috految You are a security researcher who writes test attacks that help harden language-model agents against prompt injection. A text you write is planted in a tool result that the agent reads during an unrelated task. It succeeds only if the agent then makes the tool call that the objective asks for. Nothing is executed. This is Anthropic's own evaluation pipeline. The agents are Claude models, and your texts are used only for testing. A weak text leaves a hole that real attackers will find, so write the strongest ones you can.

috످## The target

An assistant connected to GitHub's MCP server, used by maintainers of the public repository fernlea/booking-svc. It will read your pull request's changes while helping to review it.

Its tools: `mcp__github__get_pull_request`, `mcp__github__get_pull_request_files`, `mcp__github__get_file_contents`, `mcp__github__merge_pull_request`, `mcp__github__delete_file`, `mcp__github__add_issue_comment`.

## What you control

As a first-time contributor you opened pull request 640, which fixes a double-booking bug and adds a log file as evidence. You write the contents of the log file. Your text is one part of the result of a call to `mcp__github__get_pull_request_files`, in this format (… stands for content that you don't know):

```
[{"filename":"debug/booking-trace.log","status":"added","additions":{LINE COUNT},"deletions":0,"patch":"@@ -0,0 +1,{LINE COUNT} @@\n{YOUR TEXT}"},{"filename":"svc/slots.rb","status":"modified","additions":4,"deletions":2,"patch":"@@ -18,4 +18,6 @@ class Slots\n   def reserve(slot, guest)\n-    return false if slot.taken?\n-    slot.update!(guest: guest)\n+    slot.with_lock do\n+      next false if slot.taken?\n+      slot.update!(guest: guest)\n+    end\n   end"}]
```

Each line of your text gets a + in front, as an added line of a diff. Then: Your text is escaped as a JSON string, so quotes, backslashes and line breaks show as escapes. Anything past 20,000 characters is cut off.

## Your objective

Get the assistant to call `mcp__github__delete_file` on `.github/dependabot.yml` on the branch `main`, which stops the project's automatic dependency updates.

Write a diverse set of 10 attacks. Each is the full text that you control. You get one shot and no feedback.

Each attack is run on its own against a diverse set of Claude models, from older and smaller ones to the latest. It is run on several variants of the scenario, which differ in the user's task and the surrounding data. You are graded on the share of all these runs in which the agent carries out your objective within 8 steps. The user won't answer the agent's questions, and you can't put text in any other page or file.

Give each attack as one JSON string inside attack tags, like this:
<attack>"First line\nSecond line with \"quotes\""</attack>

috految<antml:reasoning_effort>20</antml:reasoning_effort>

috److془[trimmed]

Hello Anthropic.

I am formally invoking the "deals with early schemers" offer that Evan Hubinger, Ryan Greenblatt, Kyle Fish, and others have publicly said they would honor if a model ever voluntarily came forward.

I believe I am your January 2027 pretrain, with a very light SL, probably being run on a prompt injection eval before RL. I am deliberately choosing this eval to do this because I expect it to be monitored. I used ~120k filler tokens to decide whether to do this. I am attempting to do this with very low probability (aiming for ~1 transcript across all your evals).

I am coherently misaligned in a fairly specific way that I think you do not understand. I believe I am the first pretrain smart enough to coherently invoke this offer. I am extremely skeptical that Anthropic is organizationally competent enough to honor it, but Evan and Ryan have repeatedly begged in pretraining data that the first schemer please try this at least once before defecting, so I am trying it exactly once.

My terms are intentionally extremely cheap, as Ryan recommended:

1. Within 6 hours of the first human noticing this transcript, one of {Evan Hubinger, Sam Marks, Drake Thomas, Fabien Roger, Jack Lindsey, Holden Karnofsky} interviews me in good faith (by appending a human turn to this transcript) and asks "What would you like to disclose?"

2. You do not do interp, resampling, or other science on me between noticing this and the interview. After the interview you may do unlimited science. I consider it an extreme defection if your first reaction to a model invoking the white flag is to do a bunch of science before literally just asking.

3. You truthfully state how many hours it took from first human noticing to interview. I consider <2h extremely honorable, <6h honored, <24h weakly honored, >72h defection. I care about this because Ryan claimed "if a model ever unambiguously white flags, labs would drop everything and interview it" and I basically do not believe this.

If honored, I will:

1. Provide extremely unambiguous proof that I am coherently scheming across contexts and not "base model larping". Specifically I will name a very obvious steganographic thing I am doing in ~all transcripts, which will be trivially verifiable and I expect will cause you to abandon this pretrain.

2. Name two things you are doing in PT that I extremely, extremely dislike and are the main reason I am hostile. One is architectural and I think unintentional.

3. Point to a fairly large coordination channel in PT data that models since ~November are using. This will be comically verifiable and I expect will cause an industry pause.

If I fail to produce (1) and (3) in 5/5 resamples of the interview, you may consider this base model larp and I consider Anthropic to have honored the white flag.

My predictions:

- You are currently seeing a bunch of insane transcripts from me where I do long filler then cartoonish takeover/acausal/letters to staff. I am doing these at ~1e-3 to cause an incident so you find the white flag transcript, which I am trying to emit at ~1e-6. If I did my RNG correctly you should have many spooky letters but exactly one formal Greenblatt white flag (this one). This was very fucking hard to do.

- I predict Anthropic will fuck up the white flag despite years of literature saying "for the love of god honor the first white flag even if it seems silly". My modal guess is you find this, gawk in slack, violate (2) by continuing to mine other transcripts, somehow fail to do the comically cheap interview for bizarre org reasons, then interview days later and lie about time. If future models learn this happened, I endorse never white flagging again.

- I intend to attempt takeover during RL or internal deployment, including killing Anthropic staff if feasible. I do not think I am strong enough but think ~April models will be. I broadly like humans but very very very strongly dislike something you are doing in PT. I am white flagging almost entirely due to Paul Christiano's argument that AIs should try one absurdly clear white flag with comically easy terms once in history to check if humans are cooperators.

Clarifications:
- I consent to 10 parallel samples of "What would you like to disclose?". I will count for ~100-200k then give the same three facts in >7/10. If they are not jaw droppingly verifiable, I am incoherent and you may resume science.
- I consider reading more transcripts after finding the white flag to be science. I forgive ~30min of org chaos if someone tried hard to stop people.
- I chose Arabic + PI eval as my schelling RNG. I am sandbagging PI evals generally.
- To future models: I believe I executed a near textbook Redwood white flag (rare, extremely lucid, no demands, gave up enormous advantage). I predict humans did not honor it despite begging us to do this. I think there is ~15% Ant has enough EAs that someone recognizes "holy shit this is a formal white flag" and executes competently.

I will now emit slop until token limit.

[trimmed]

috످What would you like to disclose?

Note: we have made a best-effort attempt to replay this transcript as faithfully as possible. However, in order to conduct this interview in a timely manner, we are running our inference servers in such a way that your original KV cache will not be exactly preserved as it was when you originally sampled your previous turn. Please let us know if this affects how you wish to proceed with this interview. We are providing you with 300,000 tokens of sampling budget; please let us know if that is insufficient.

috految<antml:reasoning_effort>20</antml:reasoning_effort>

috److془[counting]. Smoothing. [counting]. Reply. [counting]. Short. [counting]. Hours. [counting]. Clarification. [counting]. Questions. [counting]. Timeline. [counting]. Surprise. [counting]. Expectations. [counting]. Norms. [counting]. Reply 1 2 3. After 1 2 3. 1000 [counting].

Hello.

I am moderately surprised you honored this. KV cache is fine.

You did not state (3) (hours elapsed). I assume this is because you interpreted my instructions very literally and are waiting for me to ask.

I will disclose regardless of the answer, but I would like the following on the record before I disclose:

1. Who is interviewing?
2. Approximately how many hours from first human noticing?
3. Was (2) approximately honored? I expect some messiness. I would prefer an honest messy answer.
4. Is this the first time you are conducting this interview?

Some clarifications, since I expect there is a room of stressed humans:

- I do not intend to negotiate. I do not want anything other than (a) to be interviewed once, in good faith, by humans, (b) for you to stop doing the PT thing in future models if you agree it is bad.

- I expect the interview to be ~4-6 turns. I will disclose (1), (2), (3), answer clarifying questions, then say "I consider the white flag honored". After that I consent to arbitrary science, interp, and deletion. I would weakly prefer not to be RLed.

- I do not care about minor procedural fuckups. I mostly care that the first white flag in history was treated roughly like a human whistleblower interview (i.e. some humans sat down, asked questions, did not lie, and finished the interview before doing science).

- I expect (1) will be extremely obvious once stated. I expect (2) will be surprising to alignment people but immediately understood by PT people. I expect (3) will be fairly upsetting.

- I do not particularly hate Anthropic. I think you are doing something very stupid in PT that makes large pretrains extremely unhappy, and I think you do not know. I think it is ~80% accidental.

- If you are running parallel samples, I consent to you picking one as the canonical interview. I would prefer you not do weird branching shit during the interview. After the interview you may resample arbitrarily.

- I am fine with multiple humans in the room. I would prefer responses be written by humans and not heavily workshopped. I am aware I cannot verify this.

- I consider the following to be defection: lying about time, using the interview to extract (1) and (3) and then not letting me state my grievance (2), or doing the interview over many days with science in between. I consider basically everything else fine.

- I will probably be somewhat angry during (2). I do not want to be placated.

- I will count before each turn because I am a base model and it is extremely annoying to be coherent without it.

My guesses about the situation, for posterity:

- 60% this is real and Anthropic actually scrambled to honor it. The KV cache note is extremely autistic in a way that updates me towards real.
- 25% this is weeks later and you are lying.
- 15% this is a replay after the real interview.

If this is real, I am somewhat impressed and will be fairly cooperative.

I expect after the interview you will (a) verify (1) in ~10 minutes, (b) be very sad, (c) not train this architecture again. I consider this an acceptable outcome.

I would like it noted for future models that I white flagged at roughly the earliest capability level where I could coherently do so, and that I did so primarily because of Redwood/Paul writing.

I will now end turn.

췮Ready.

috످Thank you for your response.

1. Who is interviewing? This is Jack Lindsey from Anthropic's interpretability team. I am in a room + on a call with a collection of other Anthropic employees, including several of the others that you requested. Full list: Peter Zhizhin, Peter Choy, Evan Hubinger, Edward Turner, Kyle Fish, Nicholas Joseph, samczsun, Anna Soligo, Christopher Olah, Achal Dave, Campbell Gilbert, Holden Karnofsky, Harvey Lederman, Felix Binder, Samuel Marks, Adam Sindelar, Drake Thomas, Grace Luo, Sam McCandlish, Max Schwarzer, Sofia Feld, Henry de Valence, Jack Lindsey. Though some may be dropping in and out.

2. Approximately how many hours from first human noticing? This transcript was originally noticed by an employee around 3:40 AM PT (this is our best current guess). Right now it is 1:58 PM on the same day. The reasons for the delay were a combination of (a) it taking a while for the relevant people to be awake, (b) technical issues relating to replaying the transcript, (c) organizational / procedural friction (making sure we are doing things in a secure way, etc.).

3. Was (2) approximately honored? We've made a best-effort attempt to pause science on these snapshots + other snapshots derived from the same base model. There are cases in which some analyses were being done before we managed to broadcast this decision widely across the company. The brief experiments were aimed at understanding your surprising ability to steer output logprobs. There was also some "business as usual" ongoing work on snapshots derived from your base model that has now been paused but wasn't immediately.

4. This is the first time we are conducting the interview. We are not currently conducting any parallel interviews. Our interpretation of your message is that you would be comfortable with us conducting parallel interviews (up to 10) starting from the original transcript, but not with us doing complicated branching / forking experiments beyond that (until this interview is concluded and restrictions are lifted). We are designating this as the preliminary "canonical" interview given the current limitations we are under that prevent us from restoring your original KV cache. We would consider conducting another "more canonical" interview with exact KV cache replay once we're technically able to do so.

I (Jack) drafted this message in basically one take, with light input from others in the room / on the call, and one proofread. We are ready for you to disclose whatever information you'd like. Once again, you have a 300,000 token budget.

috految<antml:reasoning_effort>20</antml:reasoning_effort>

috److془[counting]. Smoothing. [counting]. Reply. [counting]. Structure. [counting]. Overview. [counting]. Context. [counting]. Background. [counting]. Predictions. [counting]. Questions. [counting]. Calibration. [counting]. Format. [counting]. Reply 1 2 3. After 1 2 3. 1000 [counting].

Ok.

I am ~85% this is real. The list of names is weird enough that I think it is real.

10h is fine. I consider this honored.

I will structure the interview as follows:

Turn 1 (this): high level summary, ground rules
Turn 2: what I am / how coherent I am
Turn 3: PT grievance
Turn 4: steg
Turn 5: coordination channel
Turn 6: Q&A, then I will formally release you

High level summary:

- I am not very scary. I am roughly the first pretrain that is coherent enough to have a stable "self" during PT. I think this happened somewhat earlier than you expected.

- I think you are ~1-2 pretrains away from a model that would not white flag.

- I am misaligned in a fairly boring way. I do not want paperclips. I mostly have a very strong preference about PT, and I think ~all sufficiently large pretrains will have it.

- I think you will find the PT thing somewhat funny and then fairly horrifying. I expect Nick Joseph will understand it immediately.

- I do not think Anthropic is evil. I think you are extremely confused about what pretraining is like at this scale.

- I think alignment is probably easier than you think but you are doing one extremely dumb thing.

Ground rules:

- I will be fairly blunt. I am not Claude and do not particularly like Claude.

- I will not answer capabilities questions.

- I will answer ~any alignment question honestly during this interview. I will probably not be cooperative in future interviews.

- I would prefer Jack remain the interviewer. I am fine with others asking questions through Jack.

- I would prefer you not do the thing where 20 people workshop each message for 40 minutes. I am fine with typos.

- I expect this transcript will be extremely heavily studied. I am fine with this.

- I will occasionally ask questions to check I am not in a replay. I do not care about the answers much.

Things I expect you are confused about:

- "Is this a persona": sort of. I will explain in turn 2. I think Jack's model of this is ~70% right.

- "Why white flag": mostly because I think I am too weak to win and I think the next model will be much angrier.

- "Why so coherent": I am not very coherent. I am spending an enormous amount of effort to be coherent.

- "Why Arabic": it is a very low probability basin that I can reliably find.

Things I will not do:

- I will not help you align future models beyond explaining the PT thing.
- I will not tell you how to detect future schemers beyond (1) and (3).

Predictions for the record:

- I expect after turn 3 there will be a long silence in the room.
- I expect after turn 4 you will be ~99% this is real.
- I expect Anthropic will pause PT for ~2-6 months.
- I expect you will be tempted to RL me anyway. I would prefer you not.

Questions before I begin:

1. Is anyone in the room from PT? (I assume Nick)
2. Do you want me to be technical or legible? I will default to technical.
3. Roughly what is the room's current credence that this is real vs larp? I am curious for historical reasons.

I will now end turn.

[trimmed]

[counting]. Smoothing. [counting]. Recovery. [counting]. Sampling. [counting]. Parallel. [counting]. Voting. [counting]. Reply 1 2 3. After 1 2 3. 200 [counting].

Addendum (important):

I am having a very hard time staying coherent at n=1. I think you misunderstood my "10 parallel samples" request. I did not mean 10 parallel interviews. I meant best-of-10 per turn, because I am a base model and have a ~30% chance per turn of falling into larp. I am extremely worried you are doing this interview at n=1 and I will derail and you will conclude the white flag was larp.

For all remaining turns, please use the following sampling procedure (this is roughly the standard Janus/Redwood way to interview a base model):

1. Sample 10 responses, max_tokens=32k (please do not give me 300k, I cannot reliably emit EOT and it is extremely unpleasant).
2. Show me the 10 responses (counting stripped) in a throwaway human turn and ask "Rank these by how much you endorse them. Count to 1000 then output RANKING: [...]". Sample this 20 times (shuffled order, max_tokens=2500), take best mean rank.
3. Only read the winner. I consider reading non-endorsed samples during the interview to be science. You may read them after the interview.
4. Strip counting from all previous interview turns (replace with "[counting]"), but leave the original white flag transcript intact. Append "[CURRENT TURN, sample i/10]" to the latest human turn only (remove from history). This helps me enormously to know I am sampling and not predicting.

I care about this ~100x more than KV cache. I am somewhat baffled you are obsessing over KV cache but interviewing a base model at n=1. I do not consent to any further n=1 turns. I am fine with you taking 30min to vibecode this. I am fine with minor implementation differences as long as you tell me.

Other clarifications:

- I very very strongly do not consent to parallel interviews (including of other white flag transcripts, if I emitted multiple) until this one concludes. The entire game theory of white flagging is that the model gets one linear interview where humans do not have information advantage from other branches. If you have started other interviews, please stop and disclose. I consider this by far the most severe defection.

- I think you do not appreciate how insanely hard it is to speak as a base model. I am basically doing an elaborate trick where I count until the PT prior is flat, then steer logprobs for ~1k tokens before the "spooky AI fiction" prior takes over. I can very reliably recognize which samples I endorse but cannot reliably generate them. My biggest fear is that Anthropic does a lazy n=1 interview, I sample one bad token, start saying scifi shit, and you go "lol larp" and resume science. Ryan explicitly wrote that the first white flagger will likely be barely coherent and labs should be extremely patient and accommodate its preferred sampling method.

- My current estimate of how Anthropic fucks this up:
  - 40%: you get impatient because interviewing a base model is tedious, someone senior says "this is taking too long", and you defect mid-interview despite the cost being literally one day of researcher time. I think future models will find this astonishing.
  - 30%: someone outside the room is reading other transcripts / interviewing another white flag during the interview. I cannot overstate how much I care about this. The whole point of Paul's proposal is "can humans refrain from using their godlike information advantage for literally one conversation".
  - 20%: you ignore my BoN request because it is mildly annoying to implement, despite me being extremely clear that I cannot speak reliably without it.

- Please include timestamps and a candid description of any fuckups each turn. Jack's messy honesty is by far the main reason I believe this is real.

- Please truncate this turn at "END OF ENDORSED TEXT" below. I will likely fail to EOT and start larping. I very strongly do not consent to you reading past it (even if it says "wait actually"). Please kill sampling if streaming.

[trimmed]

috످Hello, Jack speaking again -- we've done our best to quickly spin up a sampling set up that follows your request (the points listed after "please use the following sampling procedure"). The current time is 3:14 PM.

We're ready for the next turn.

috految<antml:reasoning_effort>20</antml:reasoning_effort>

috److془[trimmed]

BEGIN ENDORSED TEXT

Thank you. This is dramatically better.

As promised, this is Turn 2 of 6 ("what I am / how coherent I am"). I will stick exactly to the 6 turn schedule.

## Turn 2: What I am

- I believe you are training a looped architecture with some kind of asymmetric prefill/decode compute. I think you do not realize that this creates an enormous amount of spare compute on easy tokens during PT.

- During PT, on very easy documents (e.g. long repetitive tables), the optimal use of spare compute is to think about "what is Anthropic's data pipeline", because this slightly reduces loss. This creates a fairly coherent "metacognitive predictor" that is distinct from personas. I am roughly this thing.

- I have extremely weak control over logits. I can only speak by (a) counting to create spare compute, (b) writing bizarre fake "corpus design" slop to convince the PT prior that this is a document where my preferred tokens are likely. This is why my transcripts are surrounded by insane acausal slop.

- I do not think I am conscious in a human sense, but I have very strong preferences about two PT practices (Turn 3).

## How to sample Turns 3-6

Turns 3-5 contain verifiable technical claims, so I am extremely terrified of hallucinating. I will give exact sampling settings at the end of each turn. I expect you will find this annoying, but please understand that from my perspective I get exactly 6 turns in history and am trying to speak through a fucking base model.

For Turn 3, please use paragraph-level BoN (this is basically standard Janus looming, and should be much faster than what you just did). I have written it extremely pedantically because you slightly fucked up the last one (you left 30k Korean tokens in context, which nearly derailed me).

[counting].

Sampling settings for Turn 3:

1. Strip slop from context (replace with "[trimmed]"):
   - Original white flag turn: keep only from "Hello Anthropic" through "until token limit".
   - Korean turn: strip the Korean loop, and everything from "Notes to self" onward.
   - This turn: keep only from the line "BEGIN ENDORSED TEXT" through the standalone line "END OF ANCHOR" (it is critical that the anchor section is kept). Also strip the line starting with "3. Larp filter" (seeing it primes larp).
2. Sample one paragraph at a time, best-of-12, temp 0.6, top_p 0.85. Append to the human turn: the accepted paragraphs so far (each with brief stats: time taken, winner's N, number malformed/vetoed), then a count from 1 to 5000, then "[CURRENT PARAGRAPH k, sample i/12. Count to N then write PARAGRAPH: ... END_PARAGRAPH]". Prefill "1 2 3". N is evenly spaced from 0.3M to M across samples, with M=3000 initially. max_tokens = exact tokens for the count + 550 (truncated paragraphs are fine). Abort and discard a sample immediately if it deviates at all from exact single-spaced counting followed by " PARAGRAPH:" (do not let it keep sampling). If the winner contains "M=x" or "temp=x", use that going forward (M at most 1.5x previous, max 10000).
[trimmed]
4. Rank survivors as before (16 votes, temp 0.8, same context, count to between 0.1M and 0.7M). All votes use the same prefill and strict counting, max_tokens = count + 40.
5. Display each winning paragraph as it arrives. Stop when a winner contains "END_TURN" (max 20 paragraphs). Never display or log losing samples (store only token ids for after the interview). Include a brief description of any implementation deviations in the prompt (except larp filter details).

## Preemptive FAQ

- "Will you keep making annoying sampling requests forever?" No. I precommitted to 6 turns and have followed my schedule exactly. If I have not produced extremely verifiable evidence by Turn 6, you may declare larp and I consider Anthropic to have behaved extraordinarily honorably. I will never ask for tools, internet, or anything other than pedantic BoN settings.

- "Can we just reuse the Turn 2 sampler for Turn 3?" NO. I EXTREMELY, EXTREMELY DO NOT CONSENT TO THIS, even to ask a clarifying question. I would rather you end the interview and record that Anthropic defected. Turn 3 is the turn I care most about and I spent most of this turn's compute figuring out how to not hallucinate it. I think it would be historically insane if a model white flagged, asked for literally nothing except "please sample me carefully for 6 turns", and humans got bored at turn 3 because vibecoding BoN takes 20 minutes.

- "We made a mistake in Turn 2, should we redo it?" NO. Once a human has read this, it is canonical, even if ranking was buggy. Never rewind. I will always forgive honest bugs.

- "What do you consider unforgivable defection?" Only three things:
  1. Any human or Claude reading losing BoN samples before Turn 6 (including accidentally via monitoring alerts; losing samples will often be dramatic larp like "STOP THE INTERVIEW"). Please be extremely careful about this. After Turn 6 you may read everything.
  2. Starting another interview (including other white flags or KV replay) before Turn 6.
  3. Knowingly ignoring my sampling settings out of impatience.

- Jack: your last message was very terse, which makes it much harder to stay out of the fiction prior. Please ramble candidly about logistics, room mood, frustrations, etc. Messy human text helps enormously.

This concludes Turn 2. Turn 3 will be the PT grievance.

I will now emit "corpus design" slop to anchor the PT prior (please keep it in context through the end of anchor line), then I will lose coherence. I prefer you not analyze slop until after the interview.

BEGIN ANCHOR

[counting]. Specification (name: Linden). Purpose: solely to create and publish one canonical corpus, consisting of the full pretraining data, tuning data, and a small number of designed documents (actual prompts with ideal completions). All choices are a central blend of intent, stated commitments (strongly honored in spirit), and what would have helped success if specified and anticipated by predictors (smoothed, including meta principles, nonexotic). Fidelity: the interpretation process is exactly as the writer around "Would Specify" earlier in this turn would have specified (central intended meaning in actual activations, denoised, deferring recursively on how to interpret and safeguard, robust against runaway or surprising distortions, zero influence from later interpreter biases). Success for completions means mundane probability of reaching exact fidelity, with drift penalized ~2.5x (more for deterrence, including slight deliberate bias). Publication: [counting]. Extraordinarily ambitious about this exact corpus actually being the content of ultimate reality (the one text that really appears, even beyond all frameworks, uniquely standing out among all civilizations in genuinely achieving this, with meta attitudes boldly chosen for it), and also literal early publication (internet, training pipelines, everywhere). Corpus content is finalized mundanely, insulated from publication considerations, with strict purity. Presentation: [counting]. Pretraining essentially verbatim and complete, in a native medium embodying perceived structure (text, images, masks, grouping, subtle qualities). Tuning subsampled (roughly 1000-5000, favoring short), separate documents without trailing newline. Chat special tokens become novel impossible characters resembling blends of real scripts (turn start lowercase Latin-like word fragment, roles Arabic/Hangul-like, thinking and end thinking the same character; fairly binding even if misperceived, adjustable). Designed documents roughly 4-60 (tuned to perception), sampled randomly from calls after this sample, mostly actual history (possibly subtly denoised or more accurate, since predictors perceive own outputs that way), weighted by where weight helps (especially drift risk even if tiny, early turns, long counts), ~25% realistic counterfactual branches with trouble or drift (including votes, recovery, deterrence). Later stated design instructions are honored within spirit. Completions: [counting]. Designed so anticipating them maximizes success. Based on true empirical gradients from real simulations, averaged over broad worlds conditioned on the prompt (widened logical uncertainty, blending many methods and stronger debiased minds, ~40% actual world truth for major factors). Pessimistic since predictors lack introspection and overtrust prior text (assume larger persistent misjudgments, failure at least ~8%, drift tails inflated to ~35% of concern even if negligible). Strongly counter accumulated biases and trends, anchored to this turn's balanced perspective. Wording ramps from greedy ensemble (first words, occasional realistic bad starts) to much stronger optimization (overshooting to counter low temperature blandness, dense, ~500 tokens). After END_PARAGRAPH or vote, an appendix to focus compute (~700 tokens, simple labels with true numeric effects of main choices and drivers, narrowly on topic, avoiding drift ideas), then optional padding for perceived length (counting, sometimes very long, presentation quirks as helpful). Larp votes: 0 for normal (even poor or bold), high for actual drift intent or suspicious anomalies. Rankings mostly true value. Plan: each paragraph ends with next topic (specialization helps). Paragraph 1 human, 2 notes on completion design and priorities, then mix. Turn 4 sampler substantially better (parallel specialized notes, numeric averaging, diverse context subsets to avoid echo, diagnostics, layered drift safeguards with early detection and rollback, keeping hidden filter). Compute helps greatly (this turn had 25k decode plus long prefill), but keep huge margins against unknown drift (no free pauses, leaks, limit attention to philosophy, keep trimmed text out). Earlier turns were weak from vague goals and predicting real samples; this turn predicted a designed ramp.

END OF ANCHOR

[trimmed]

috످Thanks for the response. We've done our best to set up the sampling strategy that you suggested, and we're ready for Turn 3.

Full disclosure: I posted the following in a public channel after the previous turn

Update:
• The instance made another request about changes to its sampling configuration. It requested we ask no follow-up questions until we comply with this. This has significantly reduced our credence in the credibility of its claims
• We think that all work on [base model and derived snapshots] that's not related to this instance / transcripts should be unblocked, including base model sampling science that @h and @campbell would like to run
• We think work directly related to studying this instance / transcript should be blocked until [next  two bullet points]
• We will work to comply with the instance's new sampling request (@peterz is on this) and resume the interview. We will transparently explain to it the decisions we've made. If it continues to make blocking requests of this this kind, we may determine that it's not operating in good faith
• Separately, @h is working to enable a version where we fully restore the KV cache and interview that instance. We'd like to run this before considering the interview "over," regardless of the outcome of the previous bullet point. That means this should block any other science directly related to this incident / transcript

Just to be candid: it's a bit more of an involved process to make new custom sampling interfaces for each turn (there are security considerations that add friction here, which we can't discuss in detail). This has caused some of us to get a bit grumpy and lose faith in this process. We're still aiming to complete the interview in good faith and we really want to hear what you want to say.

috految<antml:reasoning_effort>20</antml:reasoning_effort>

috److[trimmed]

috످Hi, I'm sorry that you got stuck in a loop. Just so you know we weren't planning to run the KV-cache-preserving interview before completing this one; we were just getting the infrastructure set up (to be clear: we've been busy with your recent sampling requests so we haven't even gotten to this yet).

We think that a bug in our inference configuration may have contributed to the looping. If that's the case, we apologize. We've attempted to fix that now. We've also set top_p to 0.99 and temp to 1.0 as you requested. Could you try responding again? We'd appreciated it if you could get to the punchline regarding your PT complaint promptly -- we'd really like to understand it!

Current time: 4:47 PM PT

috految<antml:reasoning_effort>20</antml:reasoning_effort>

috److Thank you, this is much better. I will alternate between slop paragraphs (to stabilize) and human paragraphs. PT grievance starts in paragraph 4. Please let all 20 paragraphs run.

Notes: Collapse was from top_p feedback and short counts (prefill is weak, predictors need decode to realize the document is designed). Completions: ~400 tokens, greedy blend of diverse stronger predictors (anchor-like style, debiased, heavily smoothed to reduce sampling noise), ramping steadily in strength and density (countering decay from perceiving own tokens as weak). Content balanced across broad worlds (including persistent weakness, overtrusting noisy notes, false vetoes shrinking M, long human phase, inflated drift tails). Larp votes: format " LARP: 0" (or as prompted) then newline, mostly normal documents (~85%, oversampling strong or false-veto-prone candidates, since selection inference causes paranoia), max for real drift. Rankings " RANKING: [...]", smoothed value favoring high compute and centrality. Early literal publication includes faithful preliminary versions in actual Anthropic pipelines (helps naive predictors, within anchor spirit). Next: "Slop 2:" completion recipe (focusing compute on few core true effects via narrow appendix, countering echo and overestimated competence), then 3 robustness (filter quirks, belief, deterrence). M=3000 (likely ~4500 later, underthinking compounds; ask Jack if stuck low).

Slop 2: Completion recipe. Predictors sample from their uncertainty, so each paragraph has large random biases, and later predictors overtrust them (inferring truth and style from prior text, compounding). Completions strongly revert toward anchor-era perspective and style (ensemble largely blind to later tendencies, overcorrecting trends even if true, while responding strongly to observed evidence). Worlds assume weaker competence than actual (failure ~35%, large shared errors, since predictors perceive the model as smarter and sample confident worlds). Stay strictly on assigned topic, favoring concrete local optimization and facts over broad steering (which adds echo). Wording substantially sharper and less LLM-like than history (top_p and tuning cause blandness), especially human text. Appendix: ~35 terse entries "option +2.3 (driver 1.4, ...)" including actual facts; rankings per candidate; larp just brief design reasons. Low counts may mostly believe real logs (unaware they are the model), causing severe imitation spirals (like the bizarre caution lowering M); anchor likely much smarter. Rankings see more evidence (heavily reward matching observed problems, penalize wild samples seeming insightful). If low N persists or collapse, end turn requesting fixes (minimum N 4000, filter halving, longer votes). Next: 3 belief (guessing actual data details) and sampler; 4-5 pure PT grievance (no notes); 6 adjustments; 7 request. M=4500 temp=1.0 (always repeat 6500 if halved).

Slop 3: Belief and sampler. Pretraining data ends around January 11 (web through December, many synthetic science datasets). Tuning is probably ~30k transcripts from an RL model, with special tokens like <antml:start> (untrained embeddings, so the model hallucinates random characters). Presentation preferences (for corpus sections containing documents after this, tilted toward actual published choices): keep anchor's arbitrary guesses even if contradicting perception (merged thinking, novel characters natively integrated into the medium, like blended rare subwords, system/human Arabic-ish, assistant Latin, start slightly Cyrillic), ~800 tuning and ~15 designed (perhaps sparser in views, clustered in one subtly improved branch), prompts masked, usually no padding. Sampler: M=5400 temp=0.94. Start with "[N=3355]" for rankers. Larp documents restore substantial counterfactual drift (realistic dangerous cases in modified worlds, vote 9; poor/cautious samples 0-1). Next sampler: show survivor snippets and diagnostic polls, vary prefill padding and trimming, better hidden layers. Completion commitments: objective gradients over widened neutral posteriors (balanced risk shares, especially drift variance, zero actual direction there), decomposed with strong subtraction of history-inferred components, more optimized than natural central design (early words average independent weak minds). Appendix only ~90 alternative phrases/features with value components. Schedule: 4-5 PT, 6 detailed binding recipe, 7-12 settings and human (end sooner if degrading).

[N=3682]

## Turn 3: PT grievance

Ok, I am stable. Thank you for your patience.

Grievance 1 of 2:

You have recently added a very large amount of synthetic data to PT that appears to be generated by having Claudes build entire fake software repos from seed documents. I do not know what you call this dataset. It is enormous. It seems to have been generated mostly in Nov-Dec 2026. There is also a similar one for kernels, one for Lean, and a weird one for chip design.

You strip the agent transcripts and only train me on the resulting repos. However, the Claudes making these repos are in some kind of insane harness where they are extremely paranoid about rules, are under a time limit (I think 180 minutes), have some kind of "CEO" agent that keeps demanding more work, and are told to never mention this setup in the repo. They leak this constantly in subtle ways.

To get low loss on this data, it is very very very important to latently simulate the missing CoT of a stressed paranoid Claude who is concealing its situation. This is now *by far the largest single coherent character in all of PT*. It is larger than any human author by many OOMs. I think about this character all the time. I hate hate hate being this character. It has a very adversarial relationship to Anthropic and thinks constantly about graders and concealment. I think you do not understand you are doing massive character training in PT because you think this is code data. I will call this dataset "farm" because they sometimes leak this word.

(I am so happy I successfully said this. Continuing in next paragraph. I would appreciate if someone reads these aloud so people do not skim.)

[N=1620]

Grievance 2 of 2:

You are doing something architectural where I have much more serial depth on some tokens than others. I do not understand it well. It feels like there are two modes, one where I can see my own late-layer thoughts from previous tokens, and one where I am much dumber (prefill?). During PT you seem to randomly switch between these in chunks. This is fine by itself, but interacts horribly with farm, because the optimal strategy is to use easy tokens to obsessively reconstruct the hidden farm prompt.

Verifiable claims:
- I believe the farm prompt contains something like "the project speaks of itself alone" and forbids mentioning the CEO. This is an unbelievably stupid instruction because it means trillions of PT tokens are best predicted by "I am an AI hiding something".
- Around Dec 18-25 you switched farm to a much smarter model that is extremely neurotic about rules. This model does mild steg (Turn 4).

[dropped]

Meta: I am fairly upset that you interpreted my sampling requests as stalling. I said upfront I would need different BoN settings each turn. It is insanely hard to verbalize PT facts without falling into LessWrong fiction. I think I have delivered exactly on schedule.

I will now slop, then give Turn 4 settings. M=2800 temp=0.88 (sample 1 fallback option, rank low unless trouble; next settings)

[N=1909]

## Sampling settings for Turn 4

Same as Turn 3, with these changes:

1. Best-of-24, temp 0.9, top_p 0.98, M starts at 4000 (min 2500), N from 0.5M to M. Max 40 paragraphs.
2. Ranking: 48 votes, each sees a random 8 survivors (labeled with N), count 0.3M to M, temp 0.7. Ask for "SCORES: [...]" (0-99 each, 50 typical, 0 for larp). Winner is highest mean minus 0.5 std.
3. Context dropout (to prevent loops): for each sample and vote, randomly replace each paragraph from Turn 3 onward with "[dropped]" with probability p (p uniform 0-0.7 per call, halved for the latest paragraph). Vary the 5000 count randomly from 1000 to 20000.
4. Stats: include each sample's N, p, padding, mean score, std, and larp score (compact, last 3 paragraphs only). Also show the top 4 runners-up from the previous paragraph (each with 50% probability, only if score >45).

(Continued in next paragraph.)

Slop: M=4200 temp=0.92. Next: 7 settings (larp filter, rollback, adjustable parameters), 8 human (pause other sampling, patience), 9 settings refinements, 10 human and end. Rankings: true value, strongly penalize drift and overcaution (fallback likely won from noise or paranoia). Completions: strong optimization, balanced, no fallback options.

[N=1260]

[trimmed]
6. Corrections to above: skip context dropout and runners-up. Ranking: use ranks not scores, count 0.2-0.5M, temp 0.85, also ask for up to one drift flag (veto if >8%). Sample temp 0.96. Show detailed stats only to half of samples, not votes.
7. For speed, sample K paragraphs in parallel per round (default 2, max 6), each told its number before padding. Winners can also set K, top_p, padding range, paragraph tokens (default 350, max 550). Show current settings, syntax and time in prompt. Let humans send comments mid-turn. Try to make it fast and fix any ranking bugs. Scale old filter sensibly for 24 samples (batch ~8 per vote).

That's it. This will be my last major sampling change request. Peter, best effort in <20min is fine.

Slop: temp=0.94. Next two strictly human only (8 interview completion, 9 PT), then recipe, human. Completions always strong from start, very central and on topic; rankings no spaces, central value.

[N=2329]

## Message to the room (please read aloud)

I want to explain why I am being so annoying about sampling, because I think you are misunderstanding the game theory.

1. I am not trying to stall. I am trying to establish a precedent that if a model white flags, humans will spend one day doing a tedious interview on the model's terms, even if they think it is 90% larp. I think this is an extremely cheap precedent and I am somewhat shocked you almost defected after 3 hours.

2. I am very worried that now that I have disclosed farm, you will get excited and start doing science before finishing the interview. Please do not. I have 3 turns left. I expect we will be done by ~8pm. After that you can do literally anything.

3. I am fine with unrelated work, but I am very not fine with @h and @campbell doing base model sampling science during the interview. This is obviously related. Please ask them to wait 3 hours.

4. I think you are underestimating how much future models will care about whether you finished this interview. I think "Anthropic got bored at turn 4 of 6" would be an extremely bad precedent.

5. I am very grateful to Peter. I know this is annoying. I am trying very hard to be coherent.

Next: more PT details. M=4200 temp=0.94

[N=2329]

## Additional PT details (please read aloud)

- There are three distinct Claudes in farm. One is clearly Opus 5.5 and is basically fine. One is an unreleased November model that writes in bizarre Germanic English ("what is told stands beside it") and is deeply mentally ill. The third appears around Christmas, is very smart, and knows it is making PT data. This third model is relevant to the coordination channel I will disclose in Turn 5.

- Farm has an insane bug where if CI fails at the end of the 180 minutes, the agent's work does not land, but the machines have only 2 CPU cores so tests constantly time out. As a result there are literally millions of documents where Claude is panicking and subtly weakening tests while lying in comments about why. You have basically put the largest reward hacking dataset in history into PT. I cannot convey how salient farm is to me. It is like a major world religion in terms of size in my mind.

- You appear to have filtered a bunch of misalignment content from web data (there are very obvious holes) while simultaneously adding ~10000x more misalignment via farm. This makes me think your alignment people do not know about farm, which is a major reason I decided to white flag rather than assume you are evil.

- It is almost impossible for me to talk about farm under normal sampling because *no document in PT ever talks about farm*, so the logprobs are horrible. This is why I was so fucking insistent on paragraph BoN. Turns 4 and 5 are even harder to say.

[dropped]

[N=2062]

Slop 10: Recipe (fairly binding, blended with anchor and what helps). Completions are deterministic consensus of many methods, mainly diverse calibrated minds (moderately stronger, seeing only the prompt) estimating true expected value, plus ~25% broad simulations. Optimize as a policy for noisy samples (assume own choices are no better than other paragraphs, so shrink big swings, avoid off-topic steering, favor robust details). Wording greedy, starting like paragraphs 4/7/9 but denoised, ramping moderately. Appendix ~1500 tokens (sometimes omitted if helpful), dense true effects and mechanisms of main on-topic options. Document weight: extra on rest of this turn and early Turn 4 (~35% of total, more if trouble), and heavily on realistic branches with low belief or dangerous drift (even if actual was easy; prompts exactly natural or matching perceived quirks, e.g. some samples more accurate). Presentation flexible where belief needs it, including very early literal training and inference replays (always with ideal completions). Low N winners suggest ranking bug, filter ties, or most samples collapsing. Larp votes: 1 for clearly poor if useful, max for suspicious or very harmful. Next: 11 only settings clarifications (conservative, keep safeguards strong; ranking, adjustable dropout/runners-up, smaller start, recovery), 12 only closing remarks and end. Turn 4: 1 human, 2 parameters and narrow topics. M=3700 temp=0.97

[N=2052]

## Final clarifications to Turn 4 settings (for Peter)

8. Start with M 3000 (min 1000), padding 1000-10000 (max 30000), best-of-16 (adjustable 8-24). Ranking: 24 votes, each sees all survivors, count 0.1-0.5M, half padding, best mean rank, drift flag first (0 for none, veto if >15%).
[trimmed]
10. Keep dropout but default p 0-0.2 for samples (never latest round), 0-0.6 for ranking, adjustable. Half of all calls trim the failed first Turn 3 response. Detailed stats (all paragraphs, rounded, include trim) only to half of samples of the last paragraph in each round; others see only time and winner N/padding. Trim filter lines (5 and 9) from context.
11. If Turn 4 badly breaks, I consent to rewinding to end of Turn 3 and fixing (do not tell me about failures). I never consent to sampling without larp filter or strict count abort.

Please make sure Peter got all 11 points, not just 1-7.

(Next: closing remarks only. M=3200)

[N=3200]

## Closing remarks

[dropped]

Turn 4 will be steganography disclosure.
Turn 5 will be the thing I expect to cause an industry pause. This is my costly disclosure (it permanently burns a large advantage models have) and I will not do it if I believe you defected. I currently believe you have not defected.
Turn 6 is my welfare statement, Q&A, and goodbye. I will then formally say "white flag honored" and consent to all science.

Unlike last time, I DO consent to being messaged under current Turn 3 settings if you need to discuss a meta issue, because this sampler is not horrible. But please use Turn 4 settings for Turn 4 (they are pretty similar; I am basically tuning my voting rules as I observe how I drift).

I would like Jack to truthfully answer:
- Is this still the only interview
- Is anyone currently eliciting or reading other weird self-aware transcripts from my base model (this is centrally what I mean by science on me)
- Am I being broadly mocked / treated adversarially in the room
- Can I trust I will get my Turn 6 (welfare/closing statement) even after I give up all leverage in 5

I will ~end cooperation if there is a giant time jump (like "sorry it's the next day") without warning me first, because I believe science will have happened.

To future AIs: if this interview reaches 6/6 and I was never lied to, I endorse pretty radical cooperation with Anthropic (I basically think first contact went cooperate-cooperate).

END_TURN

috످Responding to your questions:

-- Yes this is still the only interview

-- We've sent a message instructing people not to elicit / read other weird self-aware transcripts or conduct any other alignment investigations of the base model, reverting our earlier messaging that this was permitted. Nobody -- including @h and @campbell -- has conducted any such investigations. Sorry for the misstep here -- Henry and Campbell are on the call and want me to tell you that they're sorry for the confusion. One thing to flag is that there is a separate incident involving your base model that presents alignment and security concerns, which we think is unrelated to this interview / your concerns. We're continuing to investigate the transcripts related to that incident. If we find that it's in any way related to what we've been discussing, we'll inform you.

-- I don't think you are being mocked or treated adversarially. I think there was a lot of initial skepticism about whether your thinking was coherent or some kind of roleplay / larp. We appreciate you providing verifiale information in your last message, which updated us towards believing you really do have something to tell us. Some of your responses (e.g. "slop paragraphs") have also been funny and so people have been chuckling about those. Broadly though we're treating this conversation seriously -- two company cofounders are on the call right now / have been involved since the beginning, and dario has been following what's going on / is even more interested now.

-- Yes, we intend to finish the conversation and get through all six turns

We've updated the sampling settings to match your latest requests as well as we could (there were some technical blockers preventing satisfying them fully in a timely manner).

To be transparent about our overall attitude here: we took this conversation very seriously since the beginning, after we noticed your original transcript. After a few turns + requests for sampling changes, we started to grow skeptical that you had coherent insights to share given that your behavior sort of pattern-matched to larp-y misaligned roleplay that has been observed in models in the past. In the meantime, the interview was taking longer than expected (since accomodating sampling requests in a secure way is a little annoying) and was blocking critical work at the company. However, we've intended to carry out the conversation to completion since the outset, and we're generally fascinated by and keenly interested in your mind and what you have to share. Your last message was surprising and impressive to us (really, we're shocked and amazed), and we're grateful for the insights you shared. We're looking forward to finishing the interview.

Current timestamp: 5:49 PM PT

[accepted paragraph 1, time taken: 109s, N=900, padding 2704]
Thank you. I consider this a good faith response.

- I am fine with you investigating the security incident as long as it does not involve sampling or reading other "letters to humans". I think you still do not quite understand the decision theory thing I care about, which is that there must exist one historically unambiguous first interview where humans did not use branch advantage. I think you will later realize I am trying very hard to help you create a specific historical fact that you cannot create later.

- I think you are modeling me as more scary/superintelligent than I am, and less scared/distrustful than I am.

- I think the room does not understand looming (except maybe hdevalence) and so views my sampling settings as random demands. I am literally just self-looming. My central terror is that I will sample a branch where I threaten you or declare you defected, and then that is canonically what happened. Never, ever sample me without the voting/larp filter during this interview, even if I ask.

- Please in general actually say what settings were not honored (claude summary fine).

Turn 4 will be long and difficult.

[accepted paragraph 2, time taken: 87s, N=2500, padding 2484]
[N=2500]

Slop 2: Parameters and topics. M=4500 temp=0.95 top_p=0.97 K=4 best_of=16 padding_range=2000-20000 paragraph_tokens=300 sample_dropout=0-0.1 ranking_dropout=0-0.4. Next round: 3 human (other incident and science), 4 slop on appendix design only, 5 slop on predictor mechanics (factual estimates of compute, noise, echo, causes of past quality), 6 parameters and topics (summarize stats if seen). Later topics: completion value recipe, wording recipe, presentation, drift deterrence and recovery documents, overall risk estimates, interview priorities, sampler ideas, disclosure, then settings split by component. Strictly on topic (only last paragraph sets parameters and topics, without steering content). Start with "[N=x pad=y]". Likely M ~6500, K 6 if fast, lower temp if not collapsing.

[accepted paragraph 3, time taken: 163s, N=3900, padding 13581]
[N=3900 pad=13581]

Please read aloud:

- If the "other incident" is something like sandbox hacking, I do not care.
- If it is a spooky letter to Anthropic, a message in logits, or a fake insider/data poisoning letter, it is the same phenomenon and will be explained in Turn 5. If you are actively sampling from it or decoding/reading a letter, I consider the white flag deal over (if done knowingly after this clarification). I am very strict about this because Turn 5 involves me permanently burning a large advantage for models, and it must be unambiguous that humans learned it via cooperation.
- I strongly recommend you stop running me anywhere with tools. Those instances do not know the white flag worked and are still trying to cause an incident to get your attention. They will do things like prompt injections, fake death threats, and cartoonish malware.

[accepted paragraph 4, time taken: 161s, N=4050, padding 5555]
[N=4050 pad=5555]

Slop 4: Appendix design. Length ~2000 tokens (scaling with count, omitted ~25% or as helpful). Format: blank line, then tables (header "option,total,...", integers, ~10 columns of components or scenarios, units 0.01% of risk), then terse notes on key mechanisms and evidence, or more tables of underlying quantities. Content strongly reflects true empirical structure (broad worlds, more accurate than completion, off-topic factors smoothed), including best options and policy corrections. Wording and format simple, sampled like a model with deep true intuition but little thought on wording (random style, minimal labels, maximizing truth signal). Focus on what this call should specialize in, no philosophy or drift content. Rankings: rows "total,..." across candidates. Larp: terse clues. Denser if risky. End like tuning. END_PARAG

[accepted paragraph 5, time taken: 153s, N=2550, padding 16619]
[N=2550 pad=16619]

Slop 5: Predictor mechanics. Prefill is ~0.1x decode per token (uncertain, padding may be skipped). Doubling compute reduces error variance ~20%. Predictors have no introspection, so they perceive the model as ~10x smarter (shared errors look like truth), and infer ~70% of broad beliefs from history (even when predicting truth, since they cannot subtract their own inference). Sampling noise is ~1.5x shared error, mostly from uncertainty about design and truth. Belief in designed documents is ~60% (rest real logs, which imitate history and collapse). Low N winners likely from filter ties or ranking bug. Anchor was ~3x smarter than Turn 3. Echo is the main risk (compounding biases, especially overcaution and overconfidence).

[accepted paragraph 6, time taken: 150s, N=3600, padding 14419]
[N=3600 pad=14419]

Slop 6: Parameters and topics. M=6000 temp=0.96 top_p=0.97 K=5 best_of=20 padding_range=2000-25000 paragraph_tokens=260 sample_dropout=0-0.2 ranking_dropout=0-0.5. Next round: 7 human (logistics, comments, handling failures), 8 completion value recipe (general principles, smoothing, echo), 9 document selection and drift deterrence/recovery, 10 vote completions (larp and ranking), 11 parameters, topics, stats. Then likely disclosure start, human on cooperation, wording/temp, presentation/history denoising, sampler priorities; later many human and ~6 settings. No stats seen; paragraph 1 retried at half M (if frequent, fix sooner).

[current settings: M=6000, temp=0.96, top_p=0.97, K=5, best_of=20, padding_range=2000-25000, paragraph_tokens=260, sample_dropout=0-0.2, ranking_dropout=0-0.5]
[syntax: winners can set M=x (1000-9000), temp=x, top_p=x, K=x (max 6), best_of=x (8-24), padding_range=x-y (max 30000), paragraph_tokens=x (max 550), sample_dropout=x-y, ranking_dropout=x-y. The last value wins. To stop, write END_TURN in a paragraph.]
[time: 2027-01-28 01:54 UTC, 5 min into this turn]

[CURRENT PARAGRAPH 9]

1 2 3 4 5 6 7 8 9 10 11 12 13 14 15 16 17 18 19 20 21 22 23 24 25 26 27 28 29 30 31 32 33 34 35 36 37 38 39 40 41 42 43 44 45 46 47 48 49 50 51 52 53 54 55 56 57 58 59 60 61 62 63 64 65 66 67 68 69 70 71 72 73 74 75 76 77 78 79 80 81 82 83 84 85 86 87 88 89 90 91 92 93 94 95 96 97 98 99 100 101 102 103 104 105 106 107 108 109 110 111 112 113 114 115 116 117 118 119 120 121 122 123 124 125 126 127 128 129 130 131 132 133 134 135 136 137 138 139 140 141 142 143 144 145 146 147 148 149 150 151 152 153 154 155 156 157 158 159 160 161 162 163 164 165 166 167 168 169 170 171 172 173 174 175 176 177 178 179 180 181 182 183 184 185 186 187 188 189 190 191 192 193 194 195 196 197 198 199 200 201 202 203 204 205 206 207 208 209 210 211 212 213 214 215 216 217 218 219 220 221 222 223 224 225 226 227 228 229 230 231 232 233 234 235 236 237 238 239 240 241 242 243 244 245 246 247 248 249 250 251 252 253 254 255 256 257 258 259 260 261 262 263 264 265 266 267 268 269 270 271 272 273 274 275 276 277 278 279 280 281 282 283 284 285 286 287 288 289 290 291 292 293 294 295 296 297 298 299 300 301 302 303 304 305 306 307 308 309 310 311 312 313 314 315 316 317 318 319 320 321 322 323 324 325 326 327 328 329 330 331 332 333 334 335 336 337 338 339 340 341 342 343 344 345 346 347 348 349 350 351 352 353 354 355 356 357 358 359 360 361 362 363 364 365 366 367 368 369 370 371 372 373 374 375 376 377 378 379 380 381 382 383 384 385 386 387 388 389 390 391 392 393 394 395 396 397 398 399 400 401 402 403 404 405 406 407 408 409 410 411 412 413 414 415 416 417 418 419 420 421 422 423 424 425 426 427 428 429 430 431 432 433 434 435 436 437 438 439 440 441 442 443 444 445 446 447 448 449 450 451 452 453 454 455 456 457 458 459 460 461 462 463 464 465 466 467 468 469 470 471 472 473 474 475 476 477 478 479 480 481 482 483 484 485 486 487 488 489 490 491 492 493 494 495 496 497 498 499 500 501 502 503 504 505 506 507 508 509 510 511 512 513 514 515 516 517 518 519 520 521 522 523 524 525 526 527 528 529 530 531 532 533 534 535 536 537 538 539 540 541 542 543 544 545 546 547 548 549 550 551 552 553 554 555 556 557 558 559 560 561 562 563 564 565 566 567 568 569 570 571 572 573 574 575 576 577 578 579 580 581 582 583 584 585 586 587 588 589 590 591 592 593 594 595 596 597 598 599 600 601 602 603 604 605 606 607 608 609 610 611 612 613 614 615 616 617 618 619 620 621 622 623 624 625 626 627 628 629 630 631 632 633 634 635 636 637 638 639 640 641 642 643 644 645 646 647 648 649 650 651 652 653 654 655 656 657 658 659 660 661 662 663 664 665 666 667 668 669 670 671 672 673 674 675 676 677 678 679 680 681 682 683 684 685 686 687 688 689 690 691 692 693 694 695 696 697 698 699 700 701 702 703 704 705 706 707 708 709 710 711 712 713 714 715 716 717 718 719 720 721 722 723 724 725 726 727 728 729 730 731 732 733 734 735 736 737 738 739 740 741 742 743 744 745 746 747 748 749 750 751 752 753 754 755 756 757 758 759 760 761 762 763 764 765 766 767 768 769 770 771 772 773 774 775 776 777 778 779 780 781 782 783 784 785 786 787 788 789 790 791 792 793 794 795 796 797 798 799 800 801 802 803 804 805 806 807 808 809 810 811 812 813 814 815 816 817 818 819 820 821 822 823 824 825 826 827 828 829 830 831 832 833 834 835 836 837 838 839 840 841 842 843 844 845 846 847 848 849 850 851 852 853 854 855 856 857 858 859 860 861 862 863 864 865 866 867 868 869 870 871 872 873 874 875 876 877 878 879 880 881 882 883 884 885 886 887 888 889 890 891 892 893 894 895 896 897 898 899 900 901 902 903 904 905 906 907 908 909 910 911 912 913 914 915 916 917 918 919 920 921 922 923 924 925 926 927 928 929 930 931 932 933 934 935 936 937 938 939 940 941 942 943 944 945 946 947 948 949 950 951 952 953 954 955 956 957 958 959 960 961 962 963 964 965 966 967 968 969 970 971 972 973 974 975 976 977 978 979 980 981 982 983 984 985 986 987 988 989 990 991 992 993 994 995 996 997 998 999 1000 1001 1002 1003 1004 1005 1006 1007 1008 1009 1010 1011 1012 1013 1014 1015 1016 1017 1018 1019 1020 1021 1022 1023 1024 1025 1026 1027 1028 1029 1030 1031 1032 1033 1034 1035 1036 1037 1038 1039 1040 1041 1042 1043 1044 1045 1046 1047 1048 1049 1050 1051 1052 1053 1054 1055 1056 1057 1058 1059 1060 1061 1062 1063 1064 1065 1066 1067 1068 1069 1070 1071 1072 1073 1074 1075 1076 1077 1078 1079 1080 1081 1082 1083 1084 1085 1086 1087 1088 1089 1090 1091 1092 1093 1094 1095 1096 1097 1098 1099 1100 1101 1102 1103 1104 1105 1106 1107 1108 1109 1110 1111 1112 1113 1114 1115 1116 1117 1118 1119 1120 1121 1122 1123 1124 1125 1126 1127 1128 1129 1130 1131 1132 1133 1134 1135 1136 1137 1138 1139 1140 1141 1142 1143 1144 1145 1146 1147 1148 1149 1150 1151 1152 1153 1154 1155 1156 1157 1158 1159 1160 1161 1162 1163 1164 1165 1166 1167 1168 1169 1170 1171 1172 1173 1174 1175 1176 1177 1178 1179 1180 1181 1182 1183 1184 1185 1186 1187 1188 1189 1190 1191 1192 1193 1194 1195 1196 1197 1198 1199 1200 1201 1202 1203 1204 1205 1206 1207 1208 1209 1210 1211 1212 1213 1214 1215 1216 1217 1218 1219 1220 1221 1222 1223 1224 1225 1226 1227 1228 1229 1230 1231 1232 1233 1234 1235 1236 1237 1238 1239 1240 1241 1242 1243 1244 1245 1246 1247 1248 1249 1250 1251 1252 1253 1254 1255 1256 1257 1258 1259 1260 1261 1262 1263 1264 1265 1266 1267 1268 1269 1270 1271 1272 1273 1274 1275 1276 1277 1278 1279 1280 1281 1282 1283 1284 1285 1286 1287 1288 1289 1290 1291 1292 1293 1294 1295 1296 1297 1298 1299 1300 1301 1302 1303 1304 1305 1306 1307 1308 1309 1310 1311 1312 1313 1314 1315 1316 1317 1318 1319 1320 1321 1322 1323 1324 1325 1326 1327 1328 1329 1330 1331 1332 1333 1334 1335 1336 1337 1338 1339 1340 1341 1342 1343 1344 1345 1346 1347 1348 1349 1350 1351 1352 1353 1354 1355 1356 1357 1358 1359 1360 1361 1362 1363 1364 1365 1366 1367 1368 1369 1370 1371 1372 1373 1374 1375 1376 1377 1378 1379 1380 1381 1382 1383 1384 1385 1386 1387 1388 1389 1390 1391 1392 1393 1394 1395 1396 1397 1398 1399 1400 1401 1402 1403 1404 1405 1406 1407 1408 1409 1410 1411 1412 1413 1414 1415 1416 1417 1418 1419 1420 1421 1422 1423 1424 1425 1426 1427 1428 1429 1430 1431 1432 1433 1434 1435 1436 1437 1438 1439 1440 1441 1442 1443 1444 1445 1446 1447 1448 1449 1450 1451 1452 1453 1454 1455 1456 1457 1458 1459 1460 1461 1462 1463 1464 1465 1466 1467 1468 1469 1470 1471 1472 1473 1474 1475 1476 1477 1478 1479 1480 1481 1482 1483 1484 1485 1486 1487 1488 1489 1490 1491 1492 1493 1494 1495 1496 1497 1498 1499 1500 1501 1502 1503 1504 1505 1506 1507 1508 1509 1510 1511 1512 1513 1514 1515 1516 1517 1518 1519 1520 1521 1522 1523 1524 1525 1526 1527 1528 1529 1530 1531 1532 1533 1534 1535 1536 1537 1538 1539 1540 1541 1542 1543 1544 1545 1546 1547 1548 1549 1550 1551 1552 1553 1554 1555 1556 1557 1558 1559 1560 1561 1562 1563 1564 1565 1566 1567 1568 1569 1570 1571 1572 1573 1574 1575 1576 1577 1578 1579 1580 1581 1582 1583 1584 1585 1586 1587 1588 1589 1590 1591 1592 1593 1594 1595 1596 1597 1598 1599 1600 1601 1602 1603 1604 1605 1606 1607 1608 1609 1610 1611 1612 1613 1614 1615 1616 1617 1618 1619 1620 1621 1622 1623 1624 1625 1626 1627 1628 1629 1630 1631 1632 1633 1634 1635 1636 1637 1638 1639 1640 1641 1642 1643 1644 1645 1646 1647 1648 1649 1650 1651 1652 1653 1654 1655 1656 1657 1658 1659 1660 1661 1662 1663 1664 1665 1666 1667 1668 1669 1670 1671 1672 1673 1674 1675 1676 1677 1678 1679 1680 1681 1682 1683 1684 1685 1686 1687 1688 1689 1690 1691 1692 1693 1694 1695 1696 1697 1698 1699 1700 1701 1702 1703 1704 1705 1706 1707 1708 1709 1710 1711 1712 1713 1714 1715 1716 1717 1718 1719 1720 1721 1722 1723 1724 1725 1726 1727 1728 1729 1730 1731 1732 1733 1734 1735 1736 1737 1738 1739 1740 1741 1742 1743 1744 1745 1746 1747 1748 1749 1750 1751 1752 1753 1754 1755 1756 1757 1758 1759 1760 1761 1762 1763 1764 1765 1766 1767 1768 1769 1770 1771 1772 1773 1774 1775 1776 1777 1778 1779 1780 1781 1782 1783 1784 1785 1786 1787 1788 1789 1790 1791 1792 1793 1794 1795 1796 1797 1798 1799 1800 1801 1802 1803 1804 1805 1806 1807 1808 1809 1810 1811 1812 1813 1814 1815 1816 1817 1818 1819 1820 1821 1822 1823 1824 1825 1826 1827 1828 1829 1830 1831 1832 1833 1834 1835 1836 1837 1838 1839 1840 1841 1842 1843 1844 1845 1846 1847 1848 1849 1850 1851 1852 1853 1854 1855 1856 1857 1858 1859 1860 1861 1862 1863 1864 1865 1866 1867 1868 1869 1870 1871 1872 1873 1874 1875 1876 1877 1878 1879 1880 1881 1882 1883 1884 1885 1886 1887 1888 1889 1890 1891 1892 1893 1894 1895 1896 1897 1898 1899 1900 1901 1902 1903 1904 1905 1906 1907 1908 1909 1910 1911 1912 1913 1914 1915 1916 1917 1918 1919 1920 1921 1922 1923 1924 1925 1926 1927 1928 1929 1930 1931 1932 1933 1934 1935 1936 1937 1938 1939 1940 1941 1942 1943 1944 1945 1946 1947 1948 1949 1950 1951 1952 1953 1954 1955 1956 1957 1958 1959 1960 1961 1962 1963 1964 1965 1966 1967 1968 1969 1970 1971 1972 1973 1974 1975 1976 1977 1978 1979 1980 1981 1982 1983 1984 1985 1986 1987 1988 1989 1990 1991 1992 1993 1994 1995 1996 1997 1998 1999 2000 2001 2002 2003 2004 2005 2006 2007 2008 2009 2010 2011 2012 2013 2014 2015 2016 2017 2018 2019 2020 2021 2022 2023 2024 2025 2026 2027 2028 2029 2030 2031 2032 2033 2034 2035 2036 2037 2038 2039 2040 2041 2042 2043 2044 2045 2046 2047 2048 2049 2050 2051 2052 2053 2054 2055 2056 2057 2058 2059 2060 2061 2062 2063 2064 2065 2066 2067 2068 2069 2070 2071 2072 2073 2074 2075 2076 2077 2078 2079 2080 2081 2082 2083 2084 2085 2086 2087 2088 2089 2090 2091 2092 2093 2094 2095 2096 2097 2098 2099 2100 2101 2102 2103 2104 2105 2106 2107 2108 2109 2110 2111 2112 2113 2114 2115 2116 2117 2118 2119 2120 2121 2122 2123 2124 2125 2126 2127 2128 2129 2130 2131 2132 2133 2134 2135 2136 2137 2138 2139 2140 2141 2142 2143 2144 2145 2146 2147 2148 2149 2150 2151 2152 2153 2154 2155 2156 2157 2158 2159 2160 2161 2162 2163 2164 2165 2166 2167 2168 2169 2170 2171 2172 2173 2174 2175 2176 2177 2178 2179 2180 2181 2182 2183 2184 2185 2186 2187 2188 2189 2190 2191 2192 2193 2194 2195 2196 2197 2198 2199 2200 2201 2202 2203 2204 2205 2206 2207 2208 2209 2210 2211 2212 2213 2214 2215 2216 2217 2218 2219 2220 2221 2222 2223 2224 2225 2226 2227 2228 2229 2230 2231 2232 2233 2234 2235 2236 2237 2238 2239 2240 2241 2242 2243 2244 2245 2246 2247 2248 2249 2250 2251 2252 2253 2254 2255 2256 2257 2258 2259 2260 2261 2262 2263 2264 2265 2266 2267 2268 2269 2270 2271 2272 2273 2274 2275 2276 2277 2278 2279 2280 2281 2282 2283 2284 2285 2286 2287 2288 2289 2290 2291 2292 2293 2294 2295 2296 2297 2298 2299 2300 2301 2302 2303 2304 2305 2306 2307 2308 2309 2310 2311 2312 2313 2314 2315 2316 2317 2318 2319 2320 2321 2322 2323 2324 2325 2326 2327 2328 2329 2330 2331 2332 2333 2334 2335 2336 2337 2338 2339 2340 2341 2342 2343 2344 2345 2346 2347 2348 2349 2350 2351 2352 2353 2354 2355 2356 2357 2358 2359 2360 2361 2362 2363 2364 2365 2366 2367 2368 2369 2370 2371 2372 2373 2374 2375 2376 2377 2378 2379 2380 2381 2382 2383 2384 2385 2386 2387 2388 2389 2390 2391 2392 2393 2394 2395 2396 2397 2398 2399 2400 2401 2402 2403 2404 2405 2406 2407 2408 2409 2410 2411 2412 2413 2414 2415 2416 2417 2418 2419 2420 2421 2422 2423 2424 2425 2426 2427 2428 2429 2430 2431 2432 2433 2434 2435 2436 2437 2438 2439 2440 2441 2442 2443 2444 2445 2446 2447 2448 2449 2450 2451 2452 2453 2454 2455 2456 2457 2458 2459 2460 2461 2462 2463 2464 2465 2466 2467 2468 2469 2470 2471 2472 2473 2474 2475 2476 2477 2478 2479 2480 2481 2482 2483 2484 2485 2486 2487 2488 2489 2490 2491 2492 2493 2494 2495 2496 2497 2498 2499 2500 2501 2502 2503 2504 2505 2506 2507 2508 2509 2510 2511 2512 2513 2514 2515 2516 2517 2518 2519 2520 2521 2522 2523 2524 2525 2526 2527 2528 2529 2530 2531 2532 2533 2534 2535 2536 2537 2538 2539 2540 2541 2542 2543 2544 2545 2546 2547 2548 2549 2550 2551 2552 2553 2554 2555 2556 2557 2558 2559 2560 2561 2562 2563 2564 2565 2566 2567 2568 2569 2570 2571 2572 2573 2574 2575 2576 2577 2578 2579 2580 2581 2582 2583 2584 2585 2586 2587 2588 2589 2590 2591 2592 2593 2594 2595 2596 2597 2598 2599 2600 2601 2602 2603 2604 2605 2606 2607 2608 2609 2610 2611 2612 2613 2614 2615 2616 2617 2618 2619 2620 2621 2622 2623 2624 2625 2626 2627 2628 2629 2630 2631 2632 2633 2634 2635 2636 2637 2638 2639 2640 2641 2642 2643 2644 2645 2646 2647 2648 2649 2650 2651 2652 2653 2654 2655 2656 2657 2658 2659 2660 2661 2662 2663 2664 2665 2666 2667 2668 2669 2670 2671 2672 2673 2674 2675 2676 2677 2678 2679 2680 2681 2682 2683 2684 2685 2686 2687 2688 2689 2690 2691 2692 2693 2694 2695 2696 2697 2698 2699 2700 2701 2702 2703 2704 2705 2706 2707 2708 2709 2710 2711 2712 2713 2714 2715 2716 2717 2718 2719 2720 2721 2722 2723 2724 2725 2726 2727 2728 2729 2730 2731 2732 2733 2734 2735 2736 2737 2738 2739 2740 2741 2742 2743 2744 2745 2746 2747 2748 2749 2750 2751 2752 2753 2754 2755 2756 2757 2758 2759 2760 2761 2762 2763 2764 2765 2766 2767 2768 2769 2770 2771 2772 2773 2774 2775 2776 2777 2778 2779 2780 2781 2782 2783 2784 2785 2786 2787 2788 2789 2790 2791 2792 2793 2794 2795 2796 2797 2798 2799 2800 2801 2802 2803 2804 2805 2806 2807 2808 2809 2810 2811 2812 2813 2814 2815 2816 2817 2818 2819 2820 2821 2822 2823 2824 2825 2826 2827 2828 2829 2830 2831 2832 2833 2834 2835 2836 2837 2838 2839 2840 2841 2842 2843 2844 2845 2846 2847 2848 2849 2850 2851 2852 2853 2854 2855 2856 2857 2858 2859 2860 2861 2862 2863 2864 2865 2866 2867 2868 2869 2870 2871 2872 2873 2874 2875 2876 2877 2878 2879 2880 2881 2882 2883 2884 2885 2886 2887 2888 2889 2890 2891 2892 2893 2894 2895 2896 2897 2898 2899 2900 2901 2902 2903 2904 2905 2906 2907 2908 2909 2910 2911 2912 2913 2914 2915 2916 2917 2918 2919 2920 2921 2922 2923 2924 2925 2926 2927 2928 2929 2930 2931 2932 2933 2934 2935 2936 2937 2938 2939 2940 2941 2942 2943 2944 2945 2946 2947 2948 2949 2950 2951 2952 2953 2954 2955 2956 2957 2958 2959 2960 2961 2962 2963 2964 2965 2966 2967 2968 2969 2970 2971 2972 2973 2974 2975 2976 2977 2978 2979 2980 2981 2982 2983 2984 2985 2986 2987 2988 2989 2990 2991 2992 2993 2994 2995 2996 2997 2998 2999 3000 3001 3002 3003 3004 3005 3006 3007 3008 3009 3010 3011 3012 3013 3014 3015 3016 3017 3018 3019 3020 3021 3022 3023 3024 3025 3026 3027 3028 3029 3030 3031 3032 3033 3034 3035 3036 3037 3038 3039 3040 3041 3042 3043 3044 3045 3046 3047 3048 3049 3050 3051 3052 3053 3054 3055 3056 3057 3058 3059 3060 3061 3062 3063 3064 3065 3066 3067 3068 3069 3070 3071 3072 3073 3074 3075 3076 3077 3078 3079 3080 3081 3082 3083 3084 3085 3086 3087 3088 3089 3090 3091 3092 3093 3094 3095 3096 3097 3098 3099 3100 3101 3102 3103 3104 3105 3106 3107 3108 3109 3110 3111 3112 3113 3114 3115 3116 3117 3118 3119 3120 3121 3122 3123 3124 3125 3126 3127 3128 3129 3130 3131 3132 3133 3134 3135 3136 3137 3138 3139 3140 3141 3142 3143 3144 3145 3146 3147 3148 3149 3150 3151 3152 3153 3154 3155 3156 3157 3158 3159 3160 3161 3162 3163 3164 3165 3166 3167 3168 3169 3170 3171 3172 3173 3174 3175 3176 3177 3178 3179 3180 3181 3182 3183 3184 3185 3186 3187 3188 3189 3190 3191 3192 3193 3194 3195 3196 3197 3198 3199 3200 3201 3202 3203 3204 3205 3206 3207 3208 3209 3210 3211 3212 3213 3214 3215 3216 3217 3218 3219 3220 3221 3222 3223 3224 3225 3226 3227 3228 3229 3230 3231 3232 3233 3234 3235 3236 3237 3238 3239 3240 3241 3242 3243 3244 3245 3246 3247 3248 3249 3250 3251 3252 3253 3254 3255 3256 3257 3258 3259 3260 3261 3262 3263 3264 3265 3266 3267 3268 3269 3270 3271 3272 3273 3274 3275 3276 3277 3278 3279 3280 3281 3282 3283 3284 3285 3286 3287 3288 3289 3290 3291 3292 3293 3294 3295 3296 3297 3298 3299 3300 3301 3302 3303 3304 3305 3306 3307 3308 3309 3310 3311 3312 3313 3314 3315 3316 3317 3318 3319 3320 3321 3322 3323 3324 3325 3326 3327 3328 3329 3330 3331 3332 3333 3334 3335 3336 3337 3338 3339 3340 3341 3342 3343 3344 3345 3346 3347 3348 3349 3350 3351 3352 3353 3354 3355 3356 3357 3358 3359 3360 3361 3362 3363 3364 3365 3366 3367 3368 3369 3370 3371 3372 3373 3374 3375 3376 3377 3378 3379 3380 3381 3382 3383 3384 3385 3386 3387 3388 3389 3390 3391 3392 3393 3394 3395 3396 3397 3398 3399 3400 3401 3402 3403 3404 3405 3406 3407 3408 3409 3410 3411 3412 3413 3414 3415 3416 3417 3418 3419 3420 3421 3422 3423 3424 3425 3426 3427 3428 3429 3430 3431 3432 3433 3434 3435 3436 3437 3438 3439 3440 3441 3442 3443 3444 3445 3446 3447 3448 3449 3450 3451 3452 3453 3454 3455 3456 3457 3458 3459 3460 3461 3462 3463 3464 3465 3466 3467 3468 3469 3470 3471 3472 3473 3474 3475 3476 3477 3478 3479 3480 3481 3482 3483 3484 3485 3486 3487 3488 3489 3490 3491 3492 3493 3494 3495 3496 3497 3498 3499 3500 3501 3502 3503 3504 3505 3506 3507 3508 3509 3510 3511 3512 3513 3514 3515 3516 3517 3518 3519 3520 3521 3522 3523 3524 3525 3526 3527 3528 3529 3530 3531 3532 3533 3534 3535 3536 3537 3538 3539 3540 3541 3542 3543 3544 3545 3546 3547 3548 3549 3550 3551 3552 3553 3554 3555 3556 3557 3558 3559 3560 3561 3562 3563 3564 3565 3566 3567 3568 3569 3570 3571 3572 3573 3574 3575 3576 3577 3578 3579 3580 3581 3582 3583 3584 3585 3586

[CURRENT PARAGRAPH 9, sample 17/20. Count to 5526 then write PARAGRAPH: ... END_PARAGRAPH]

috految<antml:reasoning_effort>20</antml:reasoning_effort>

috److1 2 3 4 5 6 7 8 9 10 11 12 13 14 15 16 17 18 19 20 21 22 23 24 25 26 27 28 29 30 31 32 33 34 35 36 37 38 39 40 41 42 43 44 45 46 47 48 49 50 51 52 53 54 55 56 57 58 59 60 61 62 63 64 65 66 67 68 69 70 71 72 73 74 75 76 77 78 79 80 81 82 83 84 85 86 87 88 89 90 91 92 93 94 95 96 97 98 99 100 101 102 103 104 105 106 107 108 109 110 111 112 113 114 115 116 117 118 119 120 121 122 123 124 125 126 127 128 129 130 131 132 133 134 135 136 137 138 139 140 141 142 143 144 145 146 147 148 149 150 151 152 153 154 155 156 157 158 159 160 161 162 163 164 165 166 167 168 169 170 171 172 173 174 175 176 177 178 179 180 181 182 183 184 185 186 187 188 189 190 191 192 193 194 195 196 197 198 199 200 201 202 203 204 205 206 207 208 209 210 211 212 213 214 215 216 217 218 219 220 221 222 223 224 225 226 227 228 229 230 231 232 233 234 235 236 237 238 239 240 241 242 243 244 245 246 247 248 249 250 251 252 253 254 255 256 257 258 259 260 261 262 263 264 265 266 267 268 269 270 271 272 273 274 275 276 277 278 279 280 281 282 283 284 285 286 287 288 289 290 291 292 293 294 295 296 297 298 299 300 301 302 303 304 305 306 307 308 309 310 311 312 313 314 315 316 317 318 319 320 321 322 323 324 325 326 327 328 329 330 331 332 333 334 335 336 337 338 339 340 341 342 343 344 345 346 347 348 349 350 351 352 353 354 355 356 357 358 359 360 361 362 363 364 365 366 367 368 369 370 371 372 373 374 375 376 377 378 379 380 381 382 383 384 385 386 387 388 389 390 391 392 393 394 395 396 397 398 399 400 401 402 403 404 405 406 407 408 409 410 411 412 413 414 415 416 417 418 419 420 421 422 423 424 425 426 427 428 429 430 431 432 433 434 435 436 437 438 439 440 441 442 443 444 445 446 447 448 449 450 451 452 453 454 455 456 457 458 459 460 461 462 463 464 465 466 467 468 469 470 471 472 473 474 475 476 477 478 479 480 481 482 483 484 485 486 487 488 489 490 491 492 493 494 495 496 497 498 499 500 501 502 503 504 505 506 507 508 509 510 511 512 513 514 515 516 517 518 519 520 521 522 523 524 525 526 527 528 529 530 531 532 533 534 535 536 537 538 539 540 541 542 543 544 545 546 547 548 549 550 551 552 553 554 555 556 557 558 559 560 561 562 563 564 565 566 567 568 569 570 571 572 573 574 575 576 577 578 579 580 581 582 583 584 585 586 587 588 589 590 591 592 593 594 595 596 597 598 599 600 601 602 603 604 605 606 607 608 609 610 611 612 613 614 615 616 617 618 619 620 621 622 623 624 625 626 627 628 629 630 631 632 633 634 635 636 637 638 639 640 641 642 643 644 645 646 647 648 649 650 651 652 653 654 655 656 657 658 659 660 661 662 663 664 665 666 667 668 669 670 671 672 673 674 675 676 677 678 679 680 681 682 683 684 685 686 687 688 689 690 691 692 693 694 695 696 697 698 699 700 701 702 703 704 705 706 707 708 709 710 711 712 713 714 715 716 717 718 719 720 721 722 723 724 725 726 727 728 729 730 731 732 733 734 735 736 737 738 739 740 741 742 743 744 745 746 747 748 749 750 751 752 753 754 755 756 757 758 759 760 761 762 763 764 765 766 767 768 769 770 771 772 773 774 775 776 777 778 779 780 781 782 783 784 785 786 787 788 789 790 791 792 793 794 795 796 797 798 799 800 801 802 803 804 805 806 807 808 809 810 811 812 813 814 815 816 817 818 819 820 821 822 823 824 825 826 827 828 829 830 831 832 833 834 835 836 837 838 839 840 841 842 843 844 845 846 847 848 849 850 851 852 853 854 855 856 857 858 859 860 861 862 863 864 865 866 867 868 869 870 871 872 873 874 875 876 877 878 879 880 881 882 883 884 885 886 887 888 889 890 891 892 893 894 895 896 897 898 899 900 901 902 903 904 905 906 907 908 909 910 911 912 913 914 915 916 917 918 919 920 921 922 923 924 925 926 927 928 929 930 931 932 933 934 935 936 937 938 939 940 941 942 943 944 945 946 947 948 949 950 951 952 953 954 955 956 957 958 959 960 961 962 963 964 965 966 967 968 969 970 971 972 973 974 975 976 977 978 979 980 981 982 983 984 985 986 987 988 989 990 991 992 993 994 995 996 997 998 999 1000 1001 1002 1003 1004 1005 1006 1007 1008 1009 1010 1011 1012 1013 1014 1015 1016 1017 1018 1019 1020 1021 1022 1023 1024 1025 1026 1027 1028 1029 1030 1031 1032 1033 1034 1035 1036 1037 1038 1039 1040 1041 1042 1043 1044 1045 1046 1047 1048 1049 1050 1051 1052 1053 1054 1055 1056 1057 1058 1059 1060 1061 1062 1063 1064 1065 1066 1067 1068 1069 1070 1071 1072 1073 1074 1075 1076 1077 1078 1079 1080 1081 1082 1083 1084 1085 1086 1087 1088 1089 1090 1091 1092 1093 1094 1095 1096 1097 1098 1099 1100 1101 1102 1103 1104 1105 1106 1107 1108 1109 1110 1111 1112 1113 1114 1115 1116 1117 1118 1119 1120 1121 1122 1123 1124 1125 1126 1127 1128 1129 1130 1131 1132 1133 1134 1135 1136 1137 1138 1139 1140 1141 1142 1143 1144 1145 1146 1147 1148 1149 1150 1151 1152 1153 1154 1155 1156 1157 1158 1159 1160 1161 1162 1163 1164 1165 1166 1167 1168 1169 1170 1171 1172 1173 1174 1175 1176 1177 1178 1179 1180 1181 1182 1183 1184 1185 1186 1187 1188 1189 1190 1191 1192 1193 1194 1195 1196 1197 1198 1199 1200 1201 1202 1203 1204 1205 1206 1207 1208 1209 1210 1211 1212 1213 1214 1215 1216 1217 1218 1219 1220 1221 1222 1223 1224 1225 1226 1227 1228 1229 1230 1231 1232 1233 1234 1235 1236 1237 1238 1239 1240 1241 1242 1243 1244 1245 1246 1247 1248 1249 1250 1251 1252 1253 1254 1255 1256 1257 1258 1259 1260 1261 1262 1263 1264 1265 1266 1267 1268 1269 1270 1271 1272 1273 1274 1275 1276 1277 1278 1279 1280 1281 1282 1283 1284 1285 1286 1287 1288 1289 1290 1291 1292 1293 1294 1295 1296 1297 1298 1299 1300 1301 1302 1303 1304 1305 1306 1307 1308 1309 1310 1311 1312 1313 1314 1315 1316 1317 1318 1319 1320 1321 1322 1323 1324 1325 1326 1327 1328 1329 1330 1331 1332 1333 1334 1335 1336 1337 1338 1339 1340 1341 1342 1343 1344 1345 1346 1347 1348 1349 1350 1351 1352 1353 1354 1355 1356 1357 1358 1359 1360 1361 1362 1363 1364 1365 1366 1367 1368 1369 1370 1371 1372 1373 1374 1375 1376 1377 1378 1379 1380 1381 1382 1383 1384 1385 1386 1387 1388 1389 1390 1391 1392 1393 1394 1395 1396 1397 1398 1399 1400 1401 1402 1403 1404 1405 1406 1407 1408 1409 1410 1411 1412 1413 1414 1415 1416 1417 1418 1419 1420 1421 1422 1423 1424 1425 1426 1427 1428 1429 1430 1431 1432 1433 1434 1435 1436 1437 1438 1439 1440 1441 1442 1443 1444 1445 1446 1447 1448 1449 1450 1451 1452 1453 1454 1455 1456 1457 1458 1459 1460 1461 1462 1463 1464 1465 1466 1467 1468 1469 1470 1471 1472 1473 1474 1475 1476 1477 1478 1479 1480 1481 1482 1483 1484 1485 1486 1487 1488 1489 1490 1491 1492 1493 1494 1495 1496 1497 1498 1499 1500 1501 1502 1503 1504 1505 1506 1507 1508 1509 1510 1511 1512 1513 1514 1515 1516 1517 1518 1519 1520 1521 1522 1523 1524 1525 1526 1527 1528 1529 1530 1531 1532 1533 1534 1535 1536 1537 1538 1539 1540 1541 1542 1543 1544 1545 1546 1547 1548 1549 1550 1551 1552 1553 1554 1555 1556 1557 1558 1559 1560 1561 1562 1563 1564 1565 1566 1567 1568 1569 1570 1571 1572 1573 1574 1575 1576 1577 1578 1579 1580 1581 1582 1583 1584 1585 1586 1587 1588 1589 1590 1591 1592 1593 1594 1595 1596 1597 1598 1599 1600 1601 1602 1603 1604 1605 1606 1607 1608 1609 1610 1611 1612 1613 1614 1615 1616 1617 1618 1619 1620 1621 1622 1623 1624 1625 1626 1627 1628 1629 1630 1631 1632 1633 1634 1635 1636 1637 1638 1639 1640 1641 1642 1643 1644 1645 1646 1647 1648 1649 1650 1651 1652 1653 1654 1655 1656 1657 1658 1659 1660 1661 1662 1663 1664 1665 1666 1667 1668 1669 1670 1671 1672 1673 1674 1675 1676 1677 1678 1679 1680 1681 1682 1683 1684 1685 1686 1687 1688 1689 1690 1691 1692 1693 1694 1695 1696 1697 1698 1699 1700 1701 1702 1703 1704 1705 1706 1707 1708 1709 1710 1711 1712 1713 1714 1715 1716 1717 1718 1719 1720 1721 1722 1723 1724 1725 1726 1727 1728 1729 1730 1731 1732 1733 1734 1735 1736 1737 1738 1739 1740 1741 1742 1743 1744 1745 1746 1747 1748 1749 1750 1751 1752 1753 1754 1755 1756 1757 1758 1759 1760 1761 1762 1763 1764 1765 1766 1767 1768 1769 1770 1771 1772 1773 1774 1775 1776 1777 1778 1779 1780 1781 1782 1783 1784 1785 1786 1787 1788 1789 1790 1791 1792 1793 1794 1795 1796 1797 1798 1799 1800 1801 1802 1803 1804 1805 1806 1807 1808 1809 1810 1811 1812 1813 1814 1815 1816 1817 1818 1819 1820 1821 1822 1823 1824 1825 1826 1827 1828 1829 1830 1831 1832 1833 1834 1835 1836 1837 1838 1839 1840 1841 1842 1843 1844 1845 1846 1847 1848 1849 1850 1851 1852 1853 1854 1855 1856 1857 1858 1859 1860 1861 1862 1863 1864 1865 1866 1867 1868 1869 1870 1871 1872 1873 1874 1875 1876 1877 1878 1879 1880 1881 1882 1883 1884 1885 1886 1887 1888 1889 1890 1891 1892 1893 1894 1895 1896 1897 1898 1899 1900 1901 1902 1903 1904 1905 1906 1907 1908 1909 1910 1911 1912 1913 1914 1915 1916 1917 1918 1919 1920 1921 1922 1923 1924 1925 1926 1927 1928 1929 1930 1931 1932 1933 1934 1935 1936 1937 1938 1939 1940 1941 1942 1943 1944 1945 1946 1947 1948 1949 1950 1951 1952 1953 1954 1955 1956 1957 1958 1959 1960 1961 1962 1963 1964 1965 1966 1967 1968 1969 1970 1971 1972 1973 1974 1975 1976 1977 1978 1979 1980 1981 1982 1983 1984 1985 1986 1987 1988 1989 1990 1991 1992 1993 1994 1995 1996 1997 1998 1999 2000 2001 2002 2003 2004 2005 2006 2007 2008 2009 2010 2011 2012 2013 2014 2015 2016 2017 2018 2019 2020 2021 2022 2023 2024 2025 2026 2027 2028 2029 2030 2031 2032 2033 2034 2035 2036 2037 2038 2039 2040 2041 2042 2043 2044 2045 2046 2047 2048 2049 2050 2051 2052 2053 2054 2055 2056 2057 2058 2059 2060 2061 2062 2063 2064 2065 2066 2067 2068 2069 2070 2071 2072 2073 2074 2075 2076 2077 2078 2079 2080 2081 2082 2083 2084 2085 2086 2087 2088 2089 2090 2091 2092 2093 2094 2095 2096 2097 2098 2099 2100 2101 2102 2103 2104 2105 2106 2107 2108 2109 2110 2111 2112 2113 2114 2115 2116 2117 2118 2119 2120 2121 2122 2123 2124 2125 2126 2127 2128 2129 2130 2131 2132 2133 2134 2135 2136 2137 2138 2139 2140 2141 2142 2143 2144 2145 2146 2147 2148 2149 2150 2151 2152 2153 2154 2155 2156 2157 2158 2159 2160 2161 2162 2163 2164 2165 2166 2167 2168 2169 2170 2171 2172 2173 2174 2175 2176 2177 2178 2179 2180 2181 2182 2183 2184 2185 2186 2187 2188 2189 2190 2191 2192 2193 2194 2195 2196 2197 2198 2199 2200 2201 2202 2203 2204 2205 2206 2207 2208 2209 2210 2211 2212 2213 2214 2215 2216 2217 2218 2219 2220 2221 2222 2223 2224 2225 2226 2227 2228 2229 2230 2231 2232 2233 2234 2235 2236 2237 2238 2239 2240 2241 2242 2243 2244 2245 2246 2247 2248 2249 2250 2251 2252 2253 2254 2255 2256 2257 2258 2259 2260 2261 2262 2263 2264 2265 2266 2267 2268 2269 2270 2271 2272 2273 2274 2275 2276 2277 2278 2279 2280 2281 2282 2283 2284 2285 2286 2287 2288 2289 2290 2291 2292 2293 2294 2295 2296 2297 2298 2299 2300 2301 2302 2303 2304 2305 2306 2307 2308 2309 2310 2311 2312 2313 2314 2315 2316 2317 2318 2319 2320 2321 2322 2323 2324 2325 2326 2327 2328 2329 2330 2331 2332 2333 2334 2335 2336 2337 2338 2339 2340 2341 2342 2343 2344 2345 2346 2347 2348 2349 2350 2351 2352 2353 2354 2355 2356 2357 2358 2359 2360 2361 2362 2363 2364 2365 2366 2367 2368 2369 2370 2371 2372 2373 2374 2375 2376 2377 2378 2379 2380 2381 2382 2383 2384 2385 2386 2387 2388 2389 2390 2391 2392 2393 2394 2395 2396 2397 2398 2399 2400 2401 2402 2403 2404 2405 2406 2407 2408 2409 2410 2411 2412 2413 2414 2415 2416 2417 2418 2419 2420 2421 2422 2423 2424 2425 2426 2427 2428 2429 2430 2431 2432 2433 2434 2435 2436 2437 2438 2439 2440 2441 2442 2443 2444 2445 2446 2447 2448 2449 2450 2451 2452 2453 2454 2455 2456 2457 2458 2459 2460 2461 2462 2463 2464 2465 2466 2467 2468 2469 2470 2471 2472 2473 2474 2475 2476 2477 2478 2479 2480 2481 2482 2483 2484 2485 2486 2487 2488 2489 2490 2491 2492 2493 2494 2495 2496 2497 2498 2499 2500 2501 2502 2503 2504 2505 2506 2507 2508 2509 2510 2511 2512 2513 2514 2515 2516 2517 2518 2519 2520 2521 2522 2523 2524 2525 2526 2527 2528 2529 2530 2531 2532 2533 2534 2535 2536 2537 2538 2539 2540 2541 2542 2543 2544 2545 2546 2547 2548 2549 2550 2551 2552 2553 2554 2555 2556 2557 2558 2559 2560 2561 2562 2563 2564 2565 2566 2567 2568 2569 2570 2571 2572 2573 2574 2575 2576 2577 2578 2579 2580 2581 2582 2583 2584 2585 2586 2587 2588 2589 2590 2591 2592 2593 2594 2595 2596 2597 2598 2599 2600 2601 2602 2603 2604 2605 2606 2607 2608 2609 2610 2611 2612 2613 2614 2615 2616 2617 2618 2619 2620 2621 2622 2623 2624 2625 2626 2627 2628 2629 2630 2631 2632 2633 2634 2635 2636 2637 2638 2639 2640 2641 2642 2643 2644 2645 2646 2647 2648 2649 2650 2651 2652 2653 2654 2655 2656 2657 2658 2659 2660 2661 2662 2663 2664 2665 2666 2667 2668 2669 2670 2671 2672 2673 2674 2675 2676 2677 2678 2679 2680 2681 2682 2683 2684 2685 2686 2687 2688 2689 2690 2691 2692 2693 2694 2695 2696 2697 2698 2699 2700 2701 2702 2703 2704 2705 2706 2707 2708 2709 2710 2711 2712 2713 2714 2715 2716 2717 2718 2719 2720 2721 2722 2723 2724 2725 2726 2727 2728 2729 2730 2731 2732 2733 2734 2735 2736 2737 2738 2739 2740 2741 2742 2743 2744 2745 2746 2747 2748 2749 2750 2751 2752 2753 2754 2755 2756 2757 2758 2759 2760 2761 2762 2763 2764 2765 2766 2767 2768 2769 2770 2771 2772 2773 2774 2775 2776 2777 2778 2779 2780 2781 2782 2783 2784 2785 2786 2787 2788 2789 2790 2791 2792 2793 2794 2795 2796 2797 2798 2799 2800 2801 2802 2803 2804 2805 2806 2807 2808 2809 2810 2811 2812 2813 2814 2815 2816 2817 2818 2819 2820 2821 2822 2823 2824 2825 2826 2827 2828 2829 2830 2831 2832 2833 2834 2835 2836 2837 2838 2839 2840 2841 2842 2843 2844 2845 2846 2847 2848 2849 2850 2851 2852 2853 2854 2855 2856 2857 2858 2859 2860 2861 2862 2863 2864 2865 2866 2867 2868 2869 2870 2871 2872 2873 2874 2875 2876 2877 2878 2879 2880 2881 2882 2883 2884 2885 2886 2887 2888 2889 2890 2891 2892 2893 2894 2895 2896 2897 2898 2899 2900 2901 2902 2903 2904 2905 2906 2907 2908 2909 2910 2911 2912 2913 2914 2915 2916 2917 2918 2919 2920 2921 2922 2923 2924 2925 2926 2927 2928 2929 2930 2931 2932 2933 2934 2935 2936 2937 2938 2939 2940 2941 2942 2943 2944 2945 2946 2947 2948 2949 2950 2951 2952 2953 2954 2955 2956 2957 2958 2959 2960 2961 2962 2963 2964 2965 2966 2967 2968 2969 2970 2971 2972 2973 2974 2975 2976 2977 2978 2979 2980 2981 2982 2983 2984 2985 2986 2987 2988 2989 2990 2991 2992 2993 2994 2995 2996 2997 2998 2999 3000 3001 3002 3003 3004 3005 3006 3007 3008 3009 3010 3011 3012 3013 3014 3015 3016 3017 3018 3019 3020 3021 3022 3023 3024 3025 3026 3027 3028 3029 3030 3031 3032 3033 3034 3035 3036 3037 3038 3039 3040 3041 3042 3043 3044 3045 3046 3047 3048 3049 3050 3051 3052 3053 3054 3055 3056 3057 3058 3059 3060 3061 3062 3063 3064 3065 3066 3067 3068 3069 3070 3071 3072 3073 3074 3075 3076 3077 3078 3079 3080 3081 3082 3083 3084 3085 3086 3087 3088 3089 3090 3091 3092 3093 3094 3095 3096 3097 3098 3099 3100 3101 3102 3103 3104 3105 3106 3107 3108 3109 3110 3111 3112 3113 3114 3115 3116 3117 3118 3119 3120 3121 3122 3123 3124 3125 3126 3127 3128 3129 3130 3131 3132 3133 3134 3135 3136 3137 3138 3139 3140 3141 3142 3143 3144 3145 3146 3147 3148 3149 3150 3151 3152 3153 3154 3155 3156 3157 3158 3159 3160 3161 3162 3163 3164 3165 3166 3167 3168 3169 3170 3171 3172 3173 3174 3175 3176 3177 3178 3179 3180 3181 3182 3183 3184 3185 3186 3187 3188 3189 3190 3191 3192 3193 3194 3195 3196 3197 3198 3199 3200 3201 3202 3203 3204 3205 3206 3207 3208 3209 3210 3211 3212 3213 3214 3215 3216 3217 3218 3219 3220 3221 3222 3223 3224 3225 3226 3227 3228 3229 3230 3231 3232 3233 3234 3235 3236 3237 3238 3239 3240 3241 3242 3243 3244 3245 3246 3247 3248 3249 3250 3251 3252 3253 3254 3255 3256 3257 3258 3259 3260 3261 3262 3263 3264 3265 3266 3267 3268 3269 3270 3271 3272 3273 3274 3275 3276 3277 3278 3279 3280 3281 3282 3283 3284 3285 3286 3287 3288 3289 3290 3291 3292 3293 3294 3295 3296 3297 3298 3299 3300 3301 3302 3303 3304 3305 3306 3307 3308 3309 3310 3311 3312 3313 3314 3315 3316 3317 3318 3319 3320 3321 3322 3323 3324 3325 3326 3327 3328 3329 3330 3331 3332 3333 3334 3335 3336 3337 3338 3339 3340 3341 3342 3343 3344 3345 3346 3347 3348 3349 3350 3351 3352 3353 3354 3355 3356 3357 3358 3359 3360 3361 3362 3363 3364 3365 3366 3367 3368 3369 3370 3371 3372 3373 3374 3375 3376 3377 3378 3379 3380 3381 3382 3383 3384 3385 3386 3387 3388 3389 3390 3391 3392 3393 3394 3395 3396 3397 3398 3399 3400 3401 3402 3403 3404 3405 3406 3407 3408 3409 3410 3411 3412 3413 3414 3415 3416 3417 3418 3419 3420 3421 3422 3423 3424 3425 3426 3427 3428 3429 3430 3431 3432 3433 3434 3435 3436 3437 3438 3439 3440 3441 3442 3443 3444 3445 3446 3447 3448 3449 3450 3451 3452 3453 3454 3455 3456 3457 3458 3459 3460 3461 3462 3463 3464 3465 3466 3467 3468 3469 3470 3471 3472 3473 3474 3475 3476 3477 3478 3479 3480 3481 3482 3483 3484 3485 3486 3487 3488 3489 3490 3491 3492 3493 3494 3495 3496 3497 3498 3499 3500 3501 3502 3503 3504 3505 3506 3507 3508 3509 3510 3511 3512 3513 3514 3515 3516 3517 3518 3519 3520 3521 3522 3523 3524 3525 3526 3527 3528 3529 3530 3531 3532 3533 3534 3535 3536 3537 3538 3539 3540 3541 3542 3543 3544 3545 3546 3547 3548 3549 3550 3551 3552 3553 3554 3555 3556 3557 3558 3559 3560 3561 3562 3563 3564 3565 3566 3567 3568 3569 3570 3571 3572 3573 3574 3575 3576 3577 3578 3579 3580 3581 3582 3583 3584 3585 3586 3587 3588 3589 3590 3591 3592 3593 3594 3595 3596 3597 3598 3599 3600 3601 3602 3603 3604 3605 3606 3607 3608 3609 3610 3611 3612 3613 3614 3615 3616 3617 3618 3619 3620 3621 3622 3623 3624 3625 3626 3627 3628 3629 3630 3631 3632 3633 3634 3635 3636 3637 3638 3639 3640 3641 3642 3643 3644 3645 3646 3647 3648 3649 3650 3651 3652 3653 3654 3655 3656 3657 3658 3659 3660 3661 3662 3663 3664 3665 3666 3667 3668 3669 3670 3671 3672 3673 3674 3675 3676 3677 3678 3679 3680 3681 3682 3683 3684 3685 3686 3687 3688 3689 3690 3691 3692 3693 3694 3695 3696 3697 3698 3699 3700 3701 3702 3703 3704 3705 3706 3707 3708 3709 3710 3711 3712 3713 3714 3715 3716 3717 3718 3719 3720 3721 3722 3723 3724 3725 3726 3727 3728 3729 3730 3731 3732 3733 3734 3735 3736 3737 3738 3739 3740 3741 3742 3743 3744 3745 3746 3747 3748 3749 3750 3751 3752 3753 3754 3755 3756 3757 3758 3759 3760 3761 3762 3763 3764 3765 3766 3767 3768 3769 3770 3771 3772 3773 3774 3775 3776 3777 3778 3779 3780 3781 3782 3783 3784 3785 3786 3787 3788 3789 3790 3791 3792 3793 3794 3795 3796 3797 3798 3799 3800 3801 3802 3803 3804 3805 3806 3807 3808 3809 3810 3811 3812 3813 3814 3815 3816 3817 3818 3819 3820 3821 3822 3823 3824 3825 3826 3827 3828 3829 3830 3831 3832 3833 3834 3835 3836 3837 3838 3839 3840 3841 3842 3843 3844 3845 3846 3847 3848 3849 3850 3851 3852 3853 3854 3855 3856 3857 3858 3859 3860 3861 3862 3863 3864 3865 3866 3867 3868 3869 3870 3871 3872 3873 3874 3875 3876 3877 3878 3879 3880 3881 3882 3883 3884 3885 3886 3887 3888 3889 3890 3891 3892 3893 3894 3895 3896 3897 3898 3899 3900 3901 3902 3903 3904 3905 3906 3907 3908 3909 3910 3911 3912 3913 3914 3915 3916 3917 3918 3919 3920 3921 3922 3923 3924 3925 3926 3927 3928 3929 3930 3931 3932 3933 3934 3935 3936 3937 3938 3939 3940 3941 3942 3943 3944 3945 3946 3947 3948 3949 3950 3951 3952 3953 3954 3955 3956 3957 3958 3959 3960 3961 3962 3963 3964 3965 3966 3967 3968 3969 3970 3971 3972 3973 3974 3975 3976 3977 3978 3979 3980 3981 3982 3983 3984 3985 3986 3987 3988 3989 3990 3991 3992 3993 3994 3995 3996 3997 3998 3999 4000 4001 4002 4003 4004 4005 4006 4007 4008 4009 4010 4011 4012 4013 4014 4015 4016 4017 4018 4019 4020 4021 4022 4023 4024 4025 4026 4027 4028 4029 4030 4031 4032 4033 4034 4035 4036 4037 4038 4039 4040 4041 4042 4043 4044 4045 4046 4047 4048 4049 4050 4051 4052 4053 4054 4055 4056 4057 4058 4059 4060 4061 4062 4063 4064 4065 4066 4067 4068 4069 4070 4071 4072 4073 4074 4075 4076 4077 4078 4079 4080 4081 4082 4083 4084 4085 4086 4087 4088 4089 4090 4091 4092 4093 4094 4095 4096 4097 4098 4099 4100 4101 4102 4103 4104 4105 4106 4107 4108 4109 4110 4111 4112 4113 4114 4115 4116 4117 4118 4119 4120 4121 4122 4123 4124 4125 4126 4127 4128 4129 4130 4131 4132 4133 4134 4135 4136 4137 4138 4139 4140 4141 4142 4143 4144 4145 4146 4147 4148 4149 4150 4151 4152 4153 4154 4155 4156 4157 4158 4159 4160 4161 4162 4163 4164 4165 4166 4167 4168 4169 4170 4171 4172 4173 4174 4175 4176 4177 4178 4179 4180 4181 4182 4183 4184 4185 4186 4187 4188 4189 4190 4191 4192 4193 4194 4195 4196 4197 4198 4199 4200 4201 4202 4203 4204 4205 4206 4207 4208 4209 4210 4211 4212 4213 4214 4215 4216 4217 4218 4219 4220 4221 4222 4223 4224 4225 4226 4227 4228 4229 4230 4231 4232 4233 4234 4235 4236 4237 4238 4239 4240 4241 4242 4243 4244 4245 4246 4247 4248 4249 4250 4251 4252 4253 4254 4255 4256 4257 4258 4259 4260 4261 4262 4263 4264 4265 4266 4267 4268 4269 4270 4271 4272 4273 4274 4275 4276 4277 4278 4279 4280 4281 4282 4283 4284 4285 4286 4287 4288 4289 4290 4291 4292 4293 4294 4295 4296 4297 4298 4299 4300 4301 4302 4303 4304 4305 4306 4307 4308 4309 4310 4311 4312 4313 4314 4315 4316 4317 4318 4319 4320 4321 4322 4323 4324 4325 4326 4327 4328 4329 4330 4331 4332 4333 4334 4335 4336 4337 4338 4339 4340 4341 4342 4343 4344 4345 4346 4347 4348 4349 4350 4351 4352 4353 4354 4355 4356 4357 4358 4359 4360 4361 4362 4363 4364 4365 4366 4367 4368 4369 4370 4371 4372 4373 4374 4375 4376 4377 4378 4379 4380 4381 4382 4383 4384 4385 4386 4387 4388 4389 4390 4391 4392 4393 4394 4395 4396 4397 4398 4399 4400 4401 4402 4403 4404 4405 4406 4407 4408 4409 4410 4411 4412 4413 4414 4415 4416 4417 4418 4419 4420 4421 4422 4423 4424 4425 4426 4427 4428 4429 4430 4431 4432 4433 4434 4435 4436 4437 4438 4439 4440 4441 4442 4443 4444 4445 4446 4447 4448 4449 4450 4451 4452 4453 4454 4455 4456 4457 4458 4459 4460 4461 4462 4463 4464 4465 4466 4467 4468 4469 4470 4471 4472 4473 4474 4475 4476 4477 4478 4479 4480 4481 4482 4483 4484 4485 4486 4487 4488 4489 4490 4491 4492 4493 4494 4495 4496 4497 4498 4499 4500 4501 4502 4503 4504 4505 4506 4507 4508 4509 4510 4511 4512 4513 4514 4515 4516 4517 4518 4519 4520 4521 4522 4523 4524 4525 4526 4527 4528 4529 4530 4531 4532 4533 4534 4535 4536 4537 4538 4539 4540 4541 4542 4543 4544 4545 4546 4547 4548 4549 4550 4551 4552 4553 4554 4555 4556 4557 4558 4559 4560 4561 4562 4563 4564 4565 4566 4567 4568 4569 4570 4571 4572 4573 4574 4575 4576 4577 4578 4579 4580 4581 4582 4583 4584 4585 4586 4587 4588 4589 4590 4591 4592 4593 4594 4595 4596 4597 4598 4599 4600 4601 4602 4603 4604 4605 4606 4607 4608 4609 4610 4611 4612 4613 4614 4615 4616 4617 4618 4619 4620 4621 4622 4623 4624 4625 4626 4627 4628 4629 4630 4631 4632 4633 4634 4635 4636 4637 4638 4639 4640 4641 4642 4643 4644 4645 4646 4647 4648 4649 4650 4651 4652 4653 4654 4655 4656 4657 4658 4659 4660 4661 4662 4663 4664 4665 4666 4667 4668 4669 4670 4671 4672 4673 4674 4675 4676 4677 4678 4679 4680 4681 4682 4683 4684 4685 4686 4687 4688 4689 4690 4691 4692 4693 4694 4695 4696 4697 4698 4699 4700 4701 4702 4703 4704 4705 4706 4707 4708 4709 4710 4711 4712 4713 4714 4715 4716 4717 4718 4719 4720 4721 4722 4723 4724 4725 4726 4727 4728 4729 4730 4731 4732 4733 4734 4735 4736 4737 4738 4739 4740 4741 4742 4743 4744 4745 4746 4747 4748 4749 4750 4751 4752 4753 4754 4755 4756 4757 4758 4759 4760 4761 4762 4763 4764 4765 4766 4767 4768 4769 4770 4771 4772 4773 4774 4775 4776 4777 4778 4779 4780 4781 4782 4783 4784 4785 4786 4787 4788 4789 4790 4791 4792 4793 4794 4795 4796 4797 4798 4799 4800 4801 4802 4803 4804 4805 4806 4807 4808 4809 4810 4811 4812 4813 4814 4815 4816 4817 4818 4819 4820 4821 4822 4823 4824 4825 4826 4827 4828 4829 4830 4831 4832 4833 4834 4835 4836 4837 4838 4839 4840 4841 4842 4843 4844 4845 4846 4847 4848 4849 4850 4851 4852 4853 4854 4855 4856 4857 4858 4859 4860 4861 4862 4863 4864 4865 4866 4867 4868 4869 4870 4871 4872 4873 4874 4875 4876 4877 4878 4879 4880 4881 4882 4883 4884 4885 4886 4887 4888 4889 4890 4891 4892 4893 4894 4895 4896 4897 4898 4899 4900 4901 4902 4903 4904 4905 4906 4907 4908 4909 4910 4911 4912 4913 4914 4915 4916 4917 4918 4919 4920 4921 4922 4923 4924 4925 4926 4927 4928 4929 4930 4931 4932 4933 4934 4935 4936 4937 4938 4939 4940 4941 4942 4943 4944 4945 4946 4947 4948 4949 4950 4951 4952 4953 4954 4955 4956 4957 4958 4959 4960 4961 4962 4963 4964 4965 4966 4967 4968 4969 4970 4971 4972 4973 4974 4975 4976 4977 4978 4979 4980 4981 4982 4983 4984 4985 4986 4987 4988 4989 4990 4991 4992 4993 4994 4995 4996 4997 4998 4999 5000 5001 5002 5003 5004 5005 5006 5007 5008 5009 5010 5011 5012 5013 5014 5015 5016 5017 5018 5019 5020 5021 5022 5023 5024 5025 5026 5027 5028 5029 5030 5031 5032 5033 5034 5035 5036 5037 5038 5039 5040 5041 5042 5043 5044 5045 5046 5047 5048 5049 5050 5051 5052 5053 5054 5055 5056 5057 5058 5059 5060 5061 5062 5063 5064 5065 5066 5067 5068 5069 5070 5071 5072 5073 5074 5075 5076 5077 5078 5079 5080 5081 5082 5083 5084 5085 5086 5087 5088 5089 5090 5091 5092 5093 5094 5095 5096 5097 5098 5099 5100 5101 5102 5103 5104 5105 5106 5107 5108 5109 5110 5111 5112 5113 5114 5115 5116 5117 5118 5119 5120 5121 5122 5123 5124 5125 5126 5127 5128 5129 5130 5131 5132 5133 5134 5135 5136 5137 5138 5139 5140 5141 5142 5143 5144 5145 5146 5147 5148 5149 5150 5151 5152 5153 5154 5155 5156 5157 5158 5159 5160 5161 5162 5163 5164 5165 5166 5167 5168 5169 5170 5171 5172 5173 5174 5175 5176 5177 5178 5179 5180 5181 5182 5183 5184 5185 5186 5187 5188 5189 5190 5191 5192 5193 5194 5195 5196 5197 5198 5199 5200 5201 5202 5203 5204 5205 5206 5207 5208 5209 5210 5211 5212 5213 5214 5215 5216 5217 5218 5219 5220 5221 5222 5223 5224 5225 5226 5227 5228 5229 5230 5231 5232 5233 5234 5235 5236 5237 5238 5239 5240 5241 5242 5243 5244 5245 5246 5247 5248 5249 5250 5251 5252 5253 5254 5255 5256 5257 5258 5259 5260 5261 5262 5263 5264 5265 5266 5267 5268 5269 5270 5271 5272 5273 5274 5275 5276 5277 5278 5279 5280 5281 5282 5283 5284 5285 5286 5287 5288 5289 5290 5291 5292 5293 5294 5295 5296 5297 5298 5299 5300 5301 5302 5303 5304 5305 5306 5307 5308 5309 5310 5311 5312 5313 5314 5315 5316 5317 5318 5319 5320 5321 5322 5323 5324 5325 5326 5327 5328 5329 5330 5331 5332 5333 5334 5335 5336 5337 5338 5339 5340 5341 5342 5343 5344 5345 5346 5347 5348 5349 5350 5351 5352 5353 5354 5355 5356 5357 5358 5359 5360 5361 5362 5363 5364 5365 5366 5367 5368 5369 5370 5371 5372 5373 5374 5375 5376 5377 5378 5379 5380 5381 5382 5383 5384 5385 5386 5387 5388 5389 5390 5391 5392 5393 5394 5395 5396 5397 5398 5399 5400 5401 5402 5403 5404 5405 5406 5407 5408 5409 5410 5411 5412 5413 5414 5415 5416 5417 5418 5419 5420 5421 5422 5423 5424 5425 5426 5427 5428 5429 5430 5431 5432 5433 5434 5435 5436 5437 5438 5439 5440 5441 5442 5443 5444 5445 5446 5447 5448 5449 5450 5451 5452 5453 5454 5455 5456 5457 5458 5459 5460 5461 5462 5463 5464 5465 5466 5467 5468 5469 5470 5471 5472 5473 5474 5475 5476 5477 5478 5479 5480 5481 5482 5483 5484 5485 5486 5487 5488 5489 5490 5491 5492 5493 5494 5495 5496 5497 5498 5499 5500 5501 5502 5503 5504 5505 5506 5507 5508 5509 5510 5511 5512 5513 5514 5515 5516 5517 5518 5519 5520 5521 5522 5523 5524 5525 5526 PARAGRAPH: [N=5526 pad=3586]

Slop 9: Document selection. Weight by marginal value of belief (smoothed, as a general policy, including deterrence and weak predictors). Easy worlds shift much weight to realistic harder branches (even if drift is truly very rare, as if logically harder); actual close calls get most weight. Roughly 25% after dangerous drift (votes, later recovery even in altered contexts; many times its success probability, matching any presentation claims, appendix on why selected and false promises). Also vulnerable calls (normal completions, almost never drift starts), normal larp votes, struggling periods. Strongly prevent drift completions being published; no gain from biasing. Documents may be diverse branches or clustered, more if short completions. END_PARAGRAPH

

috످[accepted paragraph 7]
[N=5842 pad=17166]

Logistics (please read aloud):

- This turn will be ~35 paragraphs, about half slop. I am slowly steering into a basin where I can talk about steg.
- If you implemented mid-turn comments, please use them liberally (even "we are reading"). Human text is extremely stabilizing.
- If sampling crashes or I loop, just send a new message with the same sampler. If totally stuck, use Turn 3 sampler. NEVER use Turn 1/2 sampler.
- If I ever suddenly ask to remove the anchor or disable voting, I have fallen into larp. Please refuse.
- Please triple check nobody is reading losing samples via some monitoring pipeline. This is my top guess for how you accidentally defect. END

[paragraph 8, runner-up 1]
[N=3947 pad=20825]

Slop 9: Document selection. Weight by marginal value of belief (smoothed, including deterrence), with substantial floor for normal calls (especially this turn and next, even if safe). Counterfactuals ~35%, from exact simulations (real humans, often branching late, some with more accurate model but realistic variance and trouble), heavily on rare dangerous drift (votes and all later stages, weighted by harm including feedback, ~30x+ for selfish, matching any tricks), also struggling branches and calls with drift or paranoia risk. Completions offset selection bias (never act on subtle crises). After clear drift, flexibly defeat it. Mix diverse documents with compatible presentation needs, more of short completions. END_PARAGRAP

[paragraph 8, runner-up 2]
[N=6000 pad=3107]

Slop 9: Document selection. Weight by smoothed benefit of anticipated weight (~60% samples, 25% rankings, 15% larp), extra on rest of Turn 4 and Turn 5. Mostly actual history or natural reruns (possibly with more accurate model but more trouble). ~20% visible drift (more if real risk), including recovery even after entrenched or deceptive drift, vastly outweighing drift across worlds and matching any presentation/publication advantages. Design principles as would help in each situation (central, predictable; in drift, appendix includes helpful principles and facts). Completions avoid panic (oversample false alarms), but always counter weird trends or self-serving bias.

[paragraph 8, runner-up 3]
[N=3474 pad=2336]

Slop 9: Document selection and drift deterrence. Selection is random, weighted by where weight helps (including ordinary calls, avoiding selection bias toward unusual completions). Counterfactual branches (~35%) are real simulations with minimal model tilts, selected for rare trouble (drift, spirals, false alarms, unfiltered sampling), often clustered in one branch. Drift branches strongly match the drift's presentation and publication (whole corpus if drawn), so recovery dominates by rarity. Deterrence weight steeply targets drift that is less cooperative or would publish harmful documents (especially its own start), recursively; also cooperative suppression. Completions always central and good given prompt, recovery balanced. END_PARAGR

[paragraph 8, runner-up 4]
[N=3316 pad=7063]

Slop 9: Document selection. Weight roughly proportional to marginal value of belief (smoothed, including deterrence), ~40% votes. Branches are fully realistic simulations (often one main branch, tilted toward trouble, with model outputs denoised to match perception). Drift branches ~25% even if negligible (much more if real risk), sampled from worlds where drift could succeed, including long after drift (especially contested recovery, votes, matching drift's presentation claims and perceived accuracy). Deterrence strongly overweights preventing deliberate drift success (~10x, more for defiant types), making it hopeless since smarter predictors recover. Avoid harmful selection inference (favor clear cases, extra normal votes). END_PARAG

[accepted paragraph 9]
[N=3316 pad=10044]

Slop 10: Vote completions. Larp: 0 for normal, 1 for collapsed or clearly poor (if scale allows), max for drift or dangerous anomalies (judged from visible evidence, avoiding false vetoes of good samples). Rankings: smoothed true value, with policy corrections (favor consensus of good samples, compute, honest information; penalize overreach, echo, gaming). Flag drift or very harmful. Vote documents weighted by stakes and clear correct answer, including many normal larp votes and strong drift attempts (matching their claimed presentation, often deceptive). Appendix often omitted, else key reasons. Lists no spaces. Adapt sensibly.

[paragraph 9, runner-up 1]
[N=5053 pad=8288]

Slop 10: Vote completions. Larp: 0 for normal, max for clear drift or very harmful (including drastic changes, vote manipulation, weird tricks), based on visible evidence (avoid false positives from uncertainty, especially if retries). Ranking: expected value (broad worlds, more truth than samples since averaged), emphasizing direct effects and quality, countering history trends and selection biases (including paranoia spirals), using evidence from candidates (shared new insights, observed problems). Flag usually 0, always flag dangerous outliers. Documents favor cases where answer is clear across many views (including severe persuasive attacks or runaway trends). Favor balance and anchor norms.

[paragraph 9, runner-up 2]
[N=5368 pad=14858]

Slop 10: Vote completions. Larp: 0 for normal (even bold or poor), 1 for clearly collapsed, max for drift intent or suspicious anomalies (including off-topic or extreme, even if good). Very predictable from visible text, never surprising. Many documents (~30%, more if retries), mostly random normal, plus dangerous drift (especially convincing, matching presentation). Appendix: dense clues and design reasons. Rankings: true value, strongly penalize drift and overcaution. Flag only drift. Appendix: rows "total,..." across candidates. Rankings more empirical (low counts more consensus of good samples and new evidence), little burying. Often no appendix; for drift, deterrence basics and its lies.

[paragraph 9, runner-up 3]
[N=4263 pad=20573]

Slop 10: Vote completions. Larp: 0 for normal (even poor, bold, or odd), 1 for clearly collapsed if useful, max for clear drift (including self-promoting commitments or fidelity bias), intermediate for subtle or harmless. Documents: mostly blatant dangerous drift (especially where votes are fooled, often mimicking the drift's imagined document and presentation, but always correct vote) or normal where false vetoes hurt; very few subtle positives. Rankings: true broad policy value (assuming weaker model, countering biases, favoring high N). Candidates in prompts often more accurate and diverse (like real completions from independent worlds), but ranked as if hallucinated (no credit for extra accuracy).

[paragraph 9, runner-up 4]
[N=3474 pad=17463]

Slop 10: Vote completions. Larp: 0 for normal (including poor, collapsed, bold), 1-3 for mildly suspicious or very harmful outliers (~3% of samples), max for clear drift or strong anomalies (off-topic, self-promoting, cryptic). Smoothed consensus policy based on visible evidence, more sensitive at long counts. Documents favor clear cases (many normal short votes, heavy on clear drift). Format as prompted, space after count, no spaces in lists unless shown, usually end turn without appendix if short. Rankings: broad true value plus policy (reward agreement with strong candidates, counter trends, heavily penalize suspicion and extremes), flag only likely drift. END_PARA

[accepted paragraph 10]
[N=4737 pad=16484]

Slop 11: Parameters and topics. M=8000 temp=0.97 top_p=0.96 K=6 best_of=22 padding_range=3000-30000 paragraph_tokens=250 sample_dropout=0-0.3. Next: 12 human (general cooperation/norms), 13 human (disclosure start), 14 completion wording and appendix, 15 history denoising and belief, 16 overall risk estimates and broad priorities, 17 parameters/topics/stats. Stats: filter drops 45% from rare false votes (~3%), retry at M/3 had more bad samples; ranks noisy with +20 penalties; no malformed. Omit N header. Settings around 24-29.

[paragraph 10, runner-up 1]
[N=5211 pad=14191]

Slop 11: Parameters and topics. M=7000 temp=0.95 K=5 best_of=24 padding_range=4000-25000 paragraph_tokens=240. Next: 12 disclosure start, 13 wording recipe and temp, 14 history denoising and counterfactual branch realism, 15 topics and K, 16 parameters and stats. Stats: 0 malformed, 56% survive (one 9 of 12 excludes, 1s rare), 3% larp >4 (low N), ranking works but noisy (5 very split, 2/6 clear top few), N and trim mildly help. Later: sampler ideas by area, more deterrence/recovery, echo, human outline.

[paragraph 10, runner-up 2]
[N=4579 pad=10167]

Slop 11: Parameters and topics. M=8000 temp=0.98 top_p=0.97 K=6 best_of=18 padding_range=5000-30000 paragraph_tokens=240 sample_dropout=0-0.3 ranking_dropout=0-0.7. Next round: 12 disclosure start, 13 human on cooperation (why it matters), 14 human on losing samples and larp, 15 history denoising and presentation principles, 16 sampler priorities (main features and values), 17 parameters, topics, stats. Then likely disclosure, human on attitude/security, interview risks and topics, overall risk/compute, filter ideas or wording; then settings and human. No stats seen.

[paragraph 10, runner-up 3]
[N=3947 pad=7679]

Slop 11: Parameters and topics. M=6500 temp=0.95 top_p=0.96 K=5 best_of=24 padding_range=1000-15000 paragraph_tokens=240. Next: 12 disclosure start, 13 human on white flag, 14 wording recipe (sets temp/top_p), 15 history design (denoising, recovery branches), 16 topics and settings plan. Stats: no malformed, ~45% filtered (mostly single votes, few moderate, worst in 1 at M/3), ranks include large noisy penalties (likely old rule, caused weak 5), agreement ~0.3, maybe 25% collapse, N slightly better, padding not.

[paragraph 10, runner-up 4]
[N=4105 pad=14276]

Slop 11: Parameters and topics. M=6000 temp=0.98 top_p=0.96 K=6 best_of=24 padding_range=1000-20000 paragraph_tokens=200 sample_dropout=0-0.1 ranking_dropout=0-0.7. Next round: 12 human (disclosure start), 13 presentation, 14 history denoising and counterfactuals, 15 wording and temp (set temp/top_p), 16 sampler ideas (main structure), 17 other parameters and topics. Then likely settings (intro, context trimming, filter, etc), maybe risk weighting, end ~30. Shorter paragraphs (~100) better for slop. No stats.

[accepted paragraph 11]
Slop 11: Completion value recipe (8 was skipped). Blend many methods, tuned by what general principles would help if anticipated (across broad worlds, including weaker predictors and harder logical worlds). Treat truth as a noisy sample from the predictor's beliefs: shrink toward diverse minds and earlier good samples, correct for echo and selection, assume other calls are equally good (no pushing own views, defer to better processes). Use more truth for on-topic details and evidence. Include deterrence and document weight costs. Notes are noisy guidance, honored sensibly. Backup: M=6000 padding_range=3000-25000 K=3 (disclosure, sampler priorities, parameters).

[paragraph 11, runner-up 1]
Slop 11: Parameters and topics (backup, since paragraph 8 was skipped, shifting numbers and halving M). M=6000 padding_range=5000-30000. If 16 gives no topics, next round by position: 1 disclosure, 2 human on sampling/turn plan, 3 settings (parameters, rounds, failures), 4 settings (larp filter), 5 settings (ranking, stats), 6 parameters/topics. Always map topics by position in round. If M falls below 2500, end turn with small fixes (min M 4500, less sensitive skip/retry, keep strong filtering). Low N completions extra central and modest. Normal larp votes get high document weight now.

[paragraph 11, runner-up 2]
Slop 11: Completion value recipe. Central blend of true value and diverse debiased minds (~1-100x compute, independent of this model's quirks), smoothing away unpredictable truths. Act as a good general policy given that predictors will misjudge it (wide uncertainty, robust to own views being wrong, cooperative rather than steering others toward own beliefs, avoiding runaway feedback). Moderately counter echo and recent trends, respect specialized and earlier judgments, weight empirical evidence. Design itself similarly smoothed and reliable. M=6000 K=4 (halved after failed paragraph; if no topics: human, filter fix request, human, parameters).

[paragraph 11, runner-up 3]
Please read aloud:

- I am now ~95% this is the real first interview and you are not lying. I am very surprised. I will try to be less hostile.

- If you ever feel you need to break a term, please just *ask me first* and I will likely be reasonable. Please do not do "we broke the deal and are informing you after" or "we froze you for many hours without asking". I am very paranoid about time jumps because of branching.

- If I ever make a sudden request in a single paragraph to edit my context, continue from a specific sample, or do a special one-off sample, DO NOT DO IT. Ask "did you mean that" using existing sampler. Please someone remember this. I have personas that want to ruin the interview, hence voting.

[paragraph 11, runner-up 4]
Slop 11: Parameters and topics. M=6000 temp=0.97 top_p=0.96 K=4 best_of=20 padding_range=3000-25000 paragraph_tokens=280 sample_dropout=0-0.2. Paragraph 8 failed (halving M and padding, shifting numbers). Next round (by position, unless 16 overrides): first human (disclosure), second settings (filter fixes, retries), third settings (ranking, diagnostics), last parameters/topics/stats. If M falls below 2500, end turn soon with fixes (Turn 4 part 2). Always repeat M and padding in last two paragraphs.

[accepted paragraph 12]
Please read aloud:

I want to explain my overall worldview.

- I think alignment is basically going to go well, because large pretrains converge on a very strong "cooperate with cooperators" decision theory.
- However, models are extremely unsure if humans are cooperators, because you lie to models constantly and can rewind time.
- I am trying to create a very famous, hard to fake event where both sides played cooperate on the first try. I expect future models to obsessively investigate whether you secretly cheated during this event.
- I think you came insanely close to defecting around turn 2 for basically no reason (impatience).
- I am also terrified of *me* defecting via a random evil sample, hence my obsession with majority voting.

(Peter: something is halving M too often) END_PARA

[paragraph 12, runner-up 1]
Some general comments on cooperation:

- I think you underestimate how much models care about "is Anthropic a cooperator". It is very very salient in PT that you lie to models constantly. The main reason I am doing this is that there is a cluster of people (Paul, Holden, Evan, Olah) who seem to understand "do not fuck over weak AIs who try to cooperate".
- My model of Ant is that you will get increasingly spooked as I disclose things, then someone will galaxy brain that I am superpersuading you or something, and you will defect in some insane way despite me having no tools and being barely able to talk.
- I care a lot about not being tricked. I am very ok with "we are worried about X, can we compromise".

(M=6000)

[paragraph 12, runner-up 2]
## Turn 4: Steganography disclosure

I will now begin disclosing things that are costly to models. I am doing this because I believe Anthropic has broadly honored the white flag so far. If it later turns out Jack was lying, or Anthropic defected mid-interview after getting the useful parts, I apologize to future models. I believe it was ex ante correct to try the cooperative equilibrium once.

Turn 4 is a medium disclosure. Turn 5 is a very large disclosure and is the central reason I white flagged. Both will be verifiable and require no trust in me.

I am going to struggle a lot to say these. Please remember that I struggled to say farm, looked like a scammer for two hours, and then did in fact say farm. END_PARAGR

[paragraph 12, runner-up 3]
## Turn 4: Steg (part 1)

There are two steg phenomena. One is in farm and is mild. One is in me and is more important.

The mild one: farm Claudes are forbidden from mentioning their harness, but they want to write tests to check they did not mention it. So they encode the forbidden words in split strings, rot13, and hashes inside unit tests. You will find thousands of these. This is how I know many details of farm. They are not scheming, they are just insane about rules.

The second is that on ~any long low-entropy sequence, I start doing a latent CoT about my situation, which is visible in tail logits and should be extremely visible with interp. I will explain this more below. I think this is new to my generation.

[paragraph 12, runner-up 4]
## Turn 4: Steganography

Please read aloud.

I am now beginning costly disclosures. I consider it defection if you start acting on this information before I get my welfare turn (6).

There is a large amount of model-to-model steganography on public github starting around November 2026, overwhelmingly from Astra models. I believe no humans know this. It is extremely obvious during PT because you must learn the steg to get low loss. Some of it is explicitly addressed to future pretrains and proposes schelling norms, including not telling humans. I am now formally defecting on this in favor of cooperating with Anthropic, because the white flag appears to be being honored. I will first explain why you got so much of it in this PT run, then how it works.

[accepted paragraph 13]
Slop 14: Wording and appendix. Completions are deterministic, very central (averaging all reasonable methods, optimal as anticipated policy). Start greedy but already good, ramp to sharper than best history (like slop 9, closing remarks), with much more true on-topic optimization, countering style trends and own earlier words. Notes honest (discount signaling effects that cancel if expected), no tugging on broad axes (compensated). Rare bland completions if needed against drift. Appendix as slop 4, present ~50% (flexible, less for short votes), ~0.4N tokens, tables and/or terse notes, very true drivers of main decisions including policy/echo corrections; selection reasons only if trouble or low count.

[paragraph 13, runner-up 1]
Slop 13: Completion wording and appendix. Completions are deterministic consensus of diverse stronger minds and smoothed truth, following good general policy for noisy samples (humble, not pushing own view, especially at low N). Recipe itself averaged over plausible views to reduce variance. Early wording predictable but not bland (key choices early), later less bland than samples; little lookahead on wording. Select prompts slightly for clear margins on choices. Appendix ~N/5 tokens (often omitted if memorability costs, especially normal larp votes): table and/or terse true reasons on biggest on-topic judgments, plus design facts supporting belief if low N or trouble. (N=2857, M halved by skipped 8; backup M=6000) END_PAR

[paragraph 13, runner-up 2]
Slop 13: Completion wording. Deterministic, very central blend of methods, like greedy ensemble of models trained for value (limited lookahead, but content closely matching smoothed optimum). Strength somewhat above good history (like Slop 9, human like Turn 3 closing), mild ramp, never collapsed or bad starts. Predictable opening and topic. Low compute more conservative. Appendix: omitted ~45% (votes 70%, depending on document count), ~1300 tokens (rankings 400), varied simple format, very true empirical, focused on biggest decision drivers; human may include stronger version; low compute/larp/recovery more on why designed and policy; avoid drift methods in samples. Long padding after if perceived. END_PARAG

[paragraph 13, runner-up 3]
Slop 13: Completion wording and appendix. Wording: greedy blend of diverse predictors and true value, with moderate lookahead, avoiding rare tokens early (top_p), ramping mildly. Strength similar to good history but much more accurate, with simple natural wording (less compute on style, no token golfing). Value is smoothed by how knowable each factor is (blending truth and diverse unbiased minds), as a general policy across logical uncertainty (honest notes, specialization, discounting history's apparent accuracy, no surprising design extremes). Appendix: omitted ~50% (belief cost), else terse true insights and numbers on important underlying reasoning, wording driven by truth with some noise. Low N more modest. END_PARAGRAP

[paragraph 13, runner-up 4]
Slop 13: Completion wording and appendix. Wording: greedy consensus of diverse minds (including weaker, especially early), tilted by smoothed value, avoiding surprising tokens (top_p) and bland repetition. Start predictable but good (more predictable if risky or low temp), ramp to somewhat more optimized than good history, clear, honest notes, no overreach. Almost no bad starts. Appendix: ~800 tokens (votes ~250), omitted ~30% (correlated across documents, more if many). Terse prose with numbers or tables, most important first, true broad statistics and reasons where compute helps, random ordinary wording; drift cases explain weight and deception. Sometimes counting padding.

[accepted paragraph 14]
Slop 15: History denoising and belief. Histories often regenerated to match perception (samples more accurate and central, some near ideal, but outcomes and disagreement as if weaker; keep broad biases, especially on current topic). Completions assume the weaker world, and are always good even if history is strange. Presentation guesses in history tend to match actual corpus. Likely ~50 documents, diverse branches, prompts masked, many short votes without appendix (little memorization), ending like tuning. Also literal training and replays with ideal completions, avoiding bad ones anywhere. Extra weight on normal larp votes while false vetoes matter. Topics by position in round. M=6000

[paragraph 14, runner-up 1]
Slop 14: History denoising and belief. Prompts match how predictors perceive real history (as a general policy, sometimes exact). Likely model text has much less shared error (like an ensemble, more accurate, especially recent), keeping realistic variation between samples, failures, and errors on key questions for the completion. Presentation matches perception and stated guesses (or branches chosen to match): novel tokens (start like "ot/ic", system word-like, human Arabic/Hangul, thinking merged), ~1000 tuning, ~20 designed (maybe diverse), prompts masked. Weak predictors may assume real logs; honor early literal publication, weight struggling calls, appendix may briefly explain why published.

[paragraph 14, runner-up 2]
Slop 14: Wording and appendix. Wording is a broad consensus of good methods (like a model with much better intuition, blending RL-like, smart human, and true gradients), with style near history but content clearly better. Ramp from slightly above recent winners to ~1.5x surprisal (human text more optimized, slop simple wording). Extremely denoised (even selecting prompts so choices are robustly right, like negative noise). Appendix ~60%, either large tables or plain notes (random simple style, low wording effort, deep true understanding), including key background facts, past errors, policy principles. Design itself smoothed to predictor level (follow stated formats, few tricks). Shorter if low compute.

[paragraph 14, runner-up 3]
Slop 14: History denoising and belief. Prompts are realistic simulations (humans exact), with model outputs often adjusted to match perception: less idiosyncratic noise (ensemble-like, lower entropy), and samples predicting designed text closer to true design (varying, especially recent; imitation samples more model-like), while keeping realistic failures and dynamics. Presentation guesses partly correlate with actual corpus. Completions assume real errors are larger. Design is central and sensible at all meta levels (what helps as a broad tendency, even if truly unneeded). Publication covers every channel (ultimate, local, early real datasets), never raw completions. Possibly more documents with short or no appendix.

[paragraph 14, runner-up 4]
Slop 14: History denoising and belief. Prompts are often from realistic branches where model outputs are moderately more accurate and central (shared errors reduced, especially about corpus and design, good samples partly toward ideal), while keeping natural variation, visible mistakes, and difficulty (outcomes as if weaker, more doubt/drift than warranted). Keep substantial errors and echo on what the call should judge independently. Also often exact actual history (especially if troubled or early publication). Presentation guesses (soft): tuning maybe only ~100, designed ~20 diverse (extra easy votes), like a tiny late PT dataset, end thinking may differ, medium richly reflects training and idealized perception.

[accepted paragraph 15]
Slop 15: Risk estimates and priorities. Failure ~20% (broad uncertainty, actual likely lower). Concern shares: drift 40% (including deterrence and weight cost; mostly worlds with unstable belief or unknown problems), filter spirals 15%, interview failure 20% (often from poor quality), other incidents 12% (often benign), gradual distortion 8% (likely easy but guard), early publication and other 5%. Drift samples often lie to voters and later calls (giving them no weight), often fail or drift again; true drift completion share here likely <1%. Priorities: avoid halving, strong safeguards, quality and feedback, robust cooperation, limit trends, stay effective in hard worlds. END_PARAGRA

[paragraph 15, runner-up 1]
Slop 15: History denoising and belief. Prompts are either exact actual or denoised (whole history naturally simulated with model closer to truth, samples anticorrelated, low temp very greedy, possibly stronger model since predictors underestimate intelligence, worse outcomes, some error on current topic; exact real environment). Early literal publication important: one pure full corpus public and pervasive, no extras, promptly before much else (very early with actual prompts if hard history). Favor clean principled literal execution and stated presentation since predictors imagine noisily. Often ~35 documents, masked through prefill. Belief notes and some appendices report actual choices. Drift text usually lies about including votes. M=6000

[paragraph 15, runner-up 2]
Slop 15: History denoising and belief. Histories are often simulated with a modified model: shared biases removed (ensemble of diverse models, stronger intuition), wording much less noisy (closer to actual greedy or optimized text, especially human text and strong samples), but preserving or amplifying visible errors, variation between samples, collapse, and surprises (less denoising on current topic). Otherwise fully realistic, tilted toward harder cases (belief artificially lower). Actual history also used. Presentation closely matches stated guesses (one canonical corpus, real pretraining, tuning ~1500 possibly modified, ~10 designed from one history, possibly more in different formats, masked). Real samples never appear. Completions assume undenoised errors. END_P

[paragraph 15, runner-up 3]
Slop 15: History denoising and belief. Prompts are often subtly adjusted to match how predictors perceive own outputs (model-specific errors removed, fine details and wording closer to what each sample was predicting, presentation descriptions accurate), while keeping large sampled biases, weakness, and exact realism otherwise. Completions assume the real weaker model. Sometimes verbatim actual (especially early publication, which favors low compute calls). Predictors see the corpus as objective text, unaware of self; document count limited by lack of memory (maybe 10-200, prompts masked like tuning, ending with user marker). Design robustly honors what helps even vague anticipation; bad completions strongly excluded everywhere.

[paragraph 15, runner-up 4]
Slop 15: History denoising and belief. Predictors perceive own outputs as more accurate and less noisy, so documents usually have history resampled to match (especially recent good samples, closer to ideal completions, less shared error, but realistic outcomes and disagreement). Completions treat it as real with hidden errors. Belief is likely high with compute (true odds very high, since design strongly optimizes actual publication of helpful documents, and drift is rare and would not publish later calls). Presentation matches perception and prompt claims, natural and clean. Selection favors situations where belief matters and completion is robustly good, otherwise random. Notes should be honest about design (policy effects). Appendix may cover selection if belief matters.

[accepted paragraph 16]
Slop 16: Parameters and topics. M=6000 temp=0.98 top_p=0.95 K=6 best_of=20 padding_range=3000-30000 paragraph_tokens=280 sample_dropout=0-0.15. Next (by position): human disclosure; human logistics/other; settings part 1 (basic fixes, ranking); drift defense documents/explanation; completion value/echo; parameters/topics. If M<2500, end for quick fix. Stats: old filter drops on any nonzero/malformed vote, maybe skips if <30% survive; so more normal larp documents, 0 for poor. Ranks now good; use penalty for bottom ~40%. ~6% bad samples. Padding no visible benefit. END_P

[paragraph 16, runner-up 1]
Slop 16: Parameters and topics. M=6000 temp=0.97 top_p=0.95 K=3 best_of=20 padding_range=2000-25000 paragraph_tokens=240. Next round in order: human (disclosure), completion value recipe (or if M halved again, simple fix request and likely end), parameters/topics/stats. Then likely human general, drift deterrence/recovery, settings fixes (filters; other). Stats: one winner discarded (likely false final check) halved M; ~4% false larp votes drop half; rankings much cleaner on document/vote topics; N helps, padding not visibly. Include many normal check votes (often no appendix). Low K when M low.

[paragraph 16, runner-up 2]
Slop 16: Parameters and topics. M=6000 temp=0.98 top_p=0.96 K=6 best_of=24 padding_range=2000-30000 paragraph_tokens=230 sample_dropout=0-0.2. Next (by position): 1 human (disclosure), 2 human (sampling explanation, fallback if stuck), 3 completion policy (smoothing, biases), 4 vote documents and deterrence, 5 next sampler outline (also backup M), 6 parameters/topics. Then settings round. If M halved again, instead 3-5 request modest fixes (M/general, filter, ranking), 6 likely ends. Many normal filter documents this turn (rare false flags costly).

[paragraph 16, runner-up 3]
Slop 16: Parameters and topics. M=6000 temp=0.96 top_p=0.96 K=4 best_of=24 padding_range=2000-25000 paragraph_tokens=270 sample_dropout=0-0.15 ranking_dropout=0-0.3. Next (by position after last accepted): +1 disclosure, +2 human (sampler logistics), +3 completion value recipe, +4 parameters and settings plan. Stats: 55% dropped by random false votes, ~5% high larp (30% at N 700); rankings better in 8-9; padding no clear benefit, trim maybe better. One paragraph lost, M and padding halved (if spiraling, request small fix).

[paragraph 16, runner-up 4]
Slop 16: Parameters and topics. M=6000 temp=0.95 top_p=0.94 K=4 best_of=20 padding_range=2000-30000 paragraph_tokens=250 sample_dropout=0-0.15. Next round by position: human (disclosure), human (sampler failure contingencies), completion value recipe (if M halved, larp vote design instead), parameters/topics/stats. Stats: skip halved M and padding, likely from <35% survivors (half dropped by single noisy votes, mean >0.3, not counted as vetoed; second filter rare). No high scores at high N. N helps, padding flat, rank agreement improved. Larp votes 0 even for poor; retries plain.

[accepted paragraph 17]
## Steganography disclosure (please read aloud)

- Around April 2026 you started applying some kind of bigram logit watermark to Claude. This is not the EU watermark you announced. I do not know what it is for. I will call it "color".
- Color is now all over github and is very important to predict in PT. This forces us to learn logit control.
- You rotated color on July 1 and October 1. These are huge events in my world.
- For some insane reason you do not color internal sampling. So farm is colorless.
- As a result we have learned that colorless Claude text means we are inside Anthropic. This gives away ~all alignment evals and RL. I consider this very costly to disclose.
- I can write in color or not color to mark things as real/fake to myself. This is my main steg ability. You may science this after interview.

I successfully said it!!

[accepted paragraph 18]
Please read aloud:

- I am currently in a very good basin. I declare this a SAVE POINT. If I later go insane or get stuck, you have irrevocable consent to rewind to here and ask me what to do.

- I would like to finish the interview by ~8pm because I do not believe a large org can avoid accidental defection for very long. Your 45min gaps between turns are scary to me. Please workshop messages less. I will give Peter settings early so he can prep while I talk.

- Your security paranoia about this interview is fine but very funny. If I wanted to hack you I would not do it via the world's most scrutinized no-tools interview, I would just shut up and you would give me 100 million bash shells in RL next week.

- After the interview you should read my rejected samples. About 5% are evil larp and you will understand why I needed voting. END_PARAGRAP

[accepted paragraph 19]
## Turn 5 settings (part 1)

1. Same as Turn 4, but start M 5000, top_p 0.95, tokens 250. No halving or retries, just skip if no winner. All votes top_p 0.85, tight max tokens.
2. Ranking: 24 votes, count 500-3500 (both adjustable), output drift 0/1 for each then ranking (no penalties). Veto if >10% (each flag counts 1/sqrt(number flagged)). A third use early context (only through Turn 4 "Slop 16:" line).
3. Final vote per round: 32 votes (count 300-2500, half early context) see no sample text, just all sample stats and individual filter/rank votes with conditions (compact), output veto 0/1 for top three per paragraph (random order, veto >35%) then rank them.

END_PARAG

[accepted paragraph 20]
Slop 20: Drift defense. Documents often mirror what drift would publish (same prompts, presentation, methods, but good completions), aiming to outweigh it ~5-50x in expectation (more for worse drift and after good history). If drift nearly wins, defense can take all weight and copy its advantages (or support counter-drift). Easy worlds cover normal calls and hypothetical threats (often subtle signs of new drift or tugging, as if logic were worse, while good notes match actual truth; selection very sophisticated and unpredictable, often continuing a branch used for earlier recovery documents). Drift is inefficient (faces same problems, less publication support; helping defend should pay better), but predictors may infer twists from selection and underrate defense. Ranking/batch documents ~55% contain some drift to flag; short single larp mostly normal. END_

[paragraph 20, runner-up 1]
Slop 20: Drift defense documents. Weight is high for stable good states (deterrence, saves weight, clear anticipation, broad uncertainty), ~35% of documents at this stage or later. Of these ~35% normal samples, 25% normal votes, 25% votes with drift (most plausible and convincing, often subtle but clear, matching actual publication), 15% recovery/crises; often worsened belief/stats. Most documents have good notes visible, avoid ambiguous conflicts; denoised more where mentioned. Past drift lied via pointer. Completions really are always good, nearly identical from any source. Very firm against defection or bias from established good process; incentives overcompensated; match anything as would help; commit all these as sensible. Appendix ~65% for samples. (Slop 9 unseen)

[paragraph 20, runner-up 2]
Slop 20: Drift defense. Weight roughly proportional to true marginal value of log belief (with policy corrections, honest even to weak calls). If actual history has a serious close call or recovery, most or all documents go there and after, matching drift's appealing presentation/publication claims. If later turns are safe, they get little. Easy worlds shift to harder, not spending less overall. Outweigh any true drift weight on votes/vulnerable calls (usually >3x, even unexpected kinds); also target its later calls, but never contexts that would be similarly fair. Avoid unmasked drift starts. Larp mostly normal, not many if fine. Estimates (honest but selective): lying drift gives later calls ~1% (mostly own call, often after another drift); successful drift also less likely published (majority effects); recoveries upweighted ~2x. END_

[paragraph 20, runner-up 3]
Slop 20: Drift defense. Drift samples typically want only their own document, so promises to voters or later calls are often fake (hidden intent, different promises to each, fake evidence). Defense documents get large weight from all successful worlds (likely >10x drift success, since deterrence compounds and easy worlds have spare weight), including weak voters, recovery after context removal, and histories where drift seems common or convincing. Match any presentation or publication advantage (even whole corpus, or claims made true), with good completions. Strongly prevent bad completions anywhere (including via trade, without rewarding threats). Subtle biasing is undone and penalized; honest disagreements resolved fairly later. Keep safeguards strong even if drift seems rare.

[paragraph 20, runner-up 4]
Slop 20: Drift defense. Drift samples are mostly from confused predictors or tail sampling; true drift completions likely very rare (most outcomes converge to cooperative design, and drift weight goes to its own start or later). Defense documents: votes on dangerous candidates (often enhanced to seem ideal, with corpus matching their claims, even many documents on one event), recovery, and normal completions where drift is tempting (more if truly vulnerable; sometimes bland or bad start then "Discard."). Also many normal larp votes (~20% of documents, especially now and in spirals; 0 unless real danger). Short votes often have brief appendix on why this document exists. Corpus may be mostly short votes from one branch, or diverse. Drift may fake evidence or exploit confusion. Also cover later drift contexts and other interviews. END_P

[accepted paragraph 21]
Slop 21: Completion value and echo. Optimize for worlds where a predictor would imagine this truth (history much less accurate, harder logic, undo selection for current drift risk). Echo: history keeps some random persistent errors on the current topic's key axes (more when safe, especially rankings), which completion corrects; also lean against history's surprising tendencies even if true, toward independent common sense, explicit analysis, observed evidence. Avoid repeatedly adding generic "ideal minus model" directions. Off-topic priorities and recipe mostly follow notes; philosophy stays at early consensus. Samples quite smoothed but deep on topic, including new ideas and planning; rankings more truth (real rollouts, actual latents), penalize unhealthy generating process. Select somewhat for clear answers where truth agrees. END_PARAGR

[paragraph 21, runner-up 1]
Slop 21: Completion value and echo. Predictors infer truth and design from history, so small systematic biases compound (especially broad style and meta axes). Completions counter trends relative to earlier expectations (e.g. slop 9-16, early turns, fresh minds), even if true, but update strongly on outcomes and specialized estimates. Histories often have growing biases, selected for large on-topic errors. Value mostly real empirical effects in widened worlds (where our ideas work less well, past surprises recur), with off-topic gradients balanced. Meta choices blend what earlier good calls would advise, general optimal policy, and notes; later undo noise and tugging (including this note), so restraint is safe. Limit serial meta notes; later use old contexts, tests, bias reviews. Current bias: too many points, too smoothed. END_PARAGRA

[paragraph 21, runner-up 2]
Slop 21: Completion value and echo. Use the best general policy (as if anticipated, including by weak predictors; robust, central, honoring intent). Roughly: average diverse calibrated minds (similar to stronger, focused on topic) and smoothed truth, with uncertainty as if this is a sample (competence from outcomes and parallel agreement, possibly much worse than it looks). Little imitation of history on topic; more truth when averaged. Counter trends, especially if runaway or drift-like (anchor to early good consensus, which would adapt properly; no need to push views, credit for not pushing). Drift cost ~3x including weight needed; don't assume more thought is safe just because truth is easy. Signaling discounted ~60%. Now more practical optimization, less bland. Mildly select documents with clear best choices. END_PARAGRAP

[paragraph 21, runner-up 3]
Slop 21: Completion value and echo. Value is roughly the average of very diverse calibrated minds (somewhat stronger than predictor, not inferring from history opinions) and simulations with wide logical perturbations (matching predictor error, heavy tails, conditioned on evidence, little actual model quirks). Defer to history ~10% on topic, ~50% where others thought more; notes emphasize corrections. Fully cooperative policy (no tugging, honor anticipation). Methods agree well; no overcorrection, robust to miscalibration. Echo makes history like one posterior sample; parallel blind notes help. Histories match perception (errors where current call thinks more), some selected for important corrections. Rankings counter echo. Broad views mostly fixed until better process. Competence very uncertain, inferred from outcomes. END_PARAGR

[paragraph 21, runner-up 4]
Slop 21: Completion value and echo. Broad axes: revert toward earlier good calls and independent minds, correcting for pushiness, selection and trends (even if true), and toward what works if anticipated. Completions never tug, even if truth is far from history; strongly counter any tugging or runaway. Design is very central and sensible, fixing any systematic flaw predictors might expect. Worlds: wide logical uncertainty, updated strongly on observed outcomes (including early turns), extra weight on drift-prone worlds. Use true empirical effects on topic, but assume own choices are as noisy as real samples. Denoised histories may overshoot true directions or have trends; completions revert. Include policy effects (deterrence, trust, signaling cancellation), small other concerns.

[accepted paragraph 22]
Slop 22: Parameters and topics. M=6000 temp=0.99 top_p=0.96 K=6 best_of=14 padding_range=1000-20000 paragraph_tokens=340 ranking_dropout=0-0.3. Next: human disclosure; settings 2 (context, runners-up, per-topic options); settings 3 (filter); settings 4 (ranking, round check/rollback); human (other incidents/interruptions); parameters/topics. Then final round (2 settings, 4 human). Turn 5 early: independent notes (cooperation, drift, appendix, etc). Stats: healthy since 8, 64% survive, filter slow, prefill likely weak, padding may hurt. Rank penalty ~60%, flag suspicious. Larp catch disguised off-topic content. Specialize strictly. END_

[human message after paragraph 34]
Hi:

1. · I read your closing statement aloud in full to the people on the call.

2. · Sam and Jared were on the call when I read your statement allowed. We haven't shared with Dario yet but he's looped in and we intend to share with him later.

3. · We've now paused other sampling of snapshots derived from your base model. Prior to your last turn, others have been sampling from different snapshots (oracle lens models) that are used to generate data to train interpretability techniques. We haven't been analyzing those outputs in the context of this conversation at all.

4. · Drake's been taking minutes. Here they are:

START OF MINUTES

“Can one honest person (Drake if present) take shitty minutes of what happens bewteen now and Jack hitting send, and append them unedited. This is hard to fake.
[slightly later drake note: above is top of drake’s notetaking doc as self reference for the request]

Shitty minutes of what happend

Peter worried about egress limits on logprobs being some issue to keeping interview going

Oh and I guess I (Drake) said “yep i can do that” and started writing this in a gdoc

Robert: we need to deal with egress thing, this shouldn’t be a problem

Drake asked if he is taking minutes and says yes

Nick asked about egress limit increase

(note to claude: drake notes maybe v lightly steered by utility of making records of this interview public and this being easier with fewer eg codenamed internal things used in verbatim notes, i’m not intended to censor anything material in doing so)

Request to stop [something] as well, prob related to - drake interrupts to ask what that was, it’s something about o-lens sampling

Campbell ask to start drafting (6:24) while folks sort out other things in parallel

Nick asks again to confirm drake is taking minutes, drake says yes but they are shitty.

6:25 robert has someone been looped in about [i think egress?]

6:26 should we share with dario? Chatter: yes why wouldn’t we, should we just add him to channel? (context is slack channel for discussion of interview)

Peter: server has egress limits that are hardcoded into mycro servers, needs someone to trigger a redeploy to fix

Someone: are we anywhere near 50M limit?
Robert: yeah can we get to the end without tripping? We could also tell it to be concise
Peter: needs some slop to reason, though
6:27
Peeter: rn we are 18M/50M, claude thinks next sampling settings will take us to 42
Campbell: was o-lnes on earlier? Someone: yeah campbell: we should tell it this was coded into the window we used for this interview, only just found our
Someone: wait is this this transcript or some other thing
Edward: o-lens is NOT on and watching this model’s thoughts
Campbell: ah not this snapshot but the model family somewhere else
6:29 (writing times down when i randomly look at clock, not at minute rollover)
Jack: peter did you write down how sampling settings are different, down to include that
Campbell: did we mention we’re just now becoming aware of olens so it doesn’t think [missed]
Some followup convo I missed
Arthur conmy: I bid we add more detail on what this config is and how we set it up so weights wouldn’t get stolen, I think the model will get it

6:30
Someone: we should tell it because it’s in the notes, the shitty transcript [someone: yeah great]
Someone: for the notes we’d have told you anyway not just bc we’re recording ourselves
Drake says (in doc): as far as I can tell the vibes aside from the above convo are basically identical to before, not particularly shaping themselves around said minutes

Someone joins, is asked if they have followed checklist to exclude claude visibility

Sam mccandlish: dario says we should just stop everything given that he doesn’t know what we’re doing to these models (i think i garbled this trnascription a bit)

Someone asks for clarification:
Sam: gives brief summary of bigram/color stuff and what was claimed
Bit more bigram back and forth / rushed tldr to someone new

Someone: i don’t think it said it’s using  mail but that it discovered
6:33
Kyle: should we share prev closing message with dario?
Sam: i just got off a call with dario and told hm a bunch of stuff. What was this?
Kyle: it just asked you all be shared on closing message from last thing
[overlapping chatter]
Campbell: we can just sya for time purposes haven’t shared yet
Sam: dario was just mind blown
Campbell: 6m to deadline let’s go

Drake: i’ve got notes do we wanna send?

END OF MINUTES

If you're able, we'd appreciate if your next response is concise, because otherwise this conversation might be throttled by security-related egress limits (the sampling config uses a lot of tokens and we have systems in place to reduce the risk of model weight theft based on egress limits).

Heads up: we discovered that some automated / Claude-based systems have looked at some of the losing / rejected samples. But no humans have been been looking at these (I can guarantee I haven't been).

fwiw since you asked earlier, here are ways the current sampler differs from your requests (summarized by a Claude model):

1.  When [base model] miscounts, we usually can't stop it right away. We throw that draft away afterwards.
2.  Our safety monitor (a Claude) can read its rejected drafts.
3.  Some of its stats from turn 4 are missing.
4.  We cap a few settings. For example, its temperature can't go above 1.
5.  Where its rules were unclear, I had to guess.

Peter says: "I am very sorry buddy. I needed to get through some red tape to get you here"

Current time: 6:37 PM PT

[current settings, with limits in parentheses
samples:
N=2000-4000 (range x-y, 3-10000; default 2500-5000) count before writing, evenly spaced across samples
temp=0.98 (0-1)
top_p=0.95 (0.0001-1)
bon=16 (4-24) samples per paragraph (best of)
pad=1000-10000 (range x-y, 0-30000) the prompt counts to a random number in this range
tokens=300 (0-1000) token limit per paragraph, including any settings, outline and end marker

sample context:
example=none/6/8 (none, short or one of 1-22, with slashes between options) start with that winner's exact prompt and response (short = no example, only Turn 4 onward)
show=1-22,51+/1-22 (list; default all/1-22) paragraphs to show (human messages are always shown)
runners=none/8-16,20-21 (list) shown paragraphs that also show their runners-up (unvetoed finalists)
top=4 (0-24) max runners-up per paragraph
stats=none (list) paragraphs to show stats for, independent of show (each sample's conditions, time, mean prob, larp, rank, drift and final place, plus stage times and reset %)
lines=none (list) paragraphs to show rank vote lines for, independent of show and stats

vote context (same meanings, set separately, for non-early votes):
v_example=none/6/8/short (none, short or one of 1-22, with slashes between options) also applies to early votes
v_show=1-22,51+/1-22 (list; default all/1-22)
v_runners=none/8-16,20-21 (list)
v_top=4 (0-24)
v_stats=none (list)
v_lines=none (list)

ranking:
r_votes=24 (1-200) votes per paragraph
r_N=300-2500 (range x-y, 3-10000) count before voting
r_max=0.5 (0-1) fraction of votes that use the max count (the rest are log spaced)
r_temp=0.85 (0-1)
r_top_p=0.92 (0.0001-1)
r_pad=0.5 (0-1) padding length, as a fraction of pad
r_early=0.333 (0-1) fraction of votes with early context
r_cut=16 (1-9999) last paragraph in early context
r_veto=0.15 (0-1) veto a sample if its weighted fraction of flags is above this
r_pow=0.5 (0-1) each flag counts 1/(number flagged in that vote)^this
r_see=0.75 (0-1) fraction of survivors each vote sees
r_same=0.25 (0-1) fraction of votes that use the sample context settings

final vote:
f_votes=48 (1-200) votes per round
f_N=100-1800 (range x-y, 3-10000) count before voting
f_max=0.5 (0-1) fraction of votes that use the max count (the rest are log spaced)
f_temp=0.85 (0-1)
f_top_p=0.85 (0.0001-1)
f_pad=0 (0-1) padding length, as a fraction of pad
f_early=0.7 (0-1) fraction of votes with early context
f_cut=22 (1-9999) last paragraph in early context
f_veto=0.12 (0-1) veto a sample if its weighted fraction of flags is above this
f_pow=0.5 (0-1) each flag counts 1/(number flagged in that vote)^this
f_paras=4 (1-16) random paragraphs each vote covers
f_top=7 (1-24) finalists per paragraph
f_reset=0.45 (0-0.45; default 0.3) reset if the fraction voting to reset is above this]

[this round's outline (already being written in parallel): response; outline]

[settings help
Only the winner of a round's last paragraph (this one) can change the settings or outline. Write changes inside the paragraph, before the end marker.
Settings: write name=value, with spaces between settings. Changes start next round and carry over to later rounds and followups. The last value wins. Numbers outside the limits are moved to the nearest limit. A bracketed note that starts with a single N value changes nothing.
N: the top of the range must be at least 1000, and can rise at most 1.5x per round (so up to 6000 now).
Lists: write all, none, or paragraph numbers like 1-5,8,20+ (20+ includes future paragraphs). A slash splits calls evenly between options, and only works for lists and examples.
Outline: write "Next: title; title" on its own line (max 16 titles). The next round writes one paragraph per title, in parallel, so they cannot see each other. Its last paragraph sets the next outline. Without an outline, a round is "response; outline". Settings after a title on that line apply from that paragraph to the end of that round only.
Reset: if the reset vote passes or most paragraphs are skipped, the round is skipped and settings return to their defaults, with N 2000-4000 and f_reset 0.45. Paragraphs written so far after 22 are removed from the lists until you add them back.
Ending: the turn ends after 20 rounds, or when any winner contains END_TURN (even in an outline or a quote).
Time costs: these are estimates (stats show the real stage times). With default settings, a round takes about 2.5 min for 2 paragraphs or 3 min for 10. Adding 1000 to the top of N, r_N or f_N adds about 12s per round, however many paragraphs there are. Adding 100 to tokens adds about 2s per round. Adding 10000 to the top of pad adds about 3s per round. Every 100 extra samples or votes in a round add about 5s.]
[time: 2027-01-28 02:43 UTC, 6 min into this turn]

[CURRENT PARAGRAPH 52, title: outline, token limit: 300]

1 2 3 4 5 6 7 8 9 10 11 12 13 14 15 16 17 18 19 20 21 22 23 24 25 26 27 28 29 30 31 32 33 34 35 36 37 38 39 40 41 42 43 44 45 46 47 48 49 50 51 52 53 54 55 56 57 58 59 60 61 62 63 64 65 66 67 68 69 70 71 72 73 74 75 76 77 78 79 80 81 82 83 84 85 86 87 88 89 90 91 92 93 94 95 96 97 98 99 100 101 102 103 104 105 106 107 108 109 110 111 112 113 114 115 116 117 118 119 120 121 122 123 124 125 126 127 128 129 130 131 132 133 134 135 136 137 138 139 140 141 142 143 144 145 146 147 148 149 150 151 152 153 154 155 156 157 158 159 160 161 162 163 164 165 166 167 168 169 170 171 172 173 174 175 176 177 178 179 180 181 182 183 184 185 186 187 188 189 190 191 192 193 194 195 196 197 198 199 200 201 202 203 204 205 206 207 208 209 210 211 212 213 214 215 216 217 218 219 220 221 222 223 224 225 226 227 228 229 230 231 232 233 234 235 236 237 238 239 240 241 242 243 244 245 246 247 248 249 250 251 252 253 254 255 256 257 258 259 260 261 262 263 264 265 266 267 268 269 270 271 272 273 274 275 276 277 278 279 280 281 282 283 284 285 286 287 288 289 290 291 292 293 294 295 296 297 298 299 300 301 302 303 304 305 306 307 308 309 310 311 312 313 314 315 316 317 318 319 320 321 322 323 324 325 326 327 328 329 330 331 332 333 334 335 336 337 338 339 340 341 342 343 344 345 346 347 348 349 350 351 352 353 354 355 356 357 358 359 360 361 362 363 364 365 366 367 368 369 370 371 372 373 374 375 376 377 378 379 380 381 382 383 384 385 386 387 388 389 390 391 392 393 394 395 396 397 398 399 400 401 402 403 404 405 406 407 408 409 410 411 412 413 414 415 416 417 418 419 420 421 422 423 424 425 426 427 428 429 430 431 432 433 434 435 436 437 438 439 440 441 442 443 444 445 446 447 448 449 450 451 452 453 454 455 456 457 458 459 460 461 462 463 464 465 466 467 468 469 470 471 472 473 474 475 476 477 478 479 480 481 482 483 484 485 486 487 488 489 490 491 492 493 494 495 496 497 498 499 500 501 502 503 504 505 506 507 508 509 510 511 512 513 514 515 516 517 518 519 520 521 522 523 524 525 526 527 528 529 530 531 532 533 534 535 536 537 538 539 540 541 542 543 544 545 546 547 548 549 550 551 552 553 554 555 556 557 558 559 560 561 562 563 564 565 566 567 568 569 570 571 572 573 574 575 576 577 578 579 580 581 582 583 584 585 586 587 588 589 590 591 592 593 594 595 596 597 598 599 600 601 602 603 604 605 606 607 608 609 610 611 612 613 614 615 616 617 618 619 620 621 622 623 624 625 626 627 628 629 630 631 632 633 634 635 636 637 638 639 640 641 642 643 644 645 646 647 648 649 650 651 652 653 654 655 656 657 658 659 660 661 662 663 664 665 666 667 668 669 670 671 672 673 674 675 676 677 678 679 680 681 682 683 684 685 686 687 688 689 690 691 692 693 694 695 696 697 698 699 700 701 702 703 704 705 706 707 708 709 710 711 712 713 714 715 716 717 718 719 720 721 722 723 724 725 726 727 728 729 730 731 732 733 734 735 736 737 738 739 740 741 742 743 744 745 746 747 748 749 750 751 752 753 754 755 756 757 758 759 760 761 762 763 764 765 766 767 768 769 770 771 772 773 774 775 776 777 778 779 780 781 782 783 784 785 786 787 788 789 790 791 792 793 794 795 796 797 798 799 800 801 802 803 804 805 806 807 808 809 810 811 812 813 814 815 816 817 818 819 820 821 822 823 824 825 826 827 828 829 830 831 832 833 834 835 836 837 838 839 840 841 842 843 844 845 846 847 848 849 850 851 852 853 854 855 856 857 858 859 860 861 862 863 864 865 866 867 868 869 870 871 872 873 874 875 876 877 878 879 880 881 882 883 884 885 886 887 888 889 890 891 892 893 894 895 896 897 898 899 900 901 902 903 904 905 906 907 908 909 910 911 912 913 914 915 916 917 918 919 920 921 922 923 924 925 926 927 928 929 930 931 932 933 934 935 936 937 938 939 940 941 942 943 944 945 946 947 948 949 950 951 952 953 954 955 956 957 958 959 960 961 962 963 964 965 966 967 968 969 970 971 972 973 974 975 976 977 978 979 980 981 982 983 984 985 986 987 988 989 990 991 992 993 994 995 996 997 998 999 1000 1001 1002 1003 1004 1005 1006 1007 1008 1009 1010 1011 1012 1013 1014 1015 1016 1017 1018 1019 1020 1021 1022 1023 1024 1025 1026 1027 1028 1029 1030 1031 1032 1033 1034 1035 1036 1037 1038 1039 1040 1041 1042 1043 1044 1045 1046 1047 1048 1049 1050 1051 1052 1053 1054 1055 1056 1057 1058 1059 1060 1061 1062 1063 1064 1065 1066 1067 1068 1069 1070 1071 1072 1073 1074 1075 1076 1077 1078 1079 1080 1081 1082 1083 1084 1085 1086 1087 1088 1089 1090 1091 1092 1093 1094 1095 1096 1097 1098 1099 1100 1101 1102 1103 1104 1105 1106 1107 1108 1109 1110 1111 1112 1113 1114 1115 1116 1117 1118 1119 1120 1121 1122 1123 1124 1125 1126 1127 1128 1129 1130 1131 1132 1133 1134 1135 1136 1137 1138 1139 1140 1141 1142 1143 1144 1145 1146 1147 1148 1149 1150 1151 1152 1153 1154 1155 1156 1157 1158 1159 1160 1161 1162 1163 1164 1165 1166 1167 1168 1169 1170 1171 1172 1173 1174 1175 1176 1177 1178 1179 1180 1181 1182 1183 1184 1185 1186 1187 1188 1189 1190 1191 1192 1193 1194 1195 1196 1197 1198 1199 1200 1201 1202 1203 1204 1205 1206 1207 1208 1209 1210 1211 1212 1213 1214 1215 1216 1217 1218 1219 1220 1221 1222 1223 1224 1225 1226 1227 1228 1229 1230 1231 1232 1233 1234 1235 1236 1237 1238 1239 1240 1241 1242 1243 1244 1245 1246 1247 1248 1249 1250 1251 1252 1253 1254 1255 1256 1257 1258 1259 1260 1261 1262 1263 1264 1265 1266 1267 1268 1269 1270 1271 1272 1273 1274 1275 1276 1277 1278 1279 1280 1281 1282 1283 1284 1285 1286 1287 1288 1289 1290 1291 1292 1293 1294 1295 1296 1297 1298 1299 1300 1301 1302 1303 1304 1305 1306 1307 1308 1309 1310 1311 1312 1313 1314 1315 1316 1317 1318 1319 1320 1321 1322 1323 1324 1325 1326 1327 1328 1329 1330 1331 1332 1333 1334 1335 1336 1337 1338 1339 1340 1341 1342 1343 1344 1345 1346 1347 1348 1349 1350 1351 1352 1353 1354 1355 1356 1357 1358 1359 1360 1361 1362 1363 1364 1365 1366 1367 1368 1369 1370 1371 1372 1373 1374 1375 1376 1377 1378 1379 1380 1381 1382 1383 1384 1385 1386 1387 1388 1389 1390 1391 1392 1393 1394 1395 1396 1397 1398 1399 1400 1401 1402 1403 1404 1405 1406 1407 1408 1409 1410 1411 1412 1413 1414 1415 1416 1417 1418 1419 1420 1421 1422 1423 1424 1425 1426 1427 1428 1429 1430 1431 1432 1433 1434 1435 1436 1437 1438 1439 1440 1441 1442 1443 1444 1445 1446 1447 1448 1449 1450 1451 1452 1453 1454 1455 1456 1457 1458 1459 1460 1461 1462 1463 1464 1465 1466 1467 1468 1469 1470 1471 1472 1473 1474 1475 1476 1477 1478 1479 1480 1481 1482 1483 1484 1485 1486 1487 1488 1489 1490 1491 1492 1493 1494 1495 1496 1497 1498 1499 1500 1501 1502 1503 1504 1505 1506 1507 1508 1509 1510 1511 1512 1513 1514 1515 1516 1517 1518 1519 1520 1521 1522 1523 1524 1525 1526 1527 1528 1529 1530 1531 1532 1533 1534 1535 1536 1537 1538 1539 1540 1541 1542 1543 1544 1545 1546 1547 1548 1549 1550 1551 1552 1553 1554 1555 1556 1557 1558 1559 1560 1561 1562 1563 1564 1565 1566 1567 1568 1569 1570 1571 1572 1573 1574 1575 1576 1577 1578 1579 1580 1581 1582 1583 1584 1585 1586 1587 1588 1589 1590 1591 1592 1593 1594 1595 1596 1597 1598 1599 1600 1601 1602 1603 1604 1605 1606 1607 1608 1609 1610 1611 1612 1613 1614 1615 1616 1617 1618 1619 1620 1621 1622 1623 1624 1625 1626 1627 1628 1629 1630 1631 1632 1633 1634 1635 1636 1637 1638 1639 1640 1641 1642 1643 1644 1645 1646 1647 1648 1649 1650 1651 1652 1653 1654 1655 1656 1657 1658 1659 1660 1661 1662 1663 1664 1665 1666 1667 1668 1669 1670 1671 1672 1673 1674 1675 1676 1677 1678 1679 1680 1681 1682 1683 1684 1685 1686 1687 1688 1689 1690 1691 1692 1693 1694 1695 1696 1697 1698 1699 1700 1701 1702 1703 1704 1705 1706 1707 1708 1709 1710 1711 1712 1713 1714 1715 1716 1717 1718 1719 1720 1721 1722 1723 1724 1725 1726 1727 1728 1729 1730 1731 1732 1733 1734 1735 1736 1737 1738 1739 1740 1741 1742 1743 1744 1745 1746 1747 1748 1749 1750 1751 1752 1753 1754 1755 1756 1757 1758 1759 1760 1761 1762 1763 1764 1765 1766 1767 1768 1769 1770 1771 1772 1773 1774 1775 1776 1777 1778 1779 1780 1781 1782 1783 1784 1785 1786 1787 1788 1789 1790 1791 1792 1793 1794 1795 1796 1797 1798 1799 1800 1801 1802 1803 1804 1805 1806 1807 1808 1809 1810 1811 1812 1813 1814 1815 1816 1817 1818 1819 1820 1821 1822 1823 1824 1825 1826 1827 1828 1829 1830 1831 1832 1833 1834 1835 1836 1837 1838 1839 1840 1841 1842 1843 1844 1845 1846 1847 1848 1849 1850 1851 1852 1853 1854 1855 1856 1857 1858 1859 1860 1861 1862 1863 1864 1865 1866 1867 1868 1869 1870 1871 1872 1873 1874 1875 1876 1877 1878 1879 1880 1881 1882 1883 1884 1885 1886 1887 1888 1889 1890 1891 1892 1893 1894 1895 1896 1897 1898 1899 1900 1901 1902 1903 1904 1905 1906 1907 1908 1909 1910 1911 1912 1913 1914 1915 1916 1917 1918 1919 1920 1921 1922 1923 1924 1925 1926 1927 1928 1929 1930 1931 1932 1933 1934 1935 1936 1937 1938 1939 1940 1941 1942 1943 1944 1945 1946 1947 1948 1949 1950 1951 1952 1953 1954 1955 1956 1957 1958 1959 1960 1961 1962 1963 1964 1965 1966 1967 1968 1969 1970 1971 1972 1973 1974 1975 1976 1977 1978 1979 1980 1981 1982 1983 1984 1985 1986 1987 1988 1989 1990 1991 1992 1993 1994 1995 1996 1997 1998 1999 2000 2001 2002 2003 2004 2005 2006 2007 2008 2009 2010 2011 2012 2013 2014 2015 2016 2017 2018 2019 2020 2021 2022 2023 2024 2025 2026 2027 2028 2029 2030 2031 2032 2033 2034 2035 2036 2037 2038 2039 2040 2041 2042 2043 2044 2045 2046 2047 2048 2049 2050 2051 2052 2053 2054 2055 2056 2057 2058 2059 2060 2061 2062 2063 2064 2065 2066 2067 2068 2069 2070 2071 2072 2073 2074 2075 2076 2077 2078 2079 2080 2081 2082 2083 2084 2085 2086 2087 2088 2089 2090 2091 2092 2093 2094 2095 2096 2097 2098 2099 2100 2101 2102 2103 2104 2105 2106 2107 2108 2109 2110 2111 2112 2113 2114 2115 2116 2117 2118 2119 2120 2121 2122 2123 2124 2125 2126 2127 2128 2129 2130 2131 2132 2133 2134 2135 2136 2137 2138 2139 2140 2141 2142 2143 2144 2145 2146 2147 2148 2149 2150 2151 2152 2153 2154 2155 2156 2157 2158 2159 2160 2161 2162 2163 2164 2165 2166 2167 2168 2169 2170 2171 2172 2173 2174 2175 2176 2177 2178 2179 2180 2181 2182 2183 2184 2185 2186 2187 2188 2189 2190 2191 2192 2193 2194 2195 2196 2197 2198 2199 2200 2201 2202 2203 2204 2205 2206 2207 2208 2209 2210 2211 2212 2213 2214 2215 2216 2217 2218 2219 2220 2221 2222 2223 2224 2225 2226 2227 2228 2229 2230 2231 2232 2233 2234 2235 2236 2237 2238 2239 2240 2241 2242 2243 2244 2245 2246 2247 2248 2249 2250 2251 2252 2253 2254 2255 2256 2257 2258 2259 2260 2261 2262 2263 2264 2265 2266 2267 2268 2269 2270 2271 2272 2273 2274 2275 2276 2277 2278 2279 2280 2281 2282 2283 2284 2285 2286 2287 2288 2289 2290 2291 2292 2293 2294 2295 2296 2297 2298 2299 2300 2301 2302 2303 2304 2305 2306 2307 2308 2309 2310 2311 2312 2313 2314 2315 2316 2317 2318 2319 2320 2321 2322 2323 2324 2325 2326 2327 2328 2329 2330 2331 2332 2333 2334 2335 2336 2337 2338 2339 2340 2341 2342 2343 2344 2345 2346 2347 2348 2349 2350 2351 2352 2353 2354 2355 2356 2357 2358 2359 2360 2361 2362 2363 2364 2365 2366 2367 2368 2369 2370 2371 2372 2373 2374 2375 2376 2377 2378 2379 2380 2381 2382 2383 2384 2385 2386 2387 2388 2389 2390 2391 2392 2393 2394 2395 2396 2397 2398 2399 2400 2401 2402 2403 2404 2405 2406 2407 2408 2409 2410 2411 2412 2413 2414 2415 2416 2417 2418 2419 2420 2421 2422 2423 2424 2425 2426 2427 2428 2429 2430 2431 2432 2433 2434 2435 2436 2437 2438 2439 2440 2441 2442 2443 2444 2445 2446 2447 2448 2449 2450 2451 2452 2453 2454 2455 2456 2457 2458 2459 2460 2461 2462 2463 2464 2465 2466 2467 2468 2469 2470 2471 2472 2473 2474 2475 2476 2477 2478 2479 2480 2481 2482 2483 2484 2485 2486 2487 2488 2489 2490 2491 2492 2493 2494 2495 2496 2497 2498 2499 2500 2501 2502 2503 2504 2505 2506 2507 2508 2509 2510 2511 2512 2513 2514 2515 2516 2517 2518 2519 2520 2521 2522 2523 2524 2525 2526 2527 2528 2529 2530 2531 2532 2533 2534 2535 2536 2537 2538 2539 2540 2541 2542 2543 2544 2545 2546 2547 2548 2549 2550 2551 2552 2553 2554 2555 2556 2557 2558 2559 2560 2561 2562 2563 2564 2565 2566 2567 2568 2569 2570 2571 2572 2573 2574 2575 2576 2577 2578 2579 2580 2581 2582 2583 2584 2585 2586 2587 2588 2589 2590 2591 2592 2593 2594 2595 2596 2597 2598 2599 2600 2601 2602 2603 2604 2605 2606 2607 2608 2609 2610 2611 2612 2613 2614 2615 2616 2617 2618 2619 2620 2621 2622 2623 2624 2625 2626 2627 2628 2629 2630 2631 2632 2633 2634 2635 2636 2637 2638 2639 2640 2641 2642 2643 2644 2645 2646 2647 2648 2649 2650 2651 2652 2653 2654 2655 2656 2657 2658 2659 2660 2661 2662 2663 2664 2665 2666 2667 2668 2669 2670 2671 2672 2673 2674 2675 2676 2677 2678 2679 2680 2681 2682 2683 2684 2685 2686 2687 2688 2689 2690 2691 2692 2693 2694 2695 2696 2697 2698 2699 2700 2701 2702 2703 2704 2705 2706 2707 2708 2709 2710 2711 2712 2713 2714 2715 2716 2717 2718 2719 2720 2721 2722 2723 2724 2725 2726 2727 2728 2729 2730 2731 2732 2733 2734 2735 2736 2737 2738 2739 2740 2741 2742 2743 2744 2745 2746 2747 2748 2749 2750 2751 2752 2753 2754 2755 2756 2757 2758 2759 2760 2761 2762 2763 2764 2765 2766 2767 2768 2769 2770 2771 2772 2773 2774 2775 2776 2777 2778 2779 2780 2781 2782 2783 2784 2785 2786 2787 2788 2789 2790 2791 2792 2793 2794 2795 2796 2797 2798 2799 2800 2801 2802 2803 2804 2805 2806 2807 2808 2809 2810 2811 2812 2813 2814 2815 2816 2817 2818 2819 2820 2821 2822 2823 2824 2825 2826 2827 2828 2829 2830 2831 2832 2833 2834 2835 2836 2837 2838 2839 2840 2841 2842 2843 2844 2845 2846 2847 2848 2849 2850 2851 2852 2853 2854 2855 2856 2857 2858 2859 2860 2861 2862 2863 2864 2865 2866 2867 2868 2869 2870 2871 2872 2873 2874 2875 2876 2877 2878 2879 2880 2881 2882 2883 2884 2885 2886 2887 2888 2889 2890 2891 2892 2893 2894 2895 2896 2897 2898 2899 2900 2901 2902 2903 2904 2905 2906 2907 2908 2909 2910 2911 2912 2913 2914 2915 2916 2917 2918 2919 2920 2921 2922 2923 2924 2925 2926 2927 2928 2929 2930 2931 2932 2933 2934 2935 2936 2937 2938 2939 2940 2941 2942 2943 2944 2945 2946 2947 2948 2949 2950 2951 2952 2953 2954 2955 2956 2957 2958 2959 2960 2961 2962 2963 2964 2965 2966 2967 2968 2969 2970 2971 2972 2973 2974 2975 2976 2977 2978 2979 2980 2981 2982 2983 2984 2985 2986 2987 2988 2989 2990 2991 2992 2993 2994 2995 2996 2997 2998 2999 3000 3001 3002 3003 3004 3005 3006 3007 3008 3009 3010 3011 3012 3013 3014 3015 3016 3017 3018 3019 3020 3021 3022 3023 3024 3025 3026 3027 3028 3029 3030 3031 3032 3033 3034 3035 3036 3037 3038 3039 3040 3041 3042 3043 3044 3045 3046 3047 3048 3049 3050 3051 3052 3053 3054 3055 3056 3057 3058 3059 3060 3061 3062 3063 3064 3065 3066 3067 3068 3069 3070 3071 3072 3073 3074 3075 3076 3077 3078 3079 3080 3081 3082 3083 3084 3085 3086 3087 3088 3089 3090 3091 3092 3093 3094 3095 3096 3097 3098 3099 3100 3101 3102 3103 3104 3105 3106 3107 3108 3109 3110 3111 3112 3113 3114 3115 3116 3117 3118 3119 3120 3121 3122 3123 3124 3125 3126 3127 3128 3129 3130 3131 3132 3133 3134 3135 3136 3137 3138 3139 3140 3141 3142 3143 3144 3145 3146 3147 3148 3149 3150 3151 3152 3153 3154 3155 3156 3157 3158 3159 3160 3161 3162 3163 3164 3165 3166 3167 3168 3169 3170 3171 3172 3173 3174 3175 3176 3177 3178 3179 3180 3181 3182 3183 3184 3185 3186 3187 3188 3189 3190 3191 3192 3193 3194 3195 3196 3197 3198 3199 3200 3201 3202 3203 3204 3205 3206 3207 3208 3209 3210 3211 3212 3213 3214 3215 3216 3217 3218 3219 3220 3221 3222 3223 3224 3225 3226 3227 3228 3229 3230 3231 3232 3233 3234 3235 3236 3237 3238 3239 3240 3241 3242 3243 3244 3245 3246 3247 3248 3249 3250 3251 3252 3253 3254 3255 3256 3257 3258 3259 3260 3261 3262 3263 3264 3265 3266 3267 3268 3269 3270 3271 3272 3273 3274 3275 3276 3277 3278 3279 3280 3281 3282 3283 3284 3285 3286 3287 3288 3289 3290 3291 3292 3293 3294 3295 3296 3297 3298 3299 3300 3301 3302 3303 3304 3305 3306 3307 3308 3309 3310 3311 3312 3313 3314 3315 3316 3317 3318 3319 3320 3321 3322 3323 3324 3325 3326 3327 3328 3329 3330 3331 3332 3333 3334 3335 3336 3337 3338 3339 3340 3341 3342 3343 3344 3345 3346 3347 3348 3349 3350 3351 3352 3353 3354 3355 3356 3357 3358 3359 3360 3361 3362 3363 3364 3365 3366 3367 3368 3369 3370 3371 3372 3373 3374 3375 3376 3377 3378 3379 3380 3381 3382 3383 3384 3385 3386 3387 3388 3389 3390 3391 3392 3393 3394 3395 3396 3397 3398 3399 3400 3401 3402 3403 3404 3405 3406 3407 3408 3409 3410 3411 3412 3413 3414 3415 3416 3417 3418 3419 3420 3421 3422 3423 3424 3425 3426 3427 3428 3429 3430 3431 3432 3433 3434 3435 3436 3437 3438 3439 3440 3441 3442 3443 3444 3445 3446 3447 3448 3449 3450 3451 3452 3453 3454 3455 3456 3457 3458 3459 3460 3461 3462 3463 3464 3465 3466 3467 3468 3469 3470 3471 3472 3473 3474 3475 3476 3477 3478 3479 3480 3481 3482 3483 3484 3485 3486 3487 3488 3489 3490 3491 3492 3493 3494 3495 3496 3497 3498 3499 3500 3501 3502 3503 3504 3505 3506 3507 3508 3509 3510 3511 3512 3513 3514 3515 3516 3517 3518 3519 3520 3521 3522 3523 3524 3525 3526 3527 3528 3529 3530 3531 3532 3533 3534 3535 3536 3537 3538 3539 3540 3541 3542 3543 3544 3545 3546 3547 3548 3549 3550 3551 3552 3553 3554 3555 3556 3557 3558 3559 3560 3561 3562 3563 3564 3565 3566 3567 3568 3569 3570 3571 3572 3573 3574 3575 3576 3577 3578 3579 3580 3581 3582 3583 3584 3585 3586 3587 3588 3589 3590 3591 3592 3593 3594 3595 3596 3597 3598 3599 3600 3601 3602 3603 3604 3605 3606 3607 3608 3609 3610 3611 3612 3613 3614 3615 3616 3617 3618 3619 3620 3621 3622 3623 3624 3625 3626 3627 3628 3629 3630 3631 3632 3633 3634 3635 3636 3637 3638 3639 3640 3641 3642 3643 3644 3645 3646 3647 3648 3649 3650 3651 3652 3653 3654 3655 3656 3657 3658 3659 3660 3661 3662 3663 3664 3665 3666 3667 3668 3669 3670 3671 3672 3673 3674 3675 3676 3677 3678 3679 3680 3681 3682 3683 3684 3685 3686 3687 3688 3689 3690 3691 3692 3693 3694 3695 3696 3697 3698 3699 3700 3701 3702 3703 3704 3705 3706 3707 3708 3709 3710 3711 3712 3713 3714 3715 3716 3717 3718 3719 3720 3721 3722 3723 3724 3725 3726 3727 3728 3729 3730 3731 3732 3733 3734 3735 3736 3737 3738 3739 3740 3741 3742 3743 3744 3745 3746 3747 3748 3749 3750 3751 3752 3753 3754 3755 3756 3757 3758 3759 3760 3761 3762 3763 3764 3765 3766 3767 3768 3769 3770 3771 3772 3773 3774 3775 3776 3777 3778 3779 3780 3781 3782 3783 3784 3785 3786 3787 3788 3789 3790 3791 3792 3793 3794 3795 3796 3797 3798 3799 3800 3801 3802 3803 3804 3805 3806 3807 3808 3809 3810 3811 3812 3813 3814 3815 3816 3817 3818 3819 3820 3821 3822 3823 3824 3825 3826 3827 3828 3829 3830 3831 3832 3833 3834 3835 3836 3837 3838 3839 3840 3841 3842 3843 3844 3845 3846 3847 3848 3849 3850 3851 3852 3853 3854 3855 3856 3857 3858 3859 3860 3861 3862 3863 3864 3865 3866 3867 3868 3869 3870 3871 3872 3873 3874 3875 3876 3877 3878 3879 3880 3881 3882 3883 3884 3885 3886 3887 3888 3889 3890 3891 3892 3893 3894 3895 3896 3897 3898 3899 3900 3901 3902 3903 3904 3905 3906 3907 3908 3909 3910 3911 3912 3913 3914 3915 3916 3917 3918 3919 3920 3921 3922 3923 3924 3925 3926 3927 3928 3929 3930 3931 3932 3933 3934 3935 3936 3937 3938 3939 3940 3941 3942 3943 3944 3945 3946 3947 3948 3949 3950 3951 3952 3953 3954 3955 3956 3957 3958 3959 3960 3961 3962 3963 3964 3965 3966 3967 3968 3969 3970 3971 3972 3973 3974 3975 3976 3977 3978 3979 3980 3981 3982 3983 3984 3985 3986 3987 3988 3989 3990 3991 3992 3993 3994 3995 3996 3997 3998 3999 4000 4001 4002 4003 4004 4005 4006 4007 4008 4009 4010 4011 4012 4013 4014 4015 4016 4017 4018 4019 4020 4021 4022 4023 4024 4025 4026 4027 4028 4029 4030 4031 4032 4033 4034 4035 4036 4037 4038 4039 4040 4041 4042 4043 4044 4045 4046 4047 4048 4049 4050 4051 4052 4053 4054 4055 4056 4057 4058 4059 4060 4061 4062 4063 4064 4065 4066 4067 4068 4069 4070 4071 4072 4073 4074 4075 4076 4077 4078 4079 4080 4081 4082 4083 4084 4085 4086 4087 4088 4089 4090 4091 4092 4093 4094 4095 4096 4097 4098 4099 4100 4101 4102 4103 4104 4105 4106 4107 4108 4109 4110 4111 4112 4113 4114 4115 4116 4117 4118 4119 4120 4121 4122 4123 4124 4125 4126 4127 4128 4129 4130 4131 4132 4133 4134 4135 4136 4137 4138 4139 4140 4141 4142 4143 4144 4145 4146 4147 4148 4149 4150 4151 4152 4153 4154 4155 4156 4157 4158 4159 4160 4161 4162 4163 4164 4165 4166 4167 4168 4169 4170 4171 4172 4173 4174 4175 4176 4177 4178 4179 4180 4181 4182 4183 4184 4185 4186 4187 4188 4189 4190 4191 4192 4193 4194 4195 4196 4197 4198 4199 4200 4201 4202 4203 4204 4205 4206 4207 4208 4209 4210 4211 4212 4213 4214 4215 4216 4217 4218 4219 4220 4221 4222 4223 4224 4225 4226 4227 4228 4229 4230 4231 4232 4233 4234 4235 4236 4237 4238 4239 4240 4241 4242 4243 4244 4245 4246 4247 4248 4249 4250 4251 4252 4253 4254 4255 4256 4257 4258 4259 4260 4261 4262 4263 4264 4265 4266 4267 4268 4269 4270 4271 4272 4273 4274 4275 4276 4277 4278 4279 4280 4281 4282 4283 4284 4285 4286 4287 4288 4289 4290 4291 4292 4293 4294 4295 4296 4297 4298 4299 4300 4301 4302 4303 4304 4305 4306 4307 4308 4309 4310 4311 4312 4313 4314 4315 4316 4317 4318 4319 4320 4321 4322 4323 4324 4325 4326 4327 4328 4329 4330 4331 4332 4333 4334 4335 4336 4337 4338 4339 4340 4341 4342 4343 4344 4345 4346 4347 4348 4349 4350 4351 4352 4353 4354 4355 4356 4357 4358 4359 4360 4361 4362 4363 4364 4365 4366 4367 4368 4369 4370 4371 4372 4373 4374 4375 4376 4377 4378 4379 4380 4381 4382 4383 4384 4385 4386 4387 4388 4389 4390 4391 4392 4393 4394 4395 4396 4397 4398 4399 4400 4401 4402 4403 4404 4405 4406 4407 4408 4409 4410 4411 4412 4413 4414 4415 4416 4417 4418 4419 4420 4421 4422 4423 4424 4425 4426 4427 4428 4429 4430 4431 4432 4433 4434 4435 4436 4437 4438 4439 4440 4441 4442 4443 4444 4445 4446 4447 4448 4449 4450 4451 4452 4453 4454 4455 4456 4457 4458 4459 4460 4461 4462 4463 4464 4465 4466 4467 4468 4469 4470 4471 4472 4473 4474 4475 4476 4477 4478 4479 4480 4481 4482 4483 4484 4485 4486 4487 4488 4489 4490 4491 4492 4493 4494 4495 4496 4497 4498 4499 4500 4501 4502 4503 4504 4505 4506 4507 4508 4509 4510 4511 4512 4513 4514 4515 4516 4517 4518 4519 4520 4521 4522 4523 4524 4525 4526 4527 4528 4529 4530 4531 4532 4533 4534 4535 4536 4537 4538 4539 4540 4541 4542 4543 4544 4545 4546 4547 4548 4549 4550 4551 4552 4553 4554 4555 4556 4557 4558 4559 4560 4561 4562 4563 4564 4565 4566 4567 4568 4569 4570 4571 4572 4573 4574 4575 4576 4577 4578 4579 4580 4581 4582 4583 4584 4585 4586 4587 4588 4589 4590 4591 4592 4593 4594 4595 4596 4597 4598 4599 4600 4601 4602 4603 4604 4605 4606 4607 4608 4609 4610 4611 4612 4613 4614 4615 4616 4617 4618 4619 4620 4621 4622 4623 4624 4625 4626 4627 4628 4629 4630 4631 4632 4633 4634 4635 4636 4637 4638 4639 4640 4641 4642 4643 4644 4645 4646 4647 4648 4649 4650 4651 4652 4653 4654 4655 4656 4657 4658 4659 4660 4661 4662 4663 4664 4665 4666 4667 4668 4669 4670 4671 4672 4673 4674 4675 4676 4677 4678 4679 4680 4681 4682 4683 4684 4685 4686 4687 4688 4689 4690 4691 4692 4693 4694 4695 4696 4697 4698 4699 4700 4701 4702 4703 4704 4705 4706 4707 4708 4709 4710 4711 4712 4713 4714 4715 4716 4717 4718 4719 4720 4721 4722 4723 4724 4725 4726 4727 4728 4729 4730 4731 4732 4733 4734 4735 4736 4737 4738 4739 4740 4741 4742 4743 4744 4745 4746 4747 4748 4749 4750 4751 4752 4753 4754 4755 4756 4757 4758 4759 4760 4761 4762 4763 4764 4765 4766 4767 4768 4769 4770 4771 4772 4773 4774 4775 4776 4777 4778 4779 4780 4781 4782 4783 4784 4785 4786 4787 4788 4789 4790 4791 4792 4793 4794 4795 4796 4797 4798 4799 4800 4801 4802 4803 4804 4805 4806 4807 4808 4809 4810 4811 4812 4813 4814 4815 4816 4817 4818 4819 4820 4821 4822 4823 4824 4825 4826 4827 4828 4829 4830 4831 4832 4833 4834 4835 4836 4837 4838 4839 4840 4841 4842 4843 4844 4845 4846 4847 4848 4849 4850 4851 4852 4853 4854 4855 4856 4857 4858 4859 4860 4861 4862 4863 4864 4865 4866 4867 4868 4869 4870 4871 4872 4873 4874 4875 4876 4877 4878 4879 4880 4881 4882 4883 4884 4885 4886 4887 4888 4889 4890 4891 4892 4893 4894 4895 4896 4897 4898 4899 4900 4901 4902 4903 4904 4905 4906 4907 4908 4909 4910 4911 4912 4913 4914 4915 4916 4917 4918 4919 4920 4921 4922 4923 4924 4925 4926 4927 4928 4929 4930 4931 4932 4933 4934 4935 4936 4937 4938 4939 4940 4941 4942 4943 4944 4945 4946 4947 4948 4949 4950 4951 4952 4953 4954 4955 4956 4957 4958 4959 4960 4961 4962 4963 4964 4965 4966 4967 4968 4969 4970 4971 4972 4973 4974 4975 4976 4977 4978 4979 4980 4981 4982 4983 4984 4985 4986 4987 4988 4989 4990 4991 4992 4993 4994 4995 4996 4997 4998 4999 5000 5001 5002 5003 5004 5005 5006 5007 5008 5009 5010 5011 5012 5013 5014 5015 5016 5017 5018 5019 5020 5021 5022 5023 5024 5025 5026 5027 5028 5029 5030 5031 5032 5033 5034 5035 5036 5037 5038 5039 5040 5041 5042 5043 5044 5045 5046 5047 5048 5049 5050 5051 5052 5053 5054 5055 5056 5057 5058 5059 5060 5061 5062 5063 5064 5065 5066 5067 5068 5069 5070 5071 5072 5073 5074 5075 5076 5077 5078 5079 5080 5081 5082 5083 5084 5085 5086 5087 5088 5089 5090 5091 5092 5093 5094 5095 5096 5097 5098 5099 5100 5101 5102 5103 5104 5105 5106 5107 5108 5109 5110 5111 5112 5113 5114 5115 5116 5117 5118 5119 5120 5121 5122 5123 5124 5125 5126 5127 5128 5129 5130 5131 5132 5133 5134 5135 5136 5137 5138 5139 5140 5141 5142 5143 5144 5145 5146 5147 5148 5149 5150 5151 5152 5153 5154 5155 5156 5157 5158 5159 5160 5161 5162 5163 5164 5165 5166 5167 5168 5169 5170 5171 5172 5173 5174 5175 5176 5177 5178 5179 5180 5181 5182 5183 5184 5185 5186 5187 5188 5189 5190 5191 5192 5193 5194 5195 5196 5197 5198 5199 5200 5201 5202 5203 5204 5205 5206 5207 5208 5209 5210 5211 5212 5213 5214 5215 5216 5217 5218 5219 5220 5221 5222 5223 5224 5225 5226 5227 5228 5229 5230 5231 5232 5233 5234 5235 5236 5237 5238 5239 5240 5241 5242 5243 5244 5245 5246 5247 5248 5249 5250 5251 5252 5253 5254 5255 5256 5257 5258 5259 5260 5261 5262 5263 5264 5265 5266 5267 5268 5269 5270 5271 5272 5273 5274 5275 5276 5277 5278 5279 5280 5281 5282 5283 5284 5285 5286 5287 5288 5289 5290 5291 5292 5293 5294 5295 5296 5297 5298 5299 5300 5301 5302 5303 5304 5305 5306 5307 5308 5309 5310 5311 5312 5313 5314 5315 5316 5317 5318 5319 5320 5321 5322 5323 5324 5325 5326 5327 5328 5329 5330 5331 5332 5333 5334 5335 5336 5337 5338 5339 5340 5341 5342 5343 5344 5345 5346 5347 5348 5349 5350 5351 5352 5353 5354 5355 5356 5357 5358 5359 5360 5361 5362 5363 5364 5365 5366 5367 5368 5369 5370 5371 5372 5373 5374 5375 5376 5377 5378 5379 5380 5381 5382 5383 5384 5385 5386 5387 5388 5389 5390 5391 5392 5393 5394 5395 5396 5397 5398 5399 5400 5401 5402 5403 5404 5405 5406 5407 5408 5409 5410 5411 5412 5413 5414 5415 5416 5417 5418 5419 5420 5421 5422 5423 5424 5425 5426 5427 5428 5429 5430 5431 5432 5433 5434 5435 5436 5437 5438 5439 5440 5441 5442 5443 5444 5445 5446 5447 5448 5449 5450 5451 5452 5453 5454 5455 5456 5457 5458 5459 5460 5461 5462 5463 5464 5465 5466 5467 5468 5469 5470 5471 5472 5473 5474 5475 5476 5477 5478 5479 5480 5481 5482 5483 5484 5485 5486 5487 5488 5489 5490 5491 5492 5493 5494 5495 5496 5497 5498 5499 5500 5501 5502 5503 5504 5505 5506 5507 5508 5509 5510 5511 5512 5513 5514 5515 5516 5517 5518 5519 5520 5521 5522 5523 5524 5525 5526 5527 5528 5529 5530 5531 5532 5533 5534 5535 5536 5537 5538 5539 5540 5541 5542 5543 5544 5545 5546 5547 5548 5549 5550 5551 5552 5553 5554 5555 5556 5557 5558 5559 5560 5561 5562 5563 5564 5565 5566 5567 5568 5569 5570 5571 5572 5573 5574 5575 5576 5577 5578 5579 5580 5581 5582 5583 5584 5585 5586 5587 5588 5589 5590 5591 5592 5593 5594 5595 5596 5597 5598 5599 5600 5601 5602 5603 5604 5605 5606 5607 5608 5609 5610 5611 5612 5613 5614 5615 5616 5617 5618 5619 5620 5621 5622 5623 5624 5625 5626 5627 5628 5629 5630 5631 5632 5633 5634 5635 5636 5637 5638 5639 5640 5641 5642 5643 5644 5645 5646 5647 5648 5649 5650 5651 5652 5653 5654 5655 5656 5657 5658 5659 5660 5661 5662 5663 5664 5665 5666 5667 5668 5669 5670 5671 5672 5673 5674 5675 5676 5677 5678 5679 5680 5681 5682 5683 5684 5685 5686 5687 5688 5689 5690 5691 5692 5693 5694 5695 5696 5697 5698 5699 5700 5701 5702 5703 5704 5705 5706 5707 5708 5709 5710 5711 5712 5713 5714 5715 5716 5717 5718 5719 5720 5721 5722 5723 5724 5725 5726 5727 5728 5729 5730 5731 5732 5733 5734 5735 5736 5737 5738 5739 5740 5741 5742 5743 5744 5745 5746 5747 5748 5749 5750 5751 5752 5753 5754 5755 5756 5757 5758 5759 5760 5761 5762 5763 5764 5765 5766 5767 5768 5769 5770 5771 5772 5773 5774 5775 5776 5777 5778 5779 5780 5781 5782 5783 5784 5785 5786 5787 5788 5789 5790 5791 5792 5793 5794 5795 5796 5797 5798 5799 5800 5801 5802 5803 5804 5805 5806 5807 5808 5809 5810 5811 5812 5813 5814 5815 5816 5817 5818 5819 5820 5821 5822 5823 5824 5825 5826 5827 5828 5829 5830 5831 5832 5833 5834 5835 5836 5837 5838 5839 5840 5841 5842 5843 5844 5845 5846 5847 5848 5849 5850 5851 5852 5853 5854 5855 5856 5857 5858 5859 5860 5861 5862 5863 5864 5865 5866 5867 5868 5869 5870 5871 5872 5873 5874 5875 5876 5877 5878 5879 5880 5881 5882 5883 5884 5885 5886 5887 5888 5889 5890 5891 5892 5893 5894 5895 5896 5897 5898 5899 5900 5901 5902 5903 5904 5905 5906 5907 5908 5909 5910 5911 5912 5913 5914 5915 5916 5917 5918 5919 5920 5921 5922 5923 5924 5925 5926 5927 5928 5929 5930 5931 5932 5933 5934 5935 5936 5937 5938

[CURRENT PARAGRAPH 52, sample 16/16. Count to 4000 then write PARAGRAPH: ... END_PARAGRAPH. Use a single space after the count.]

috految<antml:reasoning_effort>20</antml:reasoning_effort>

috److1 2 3 4 5 6 7 8 9 10 11 12 13 14 15 16 17 18 19 20 21 22 23 24 25 26 27 28 29 30 31 32 33 34 35 36 37 38 39 40 41 42 43 44 45 46 47 48 49 50 51 52 53 54 55 56 57 58 59 60 61 62 63 64 65 66 67 68 69 70 71 72 73 74 75 76 77 78 79 80 81 82 83 84 85 86 87 88 89 90 91 92 93 94 95 96 97 98 99 100 101 102 103 104 105 106 107 108 109 110 111 112 113 114 115 116 117 118 119 120 121 122 123 124 125 126 127 128 129 130 131 132 133 134 135 136 137 138 139 140 141 142 143 144 145 146 147 148 149 150 151 152 153 154 155 156 157 158 159 160 161 162 163 164 165 166 167 168 169 170 171 172 173 174 175 176 177 178 179 180 181 182 183 184 185 186 187 188 189 190 191 192 193 194 195 196 197 198 199 200 201 202 203 204 205 206 207 208 209 210 211 212 213 214 215 216 217 218 219 220 221 222 223 224 225 226 227 228 229 230 231 232 233 234 235 236 237 238 239 240 241 242 243 244 245 246 247 248 249 250 251 252 253 254 255 256 257 258 259 260 261 262 263 264 265 266 267 268 269 270 271 272 273 274 275 276 277 278 279 280 281 282 283 284 285 286 287 288 289 290 291 292 293 294 295 296 297 298 299 300 301 302 303 304 305 306 307 308 309 310 311 312 313 314 315 316 317 318 319 320 321 322 323 324 325 326 327 328 329 330 331 332 333 334 335 336 337 338 339 340 341 342 343 344 345 346 347 348 349 350 351 352 353 354 355 356 357 358 359 360 361 362 363 364 365 366 367 368 369 370 371 372 373 374 375 376 377 378 379 380 381 382 383 384 385 386 387 388 389 390 391 392 393 394 395 396 397 398 399 400 401 402 403 404 405 406 407 408 409 410 411 412 413 414 415 416 417 418 419 420 421 422 423 424 425 426 427 428 429 430 431 432 433 434 435 436 437 438 439 440 441 442 443 444 445 446 447 448 449 450 451 452 453 454 455 456 457 458 459 460 461 462 463 464 465 466 467 468 469 470 471 472 473 474 475 476 477 478 479 480 481 482 483 484 485 486 487 488 489 490 491 492 493 494 495 496 497 498 499 500 501 502 503 504 505 506 507 508 509 510 511 512 513 514 515 516 517 518 519 520 521 522 523 524 525 526 527 528 529 530 531 532 533 534 535 536 537 538 539 540 541 542 543 544 545 546 547 548 549 550 551 552 553 554 555 556 557 558 559 560 561 562 563 564 565 566 567 568 569 570 571 572 573 574 575 576 577 578 579 580 581 582 583 584 585 586 587 588 589 590 591 592 593 594 595 596 597 598 599 600 601 602 603 604 605 606 607 608 609 610 611 612 613 614 615 616 617 618 619 620 621 622 623 624 625 626 627 628 629 630 631 632 633 634 635 636 637 638 639 640 641 642 643 644 645 646 647 648 649 650 651 652 653 654 655 656 657 658 659 660 661 662 663 664 665 666 667 668 669 670 671 672 673 674 675 676 677 678 679 680 681 682 683 684 685 686 687 688 689 690 691 692 693 694 695 696 697 698 699 700 701 702 703 704 705 706 707 708 709 710 711 712 713 714 715 716 717 718 719 720 721 722 723 724 725 726 727 728 729 730 731 732 733 734 735 736 737 738 739 740 741 742 743 744 745 746 747 748 749 750 751 752 753 754 755 756 757 758 759 760 761 762 763 764 765 766 767 768 769 770 771 772 773 774 775 776 777 778 779 780 781 782 783 784 785 786 787 788 789 790 791 792 793 794 795 796 797 798 799 800 801 802 803 804 805 806 807 808 809 810 811 812 813 814 815 816 817 818 819 820 821 822 823 824 825 826 827 828 829 830 831 832 833 834 835 836 837 838 839 840 841 842 843 844 845 846 847 848 849 850 851 852 853 854 855 856 857 858 859 860 861 862 863 864 865 866 867 868 869 870 871 872 873 874 875 876 877 878 879 880 881 882 883 884 885 886 887 888 889 890 891 892 893 894 895 896 897 898 899 900 901 902 903 904 905 906 907 908 909 910 911 912 913 914 915 916 917 918 919 920 921 922 923 924 925 926 927 928 929 930 931 932 933 934 935 936 937 938 939 940 941 942 943 944 945 946 947 948 949 950 951 952 953 954 955 956 957 958 959 960 961 962 963 964 965 966 967 968 969 970 971 972 973 974 975 976 977 978 979 980 981 982 983 984 985 986 987 988 989 990 991 992 993 994 995 996 997 998 999 1000 1001 1002 1003 1004 1005 1006 1007 1008 1009 1010 1011 1012 1013 1014 1015 1016 1017 1018 1019 1020 1021 1022 1023 1024 1025 1026 1027 1028 1029 1030 1031 1032 1033 1034 1035 1036 1037 1038 1039 1040 1041 1042 1043 1044 1045 1046 1047 1048 1049 1050 1051 1052 1053 1054 1055 1056 1057 1058 1059 1060 1061 1062 1063 1064 1065 1066 1067 1068 1069 1070 1071 1072 1073 1074 1075 1076 1077 1078 1079 1080 1081 1082 1083 1084 1085 1086 1087 1088 1089 1090 1091 1092 1093 1094 1095 1096 1097 1098 1099 1100 1101 1102 1103 1104 1105 1106 1107 1108 1109 1110 1111 1112 1113 1114 1115 1116 1117 1118 1119 1120 1121 1122 1123 1124 1125 1126 1127 1128 1129 1130 1131 1132 1133 1134 1135 1136 1137 1138 1139 1140 1141 1142 1143 1144 1145 1146 1147 1148 1149 1150 1151 1152 1153 1154 1155 1156 1157 1158 1159 1160 1161 1162 1163 1164 1165 1166 1167 1168 1169 1170 1171 1172 1173 1174 1175 1176 1177 1178 1179 1180 1181 1182 1183 1184 1185 1186 1187 1188 1189 1190 1191 1192 1193 1194 1195 1196 1197 1198 1199 1200 1201 1202 1203 1204 1205 1206 1207 1208 1209 1210 1211 1212 1213 1214 1215 1216 1217 1218 1219 1220 1221 1222 1223 1224 1225 1226 1227 1228 1229 1230 1231 1232 1233 1234 1235 1236 1237 1238 1239 1240 1241 1242 1243 1244 1245 1246 1247 1248 1249 1250 1251 1252 1253 1254 1255 1256 1257 1258 1259 1260 1261 1262 1263 1264 1265 1266 1267 1268 1269 1270 1271 1272 1273 1274 1275 1276 1277 1278 1279 1280 1281 1282 1283 1284 1285 1286 1287 1288 1289 1290 1291 1292 1293 1294 1295 1296 1297 1298 1299 1300 1301 1302 1303 1304 1305 1306 1307 1308 1309 1310 1311 1312 1313 1314 1315 1316 1317 1318 1319 1320 1321 1322 1323 1324 1325 1326 1327 1328 1329 1330 1331 1332 1333 1334 1335 1336 1337 1338 1339 1340 1341 1342 1343 1344 1345 1346 1347 1348 1349 1350 1351 1352 1353 1354 1355 1356 1357 1358 1359 1360 1361 1362 1363 1364 1365 1366 1367 1368 1369 1370 1371 1372 1373 1374 1375 1376 1377 1378 1379 1380 1381 1382 1383 1384 1385 1386 1387 1388 1389 1390 1391 1392 1393 1394 1395 1396 1397 1398 1399 1400 1401 1402 1403 1404 1405 1406 1407 1408 1409 1410 1411 1412 1413 1414 1415 1416 1417 1418 1419 1420 1421 1422 1423 1424 1425 1426 1427 1428 1429 1430 1431 1432 1433 1434 1435 1436 1437 1438 1439 1440 1441 1442 1443 1444 1445 1446 1447 1448 1449 1450 1451 1452 1453 1454 1455 1456 1457 1458 1459 1460 1461 1462 1463 1464 1465 1466 1467 1468 1469 1470 1471 1472 1473 1474 1475 1476 1477 1478 1479 1480 1481 1482 1483 1484 1485 1486 1487 1488 1489 1490 1491 1492 1493 1494 1495 1496 1497 1498 1499 1500 1501 1502 1503 1504 1505 1506 1507 1508 1509 1510 1511 1512 1513 1514 1515 1516 1517 1518 1519 1520 1521 1522 1523 1524 1525 1526 1527 1528 1529 1530 1531 1532 1533 1534 1535 1536 1537 1538 1539 1540 1541 1542 1543 1544 1545 1546 1547 1548 1549 1550 1551 1552 1553 1554 1555 1556 1557 1558 1559 1560 1561 1562 1563 1564 1565 1566 1567 1568 1569 1570 1571 1572 1573 1574 1575 1576 1577 1578 1579 1580 1581 1582 1583 1584 1585 1586 1587 1588 1589 1590 1591 1592 1593 1594 1595 1596 1597 1598 1599 1600 1601 1602 1603 1604 1605 1606 1607 1608 1609 1610 1611 1612 1613 1614 1615 1616 1617 1618 1619 1620 1621 1622 1623 1624 1625 1626 1627 1628 1629 1630 1631 1632 1633 1634 1635 1636 1637 1638 1639 1640 1641 1642 1643 1644 1645 1646 1647 1648 1649 1650 1651 1652 1653 1654 1655 1656 1657 1658 1659 1660 1661 1662 1663 1664 1665 1666 1667 1668 1669 1670 1671 1672 1673 1674 1675 1676 1677 1678 1679 1680 1681 1682 1683 1684 1685 1686 1687 1688 1689 1690 1691 1692 1693 1694 1695 1696 1697 1698 1699 1700 1701 1702 1703 1704 1705 1706 1707 1708 1709 1710 1711 1712 1713 1714 1715 1716 1717 1718 1719 1720 1721 1722 1723 1724 1725 1726 1727 1728 1729 1730 1731 1732 1733 1734 1735 1736 1737 1738 1739 1740 1741 1742 1743 1744 1745 1746 1747 1748 1749 1750 1751 1752 1753 1754 1755 1756 1757 1758 1759 1760 1761 1762 1763 1764 1765 1766 1767 1768 1769 1770 1771 1772 1773 1774 1775 1776 1777 1778 1779 1780 1781 1782 1783 1784 1785 1786 1787 1788 1789 1790 1791 1792 1793 1794 1795 1796 1797 1798 1799 1800 1801 1802 1803 1804 1805 1806 1807 1808 1809 1810 1811 1812 1813 1814 1815 1816 1817 1818 1819 1820 1821 1822 1823 1824 1825 1826 1827 1828 1829 1830 1831 1832 1833 1834 1835 1836 1837 1838 1839 1840 1841 1842 1843 1844 1845 1846 1847 1848 1849 1850 1851 1852 1853 1854 1855 1856 1857 1858 1859 1860 1861 1862 1863 1864 1865 1866 1867 1868 1869 1870 1871 1872 1873 1874 1875 1876 1877 1878 1879 1880 1881 1882 1883 1884 1885 1886 1887 1888 1889 1890 1891 1892 1893 1894 1895 1896 1897 1898 1899 1900 1901 1902 1903 1904 1905 1906 1907 1908 1909 1910 1911 1912 1913 1914 1915 1916 1917 1918 1919 1920 1921 1922 1923 1924 1925 1926 1927 1928 1929 1930 1931 1932 1933 1934 1935 1936 1937 1938 1939 1940 1941 1942 1943 1944 1945 1946 1947 1948 1949 1950 1951 1952 1953 1954 1955 1956 1957 1958 1959 1960 1961 1962 1963 1964 1965 1966 1967 1968 1969 1970 1971 1972 1973 1974 1975 1976 1977 1978 1979 1980 1981 1982 1983 1984 1985 1986 1987 1988 1989 1990 1991 1992 1993 1994 1995 1996 1997 1998 1999 2000 2001 2002 2003 2004 2005 2006 2007 2008 2009 2010 2011 2012 2013 2014 2015 2016 2017 2018 2019 2020 2021 2022 2023 2024 2025 2026 2027 2028 2029 2030 2031 2032 2033 2034 2035 2036 2037 2038 2039 2040 2041 2042 2043 2044 2045 2046 2047 2048 2049 2050 2051 2052 2053 2054 2055 2056 2057 2058 2059 2060 2061 2062 2063 2064 2065 2066 2067 2068 2069 2070 2071 2072 2073 2074 2075 2076 2077 2078 2079 2080 2081 2082 2083 2084 2085 2086 2087 2088 2089 2090 2091 2092 2093 2094 2095 2096 2097 2098 2099 2100 2101 2102 2103 2104 2105 2106 2107 2108 2109 2110 2111 2112 2113 2114 2115 2116 2117 2118 2119 2120 2121 2122 2123 2124 2125 2126 2127 2128 2129 2130 2131 2132 2133 2134 2135 2136 2137 2138 2139 2140 2141 2142 2143 2144 2145 2146 2147 2148 2149 2150 2151 2152 2153 2154 2155 2156 2157 2158 2159 2160 2161 2162 2163 2164 2165 2166 2167 2168 2169 2170 2171 2172 2173 2174 2175 2176 2177 2178 2179 2180 2181 2182 2183 2184 2185 2186 2187 2188 2189 2190 2191 2192 2193 2194 2195 2196 2197 2198 2199 2200 2201 2202 2203 2204 2205 2206 2207 2208 2209 2210 2211 2212 2213 2214 2215 2216 2217 2218 2219 2220 2221 2222 2223 2224 2225 2226 2227 2228 2229 2230 2231 2232 2233 2234 2235 2236 2237 2238 2239 2240 2241 2242 2243 2244 2245 2246 2247 2248 2249 2250 2251 2252 2253 2254 2255 2256 2257 2258 2259 2260 2261 2262 2263 2264 2265 2266 2267 2268 2269 2270 2271 2272 2273 2274 2275 2276 2277 2278 2279 2280 2281 2282 2283 2284 2285 2286 2287 2288 2289 2290 2291 2292 2293 2294 2295 2296 2297 2298 2299 2300 2301 2302 2303 2304 2305 2306 2307 2308 2309 2310 2311 2312 2313 2314 2315 2316 2317 2318 2319 2320 2321 2322 2323 2324 2325 2326 2327 2328 2329 2330 2331 2332 2333 2334 2335 2336 2337 2338 2339 2340 2341 2342 2343 2344 2345 2346 2347 2348 2349 2350 2351 2352 2353 2354 2355 2356 2357 2358 2359 2360 2361 2362 2363 2364 2365 2366 2367 2368 2369 2370 2371 2372 2373 2374 2375 2376 2377 2378 2379 2380 2381 2382 2383 2384 2385 2386 2387 2388 2389 2390 2391 2392 2393 2394 2395 2396 2397 2398 2399 2400 2401 2402 2403 2404 2405 2406 2407 2408 2409 2410 2411 2412 2413 2414 2415 2416 2417 2418 2419 2420 2421 2422 2423 2424 2425 2426 2427 2428 2429 2430 2431 2432 2433 2434 2435 2436 2437 2438 2439 2440 2441 2442 2443 2444 2445 2446 2447 2448 2449 2450 2451 2452 2453 2454 2455 2456 2457 2458 2459 2460 2461 2462 2463 2464 2465 2466 2467 2468 2469 2470 2471 2472 2473 2474 2475 2476 2477 2478 2479 2480 2481 2482 2483 2484 2485 2486 2487 2488 2489 2490 2491 2492 2493 2494 2495 2496 2497 2498 2499 2500 2501 2502 2503 2504 2505 2506 2507 2508 2509 2510 2511 2512 2513 2514 2515 2516 2517 2518 2519 2520 2521 2522 2523 2524 2525 2526 2527 2528 2529 2530 2531 2532 2533 2534 2535 2536 2537 2538 2539 2540 2541 2542 2543 2544 2545 2546 2547 2548 2549 2550 2551 2552 2553 2554 2555 2556 2557 2558 2559 2560 2561 2562 2563 2564 2565 2566 2567 2568 2569 2570 2571 2572 2573 2574 2575 2576 2577 2578 2579 2580 2581 2582 2583 2584 2585 2586 2587 2588 2589 2590 2591 2592 2593 2594 2595 2596 2597 2598 2599 2600 2601 2602 2603 2604 2605 2606 2607 2608 2609 2610 2611 2612 2613 2614 2615 2616 2617 2618 2619 2620 2621 2622 2623 2624 2625 2626 2627 2628 2629 2630 2631 2632 2633 2634 2635 2636 2637 2638 2639 2640 2641 2642 2643 2644 2645 2646 2647 2648 2649 2650 2651 2652 2653 2654 2655 2656 2657 2658 2659 2660 2661 2662 2663 2664 2665 2666 2667 2668 2669 2670 2671 2672 2673 2674 2675 2676 2677 2678 2679 2680 2681 2682 2683 2684 2685 2686 2687 2688 2689 2690 2691 2692 2693 2694 2695 2696 2697 2698 2699 2700 2701 2702 2703 2704 2705 2706 2707 2708 2709 2710 2711 2712 2713 2714 2715 2716 2717 2718 2719 2720 2721 2722 2723 2724 2725 2726 2727 2728 2729 2730 2731 2732 2733 2734 2735 2736 2737 2738 2739 2740 2741 2742 2743 2744 2745 2746 2747 2748 2749 2750 2751 2752 2753 2754 2755 2756 2757 2758 2759 2760 2761 2762 2763 2764 2765 2766 2767 2768 2769 2770 2771 2772 2773 2774 2775 2776 2777 2778 2779 2780 2781 2782 2783 2784 2785 2786 2787 2788 2789 2790 2791 2792 2793 2794 2795 2796 2797 2798 2799 2800 2801 2802 2803 2804 2805 2806 2807 2808 2809 2810 2811 2812 2813 2814 2815 2816 2817 2818 2819 2820 2821 2822 2823 2824 2825 2826 2827 2828 2829 2830 2831 2832 2833 2834 2835 2836 2837 2838 2839 2840 2841 2842 2843 2844 2845 2846 2847 2848 2849 2850 2851 2852 2853 2854 2855 2856 2857 2858 2859 2860 2861 2862 2863 2864 2865 2866 2867 2868 2869 2870 2871 2872 2873 2874 2875 2876 2877 2878 2879 2880 2881 2882 2883 2884 2885 2886 2887 2888 2889 2890 2891 2892 2893 2894 2895 2896 2897 2898 2899 2900 2901 2902 2903 2904 2905 2906 2907 2908 2909 2910 2911 2912 2913 2914 2915 2916 2917 2918 2919 2920 2921 2922 2923 2924 2925 2926 2927 2928 2929 2930 2931 2932 2933 2934 2935 2936 2937 2938 2939 2940 2941 2942 2943 2944 2945 2946 2947 2948 2949 2950 2951 2952 2953 2954 2955 2956 2957 2958 2959 2960 2961 2962 2963 2964 2965 2966 2967 2968 2969 2970 2971 2972 2973 2974 2975 2976 2977 2978 2979 2980 2981 2982 2983 2984 2985 2986 2987 2988 2989 2990 2991 2992 2993 2994 2995 2996 2997 2998 2999 3000 3001 3002 3003 3004 3005 3006 3007 3008 3009 3010 3011 3012 3013 3014 3015 3016 3017 3018 3019 3020 3021 3022 3023 3024 3025 3026 3027 3028 3029 3030 3031 3032 3033 3034 3035 3036 3037 3038 3039 3040 3041 3042 3043 3044 3045 3046 3047 3048 3049 3050 3051 3052 3053 3054 3055 3056 3057 3058 3059 3060 3061 3062 3063 3064 3065 3066 3067 3068 3069 3070 3071 3072 3073 3074 3075 3076 3077 3078 3079 3080 3081 3082 3083 3084 3085 3086 3087 3088 3089 3090 3091 3092 3093 3094 3095 3096 3097 3098 3099 3100 3101 3102 3103 3104 3105 3106 3107 3108 3109 3110 3111 3112 3113 3114 3115 3116 3117 3118 3119 3120 3121 3122 3123 3124 3125 3126 3127 3128 3129 3130 3131 3132 3133 3134 3135 3136 3137 3138 3139 3140 3141 3142 3143 3144 3145 3146 3147 3148 3149 3150 3151 3152 3153 3154 3155 3156 3157 3158 3159 3160 3161 3162 3163 3164 3165 3166 3167 3168 3169 3170 3171 3172 3173 3174 3175 3176 3177 3178 3179 3180 3181 3182 3183 3184 3185 3186 3187 3188 3189 3190 3191 3192 3193 3194 3195 3196 3197 3198 3199 3200 3201 3202 3203 3204 3205 3206 3207 3208 3209 3210 3211 3212 3213 3214 3215 3216 3217 3218 3219 3220 3221 3222 3223 3224 3225 3226 3227 3228 3229 3230 3231 3232 3233 3234 3235 3236 3237 3238 3239 3240 3241 3242 3243 3244 3245 3246 3247 3248 3249 3250 3251 3252 3253 3254 3255 3256 3257 3258 3259 3260 3261 3262 3263 3264 3265 3266 3267 3268 3269 3270 3271 3272 3273 3274 3275 3276 3277 3278 3279 3280 3281 3282 3283 3284 3285 3286 3287 3288 3289 3290 3291 3292 3293 3294 3295 3296 3297 3298 3299 3300 3301 3302 3303 3304 3305 3306 3307 3308 3309 3310 3311 3312 3313 3314 3315 3316 3317 3318 3319 3320 3321 3322 3323 3324 3325 3326 3327 3328 3329 3330 3331 3332 3333 3334 3335 3336 3337 3338 3339 3340 3341 3342 3343 3344 3345 3346 3347 3348 3349 3350 3351 3352 3353 3354 3355 3356 3357 3358 3359 3360 3361 3362 3363 3364 3365 3366 3367 3368 3369 3370 3371 3372 3373 3374 3375 3376 3377 3378 3379 3380 3381 3382 3383 3384 3385 3386 3387 3388 3389 3390 3391 3392 3393 3394 3395 3396 3397 3398 3399 3400 3401 3402 3403 3404 3405 3406 3407 3408 3409 3410 3411 3412 3413 3414 3415 3416 3417 3418 3419 3420 3421 3422 3423 3424 3425 3426 3427 3428 3429 3430 3431 3432 3433 3434 3435 3436 3437 3438 3439 3440 3441 3442 3443 3444 3445 3446 3447 3448 3449 3450 3451 3452 3453 3454 3455 3456 3457 3458 3459 3460 3461 3462 3463 3464 3465 3466 3467 3468 3469 3470 3471 3472 3473 3474 3475 3476 3477 3478 3479 3480 3481 3482 3483 3484 3485 3486 3487 3488 3489 3490 3491 3492 3493 3494 3495 3496 3497 3498 3499 3500 3501 3502 3503 3504 3505 3506 3507 3508 3509 3510 3511 3512 3513 3514 3515 3516 3517 3518 3519 3520 3521 3522 3523 3524 3525 3526 3527 3528 3529 3530 3531 3532 3533 3534 3535 3536 3537 3538 3539 3540 3541 3542 3543 3544 3545 3546 3547 3548 3549 3550 3551 3552 3553 3554 3555 3556 3557 3558 3559 3560 3561 3562 3563 3564 3565 3566 3567 3568 3569 3570 3571 3572 3573 3574 3575 3576 3577 3578 3579 3580 3581 3582 3583 3584 3585 3586 3587 3588 3589 3590 3591 3592 3593 3594 3595 3596 3597 3598 3599 3600 3601 3602 3603 3604 3605 3606 3607 3608 3609 3610 3611 3612 3613 3614 3615 3616 3617 3618 3619 3620 3621 3622 3623 3624 3625 3626 3627 3628 3629 3630 3631 3632 3633 3634 3635 3636 3637 3638 3639 3640 3641 3642 3643 3644 3645 3646 3647 3648 3649 3650 3651 3652 3653 3654 3655 3656 3657 3658 3659 3660 3661 3662 3663 3664 3665 3666 3667 3668 3669 3670 3671 3672 3673 3674 3675 3676 3677 3678 3679 3680 3681 3682 3683 3684 3685 3686 3687 3688 3689 3690 3691 3692 3693 3694 3695 3696 3697 3698 3699 3700 3701 3702 3703 3704 3705 3706 3707 3708 3709 3710 3711 3712 3713 3714 3715 3716 3717 3718 3719 3720 3721 3722 3723 3724 3725 3726 3727 3728 3729 3730 3731 3732 3733 3734 3735 3736 3737 3738 3739 3740 3741 3742 3743 3744 3745 3746 3747 3748 3749 3750 3751 3752 3753 3754 3755 3756 3757 3758 3759 3760 3761 3762 3763 3764 3765 3766 3767 3768 3769 3770 3771 3772 3773 3774 3775 3776 3777 3778 3779 3780 3781 3782 3783 3784 3785 3786 3787 3788 3789 3790 3791 3792 3793 3794 3795 3796 3797 3798 3799 3800 3801 3802 3803 3804 3805 3806 3807 3808 3809 3810 3811 3812 3813 3814 3815 3816 3817 3818 3819 3820 3821 3822 3823 3824 3825 3826 3827 3828 3829 3830 3831 3832 3833 3834 3835 3836 3837 3838 3839 3840 3841 3842 3843 3844 3845 3846 3847 3848 3849 3850 3851 3852 3853 3854 3855 3856 3857 3858 3859 3860 3861 3862 3863 3864 3865 3866 3867 3868 3869 3870 3871 3872 3873 3874 3875 3876 3877 3878 3879 3880 3881 3882 3883 3884 3885 3886 3887 3888 3889 3890 3891 3892 3893 3894 3895 3896 3897 3898 3899 3900 3901 3902 3903 3904 3905 3906 3907 3908 3909 3910 3911 3912 3913 3914 3915 3916 3917 3918 3919 3920 3921 3922 3923 3924 3925 3926 3927 3928 3929 3930 3931 3932 3933 3934 3935 3936 3937 3938 3939 3940 3941 3942 3943 3944 3945 3946 3947 3948 3949 3950 3951 3952 3953 3954 3955 3956 3957 3958 3959 3960 3961 3962 3963 3964 3965 3966 3967 3968 3969 3970 3971 3972 3973 3974 3975 3976 3977 3978 3979 3980 3981 3982 3983 3984 3985 3986 3987 3988 3989 3990 3991 3992 3993 3994 3995 3996 3997 3998 3999 4000 PARAGRAPH: Slop 52: Outline. N=2500-4000 temp=1 bon=14 example=none/none/6/8 runners=none/8,13-15,20-21 top=3 v_show=1-16,20-22,53-55 r_votes=32 r_see=0.6 f_votes=100 f_N=20-1800 f_max=0.35 f_paras=3
Next: cooperation and history summary for weak calls show=1-16/1-16,20-22; belief note (documents); vote guidance (drift and paranoia); overall sampler strategy (after one reset) N=4500-5000; best new sampler methods for stability; interview risks and plan; outline N=1500-3500 show=1-22,52 runners=52/19-22,52 stats=none/23-35,45,51-52 tokens=350
Then human and outline using 56-58, likely settings without more stats. END_PARAGRAPH

option,total,stats spread,weak belief,note drift,paranoia spiral,forget recovery,echo,interview,leak
no stats,56,60,23,0,17,-2,-1,-25,-8
stats 35-52,-170,-178,-26,-16,-8,6,7,25,6
half,-90,-101,-10,-8,-7,4,5,15,4
lines all,-515,-510,-55,-55,13,12,17,42,6
lines 51,-8,-25,1,2,2,0,1,7,2
settings now,6,66,56,55,-25,-18,12,-110,-17
interp plan,154,68,62,102,96,-23,73,-198,-15
auto context selection,78,22,43,18,1,-7,3,-7,2
example kv,65,9,17,8,13,30,17,-40,-5
claude analyst,-26,51,45,28,-39,8,3,-82,-16
fake document,100,22,24,23,18,1,1,9,3
strategy note,67,5,6,4,32,3,15,-5,-1
interview note,26,0,-1,2,6,-4,5,22,-3
paranoia mention,65,-7,-10,-15,76,5,3,12,0
summary note,52,2,0,-13,-3,56,3,3,1
belief note,39,14,15,-6,-3,8,-2,7,4
notes only to votes,12,2,7,24,0,-15,9,-9,-6
note N +1000,35,1,6,-25,24,7,18,7,-7
all N half,-446,40,-20,47,-218,-101,-126,-57,24
tokens +100,15,-1,2,8,4,3,0,2,-1
top_p 0.97,9,5,10,4,1,-1,-2,-1,-9
bon 20,-35,-43,-1,-16,11,6,2,9,-6
r_see 0.5,17,25,3,3,-5,-1,-1,-5,-1
r_votes 48,-11,-26,-5,15,4,0,4,-2,-2
r_N 1500,-31,12,7,6,-21,-12,-15,-3,2
f_N min 3,30,29,12,-15,3,3,-1,2,0
f_N max 1000,2,20,10,-4,-13,-7,-4,1,1
f_veto 0.08,-27,4,-22,31,-13,-10,2,-13,-4
f_pow 1 veto 0.05,23,17,3,2,2,2,1,-3,-1
f_paras 2,-2,23,-2,3,-12,-4,-1,-5,-1
f_reset 0.3,-17,-8,-10,11,0,0,2,-8,-3
hide 19,25,11,5,9,-2,1,0,-1,1
v_show 23-30,-51,-28,-18,-7,1,1,0,1,-1
show 35-50,-165,-48,-26,-156,19,11,-8,24,8
notes show 1-16,11,-5,-4,12,8,-16,18,-4,-3
notes show 52,-39,0,0,-3,-13,2,-15,-4,1
runners none,-26,1,1,29,-13,-21,-6,-10,-1
v_runners 20-21,11,3,3,3,-3,6,0,0,0
drop 1-16,19,9,10,6,2,-8,5,1,-2
example 6/8,-48,-3,-22,-11,-6,0,-10,-3,2
example 17,5,2,5,4,-1,-4,-1,0,0
example 15,-29,-4,-4,-3,-5,1,-4,-2,-1
short,-8,1,2,2,0,-8,2,0,-1
masked note,11,2,7,1,0,0,0,0,0
outline runners 52,11,5,3,3,-4,2,-2,2,1
outline N 1000,-11,19,5,6,-15,-8,-8,-9,0
fallback show notes,11,2,6,0,1,0,0,1,0
extra outline round,-38,11,-12,-3,-12,-4,-10,-4,2
human paragraph,-4,-2,-1,1,0,-2,1,3,-1
save point,20,2,4,2,16,0,8,-9,-2
balanced on caution axis,55,-1,11,6,26,5,3,4,0

factor,stats spread,weak belief,note drift,paranoia spiral,forget recovery,echo,interview,leak
risk,715,1107,905,1345,230,2174,1284,275
reset,820,819,420,480,633,243,194,167
this sample won,80,45,85,85,80,91,91,93
turn 4 healthy,68,32,37,92,31,80,81,68
settings and humans fast,112,90,93,92,92,77,42,93
runners disagree,109,116,120,111,119,132,123,102
past drifts,169,217,214,87,72,109,96,154
logical error,365,297,387,309,855,580,255,464
selection correction,81,78,85,96,93,100,106,99

cause,percent,round 3,repeat,stats skipped,stats diagnose,stats drift wins,failure
false alarm,43,82,14,14,30,0,14
correction looks like drift,5,82,9,14,25,0,17
bad votes,16,67,20,31,47,1,13
stats spread,8,70,16,35,40,6,20
note drift,7,67,10,13,43,4,23
forget recovery,1,51,16,15,38,0,17
filter or bug,10,54,30,15,70,0,12

috످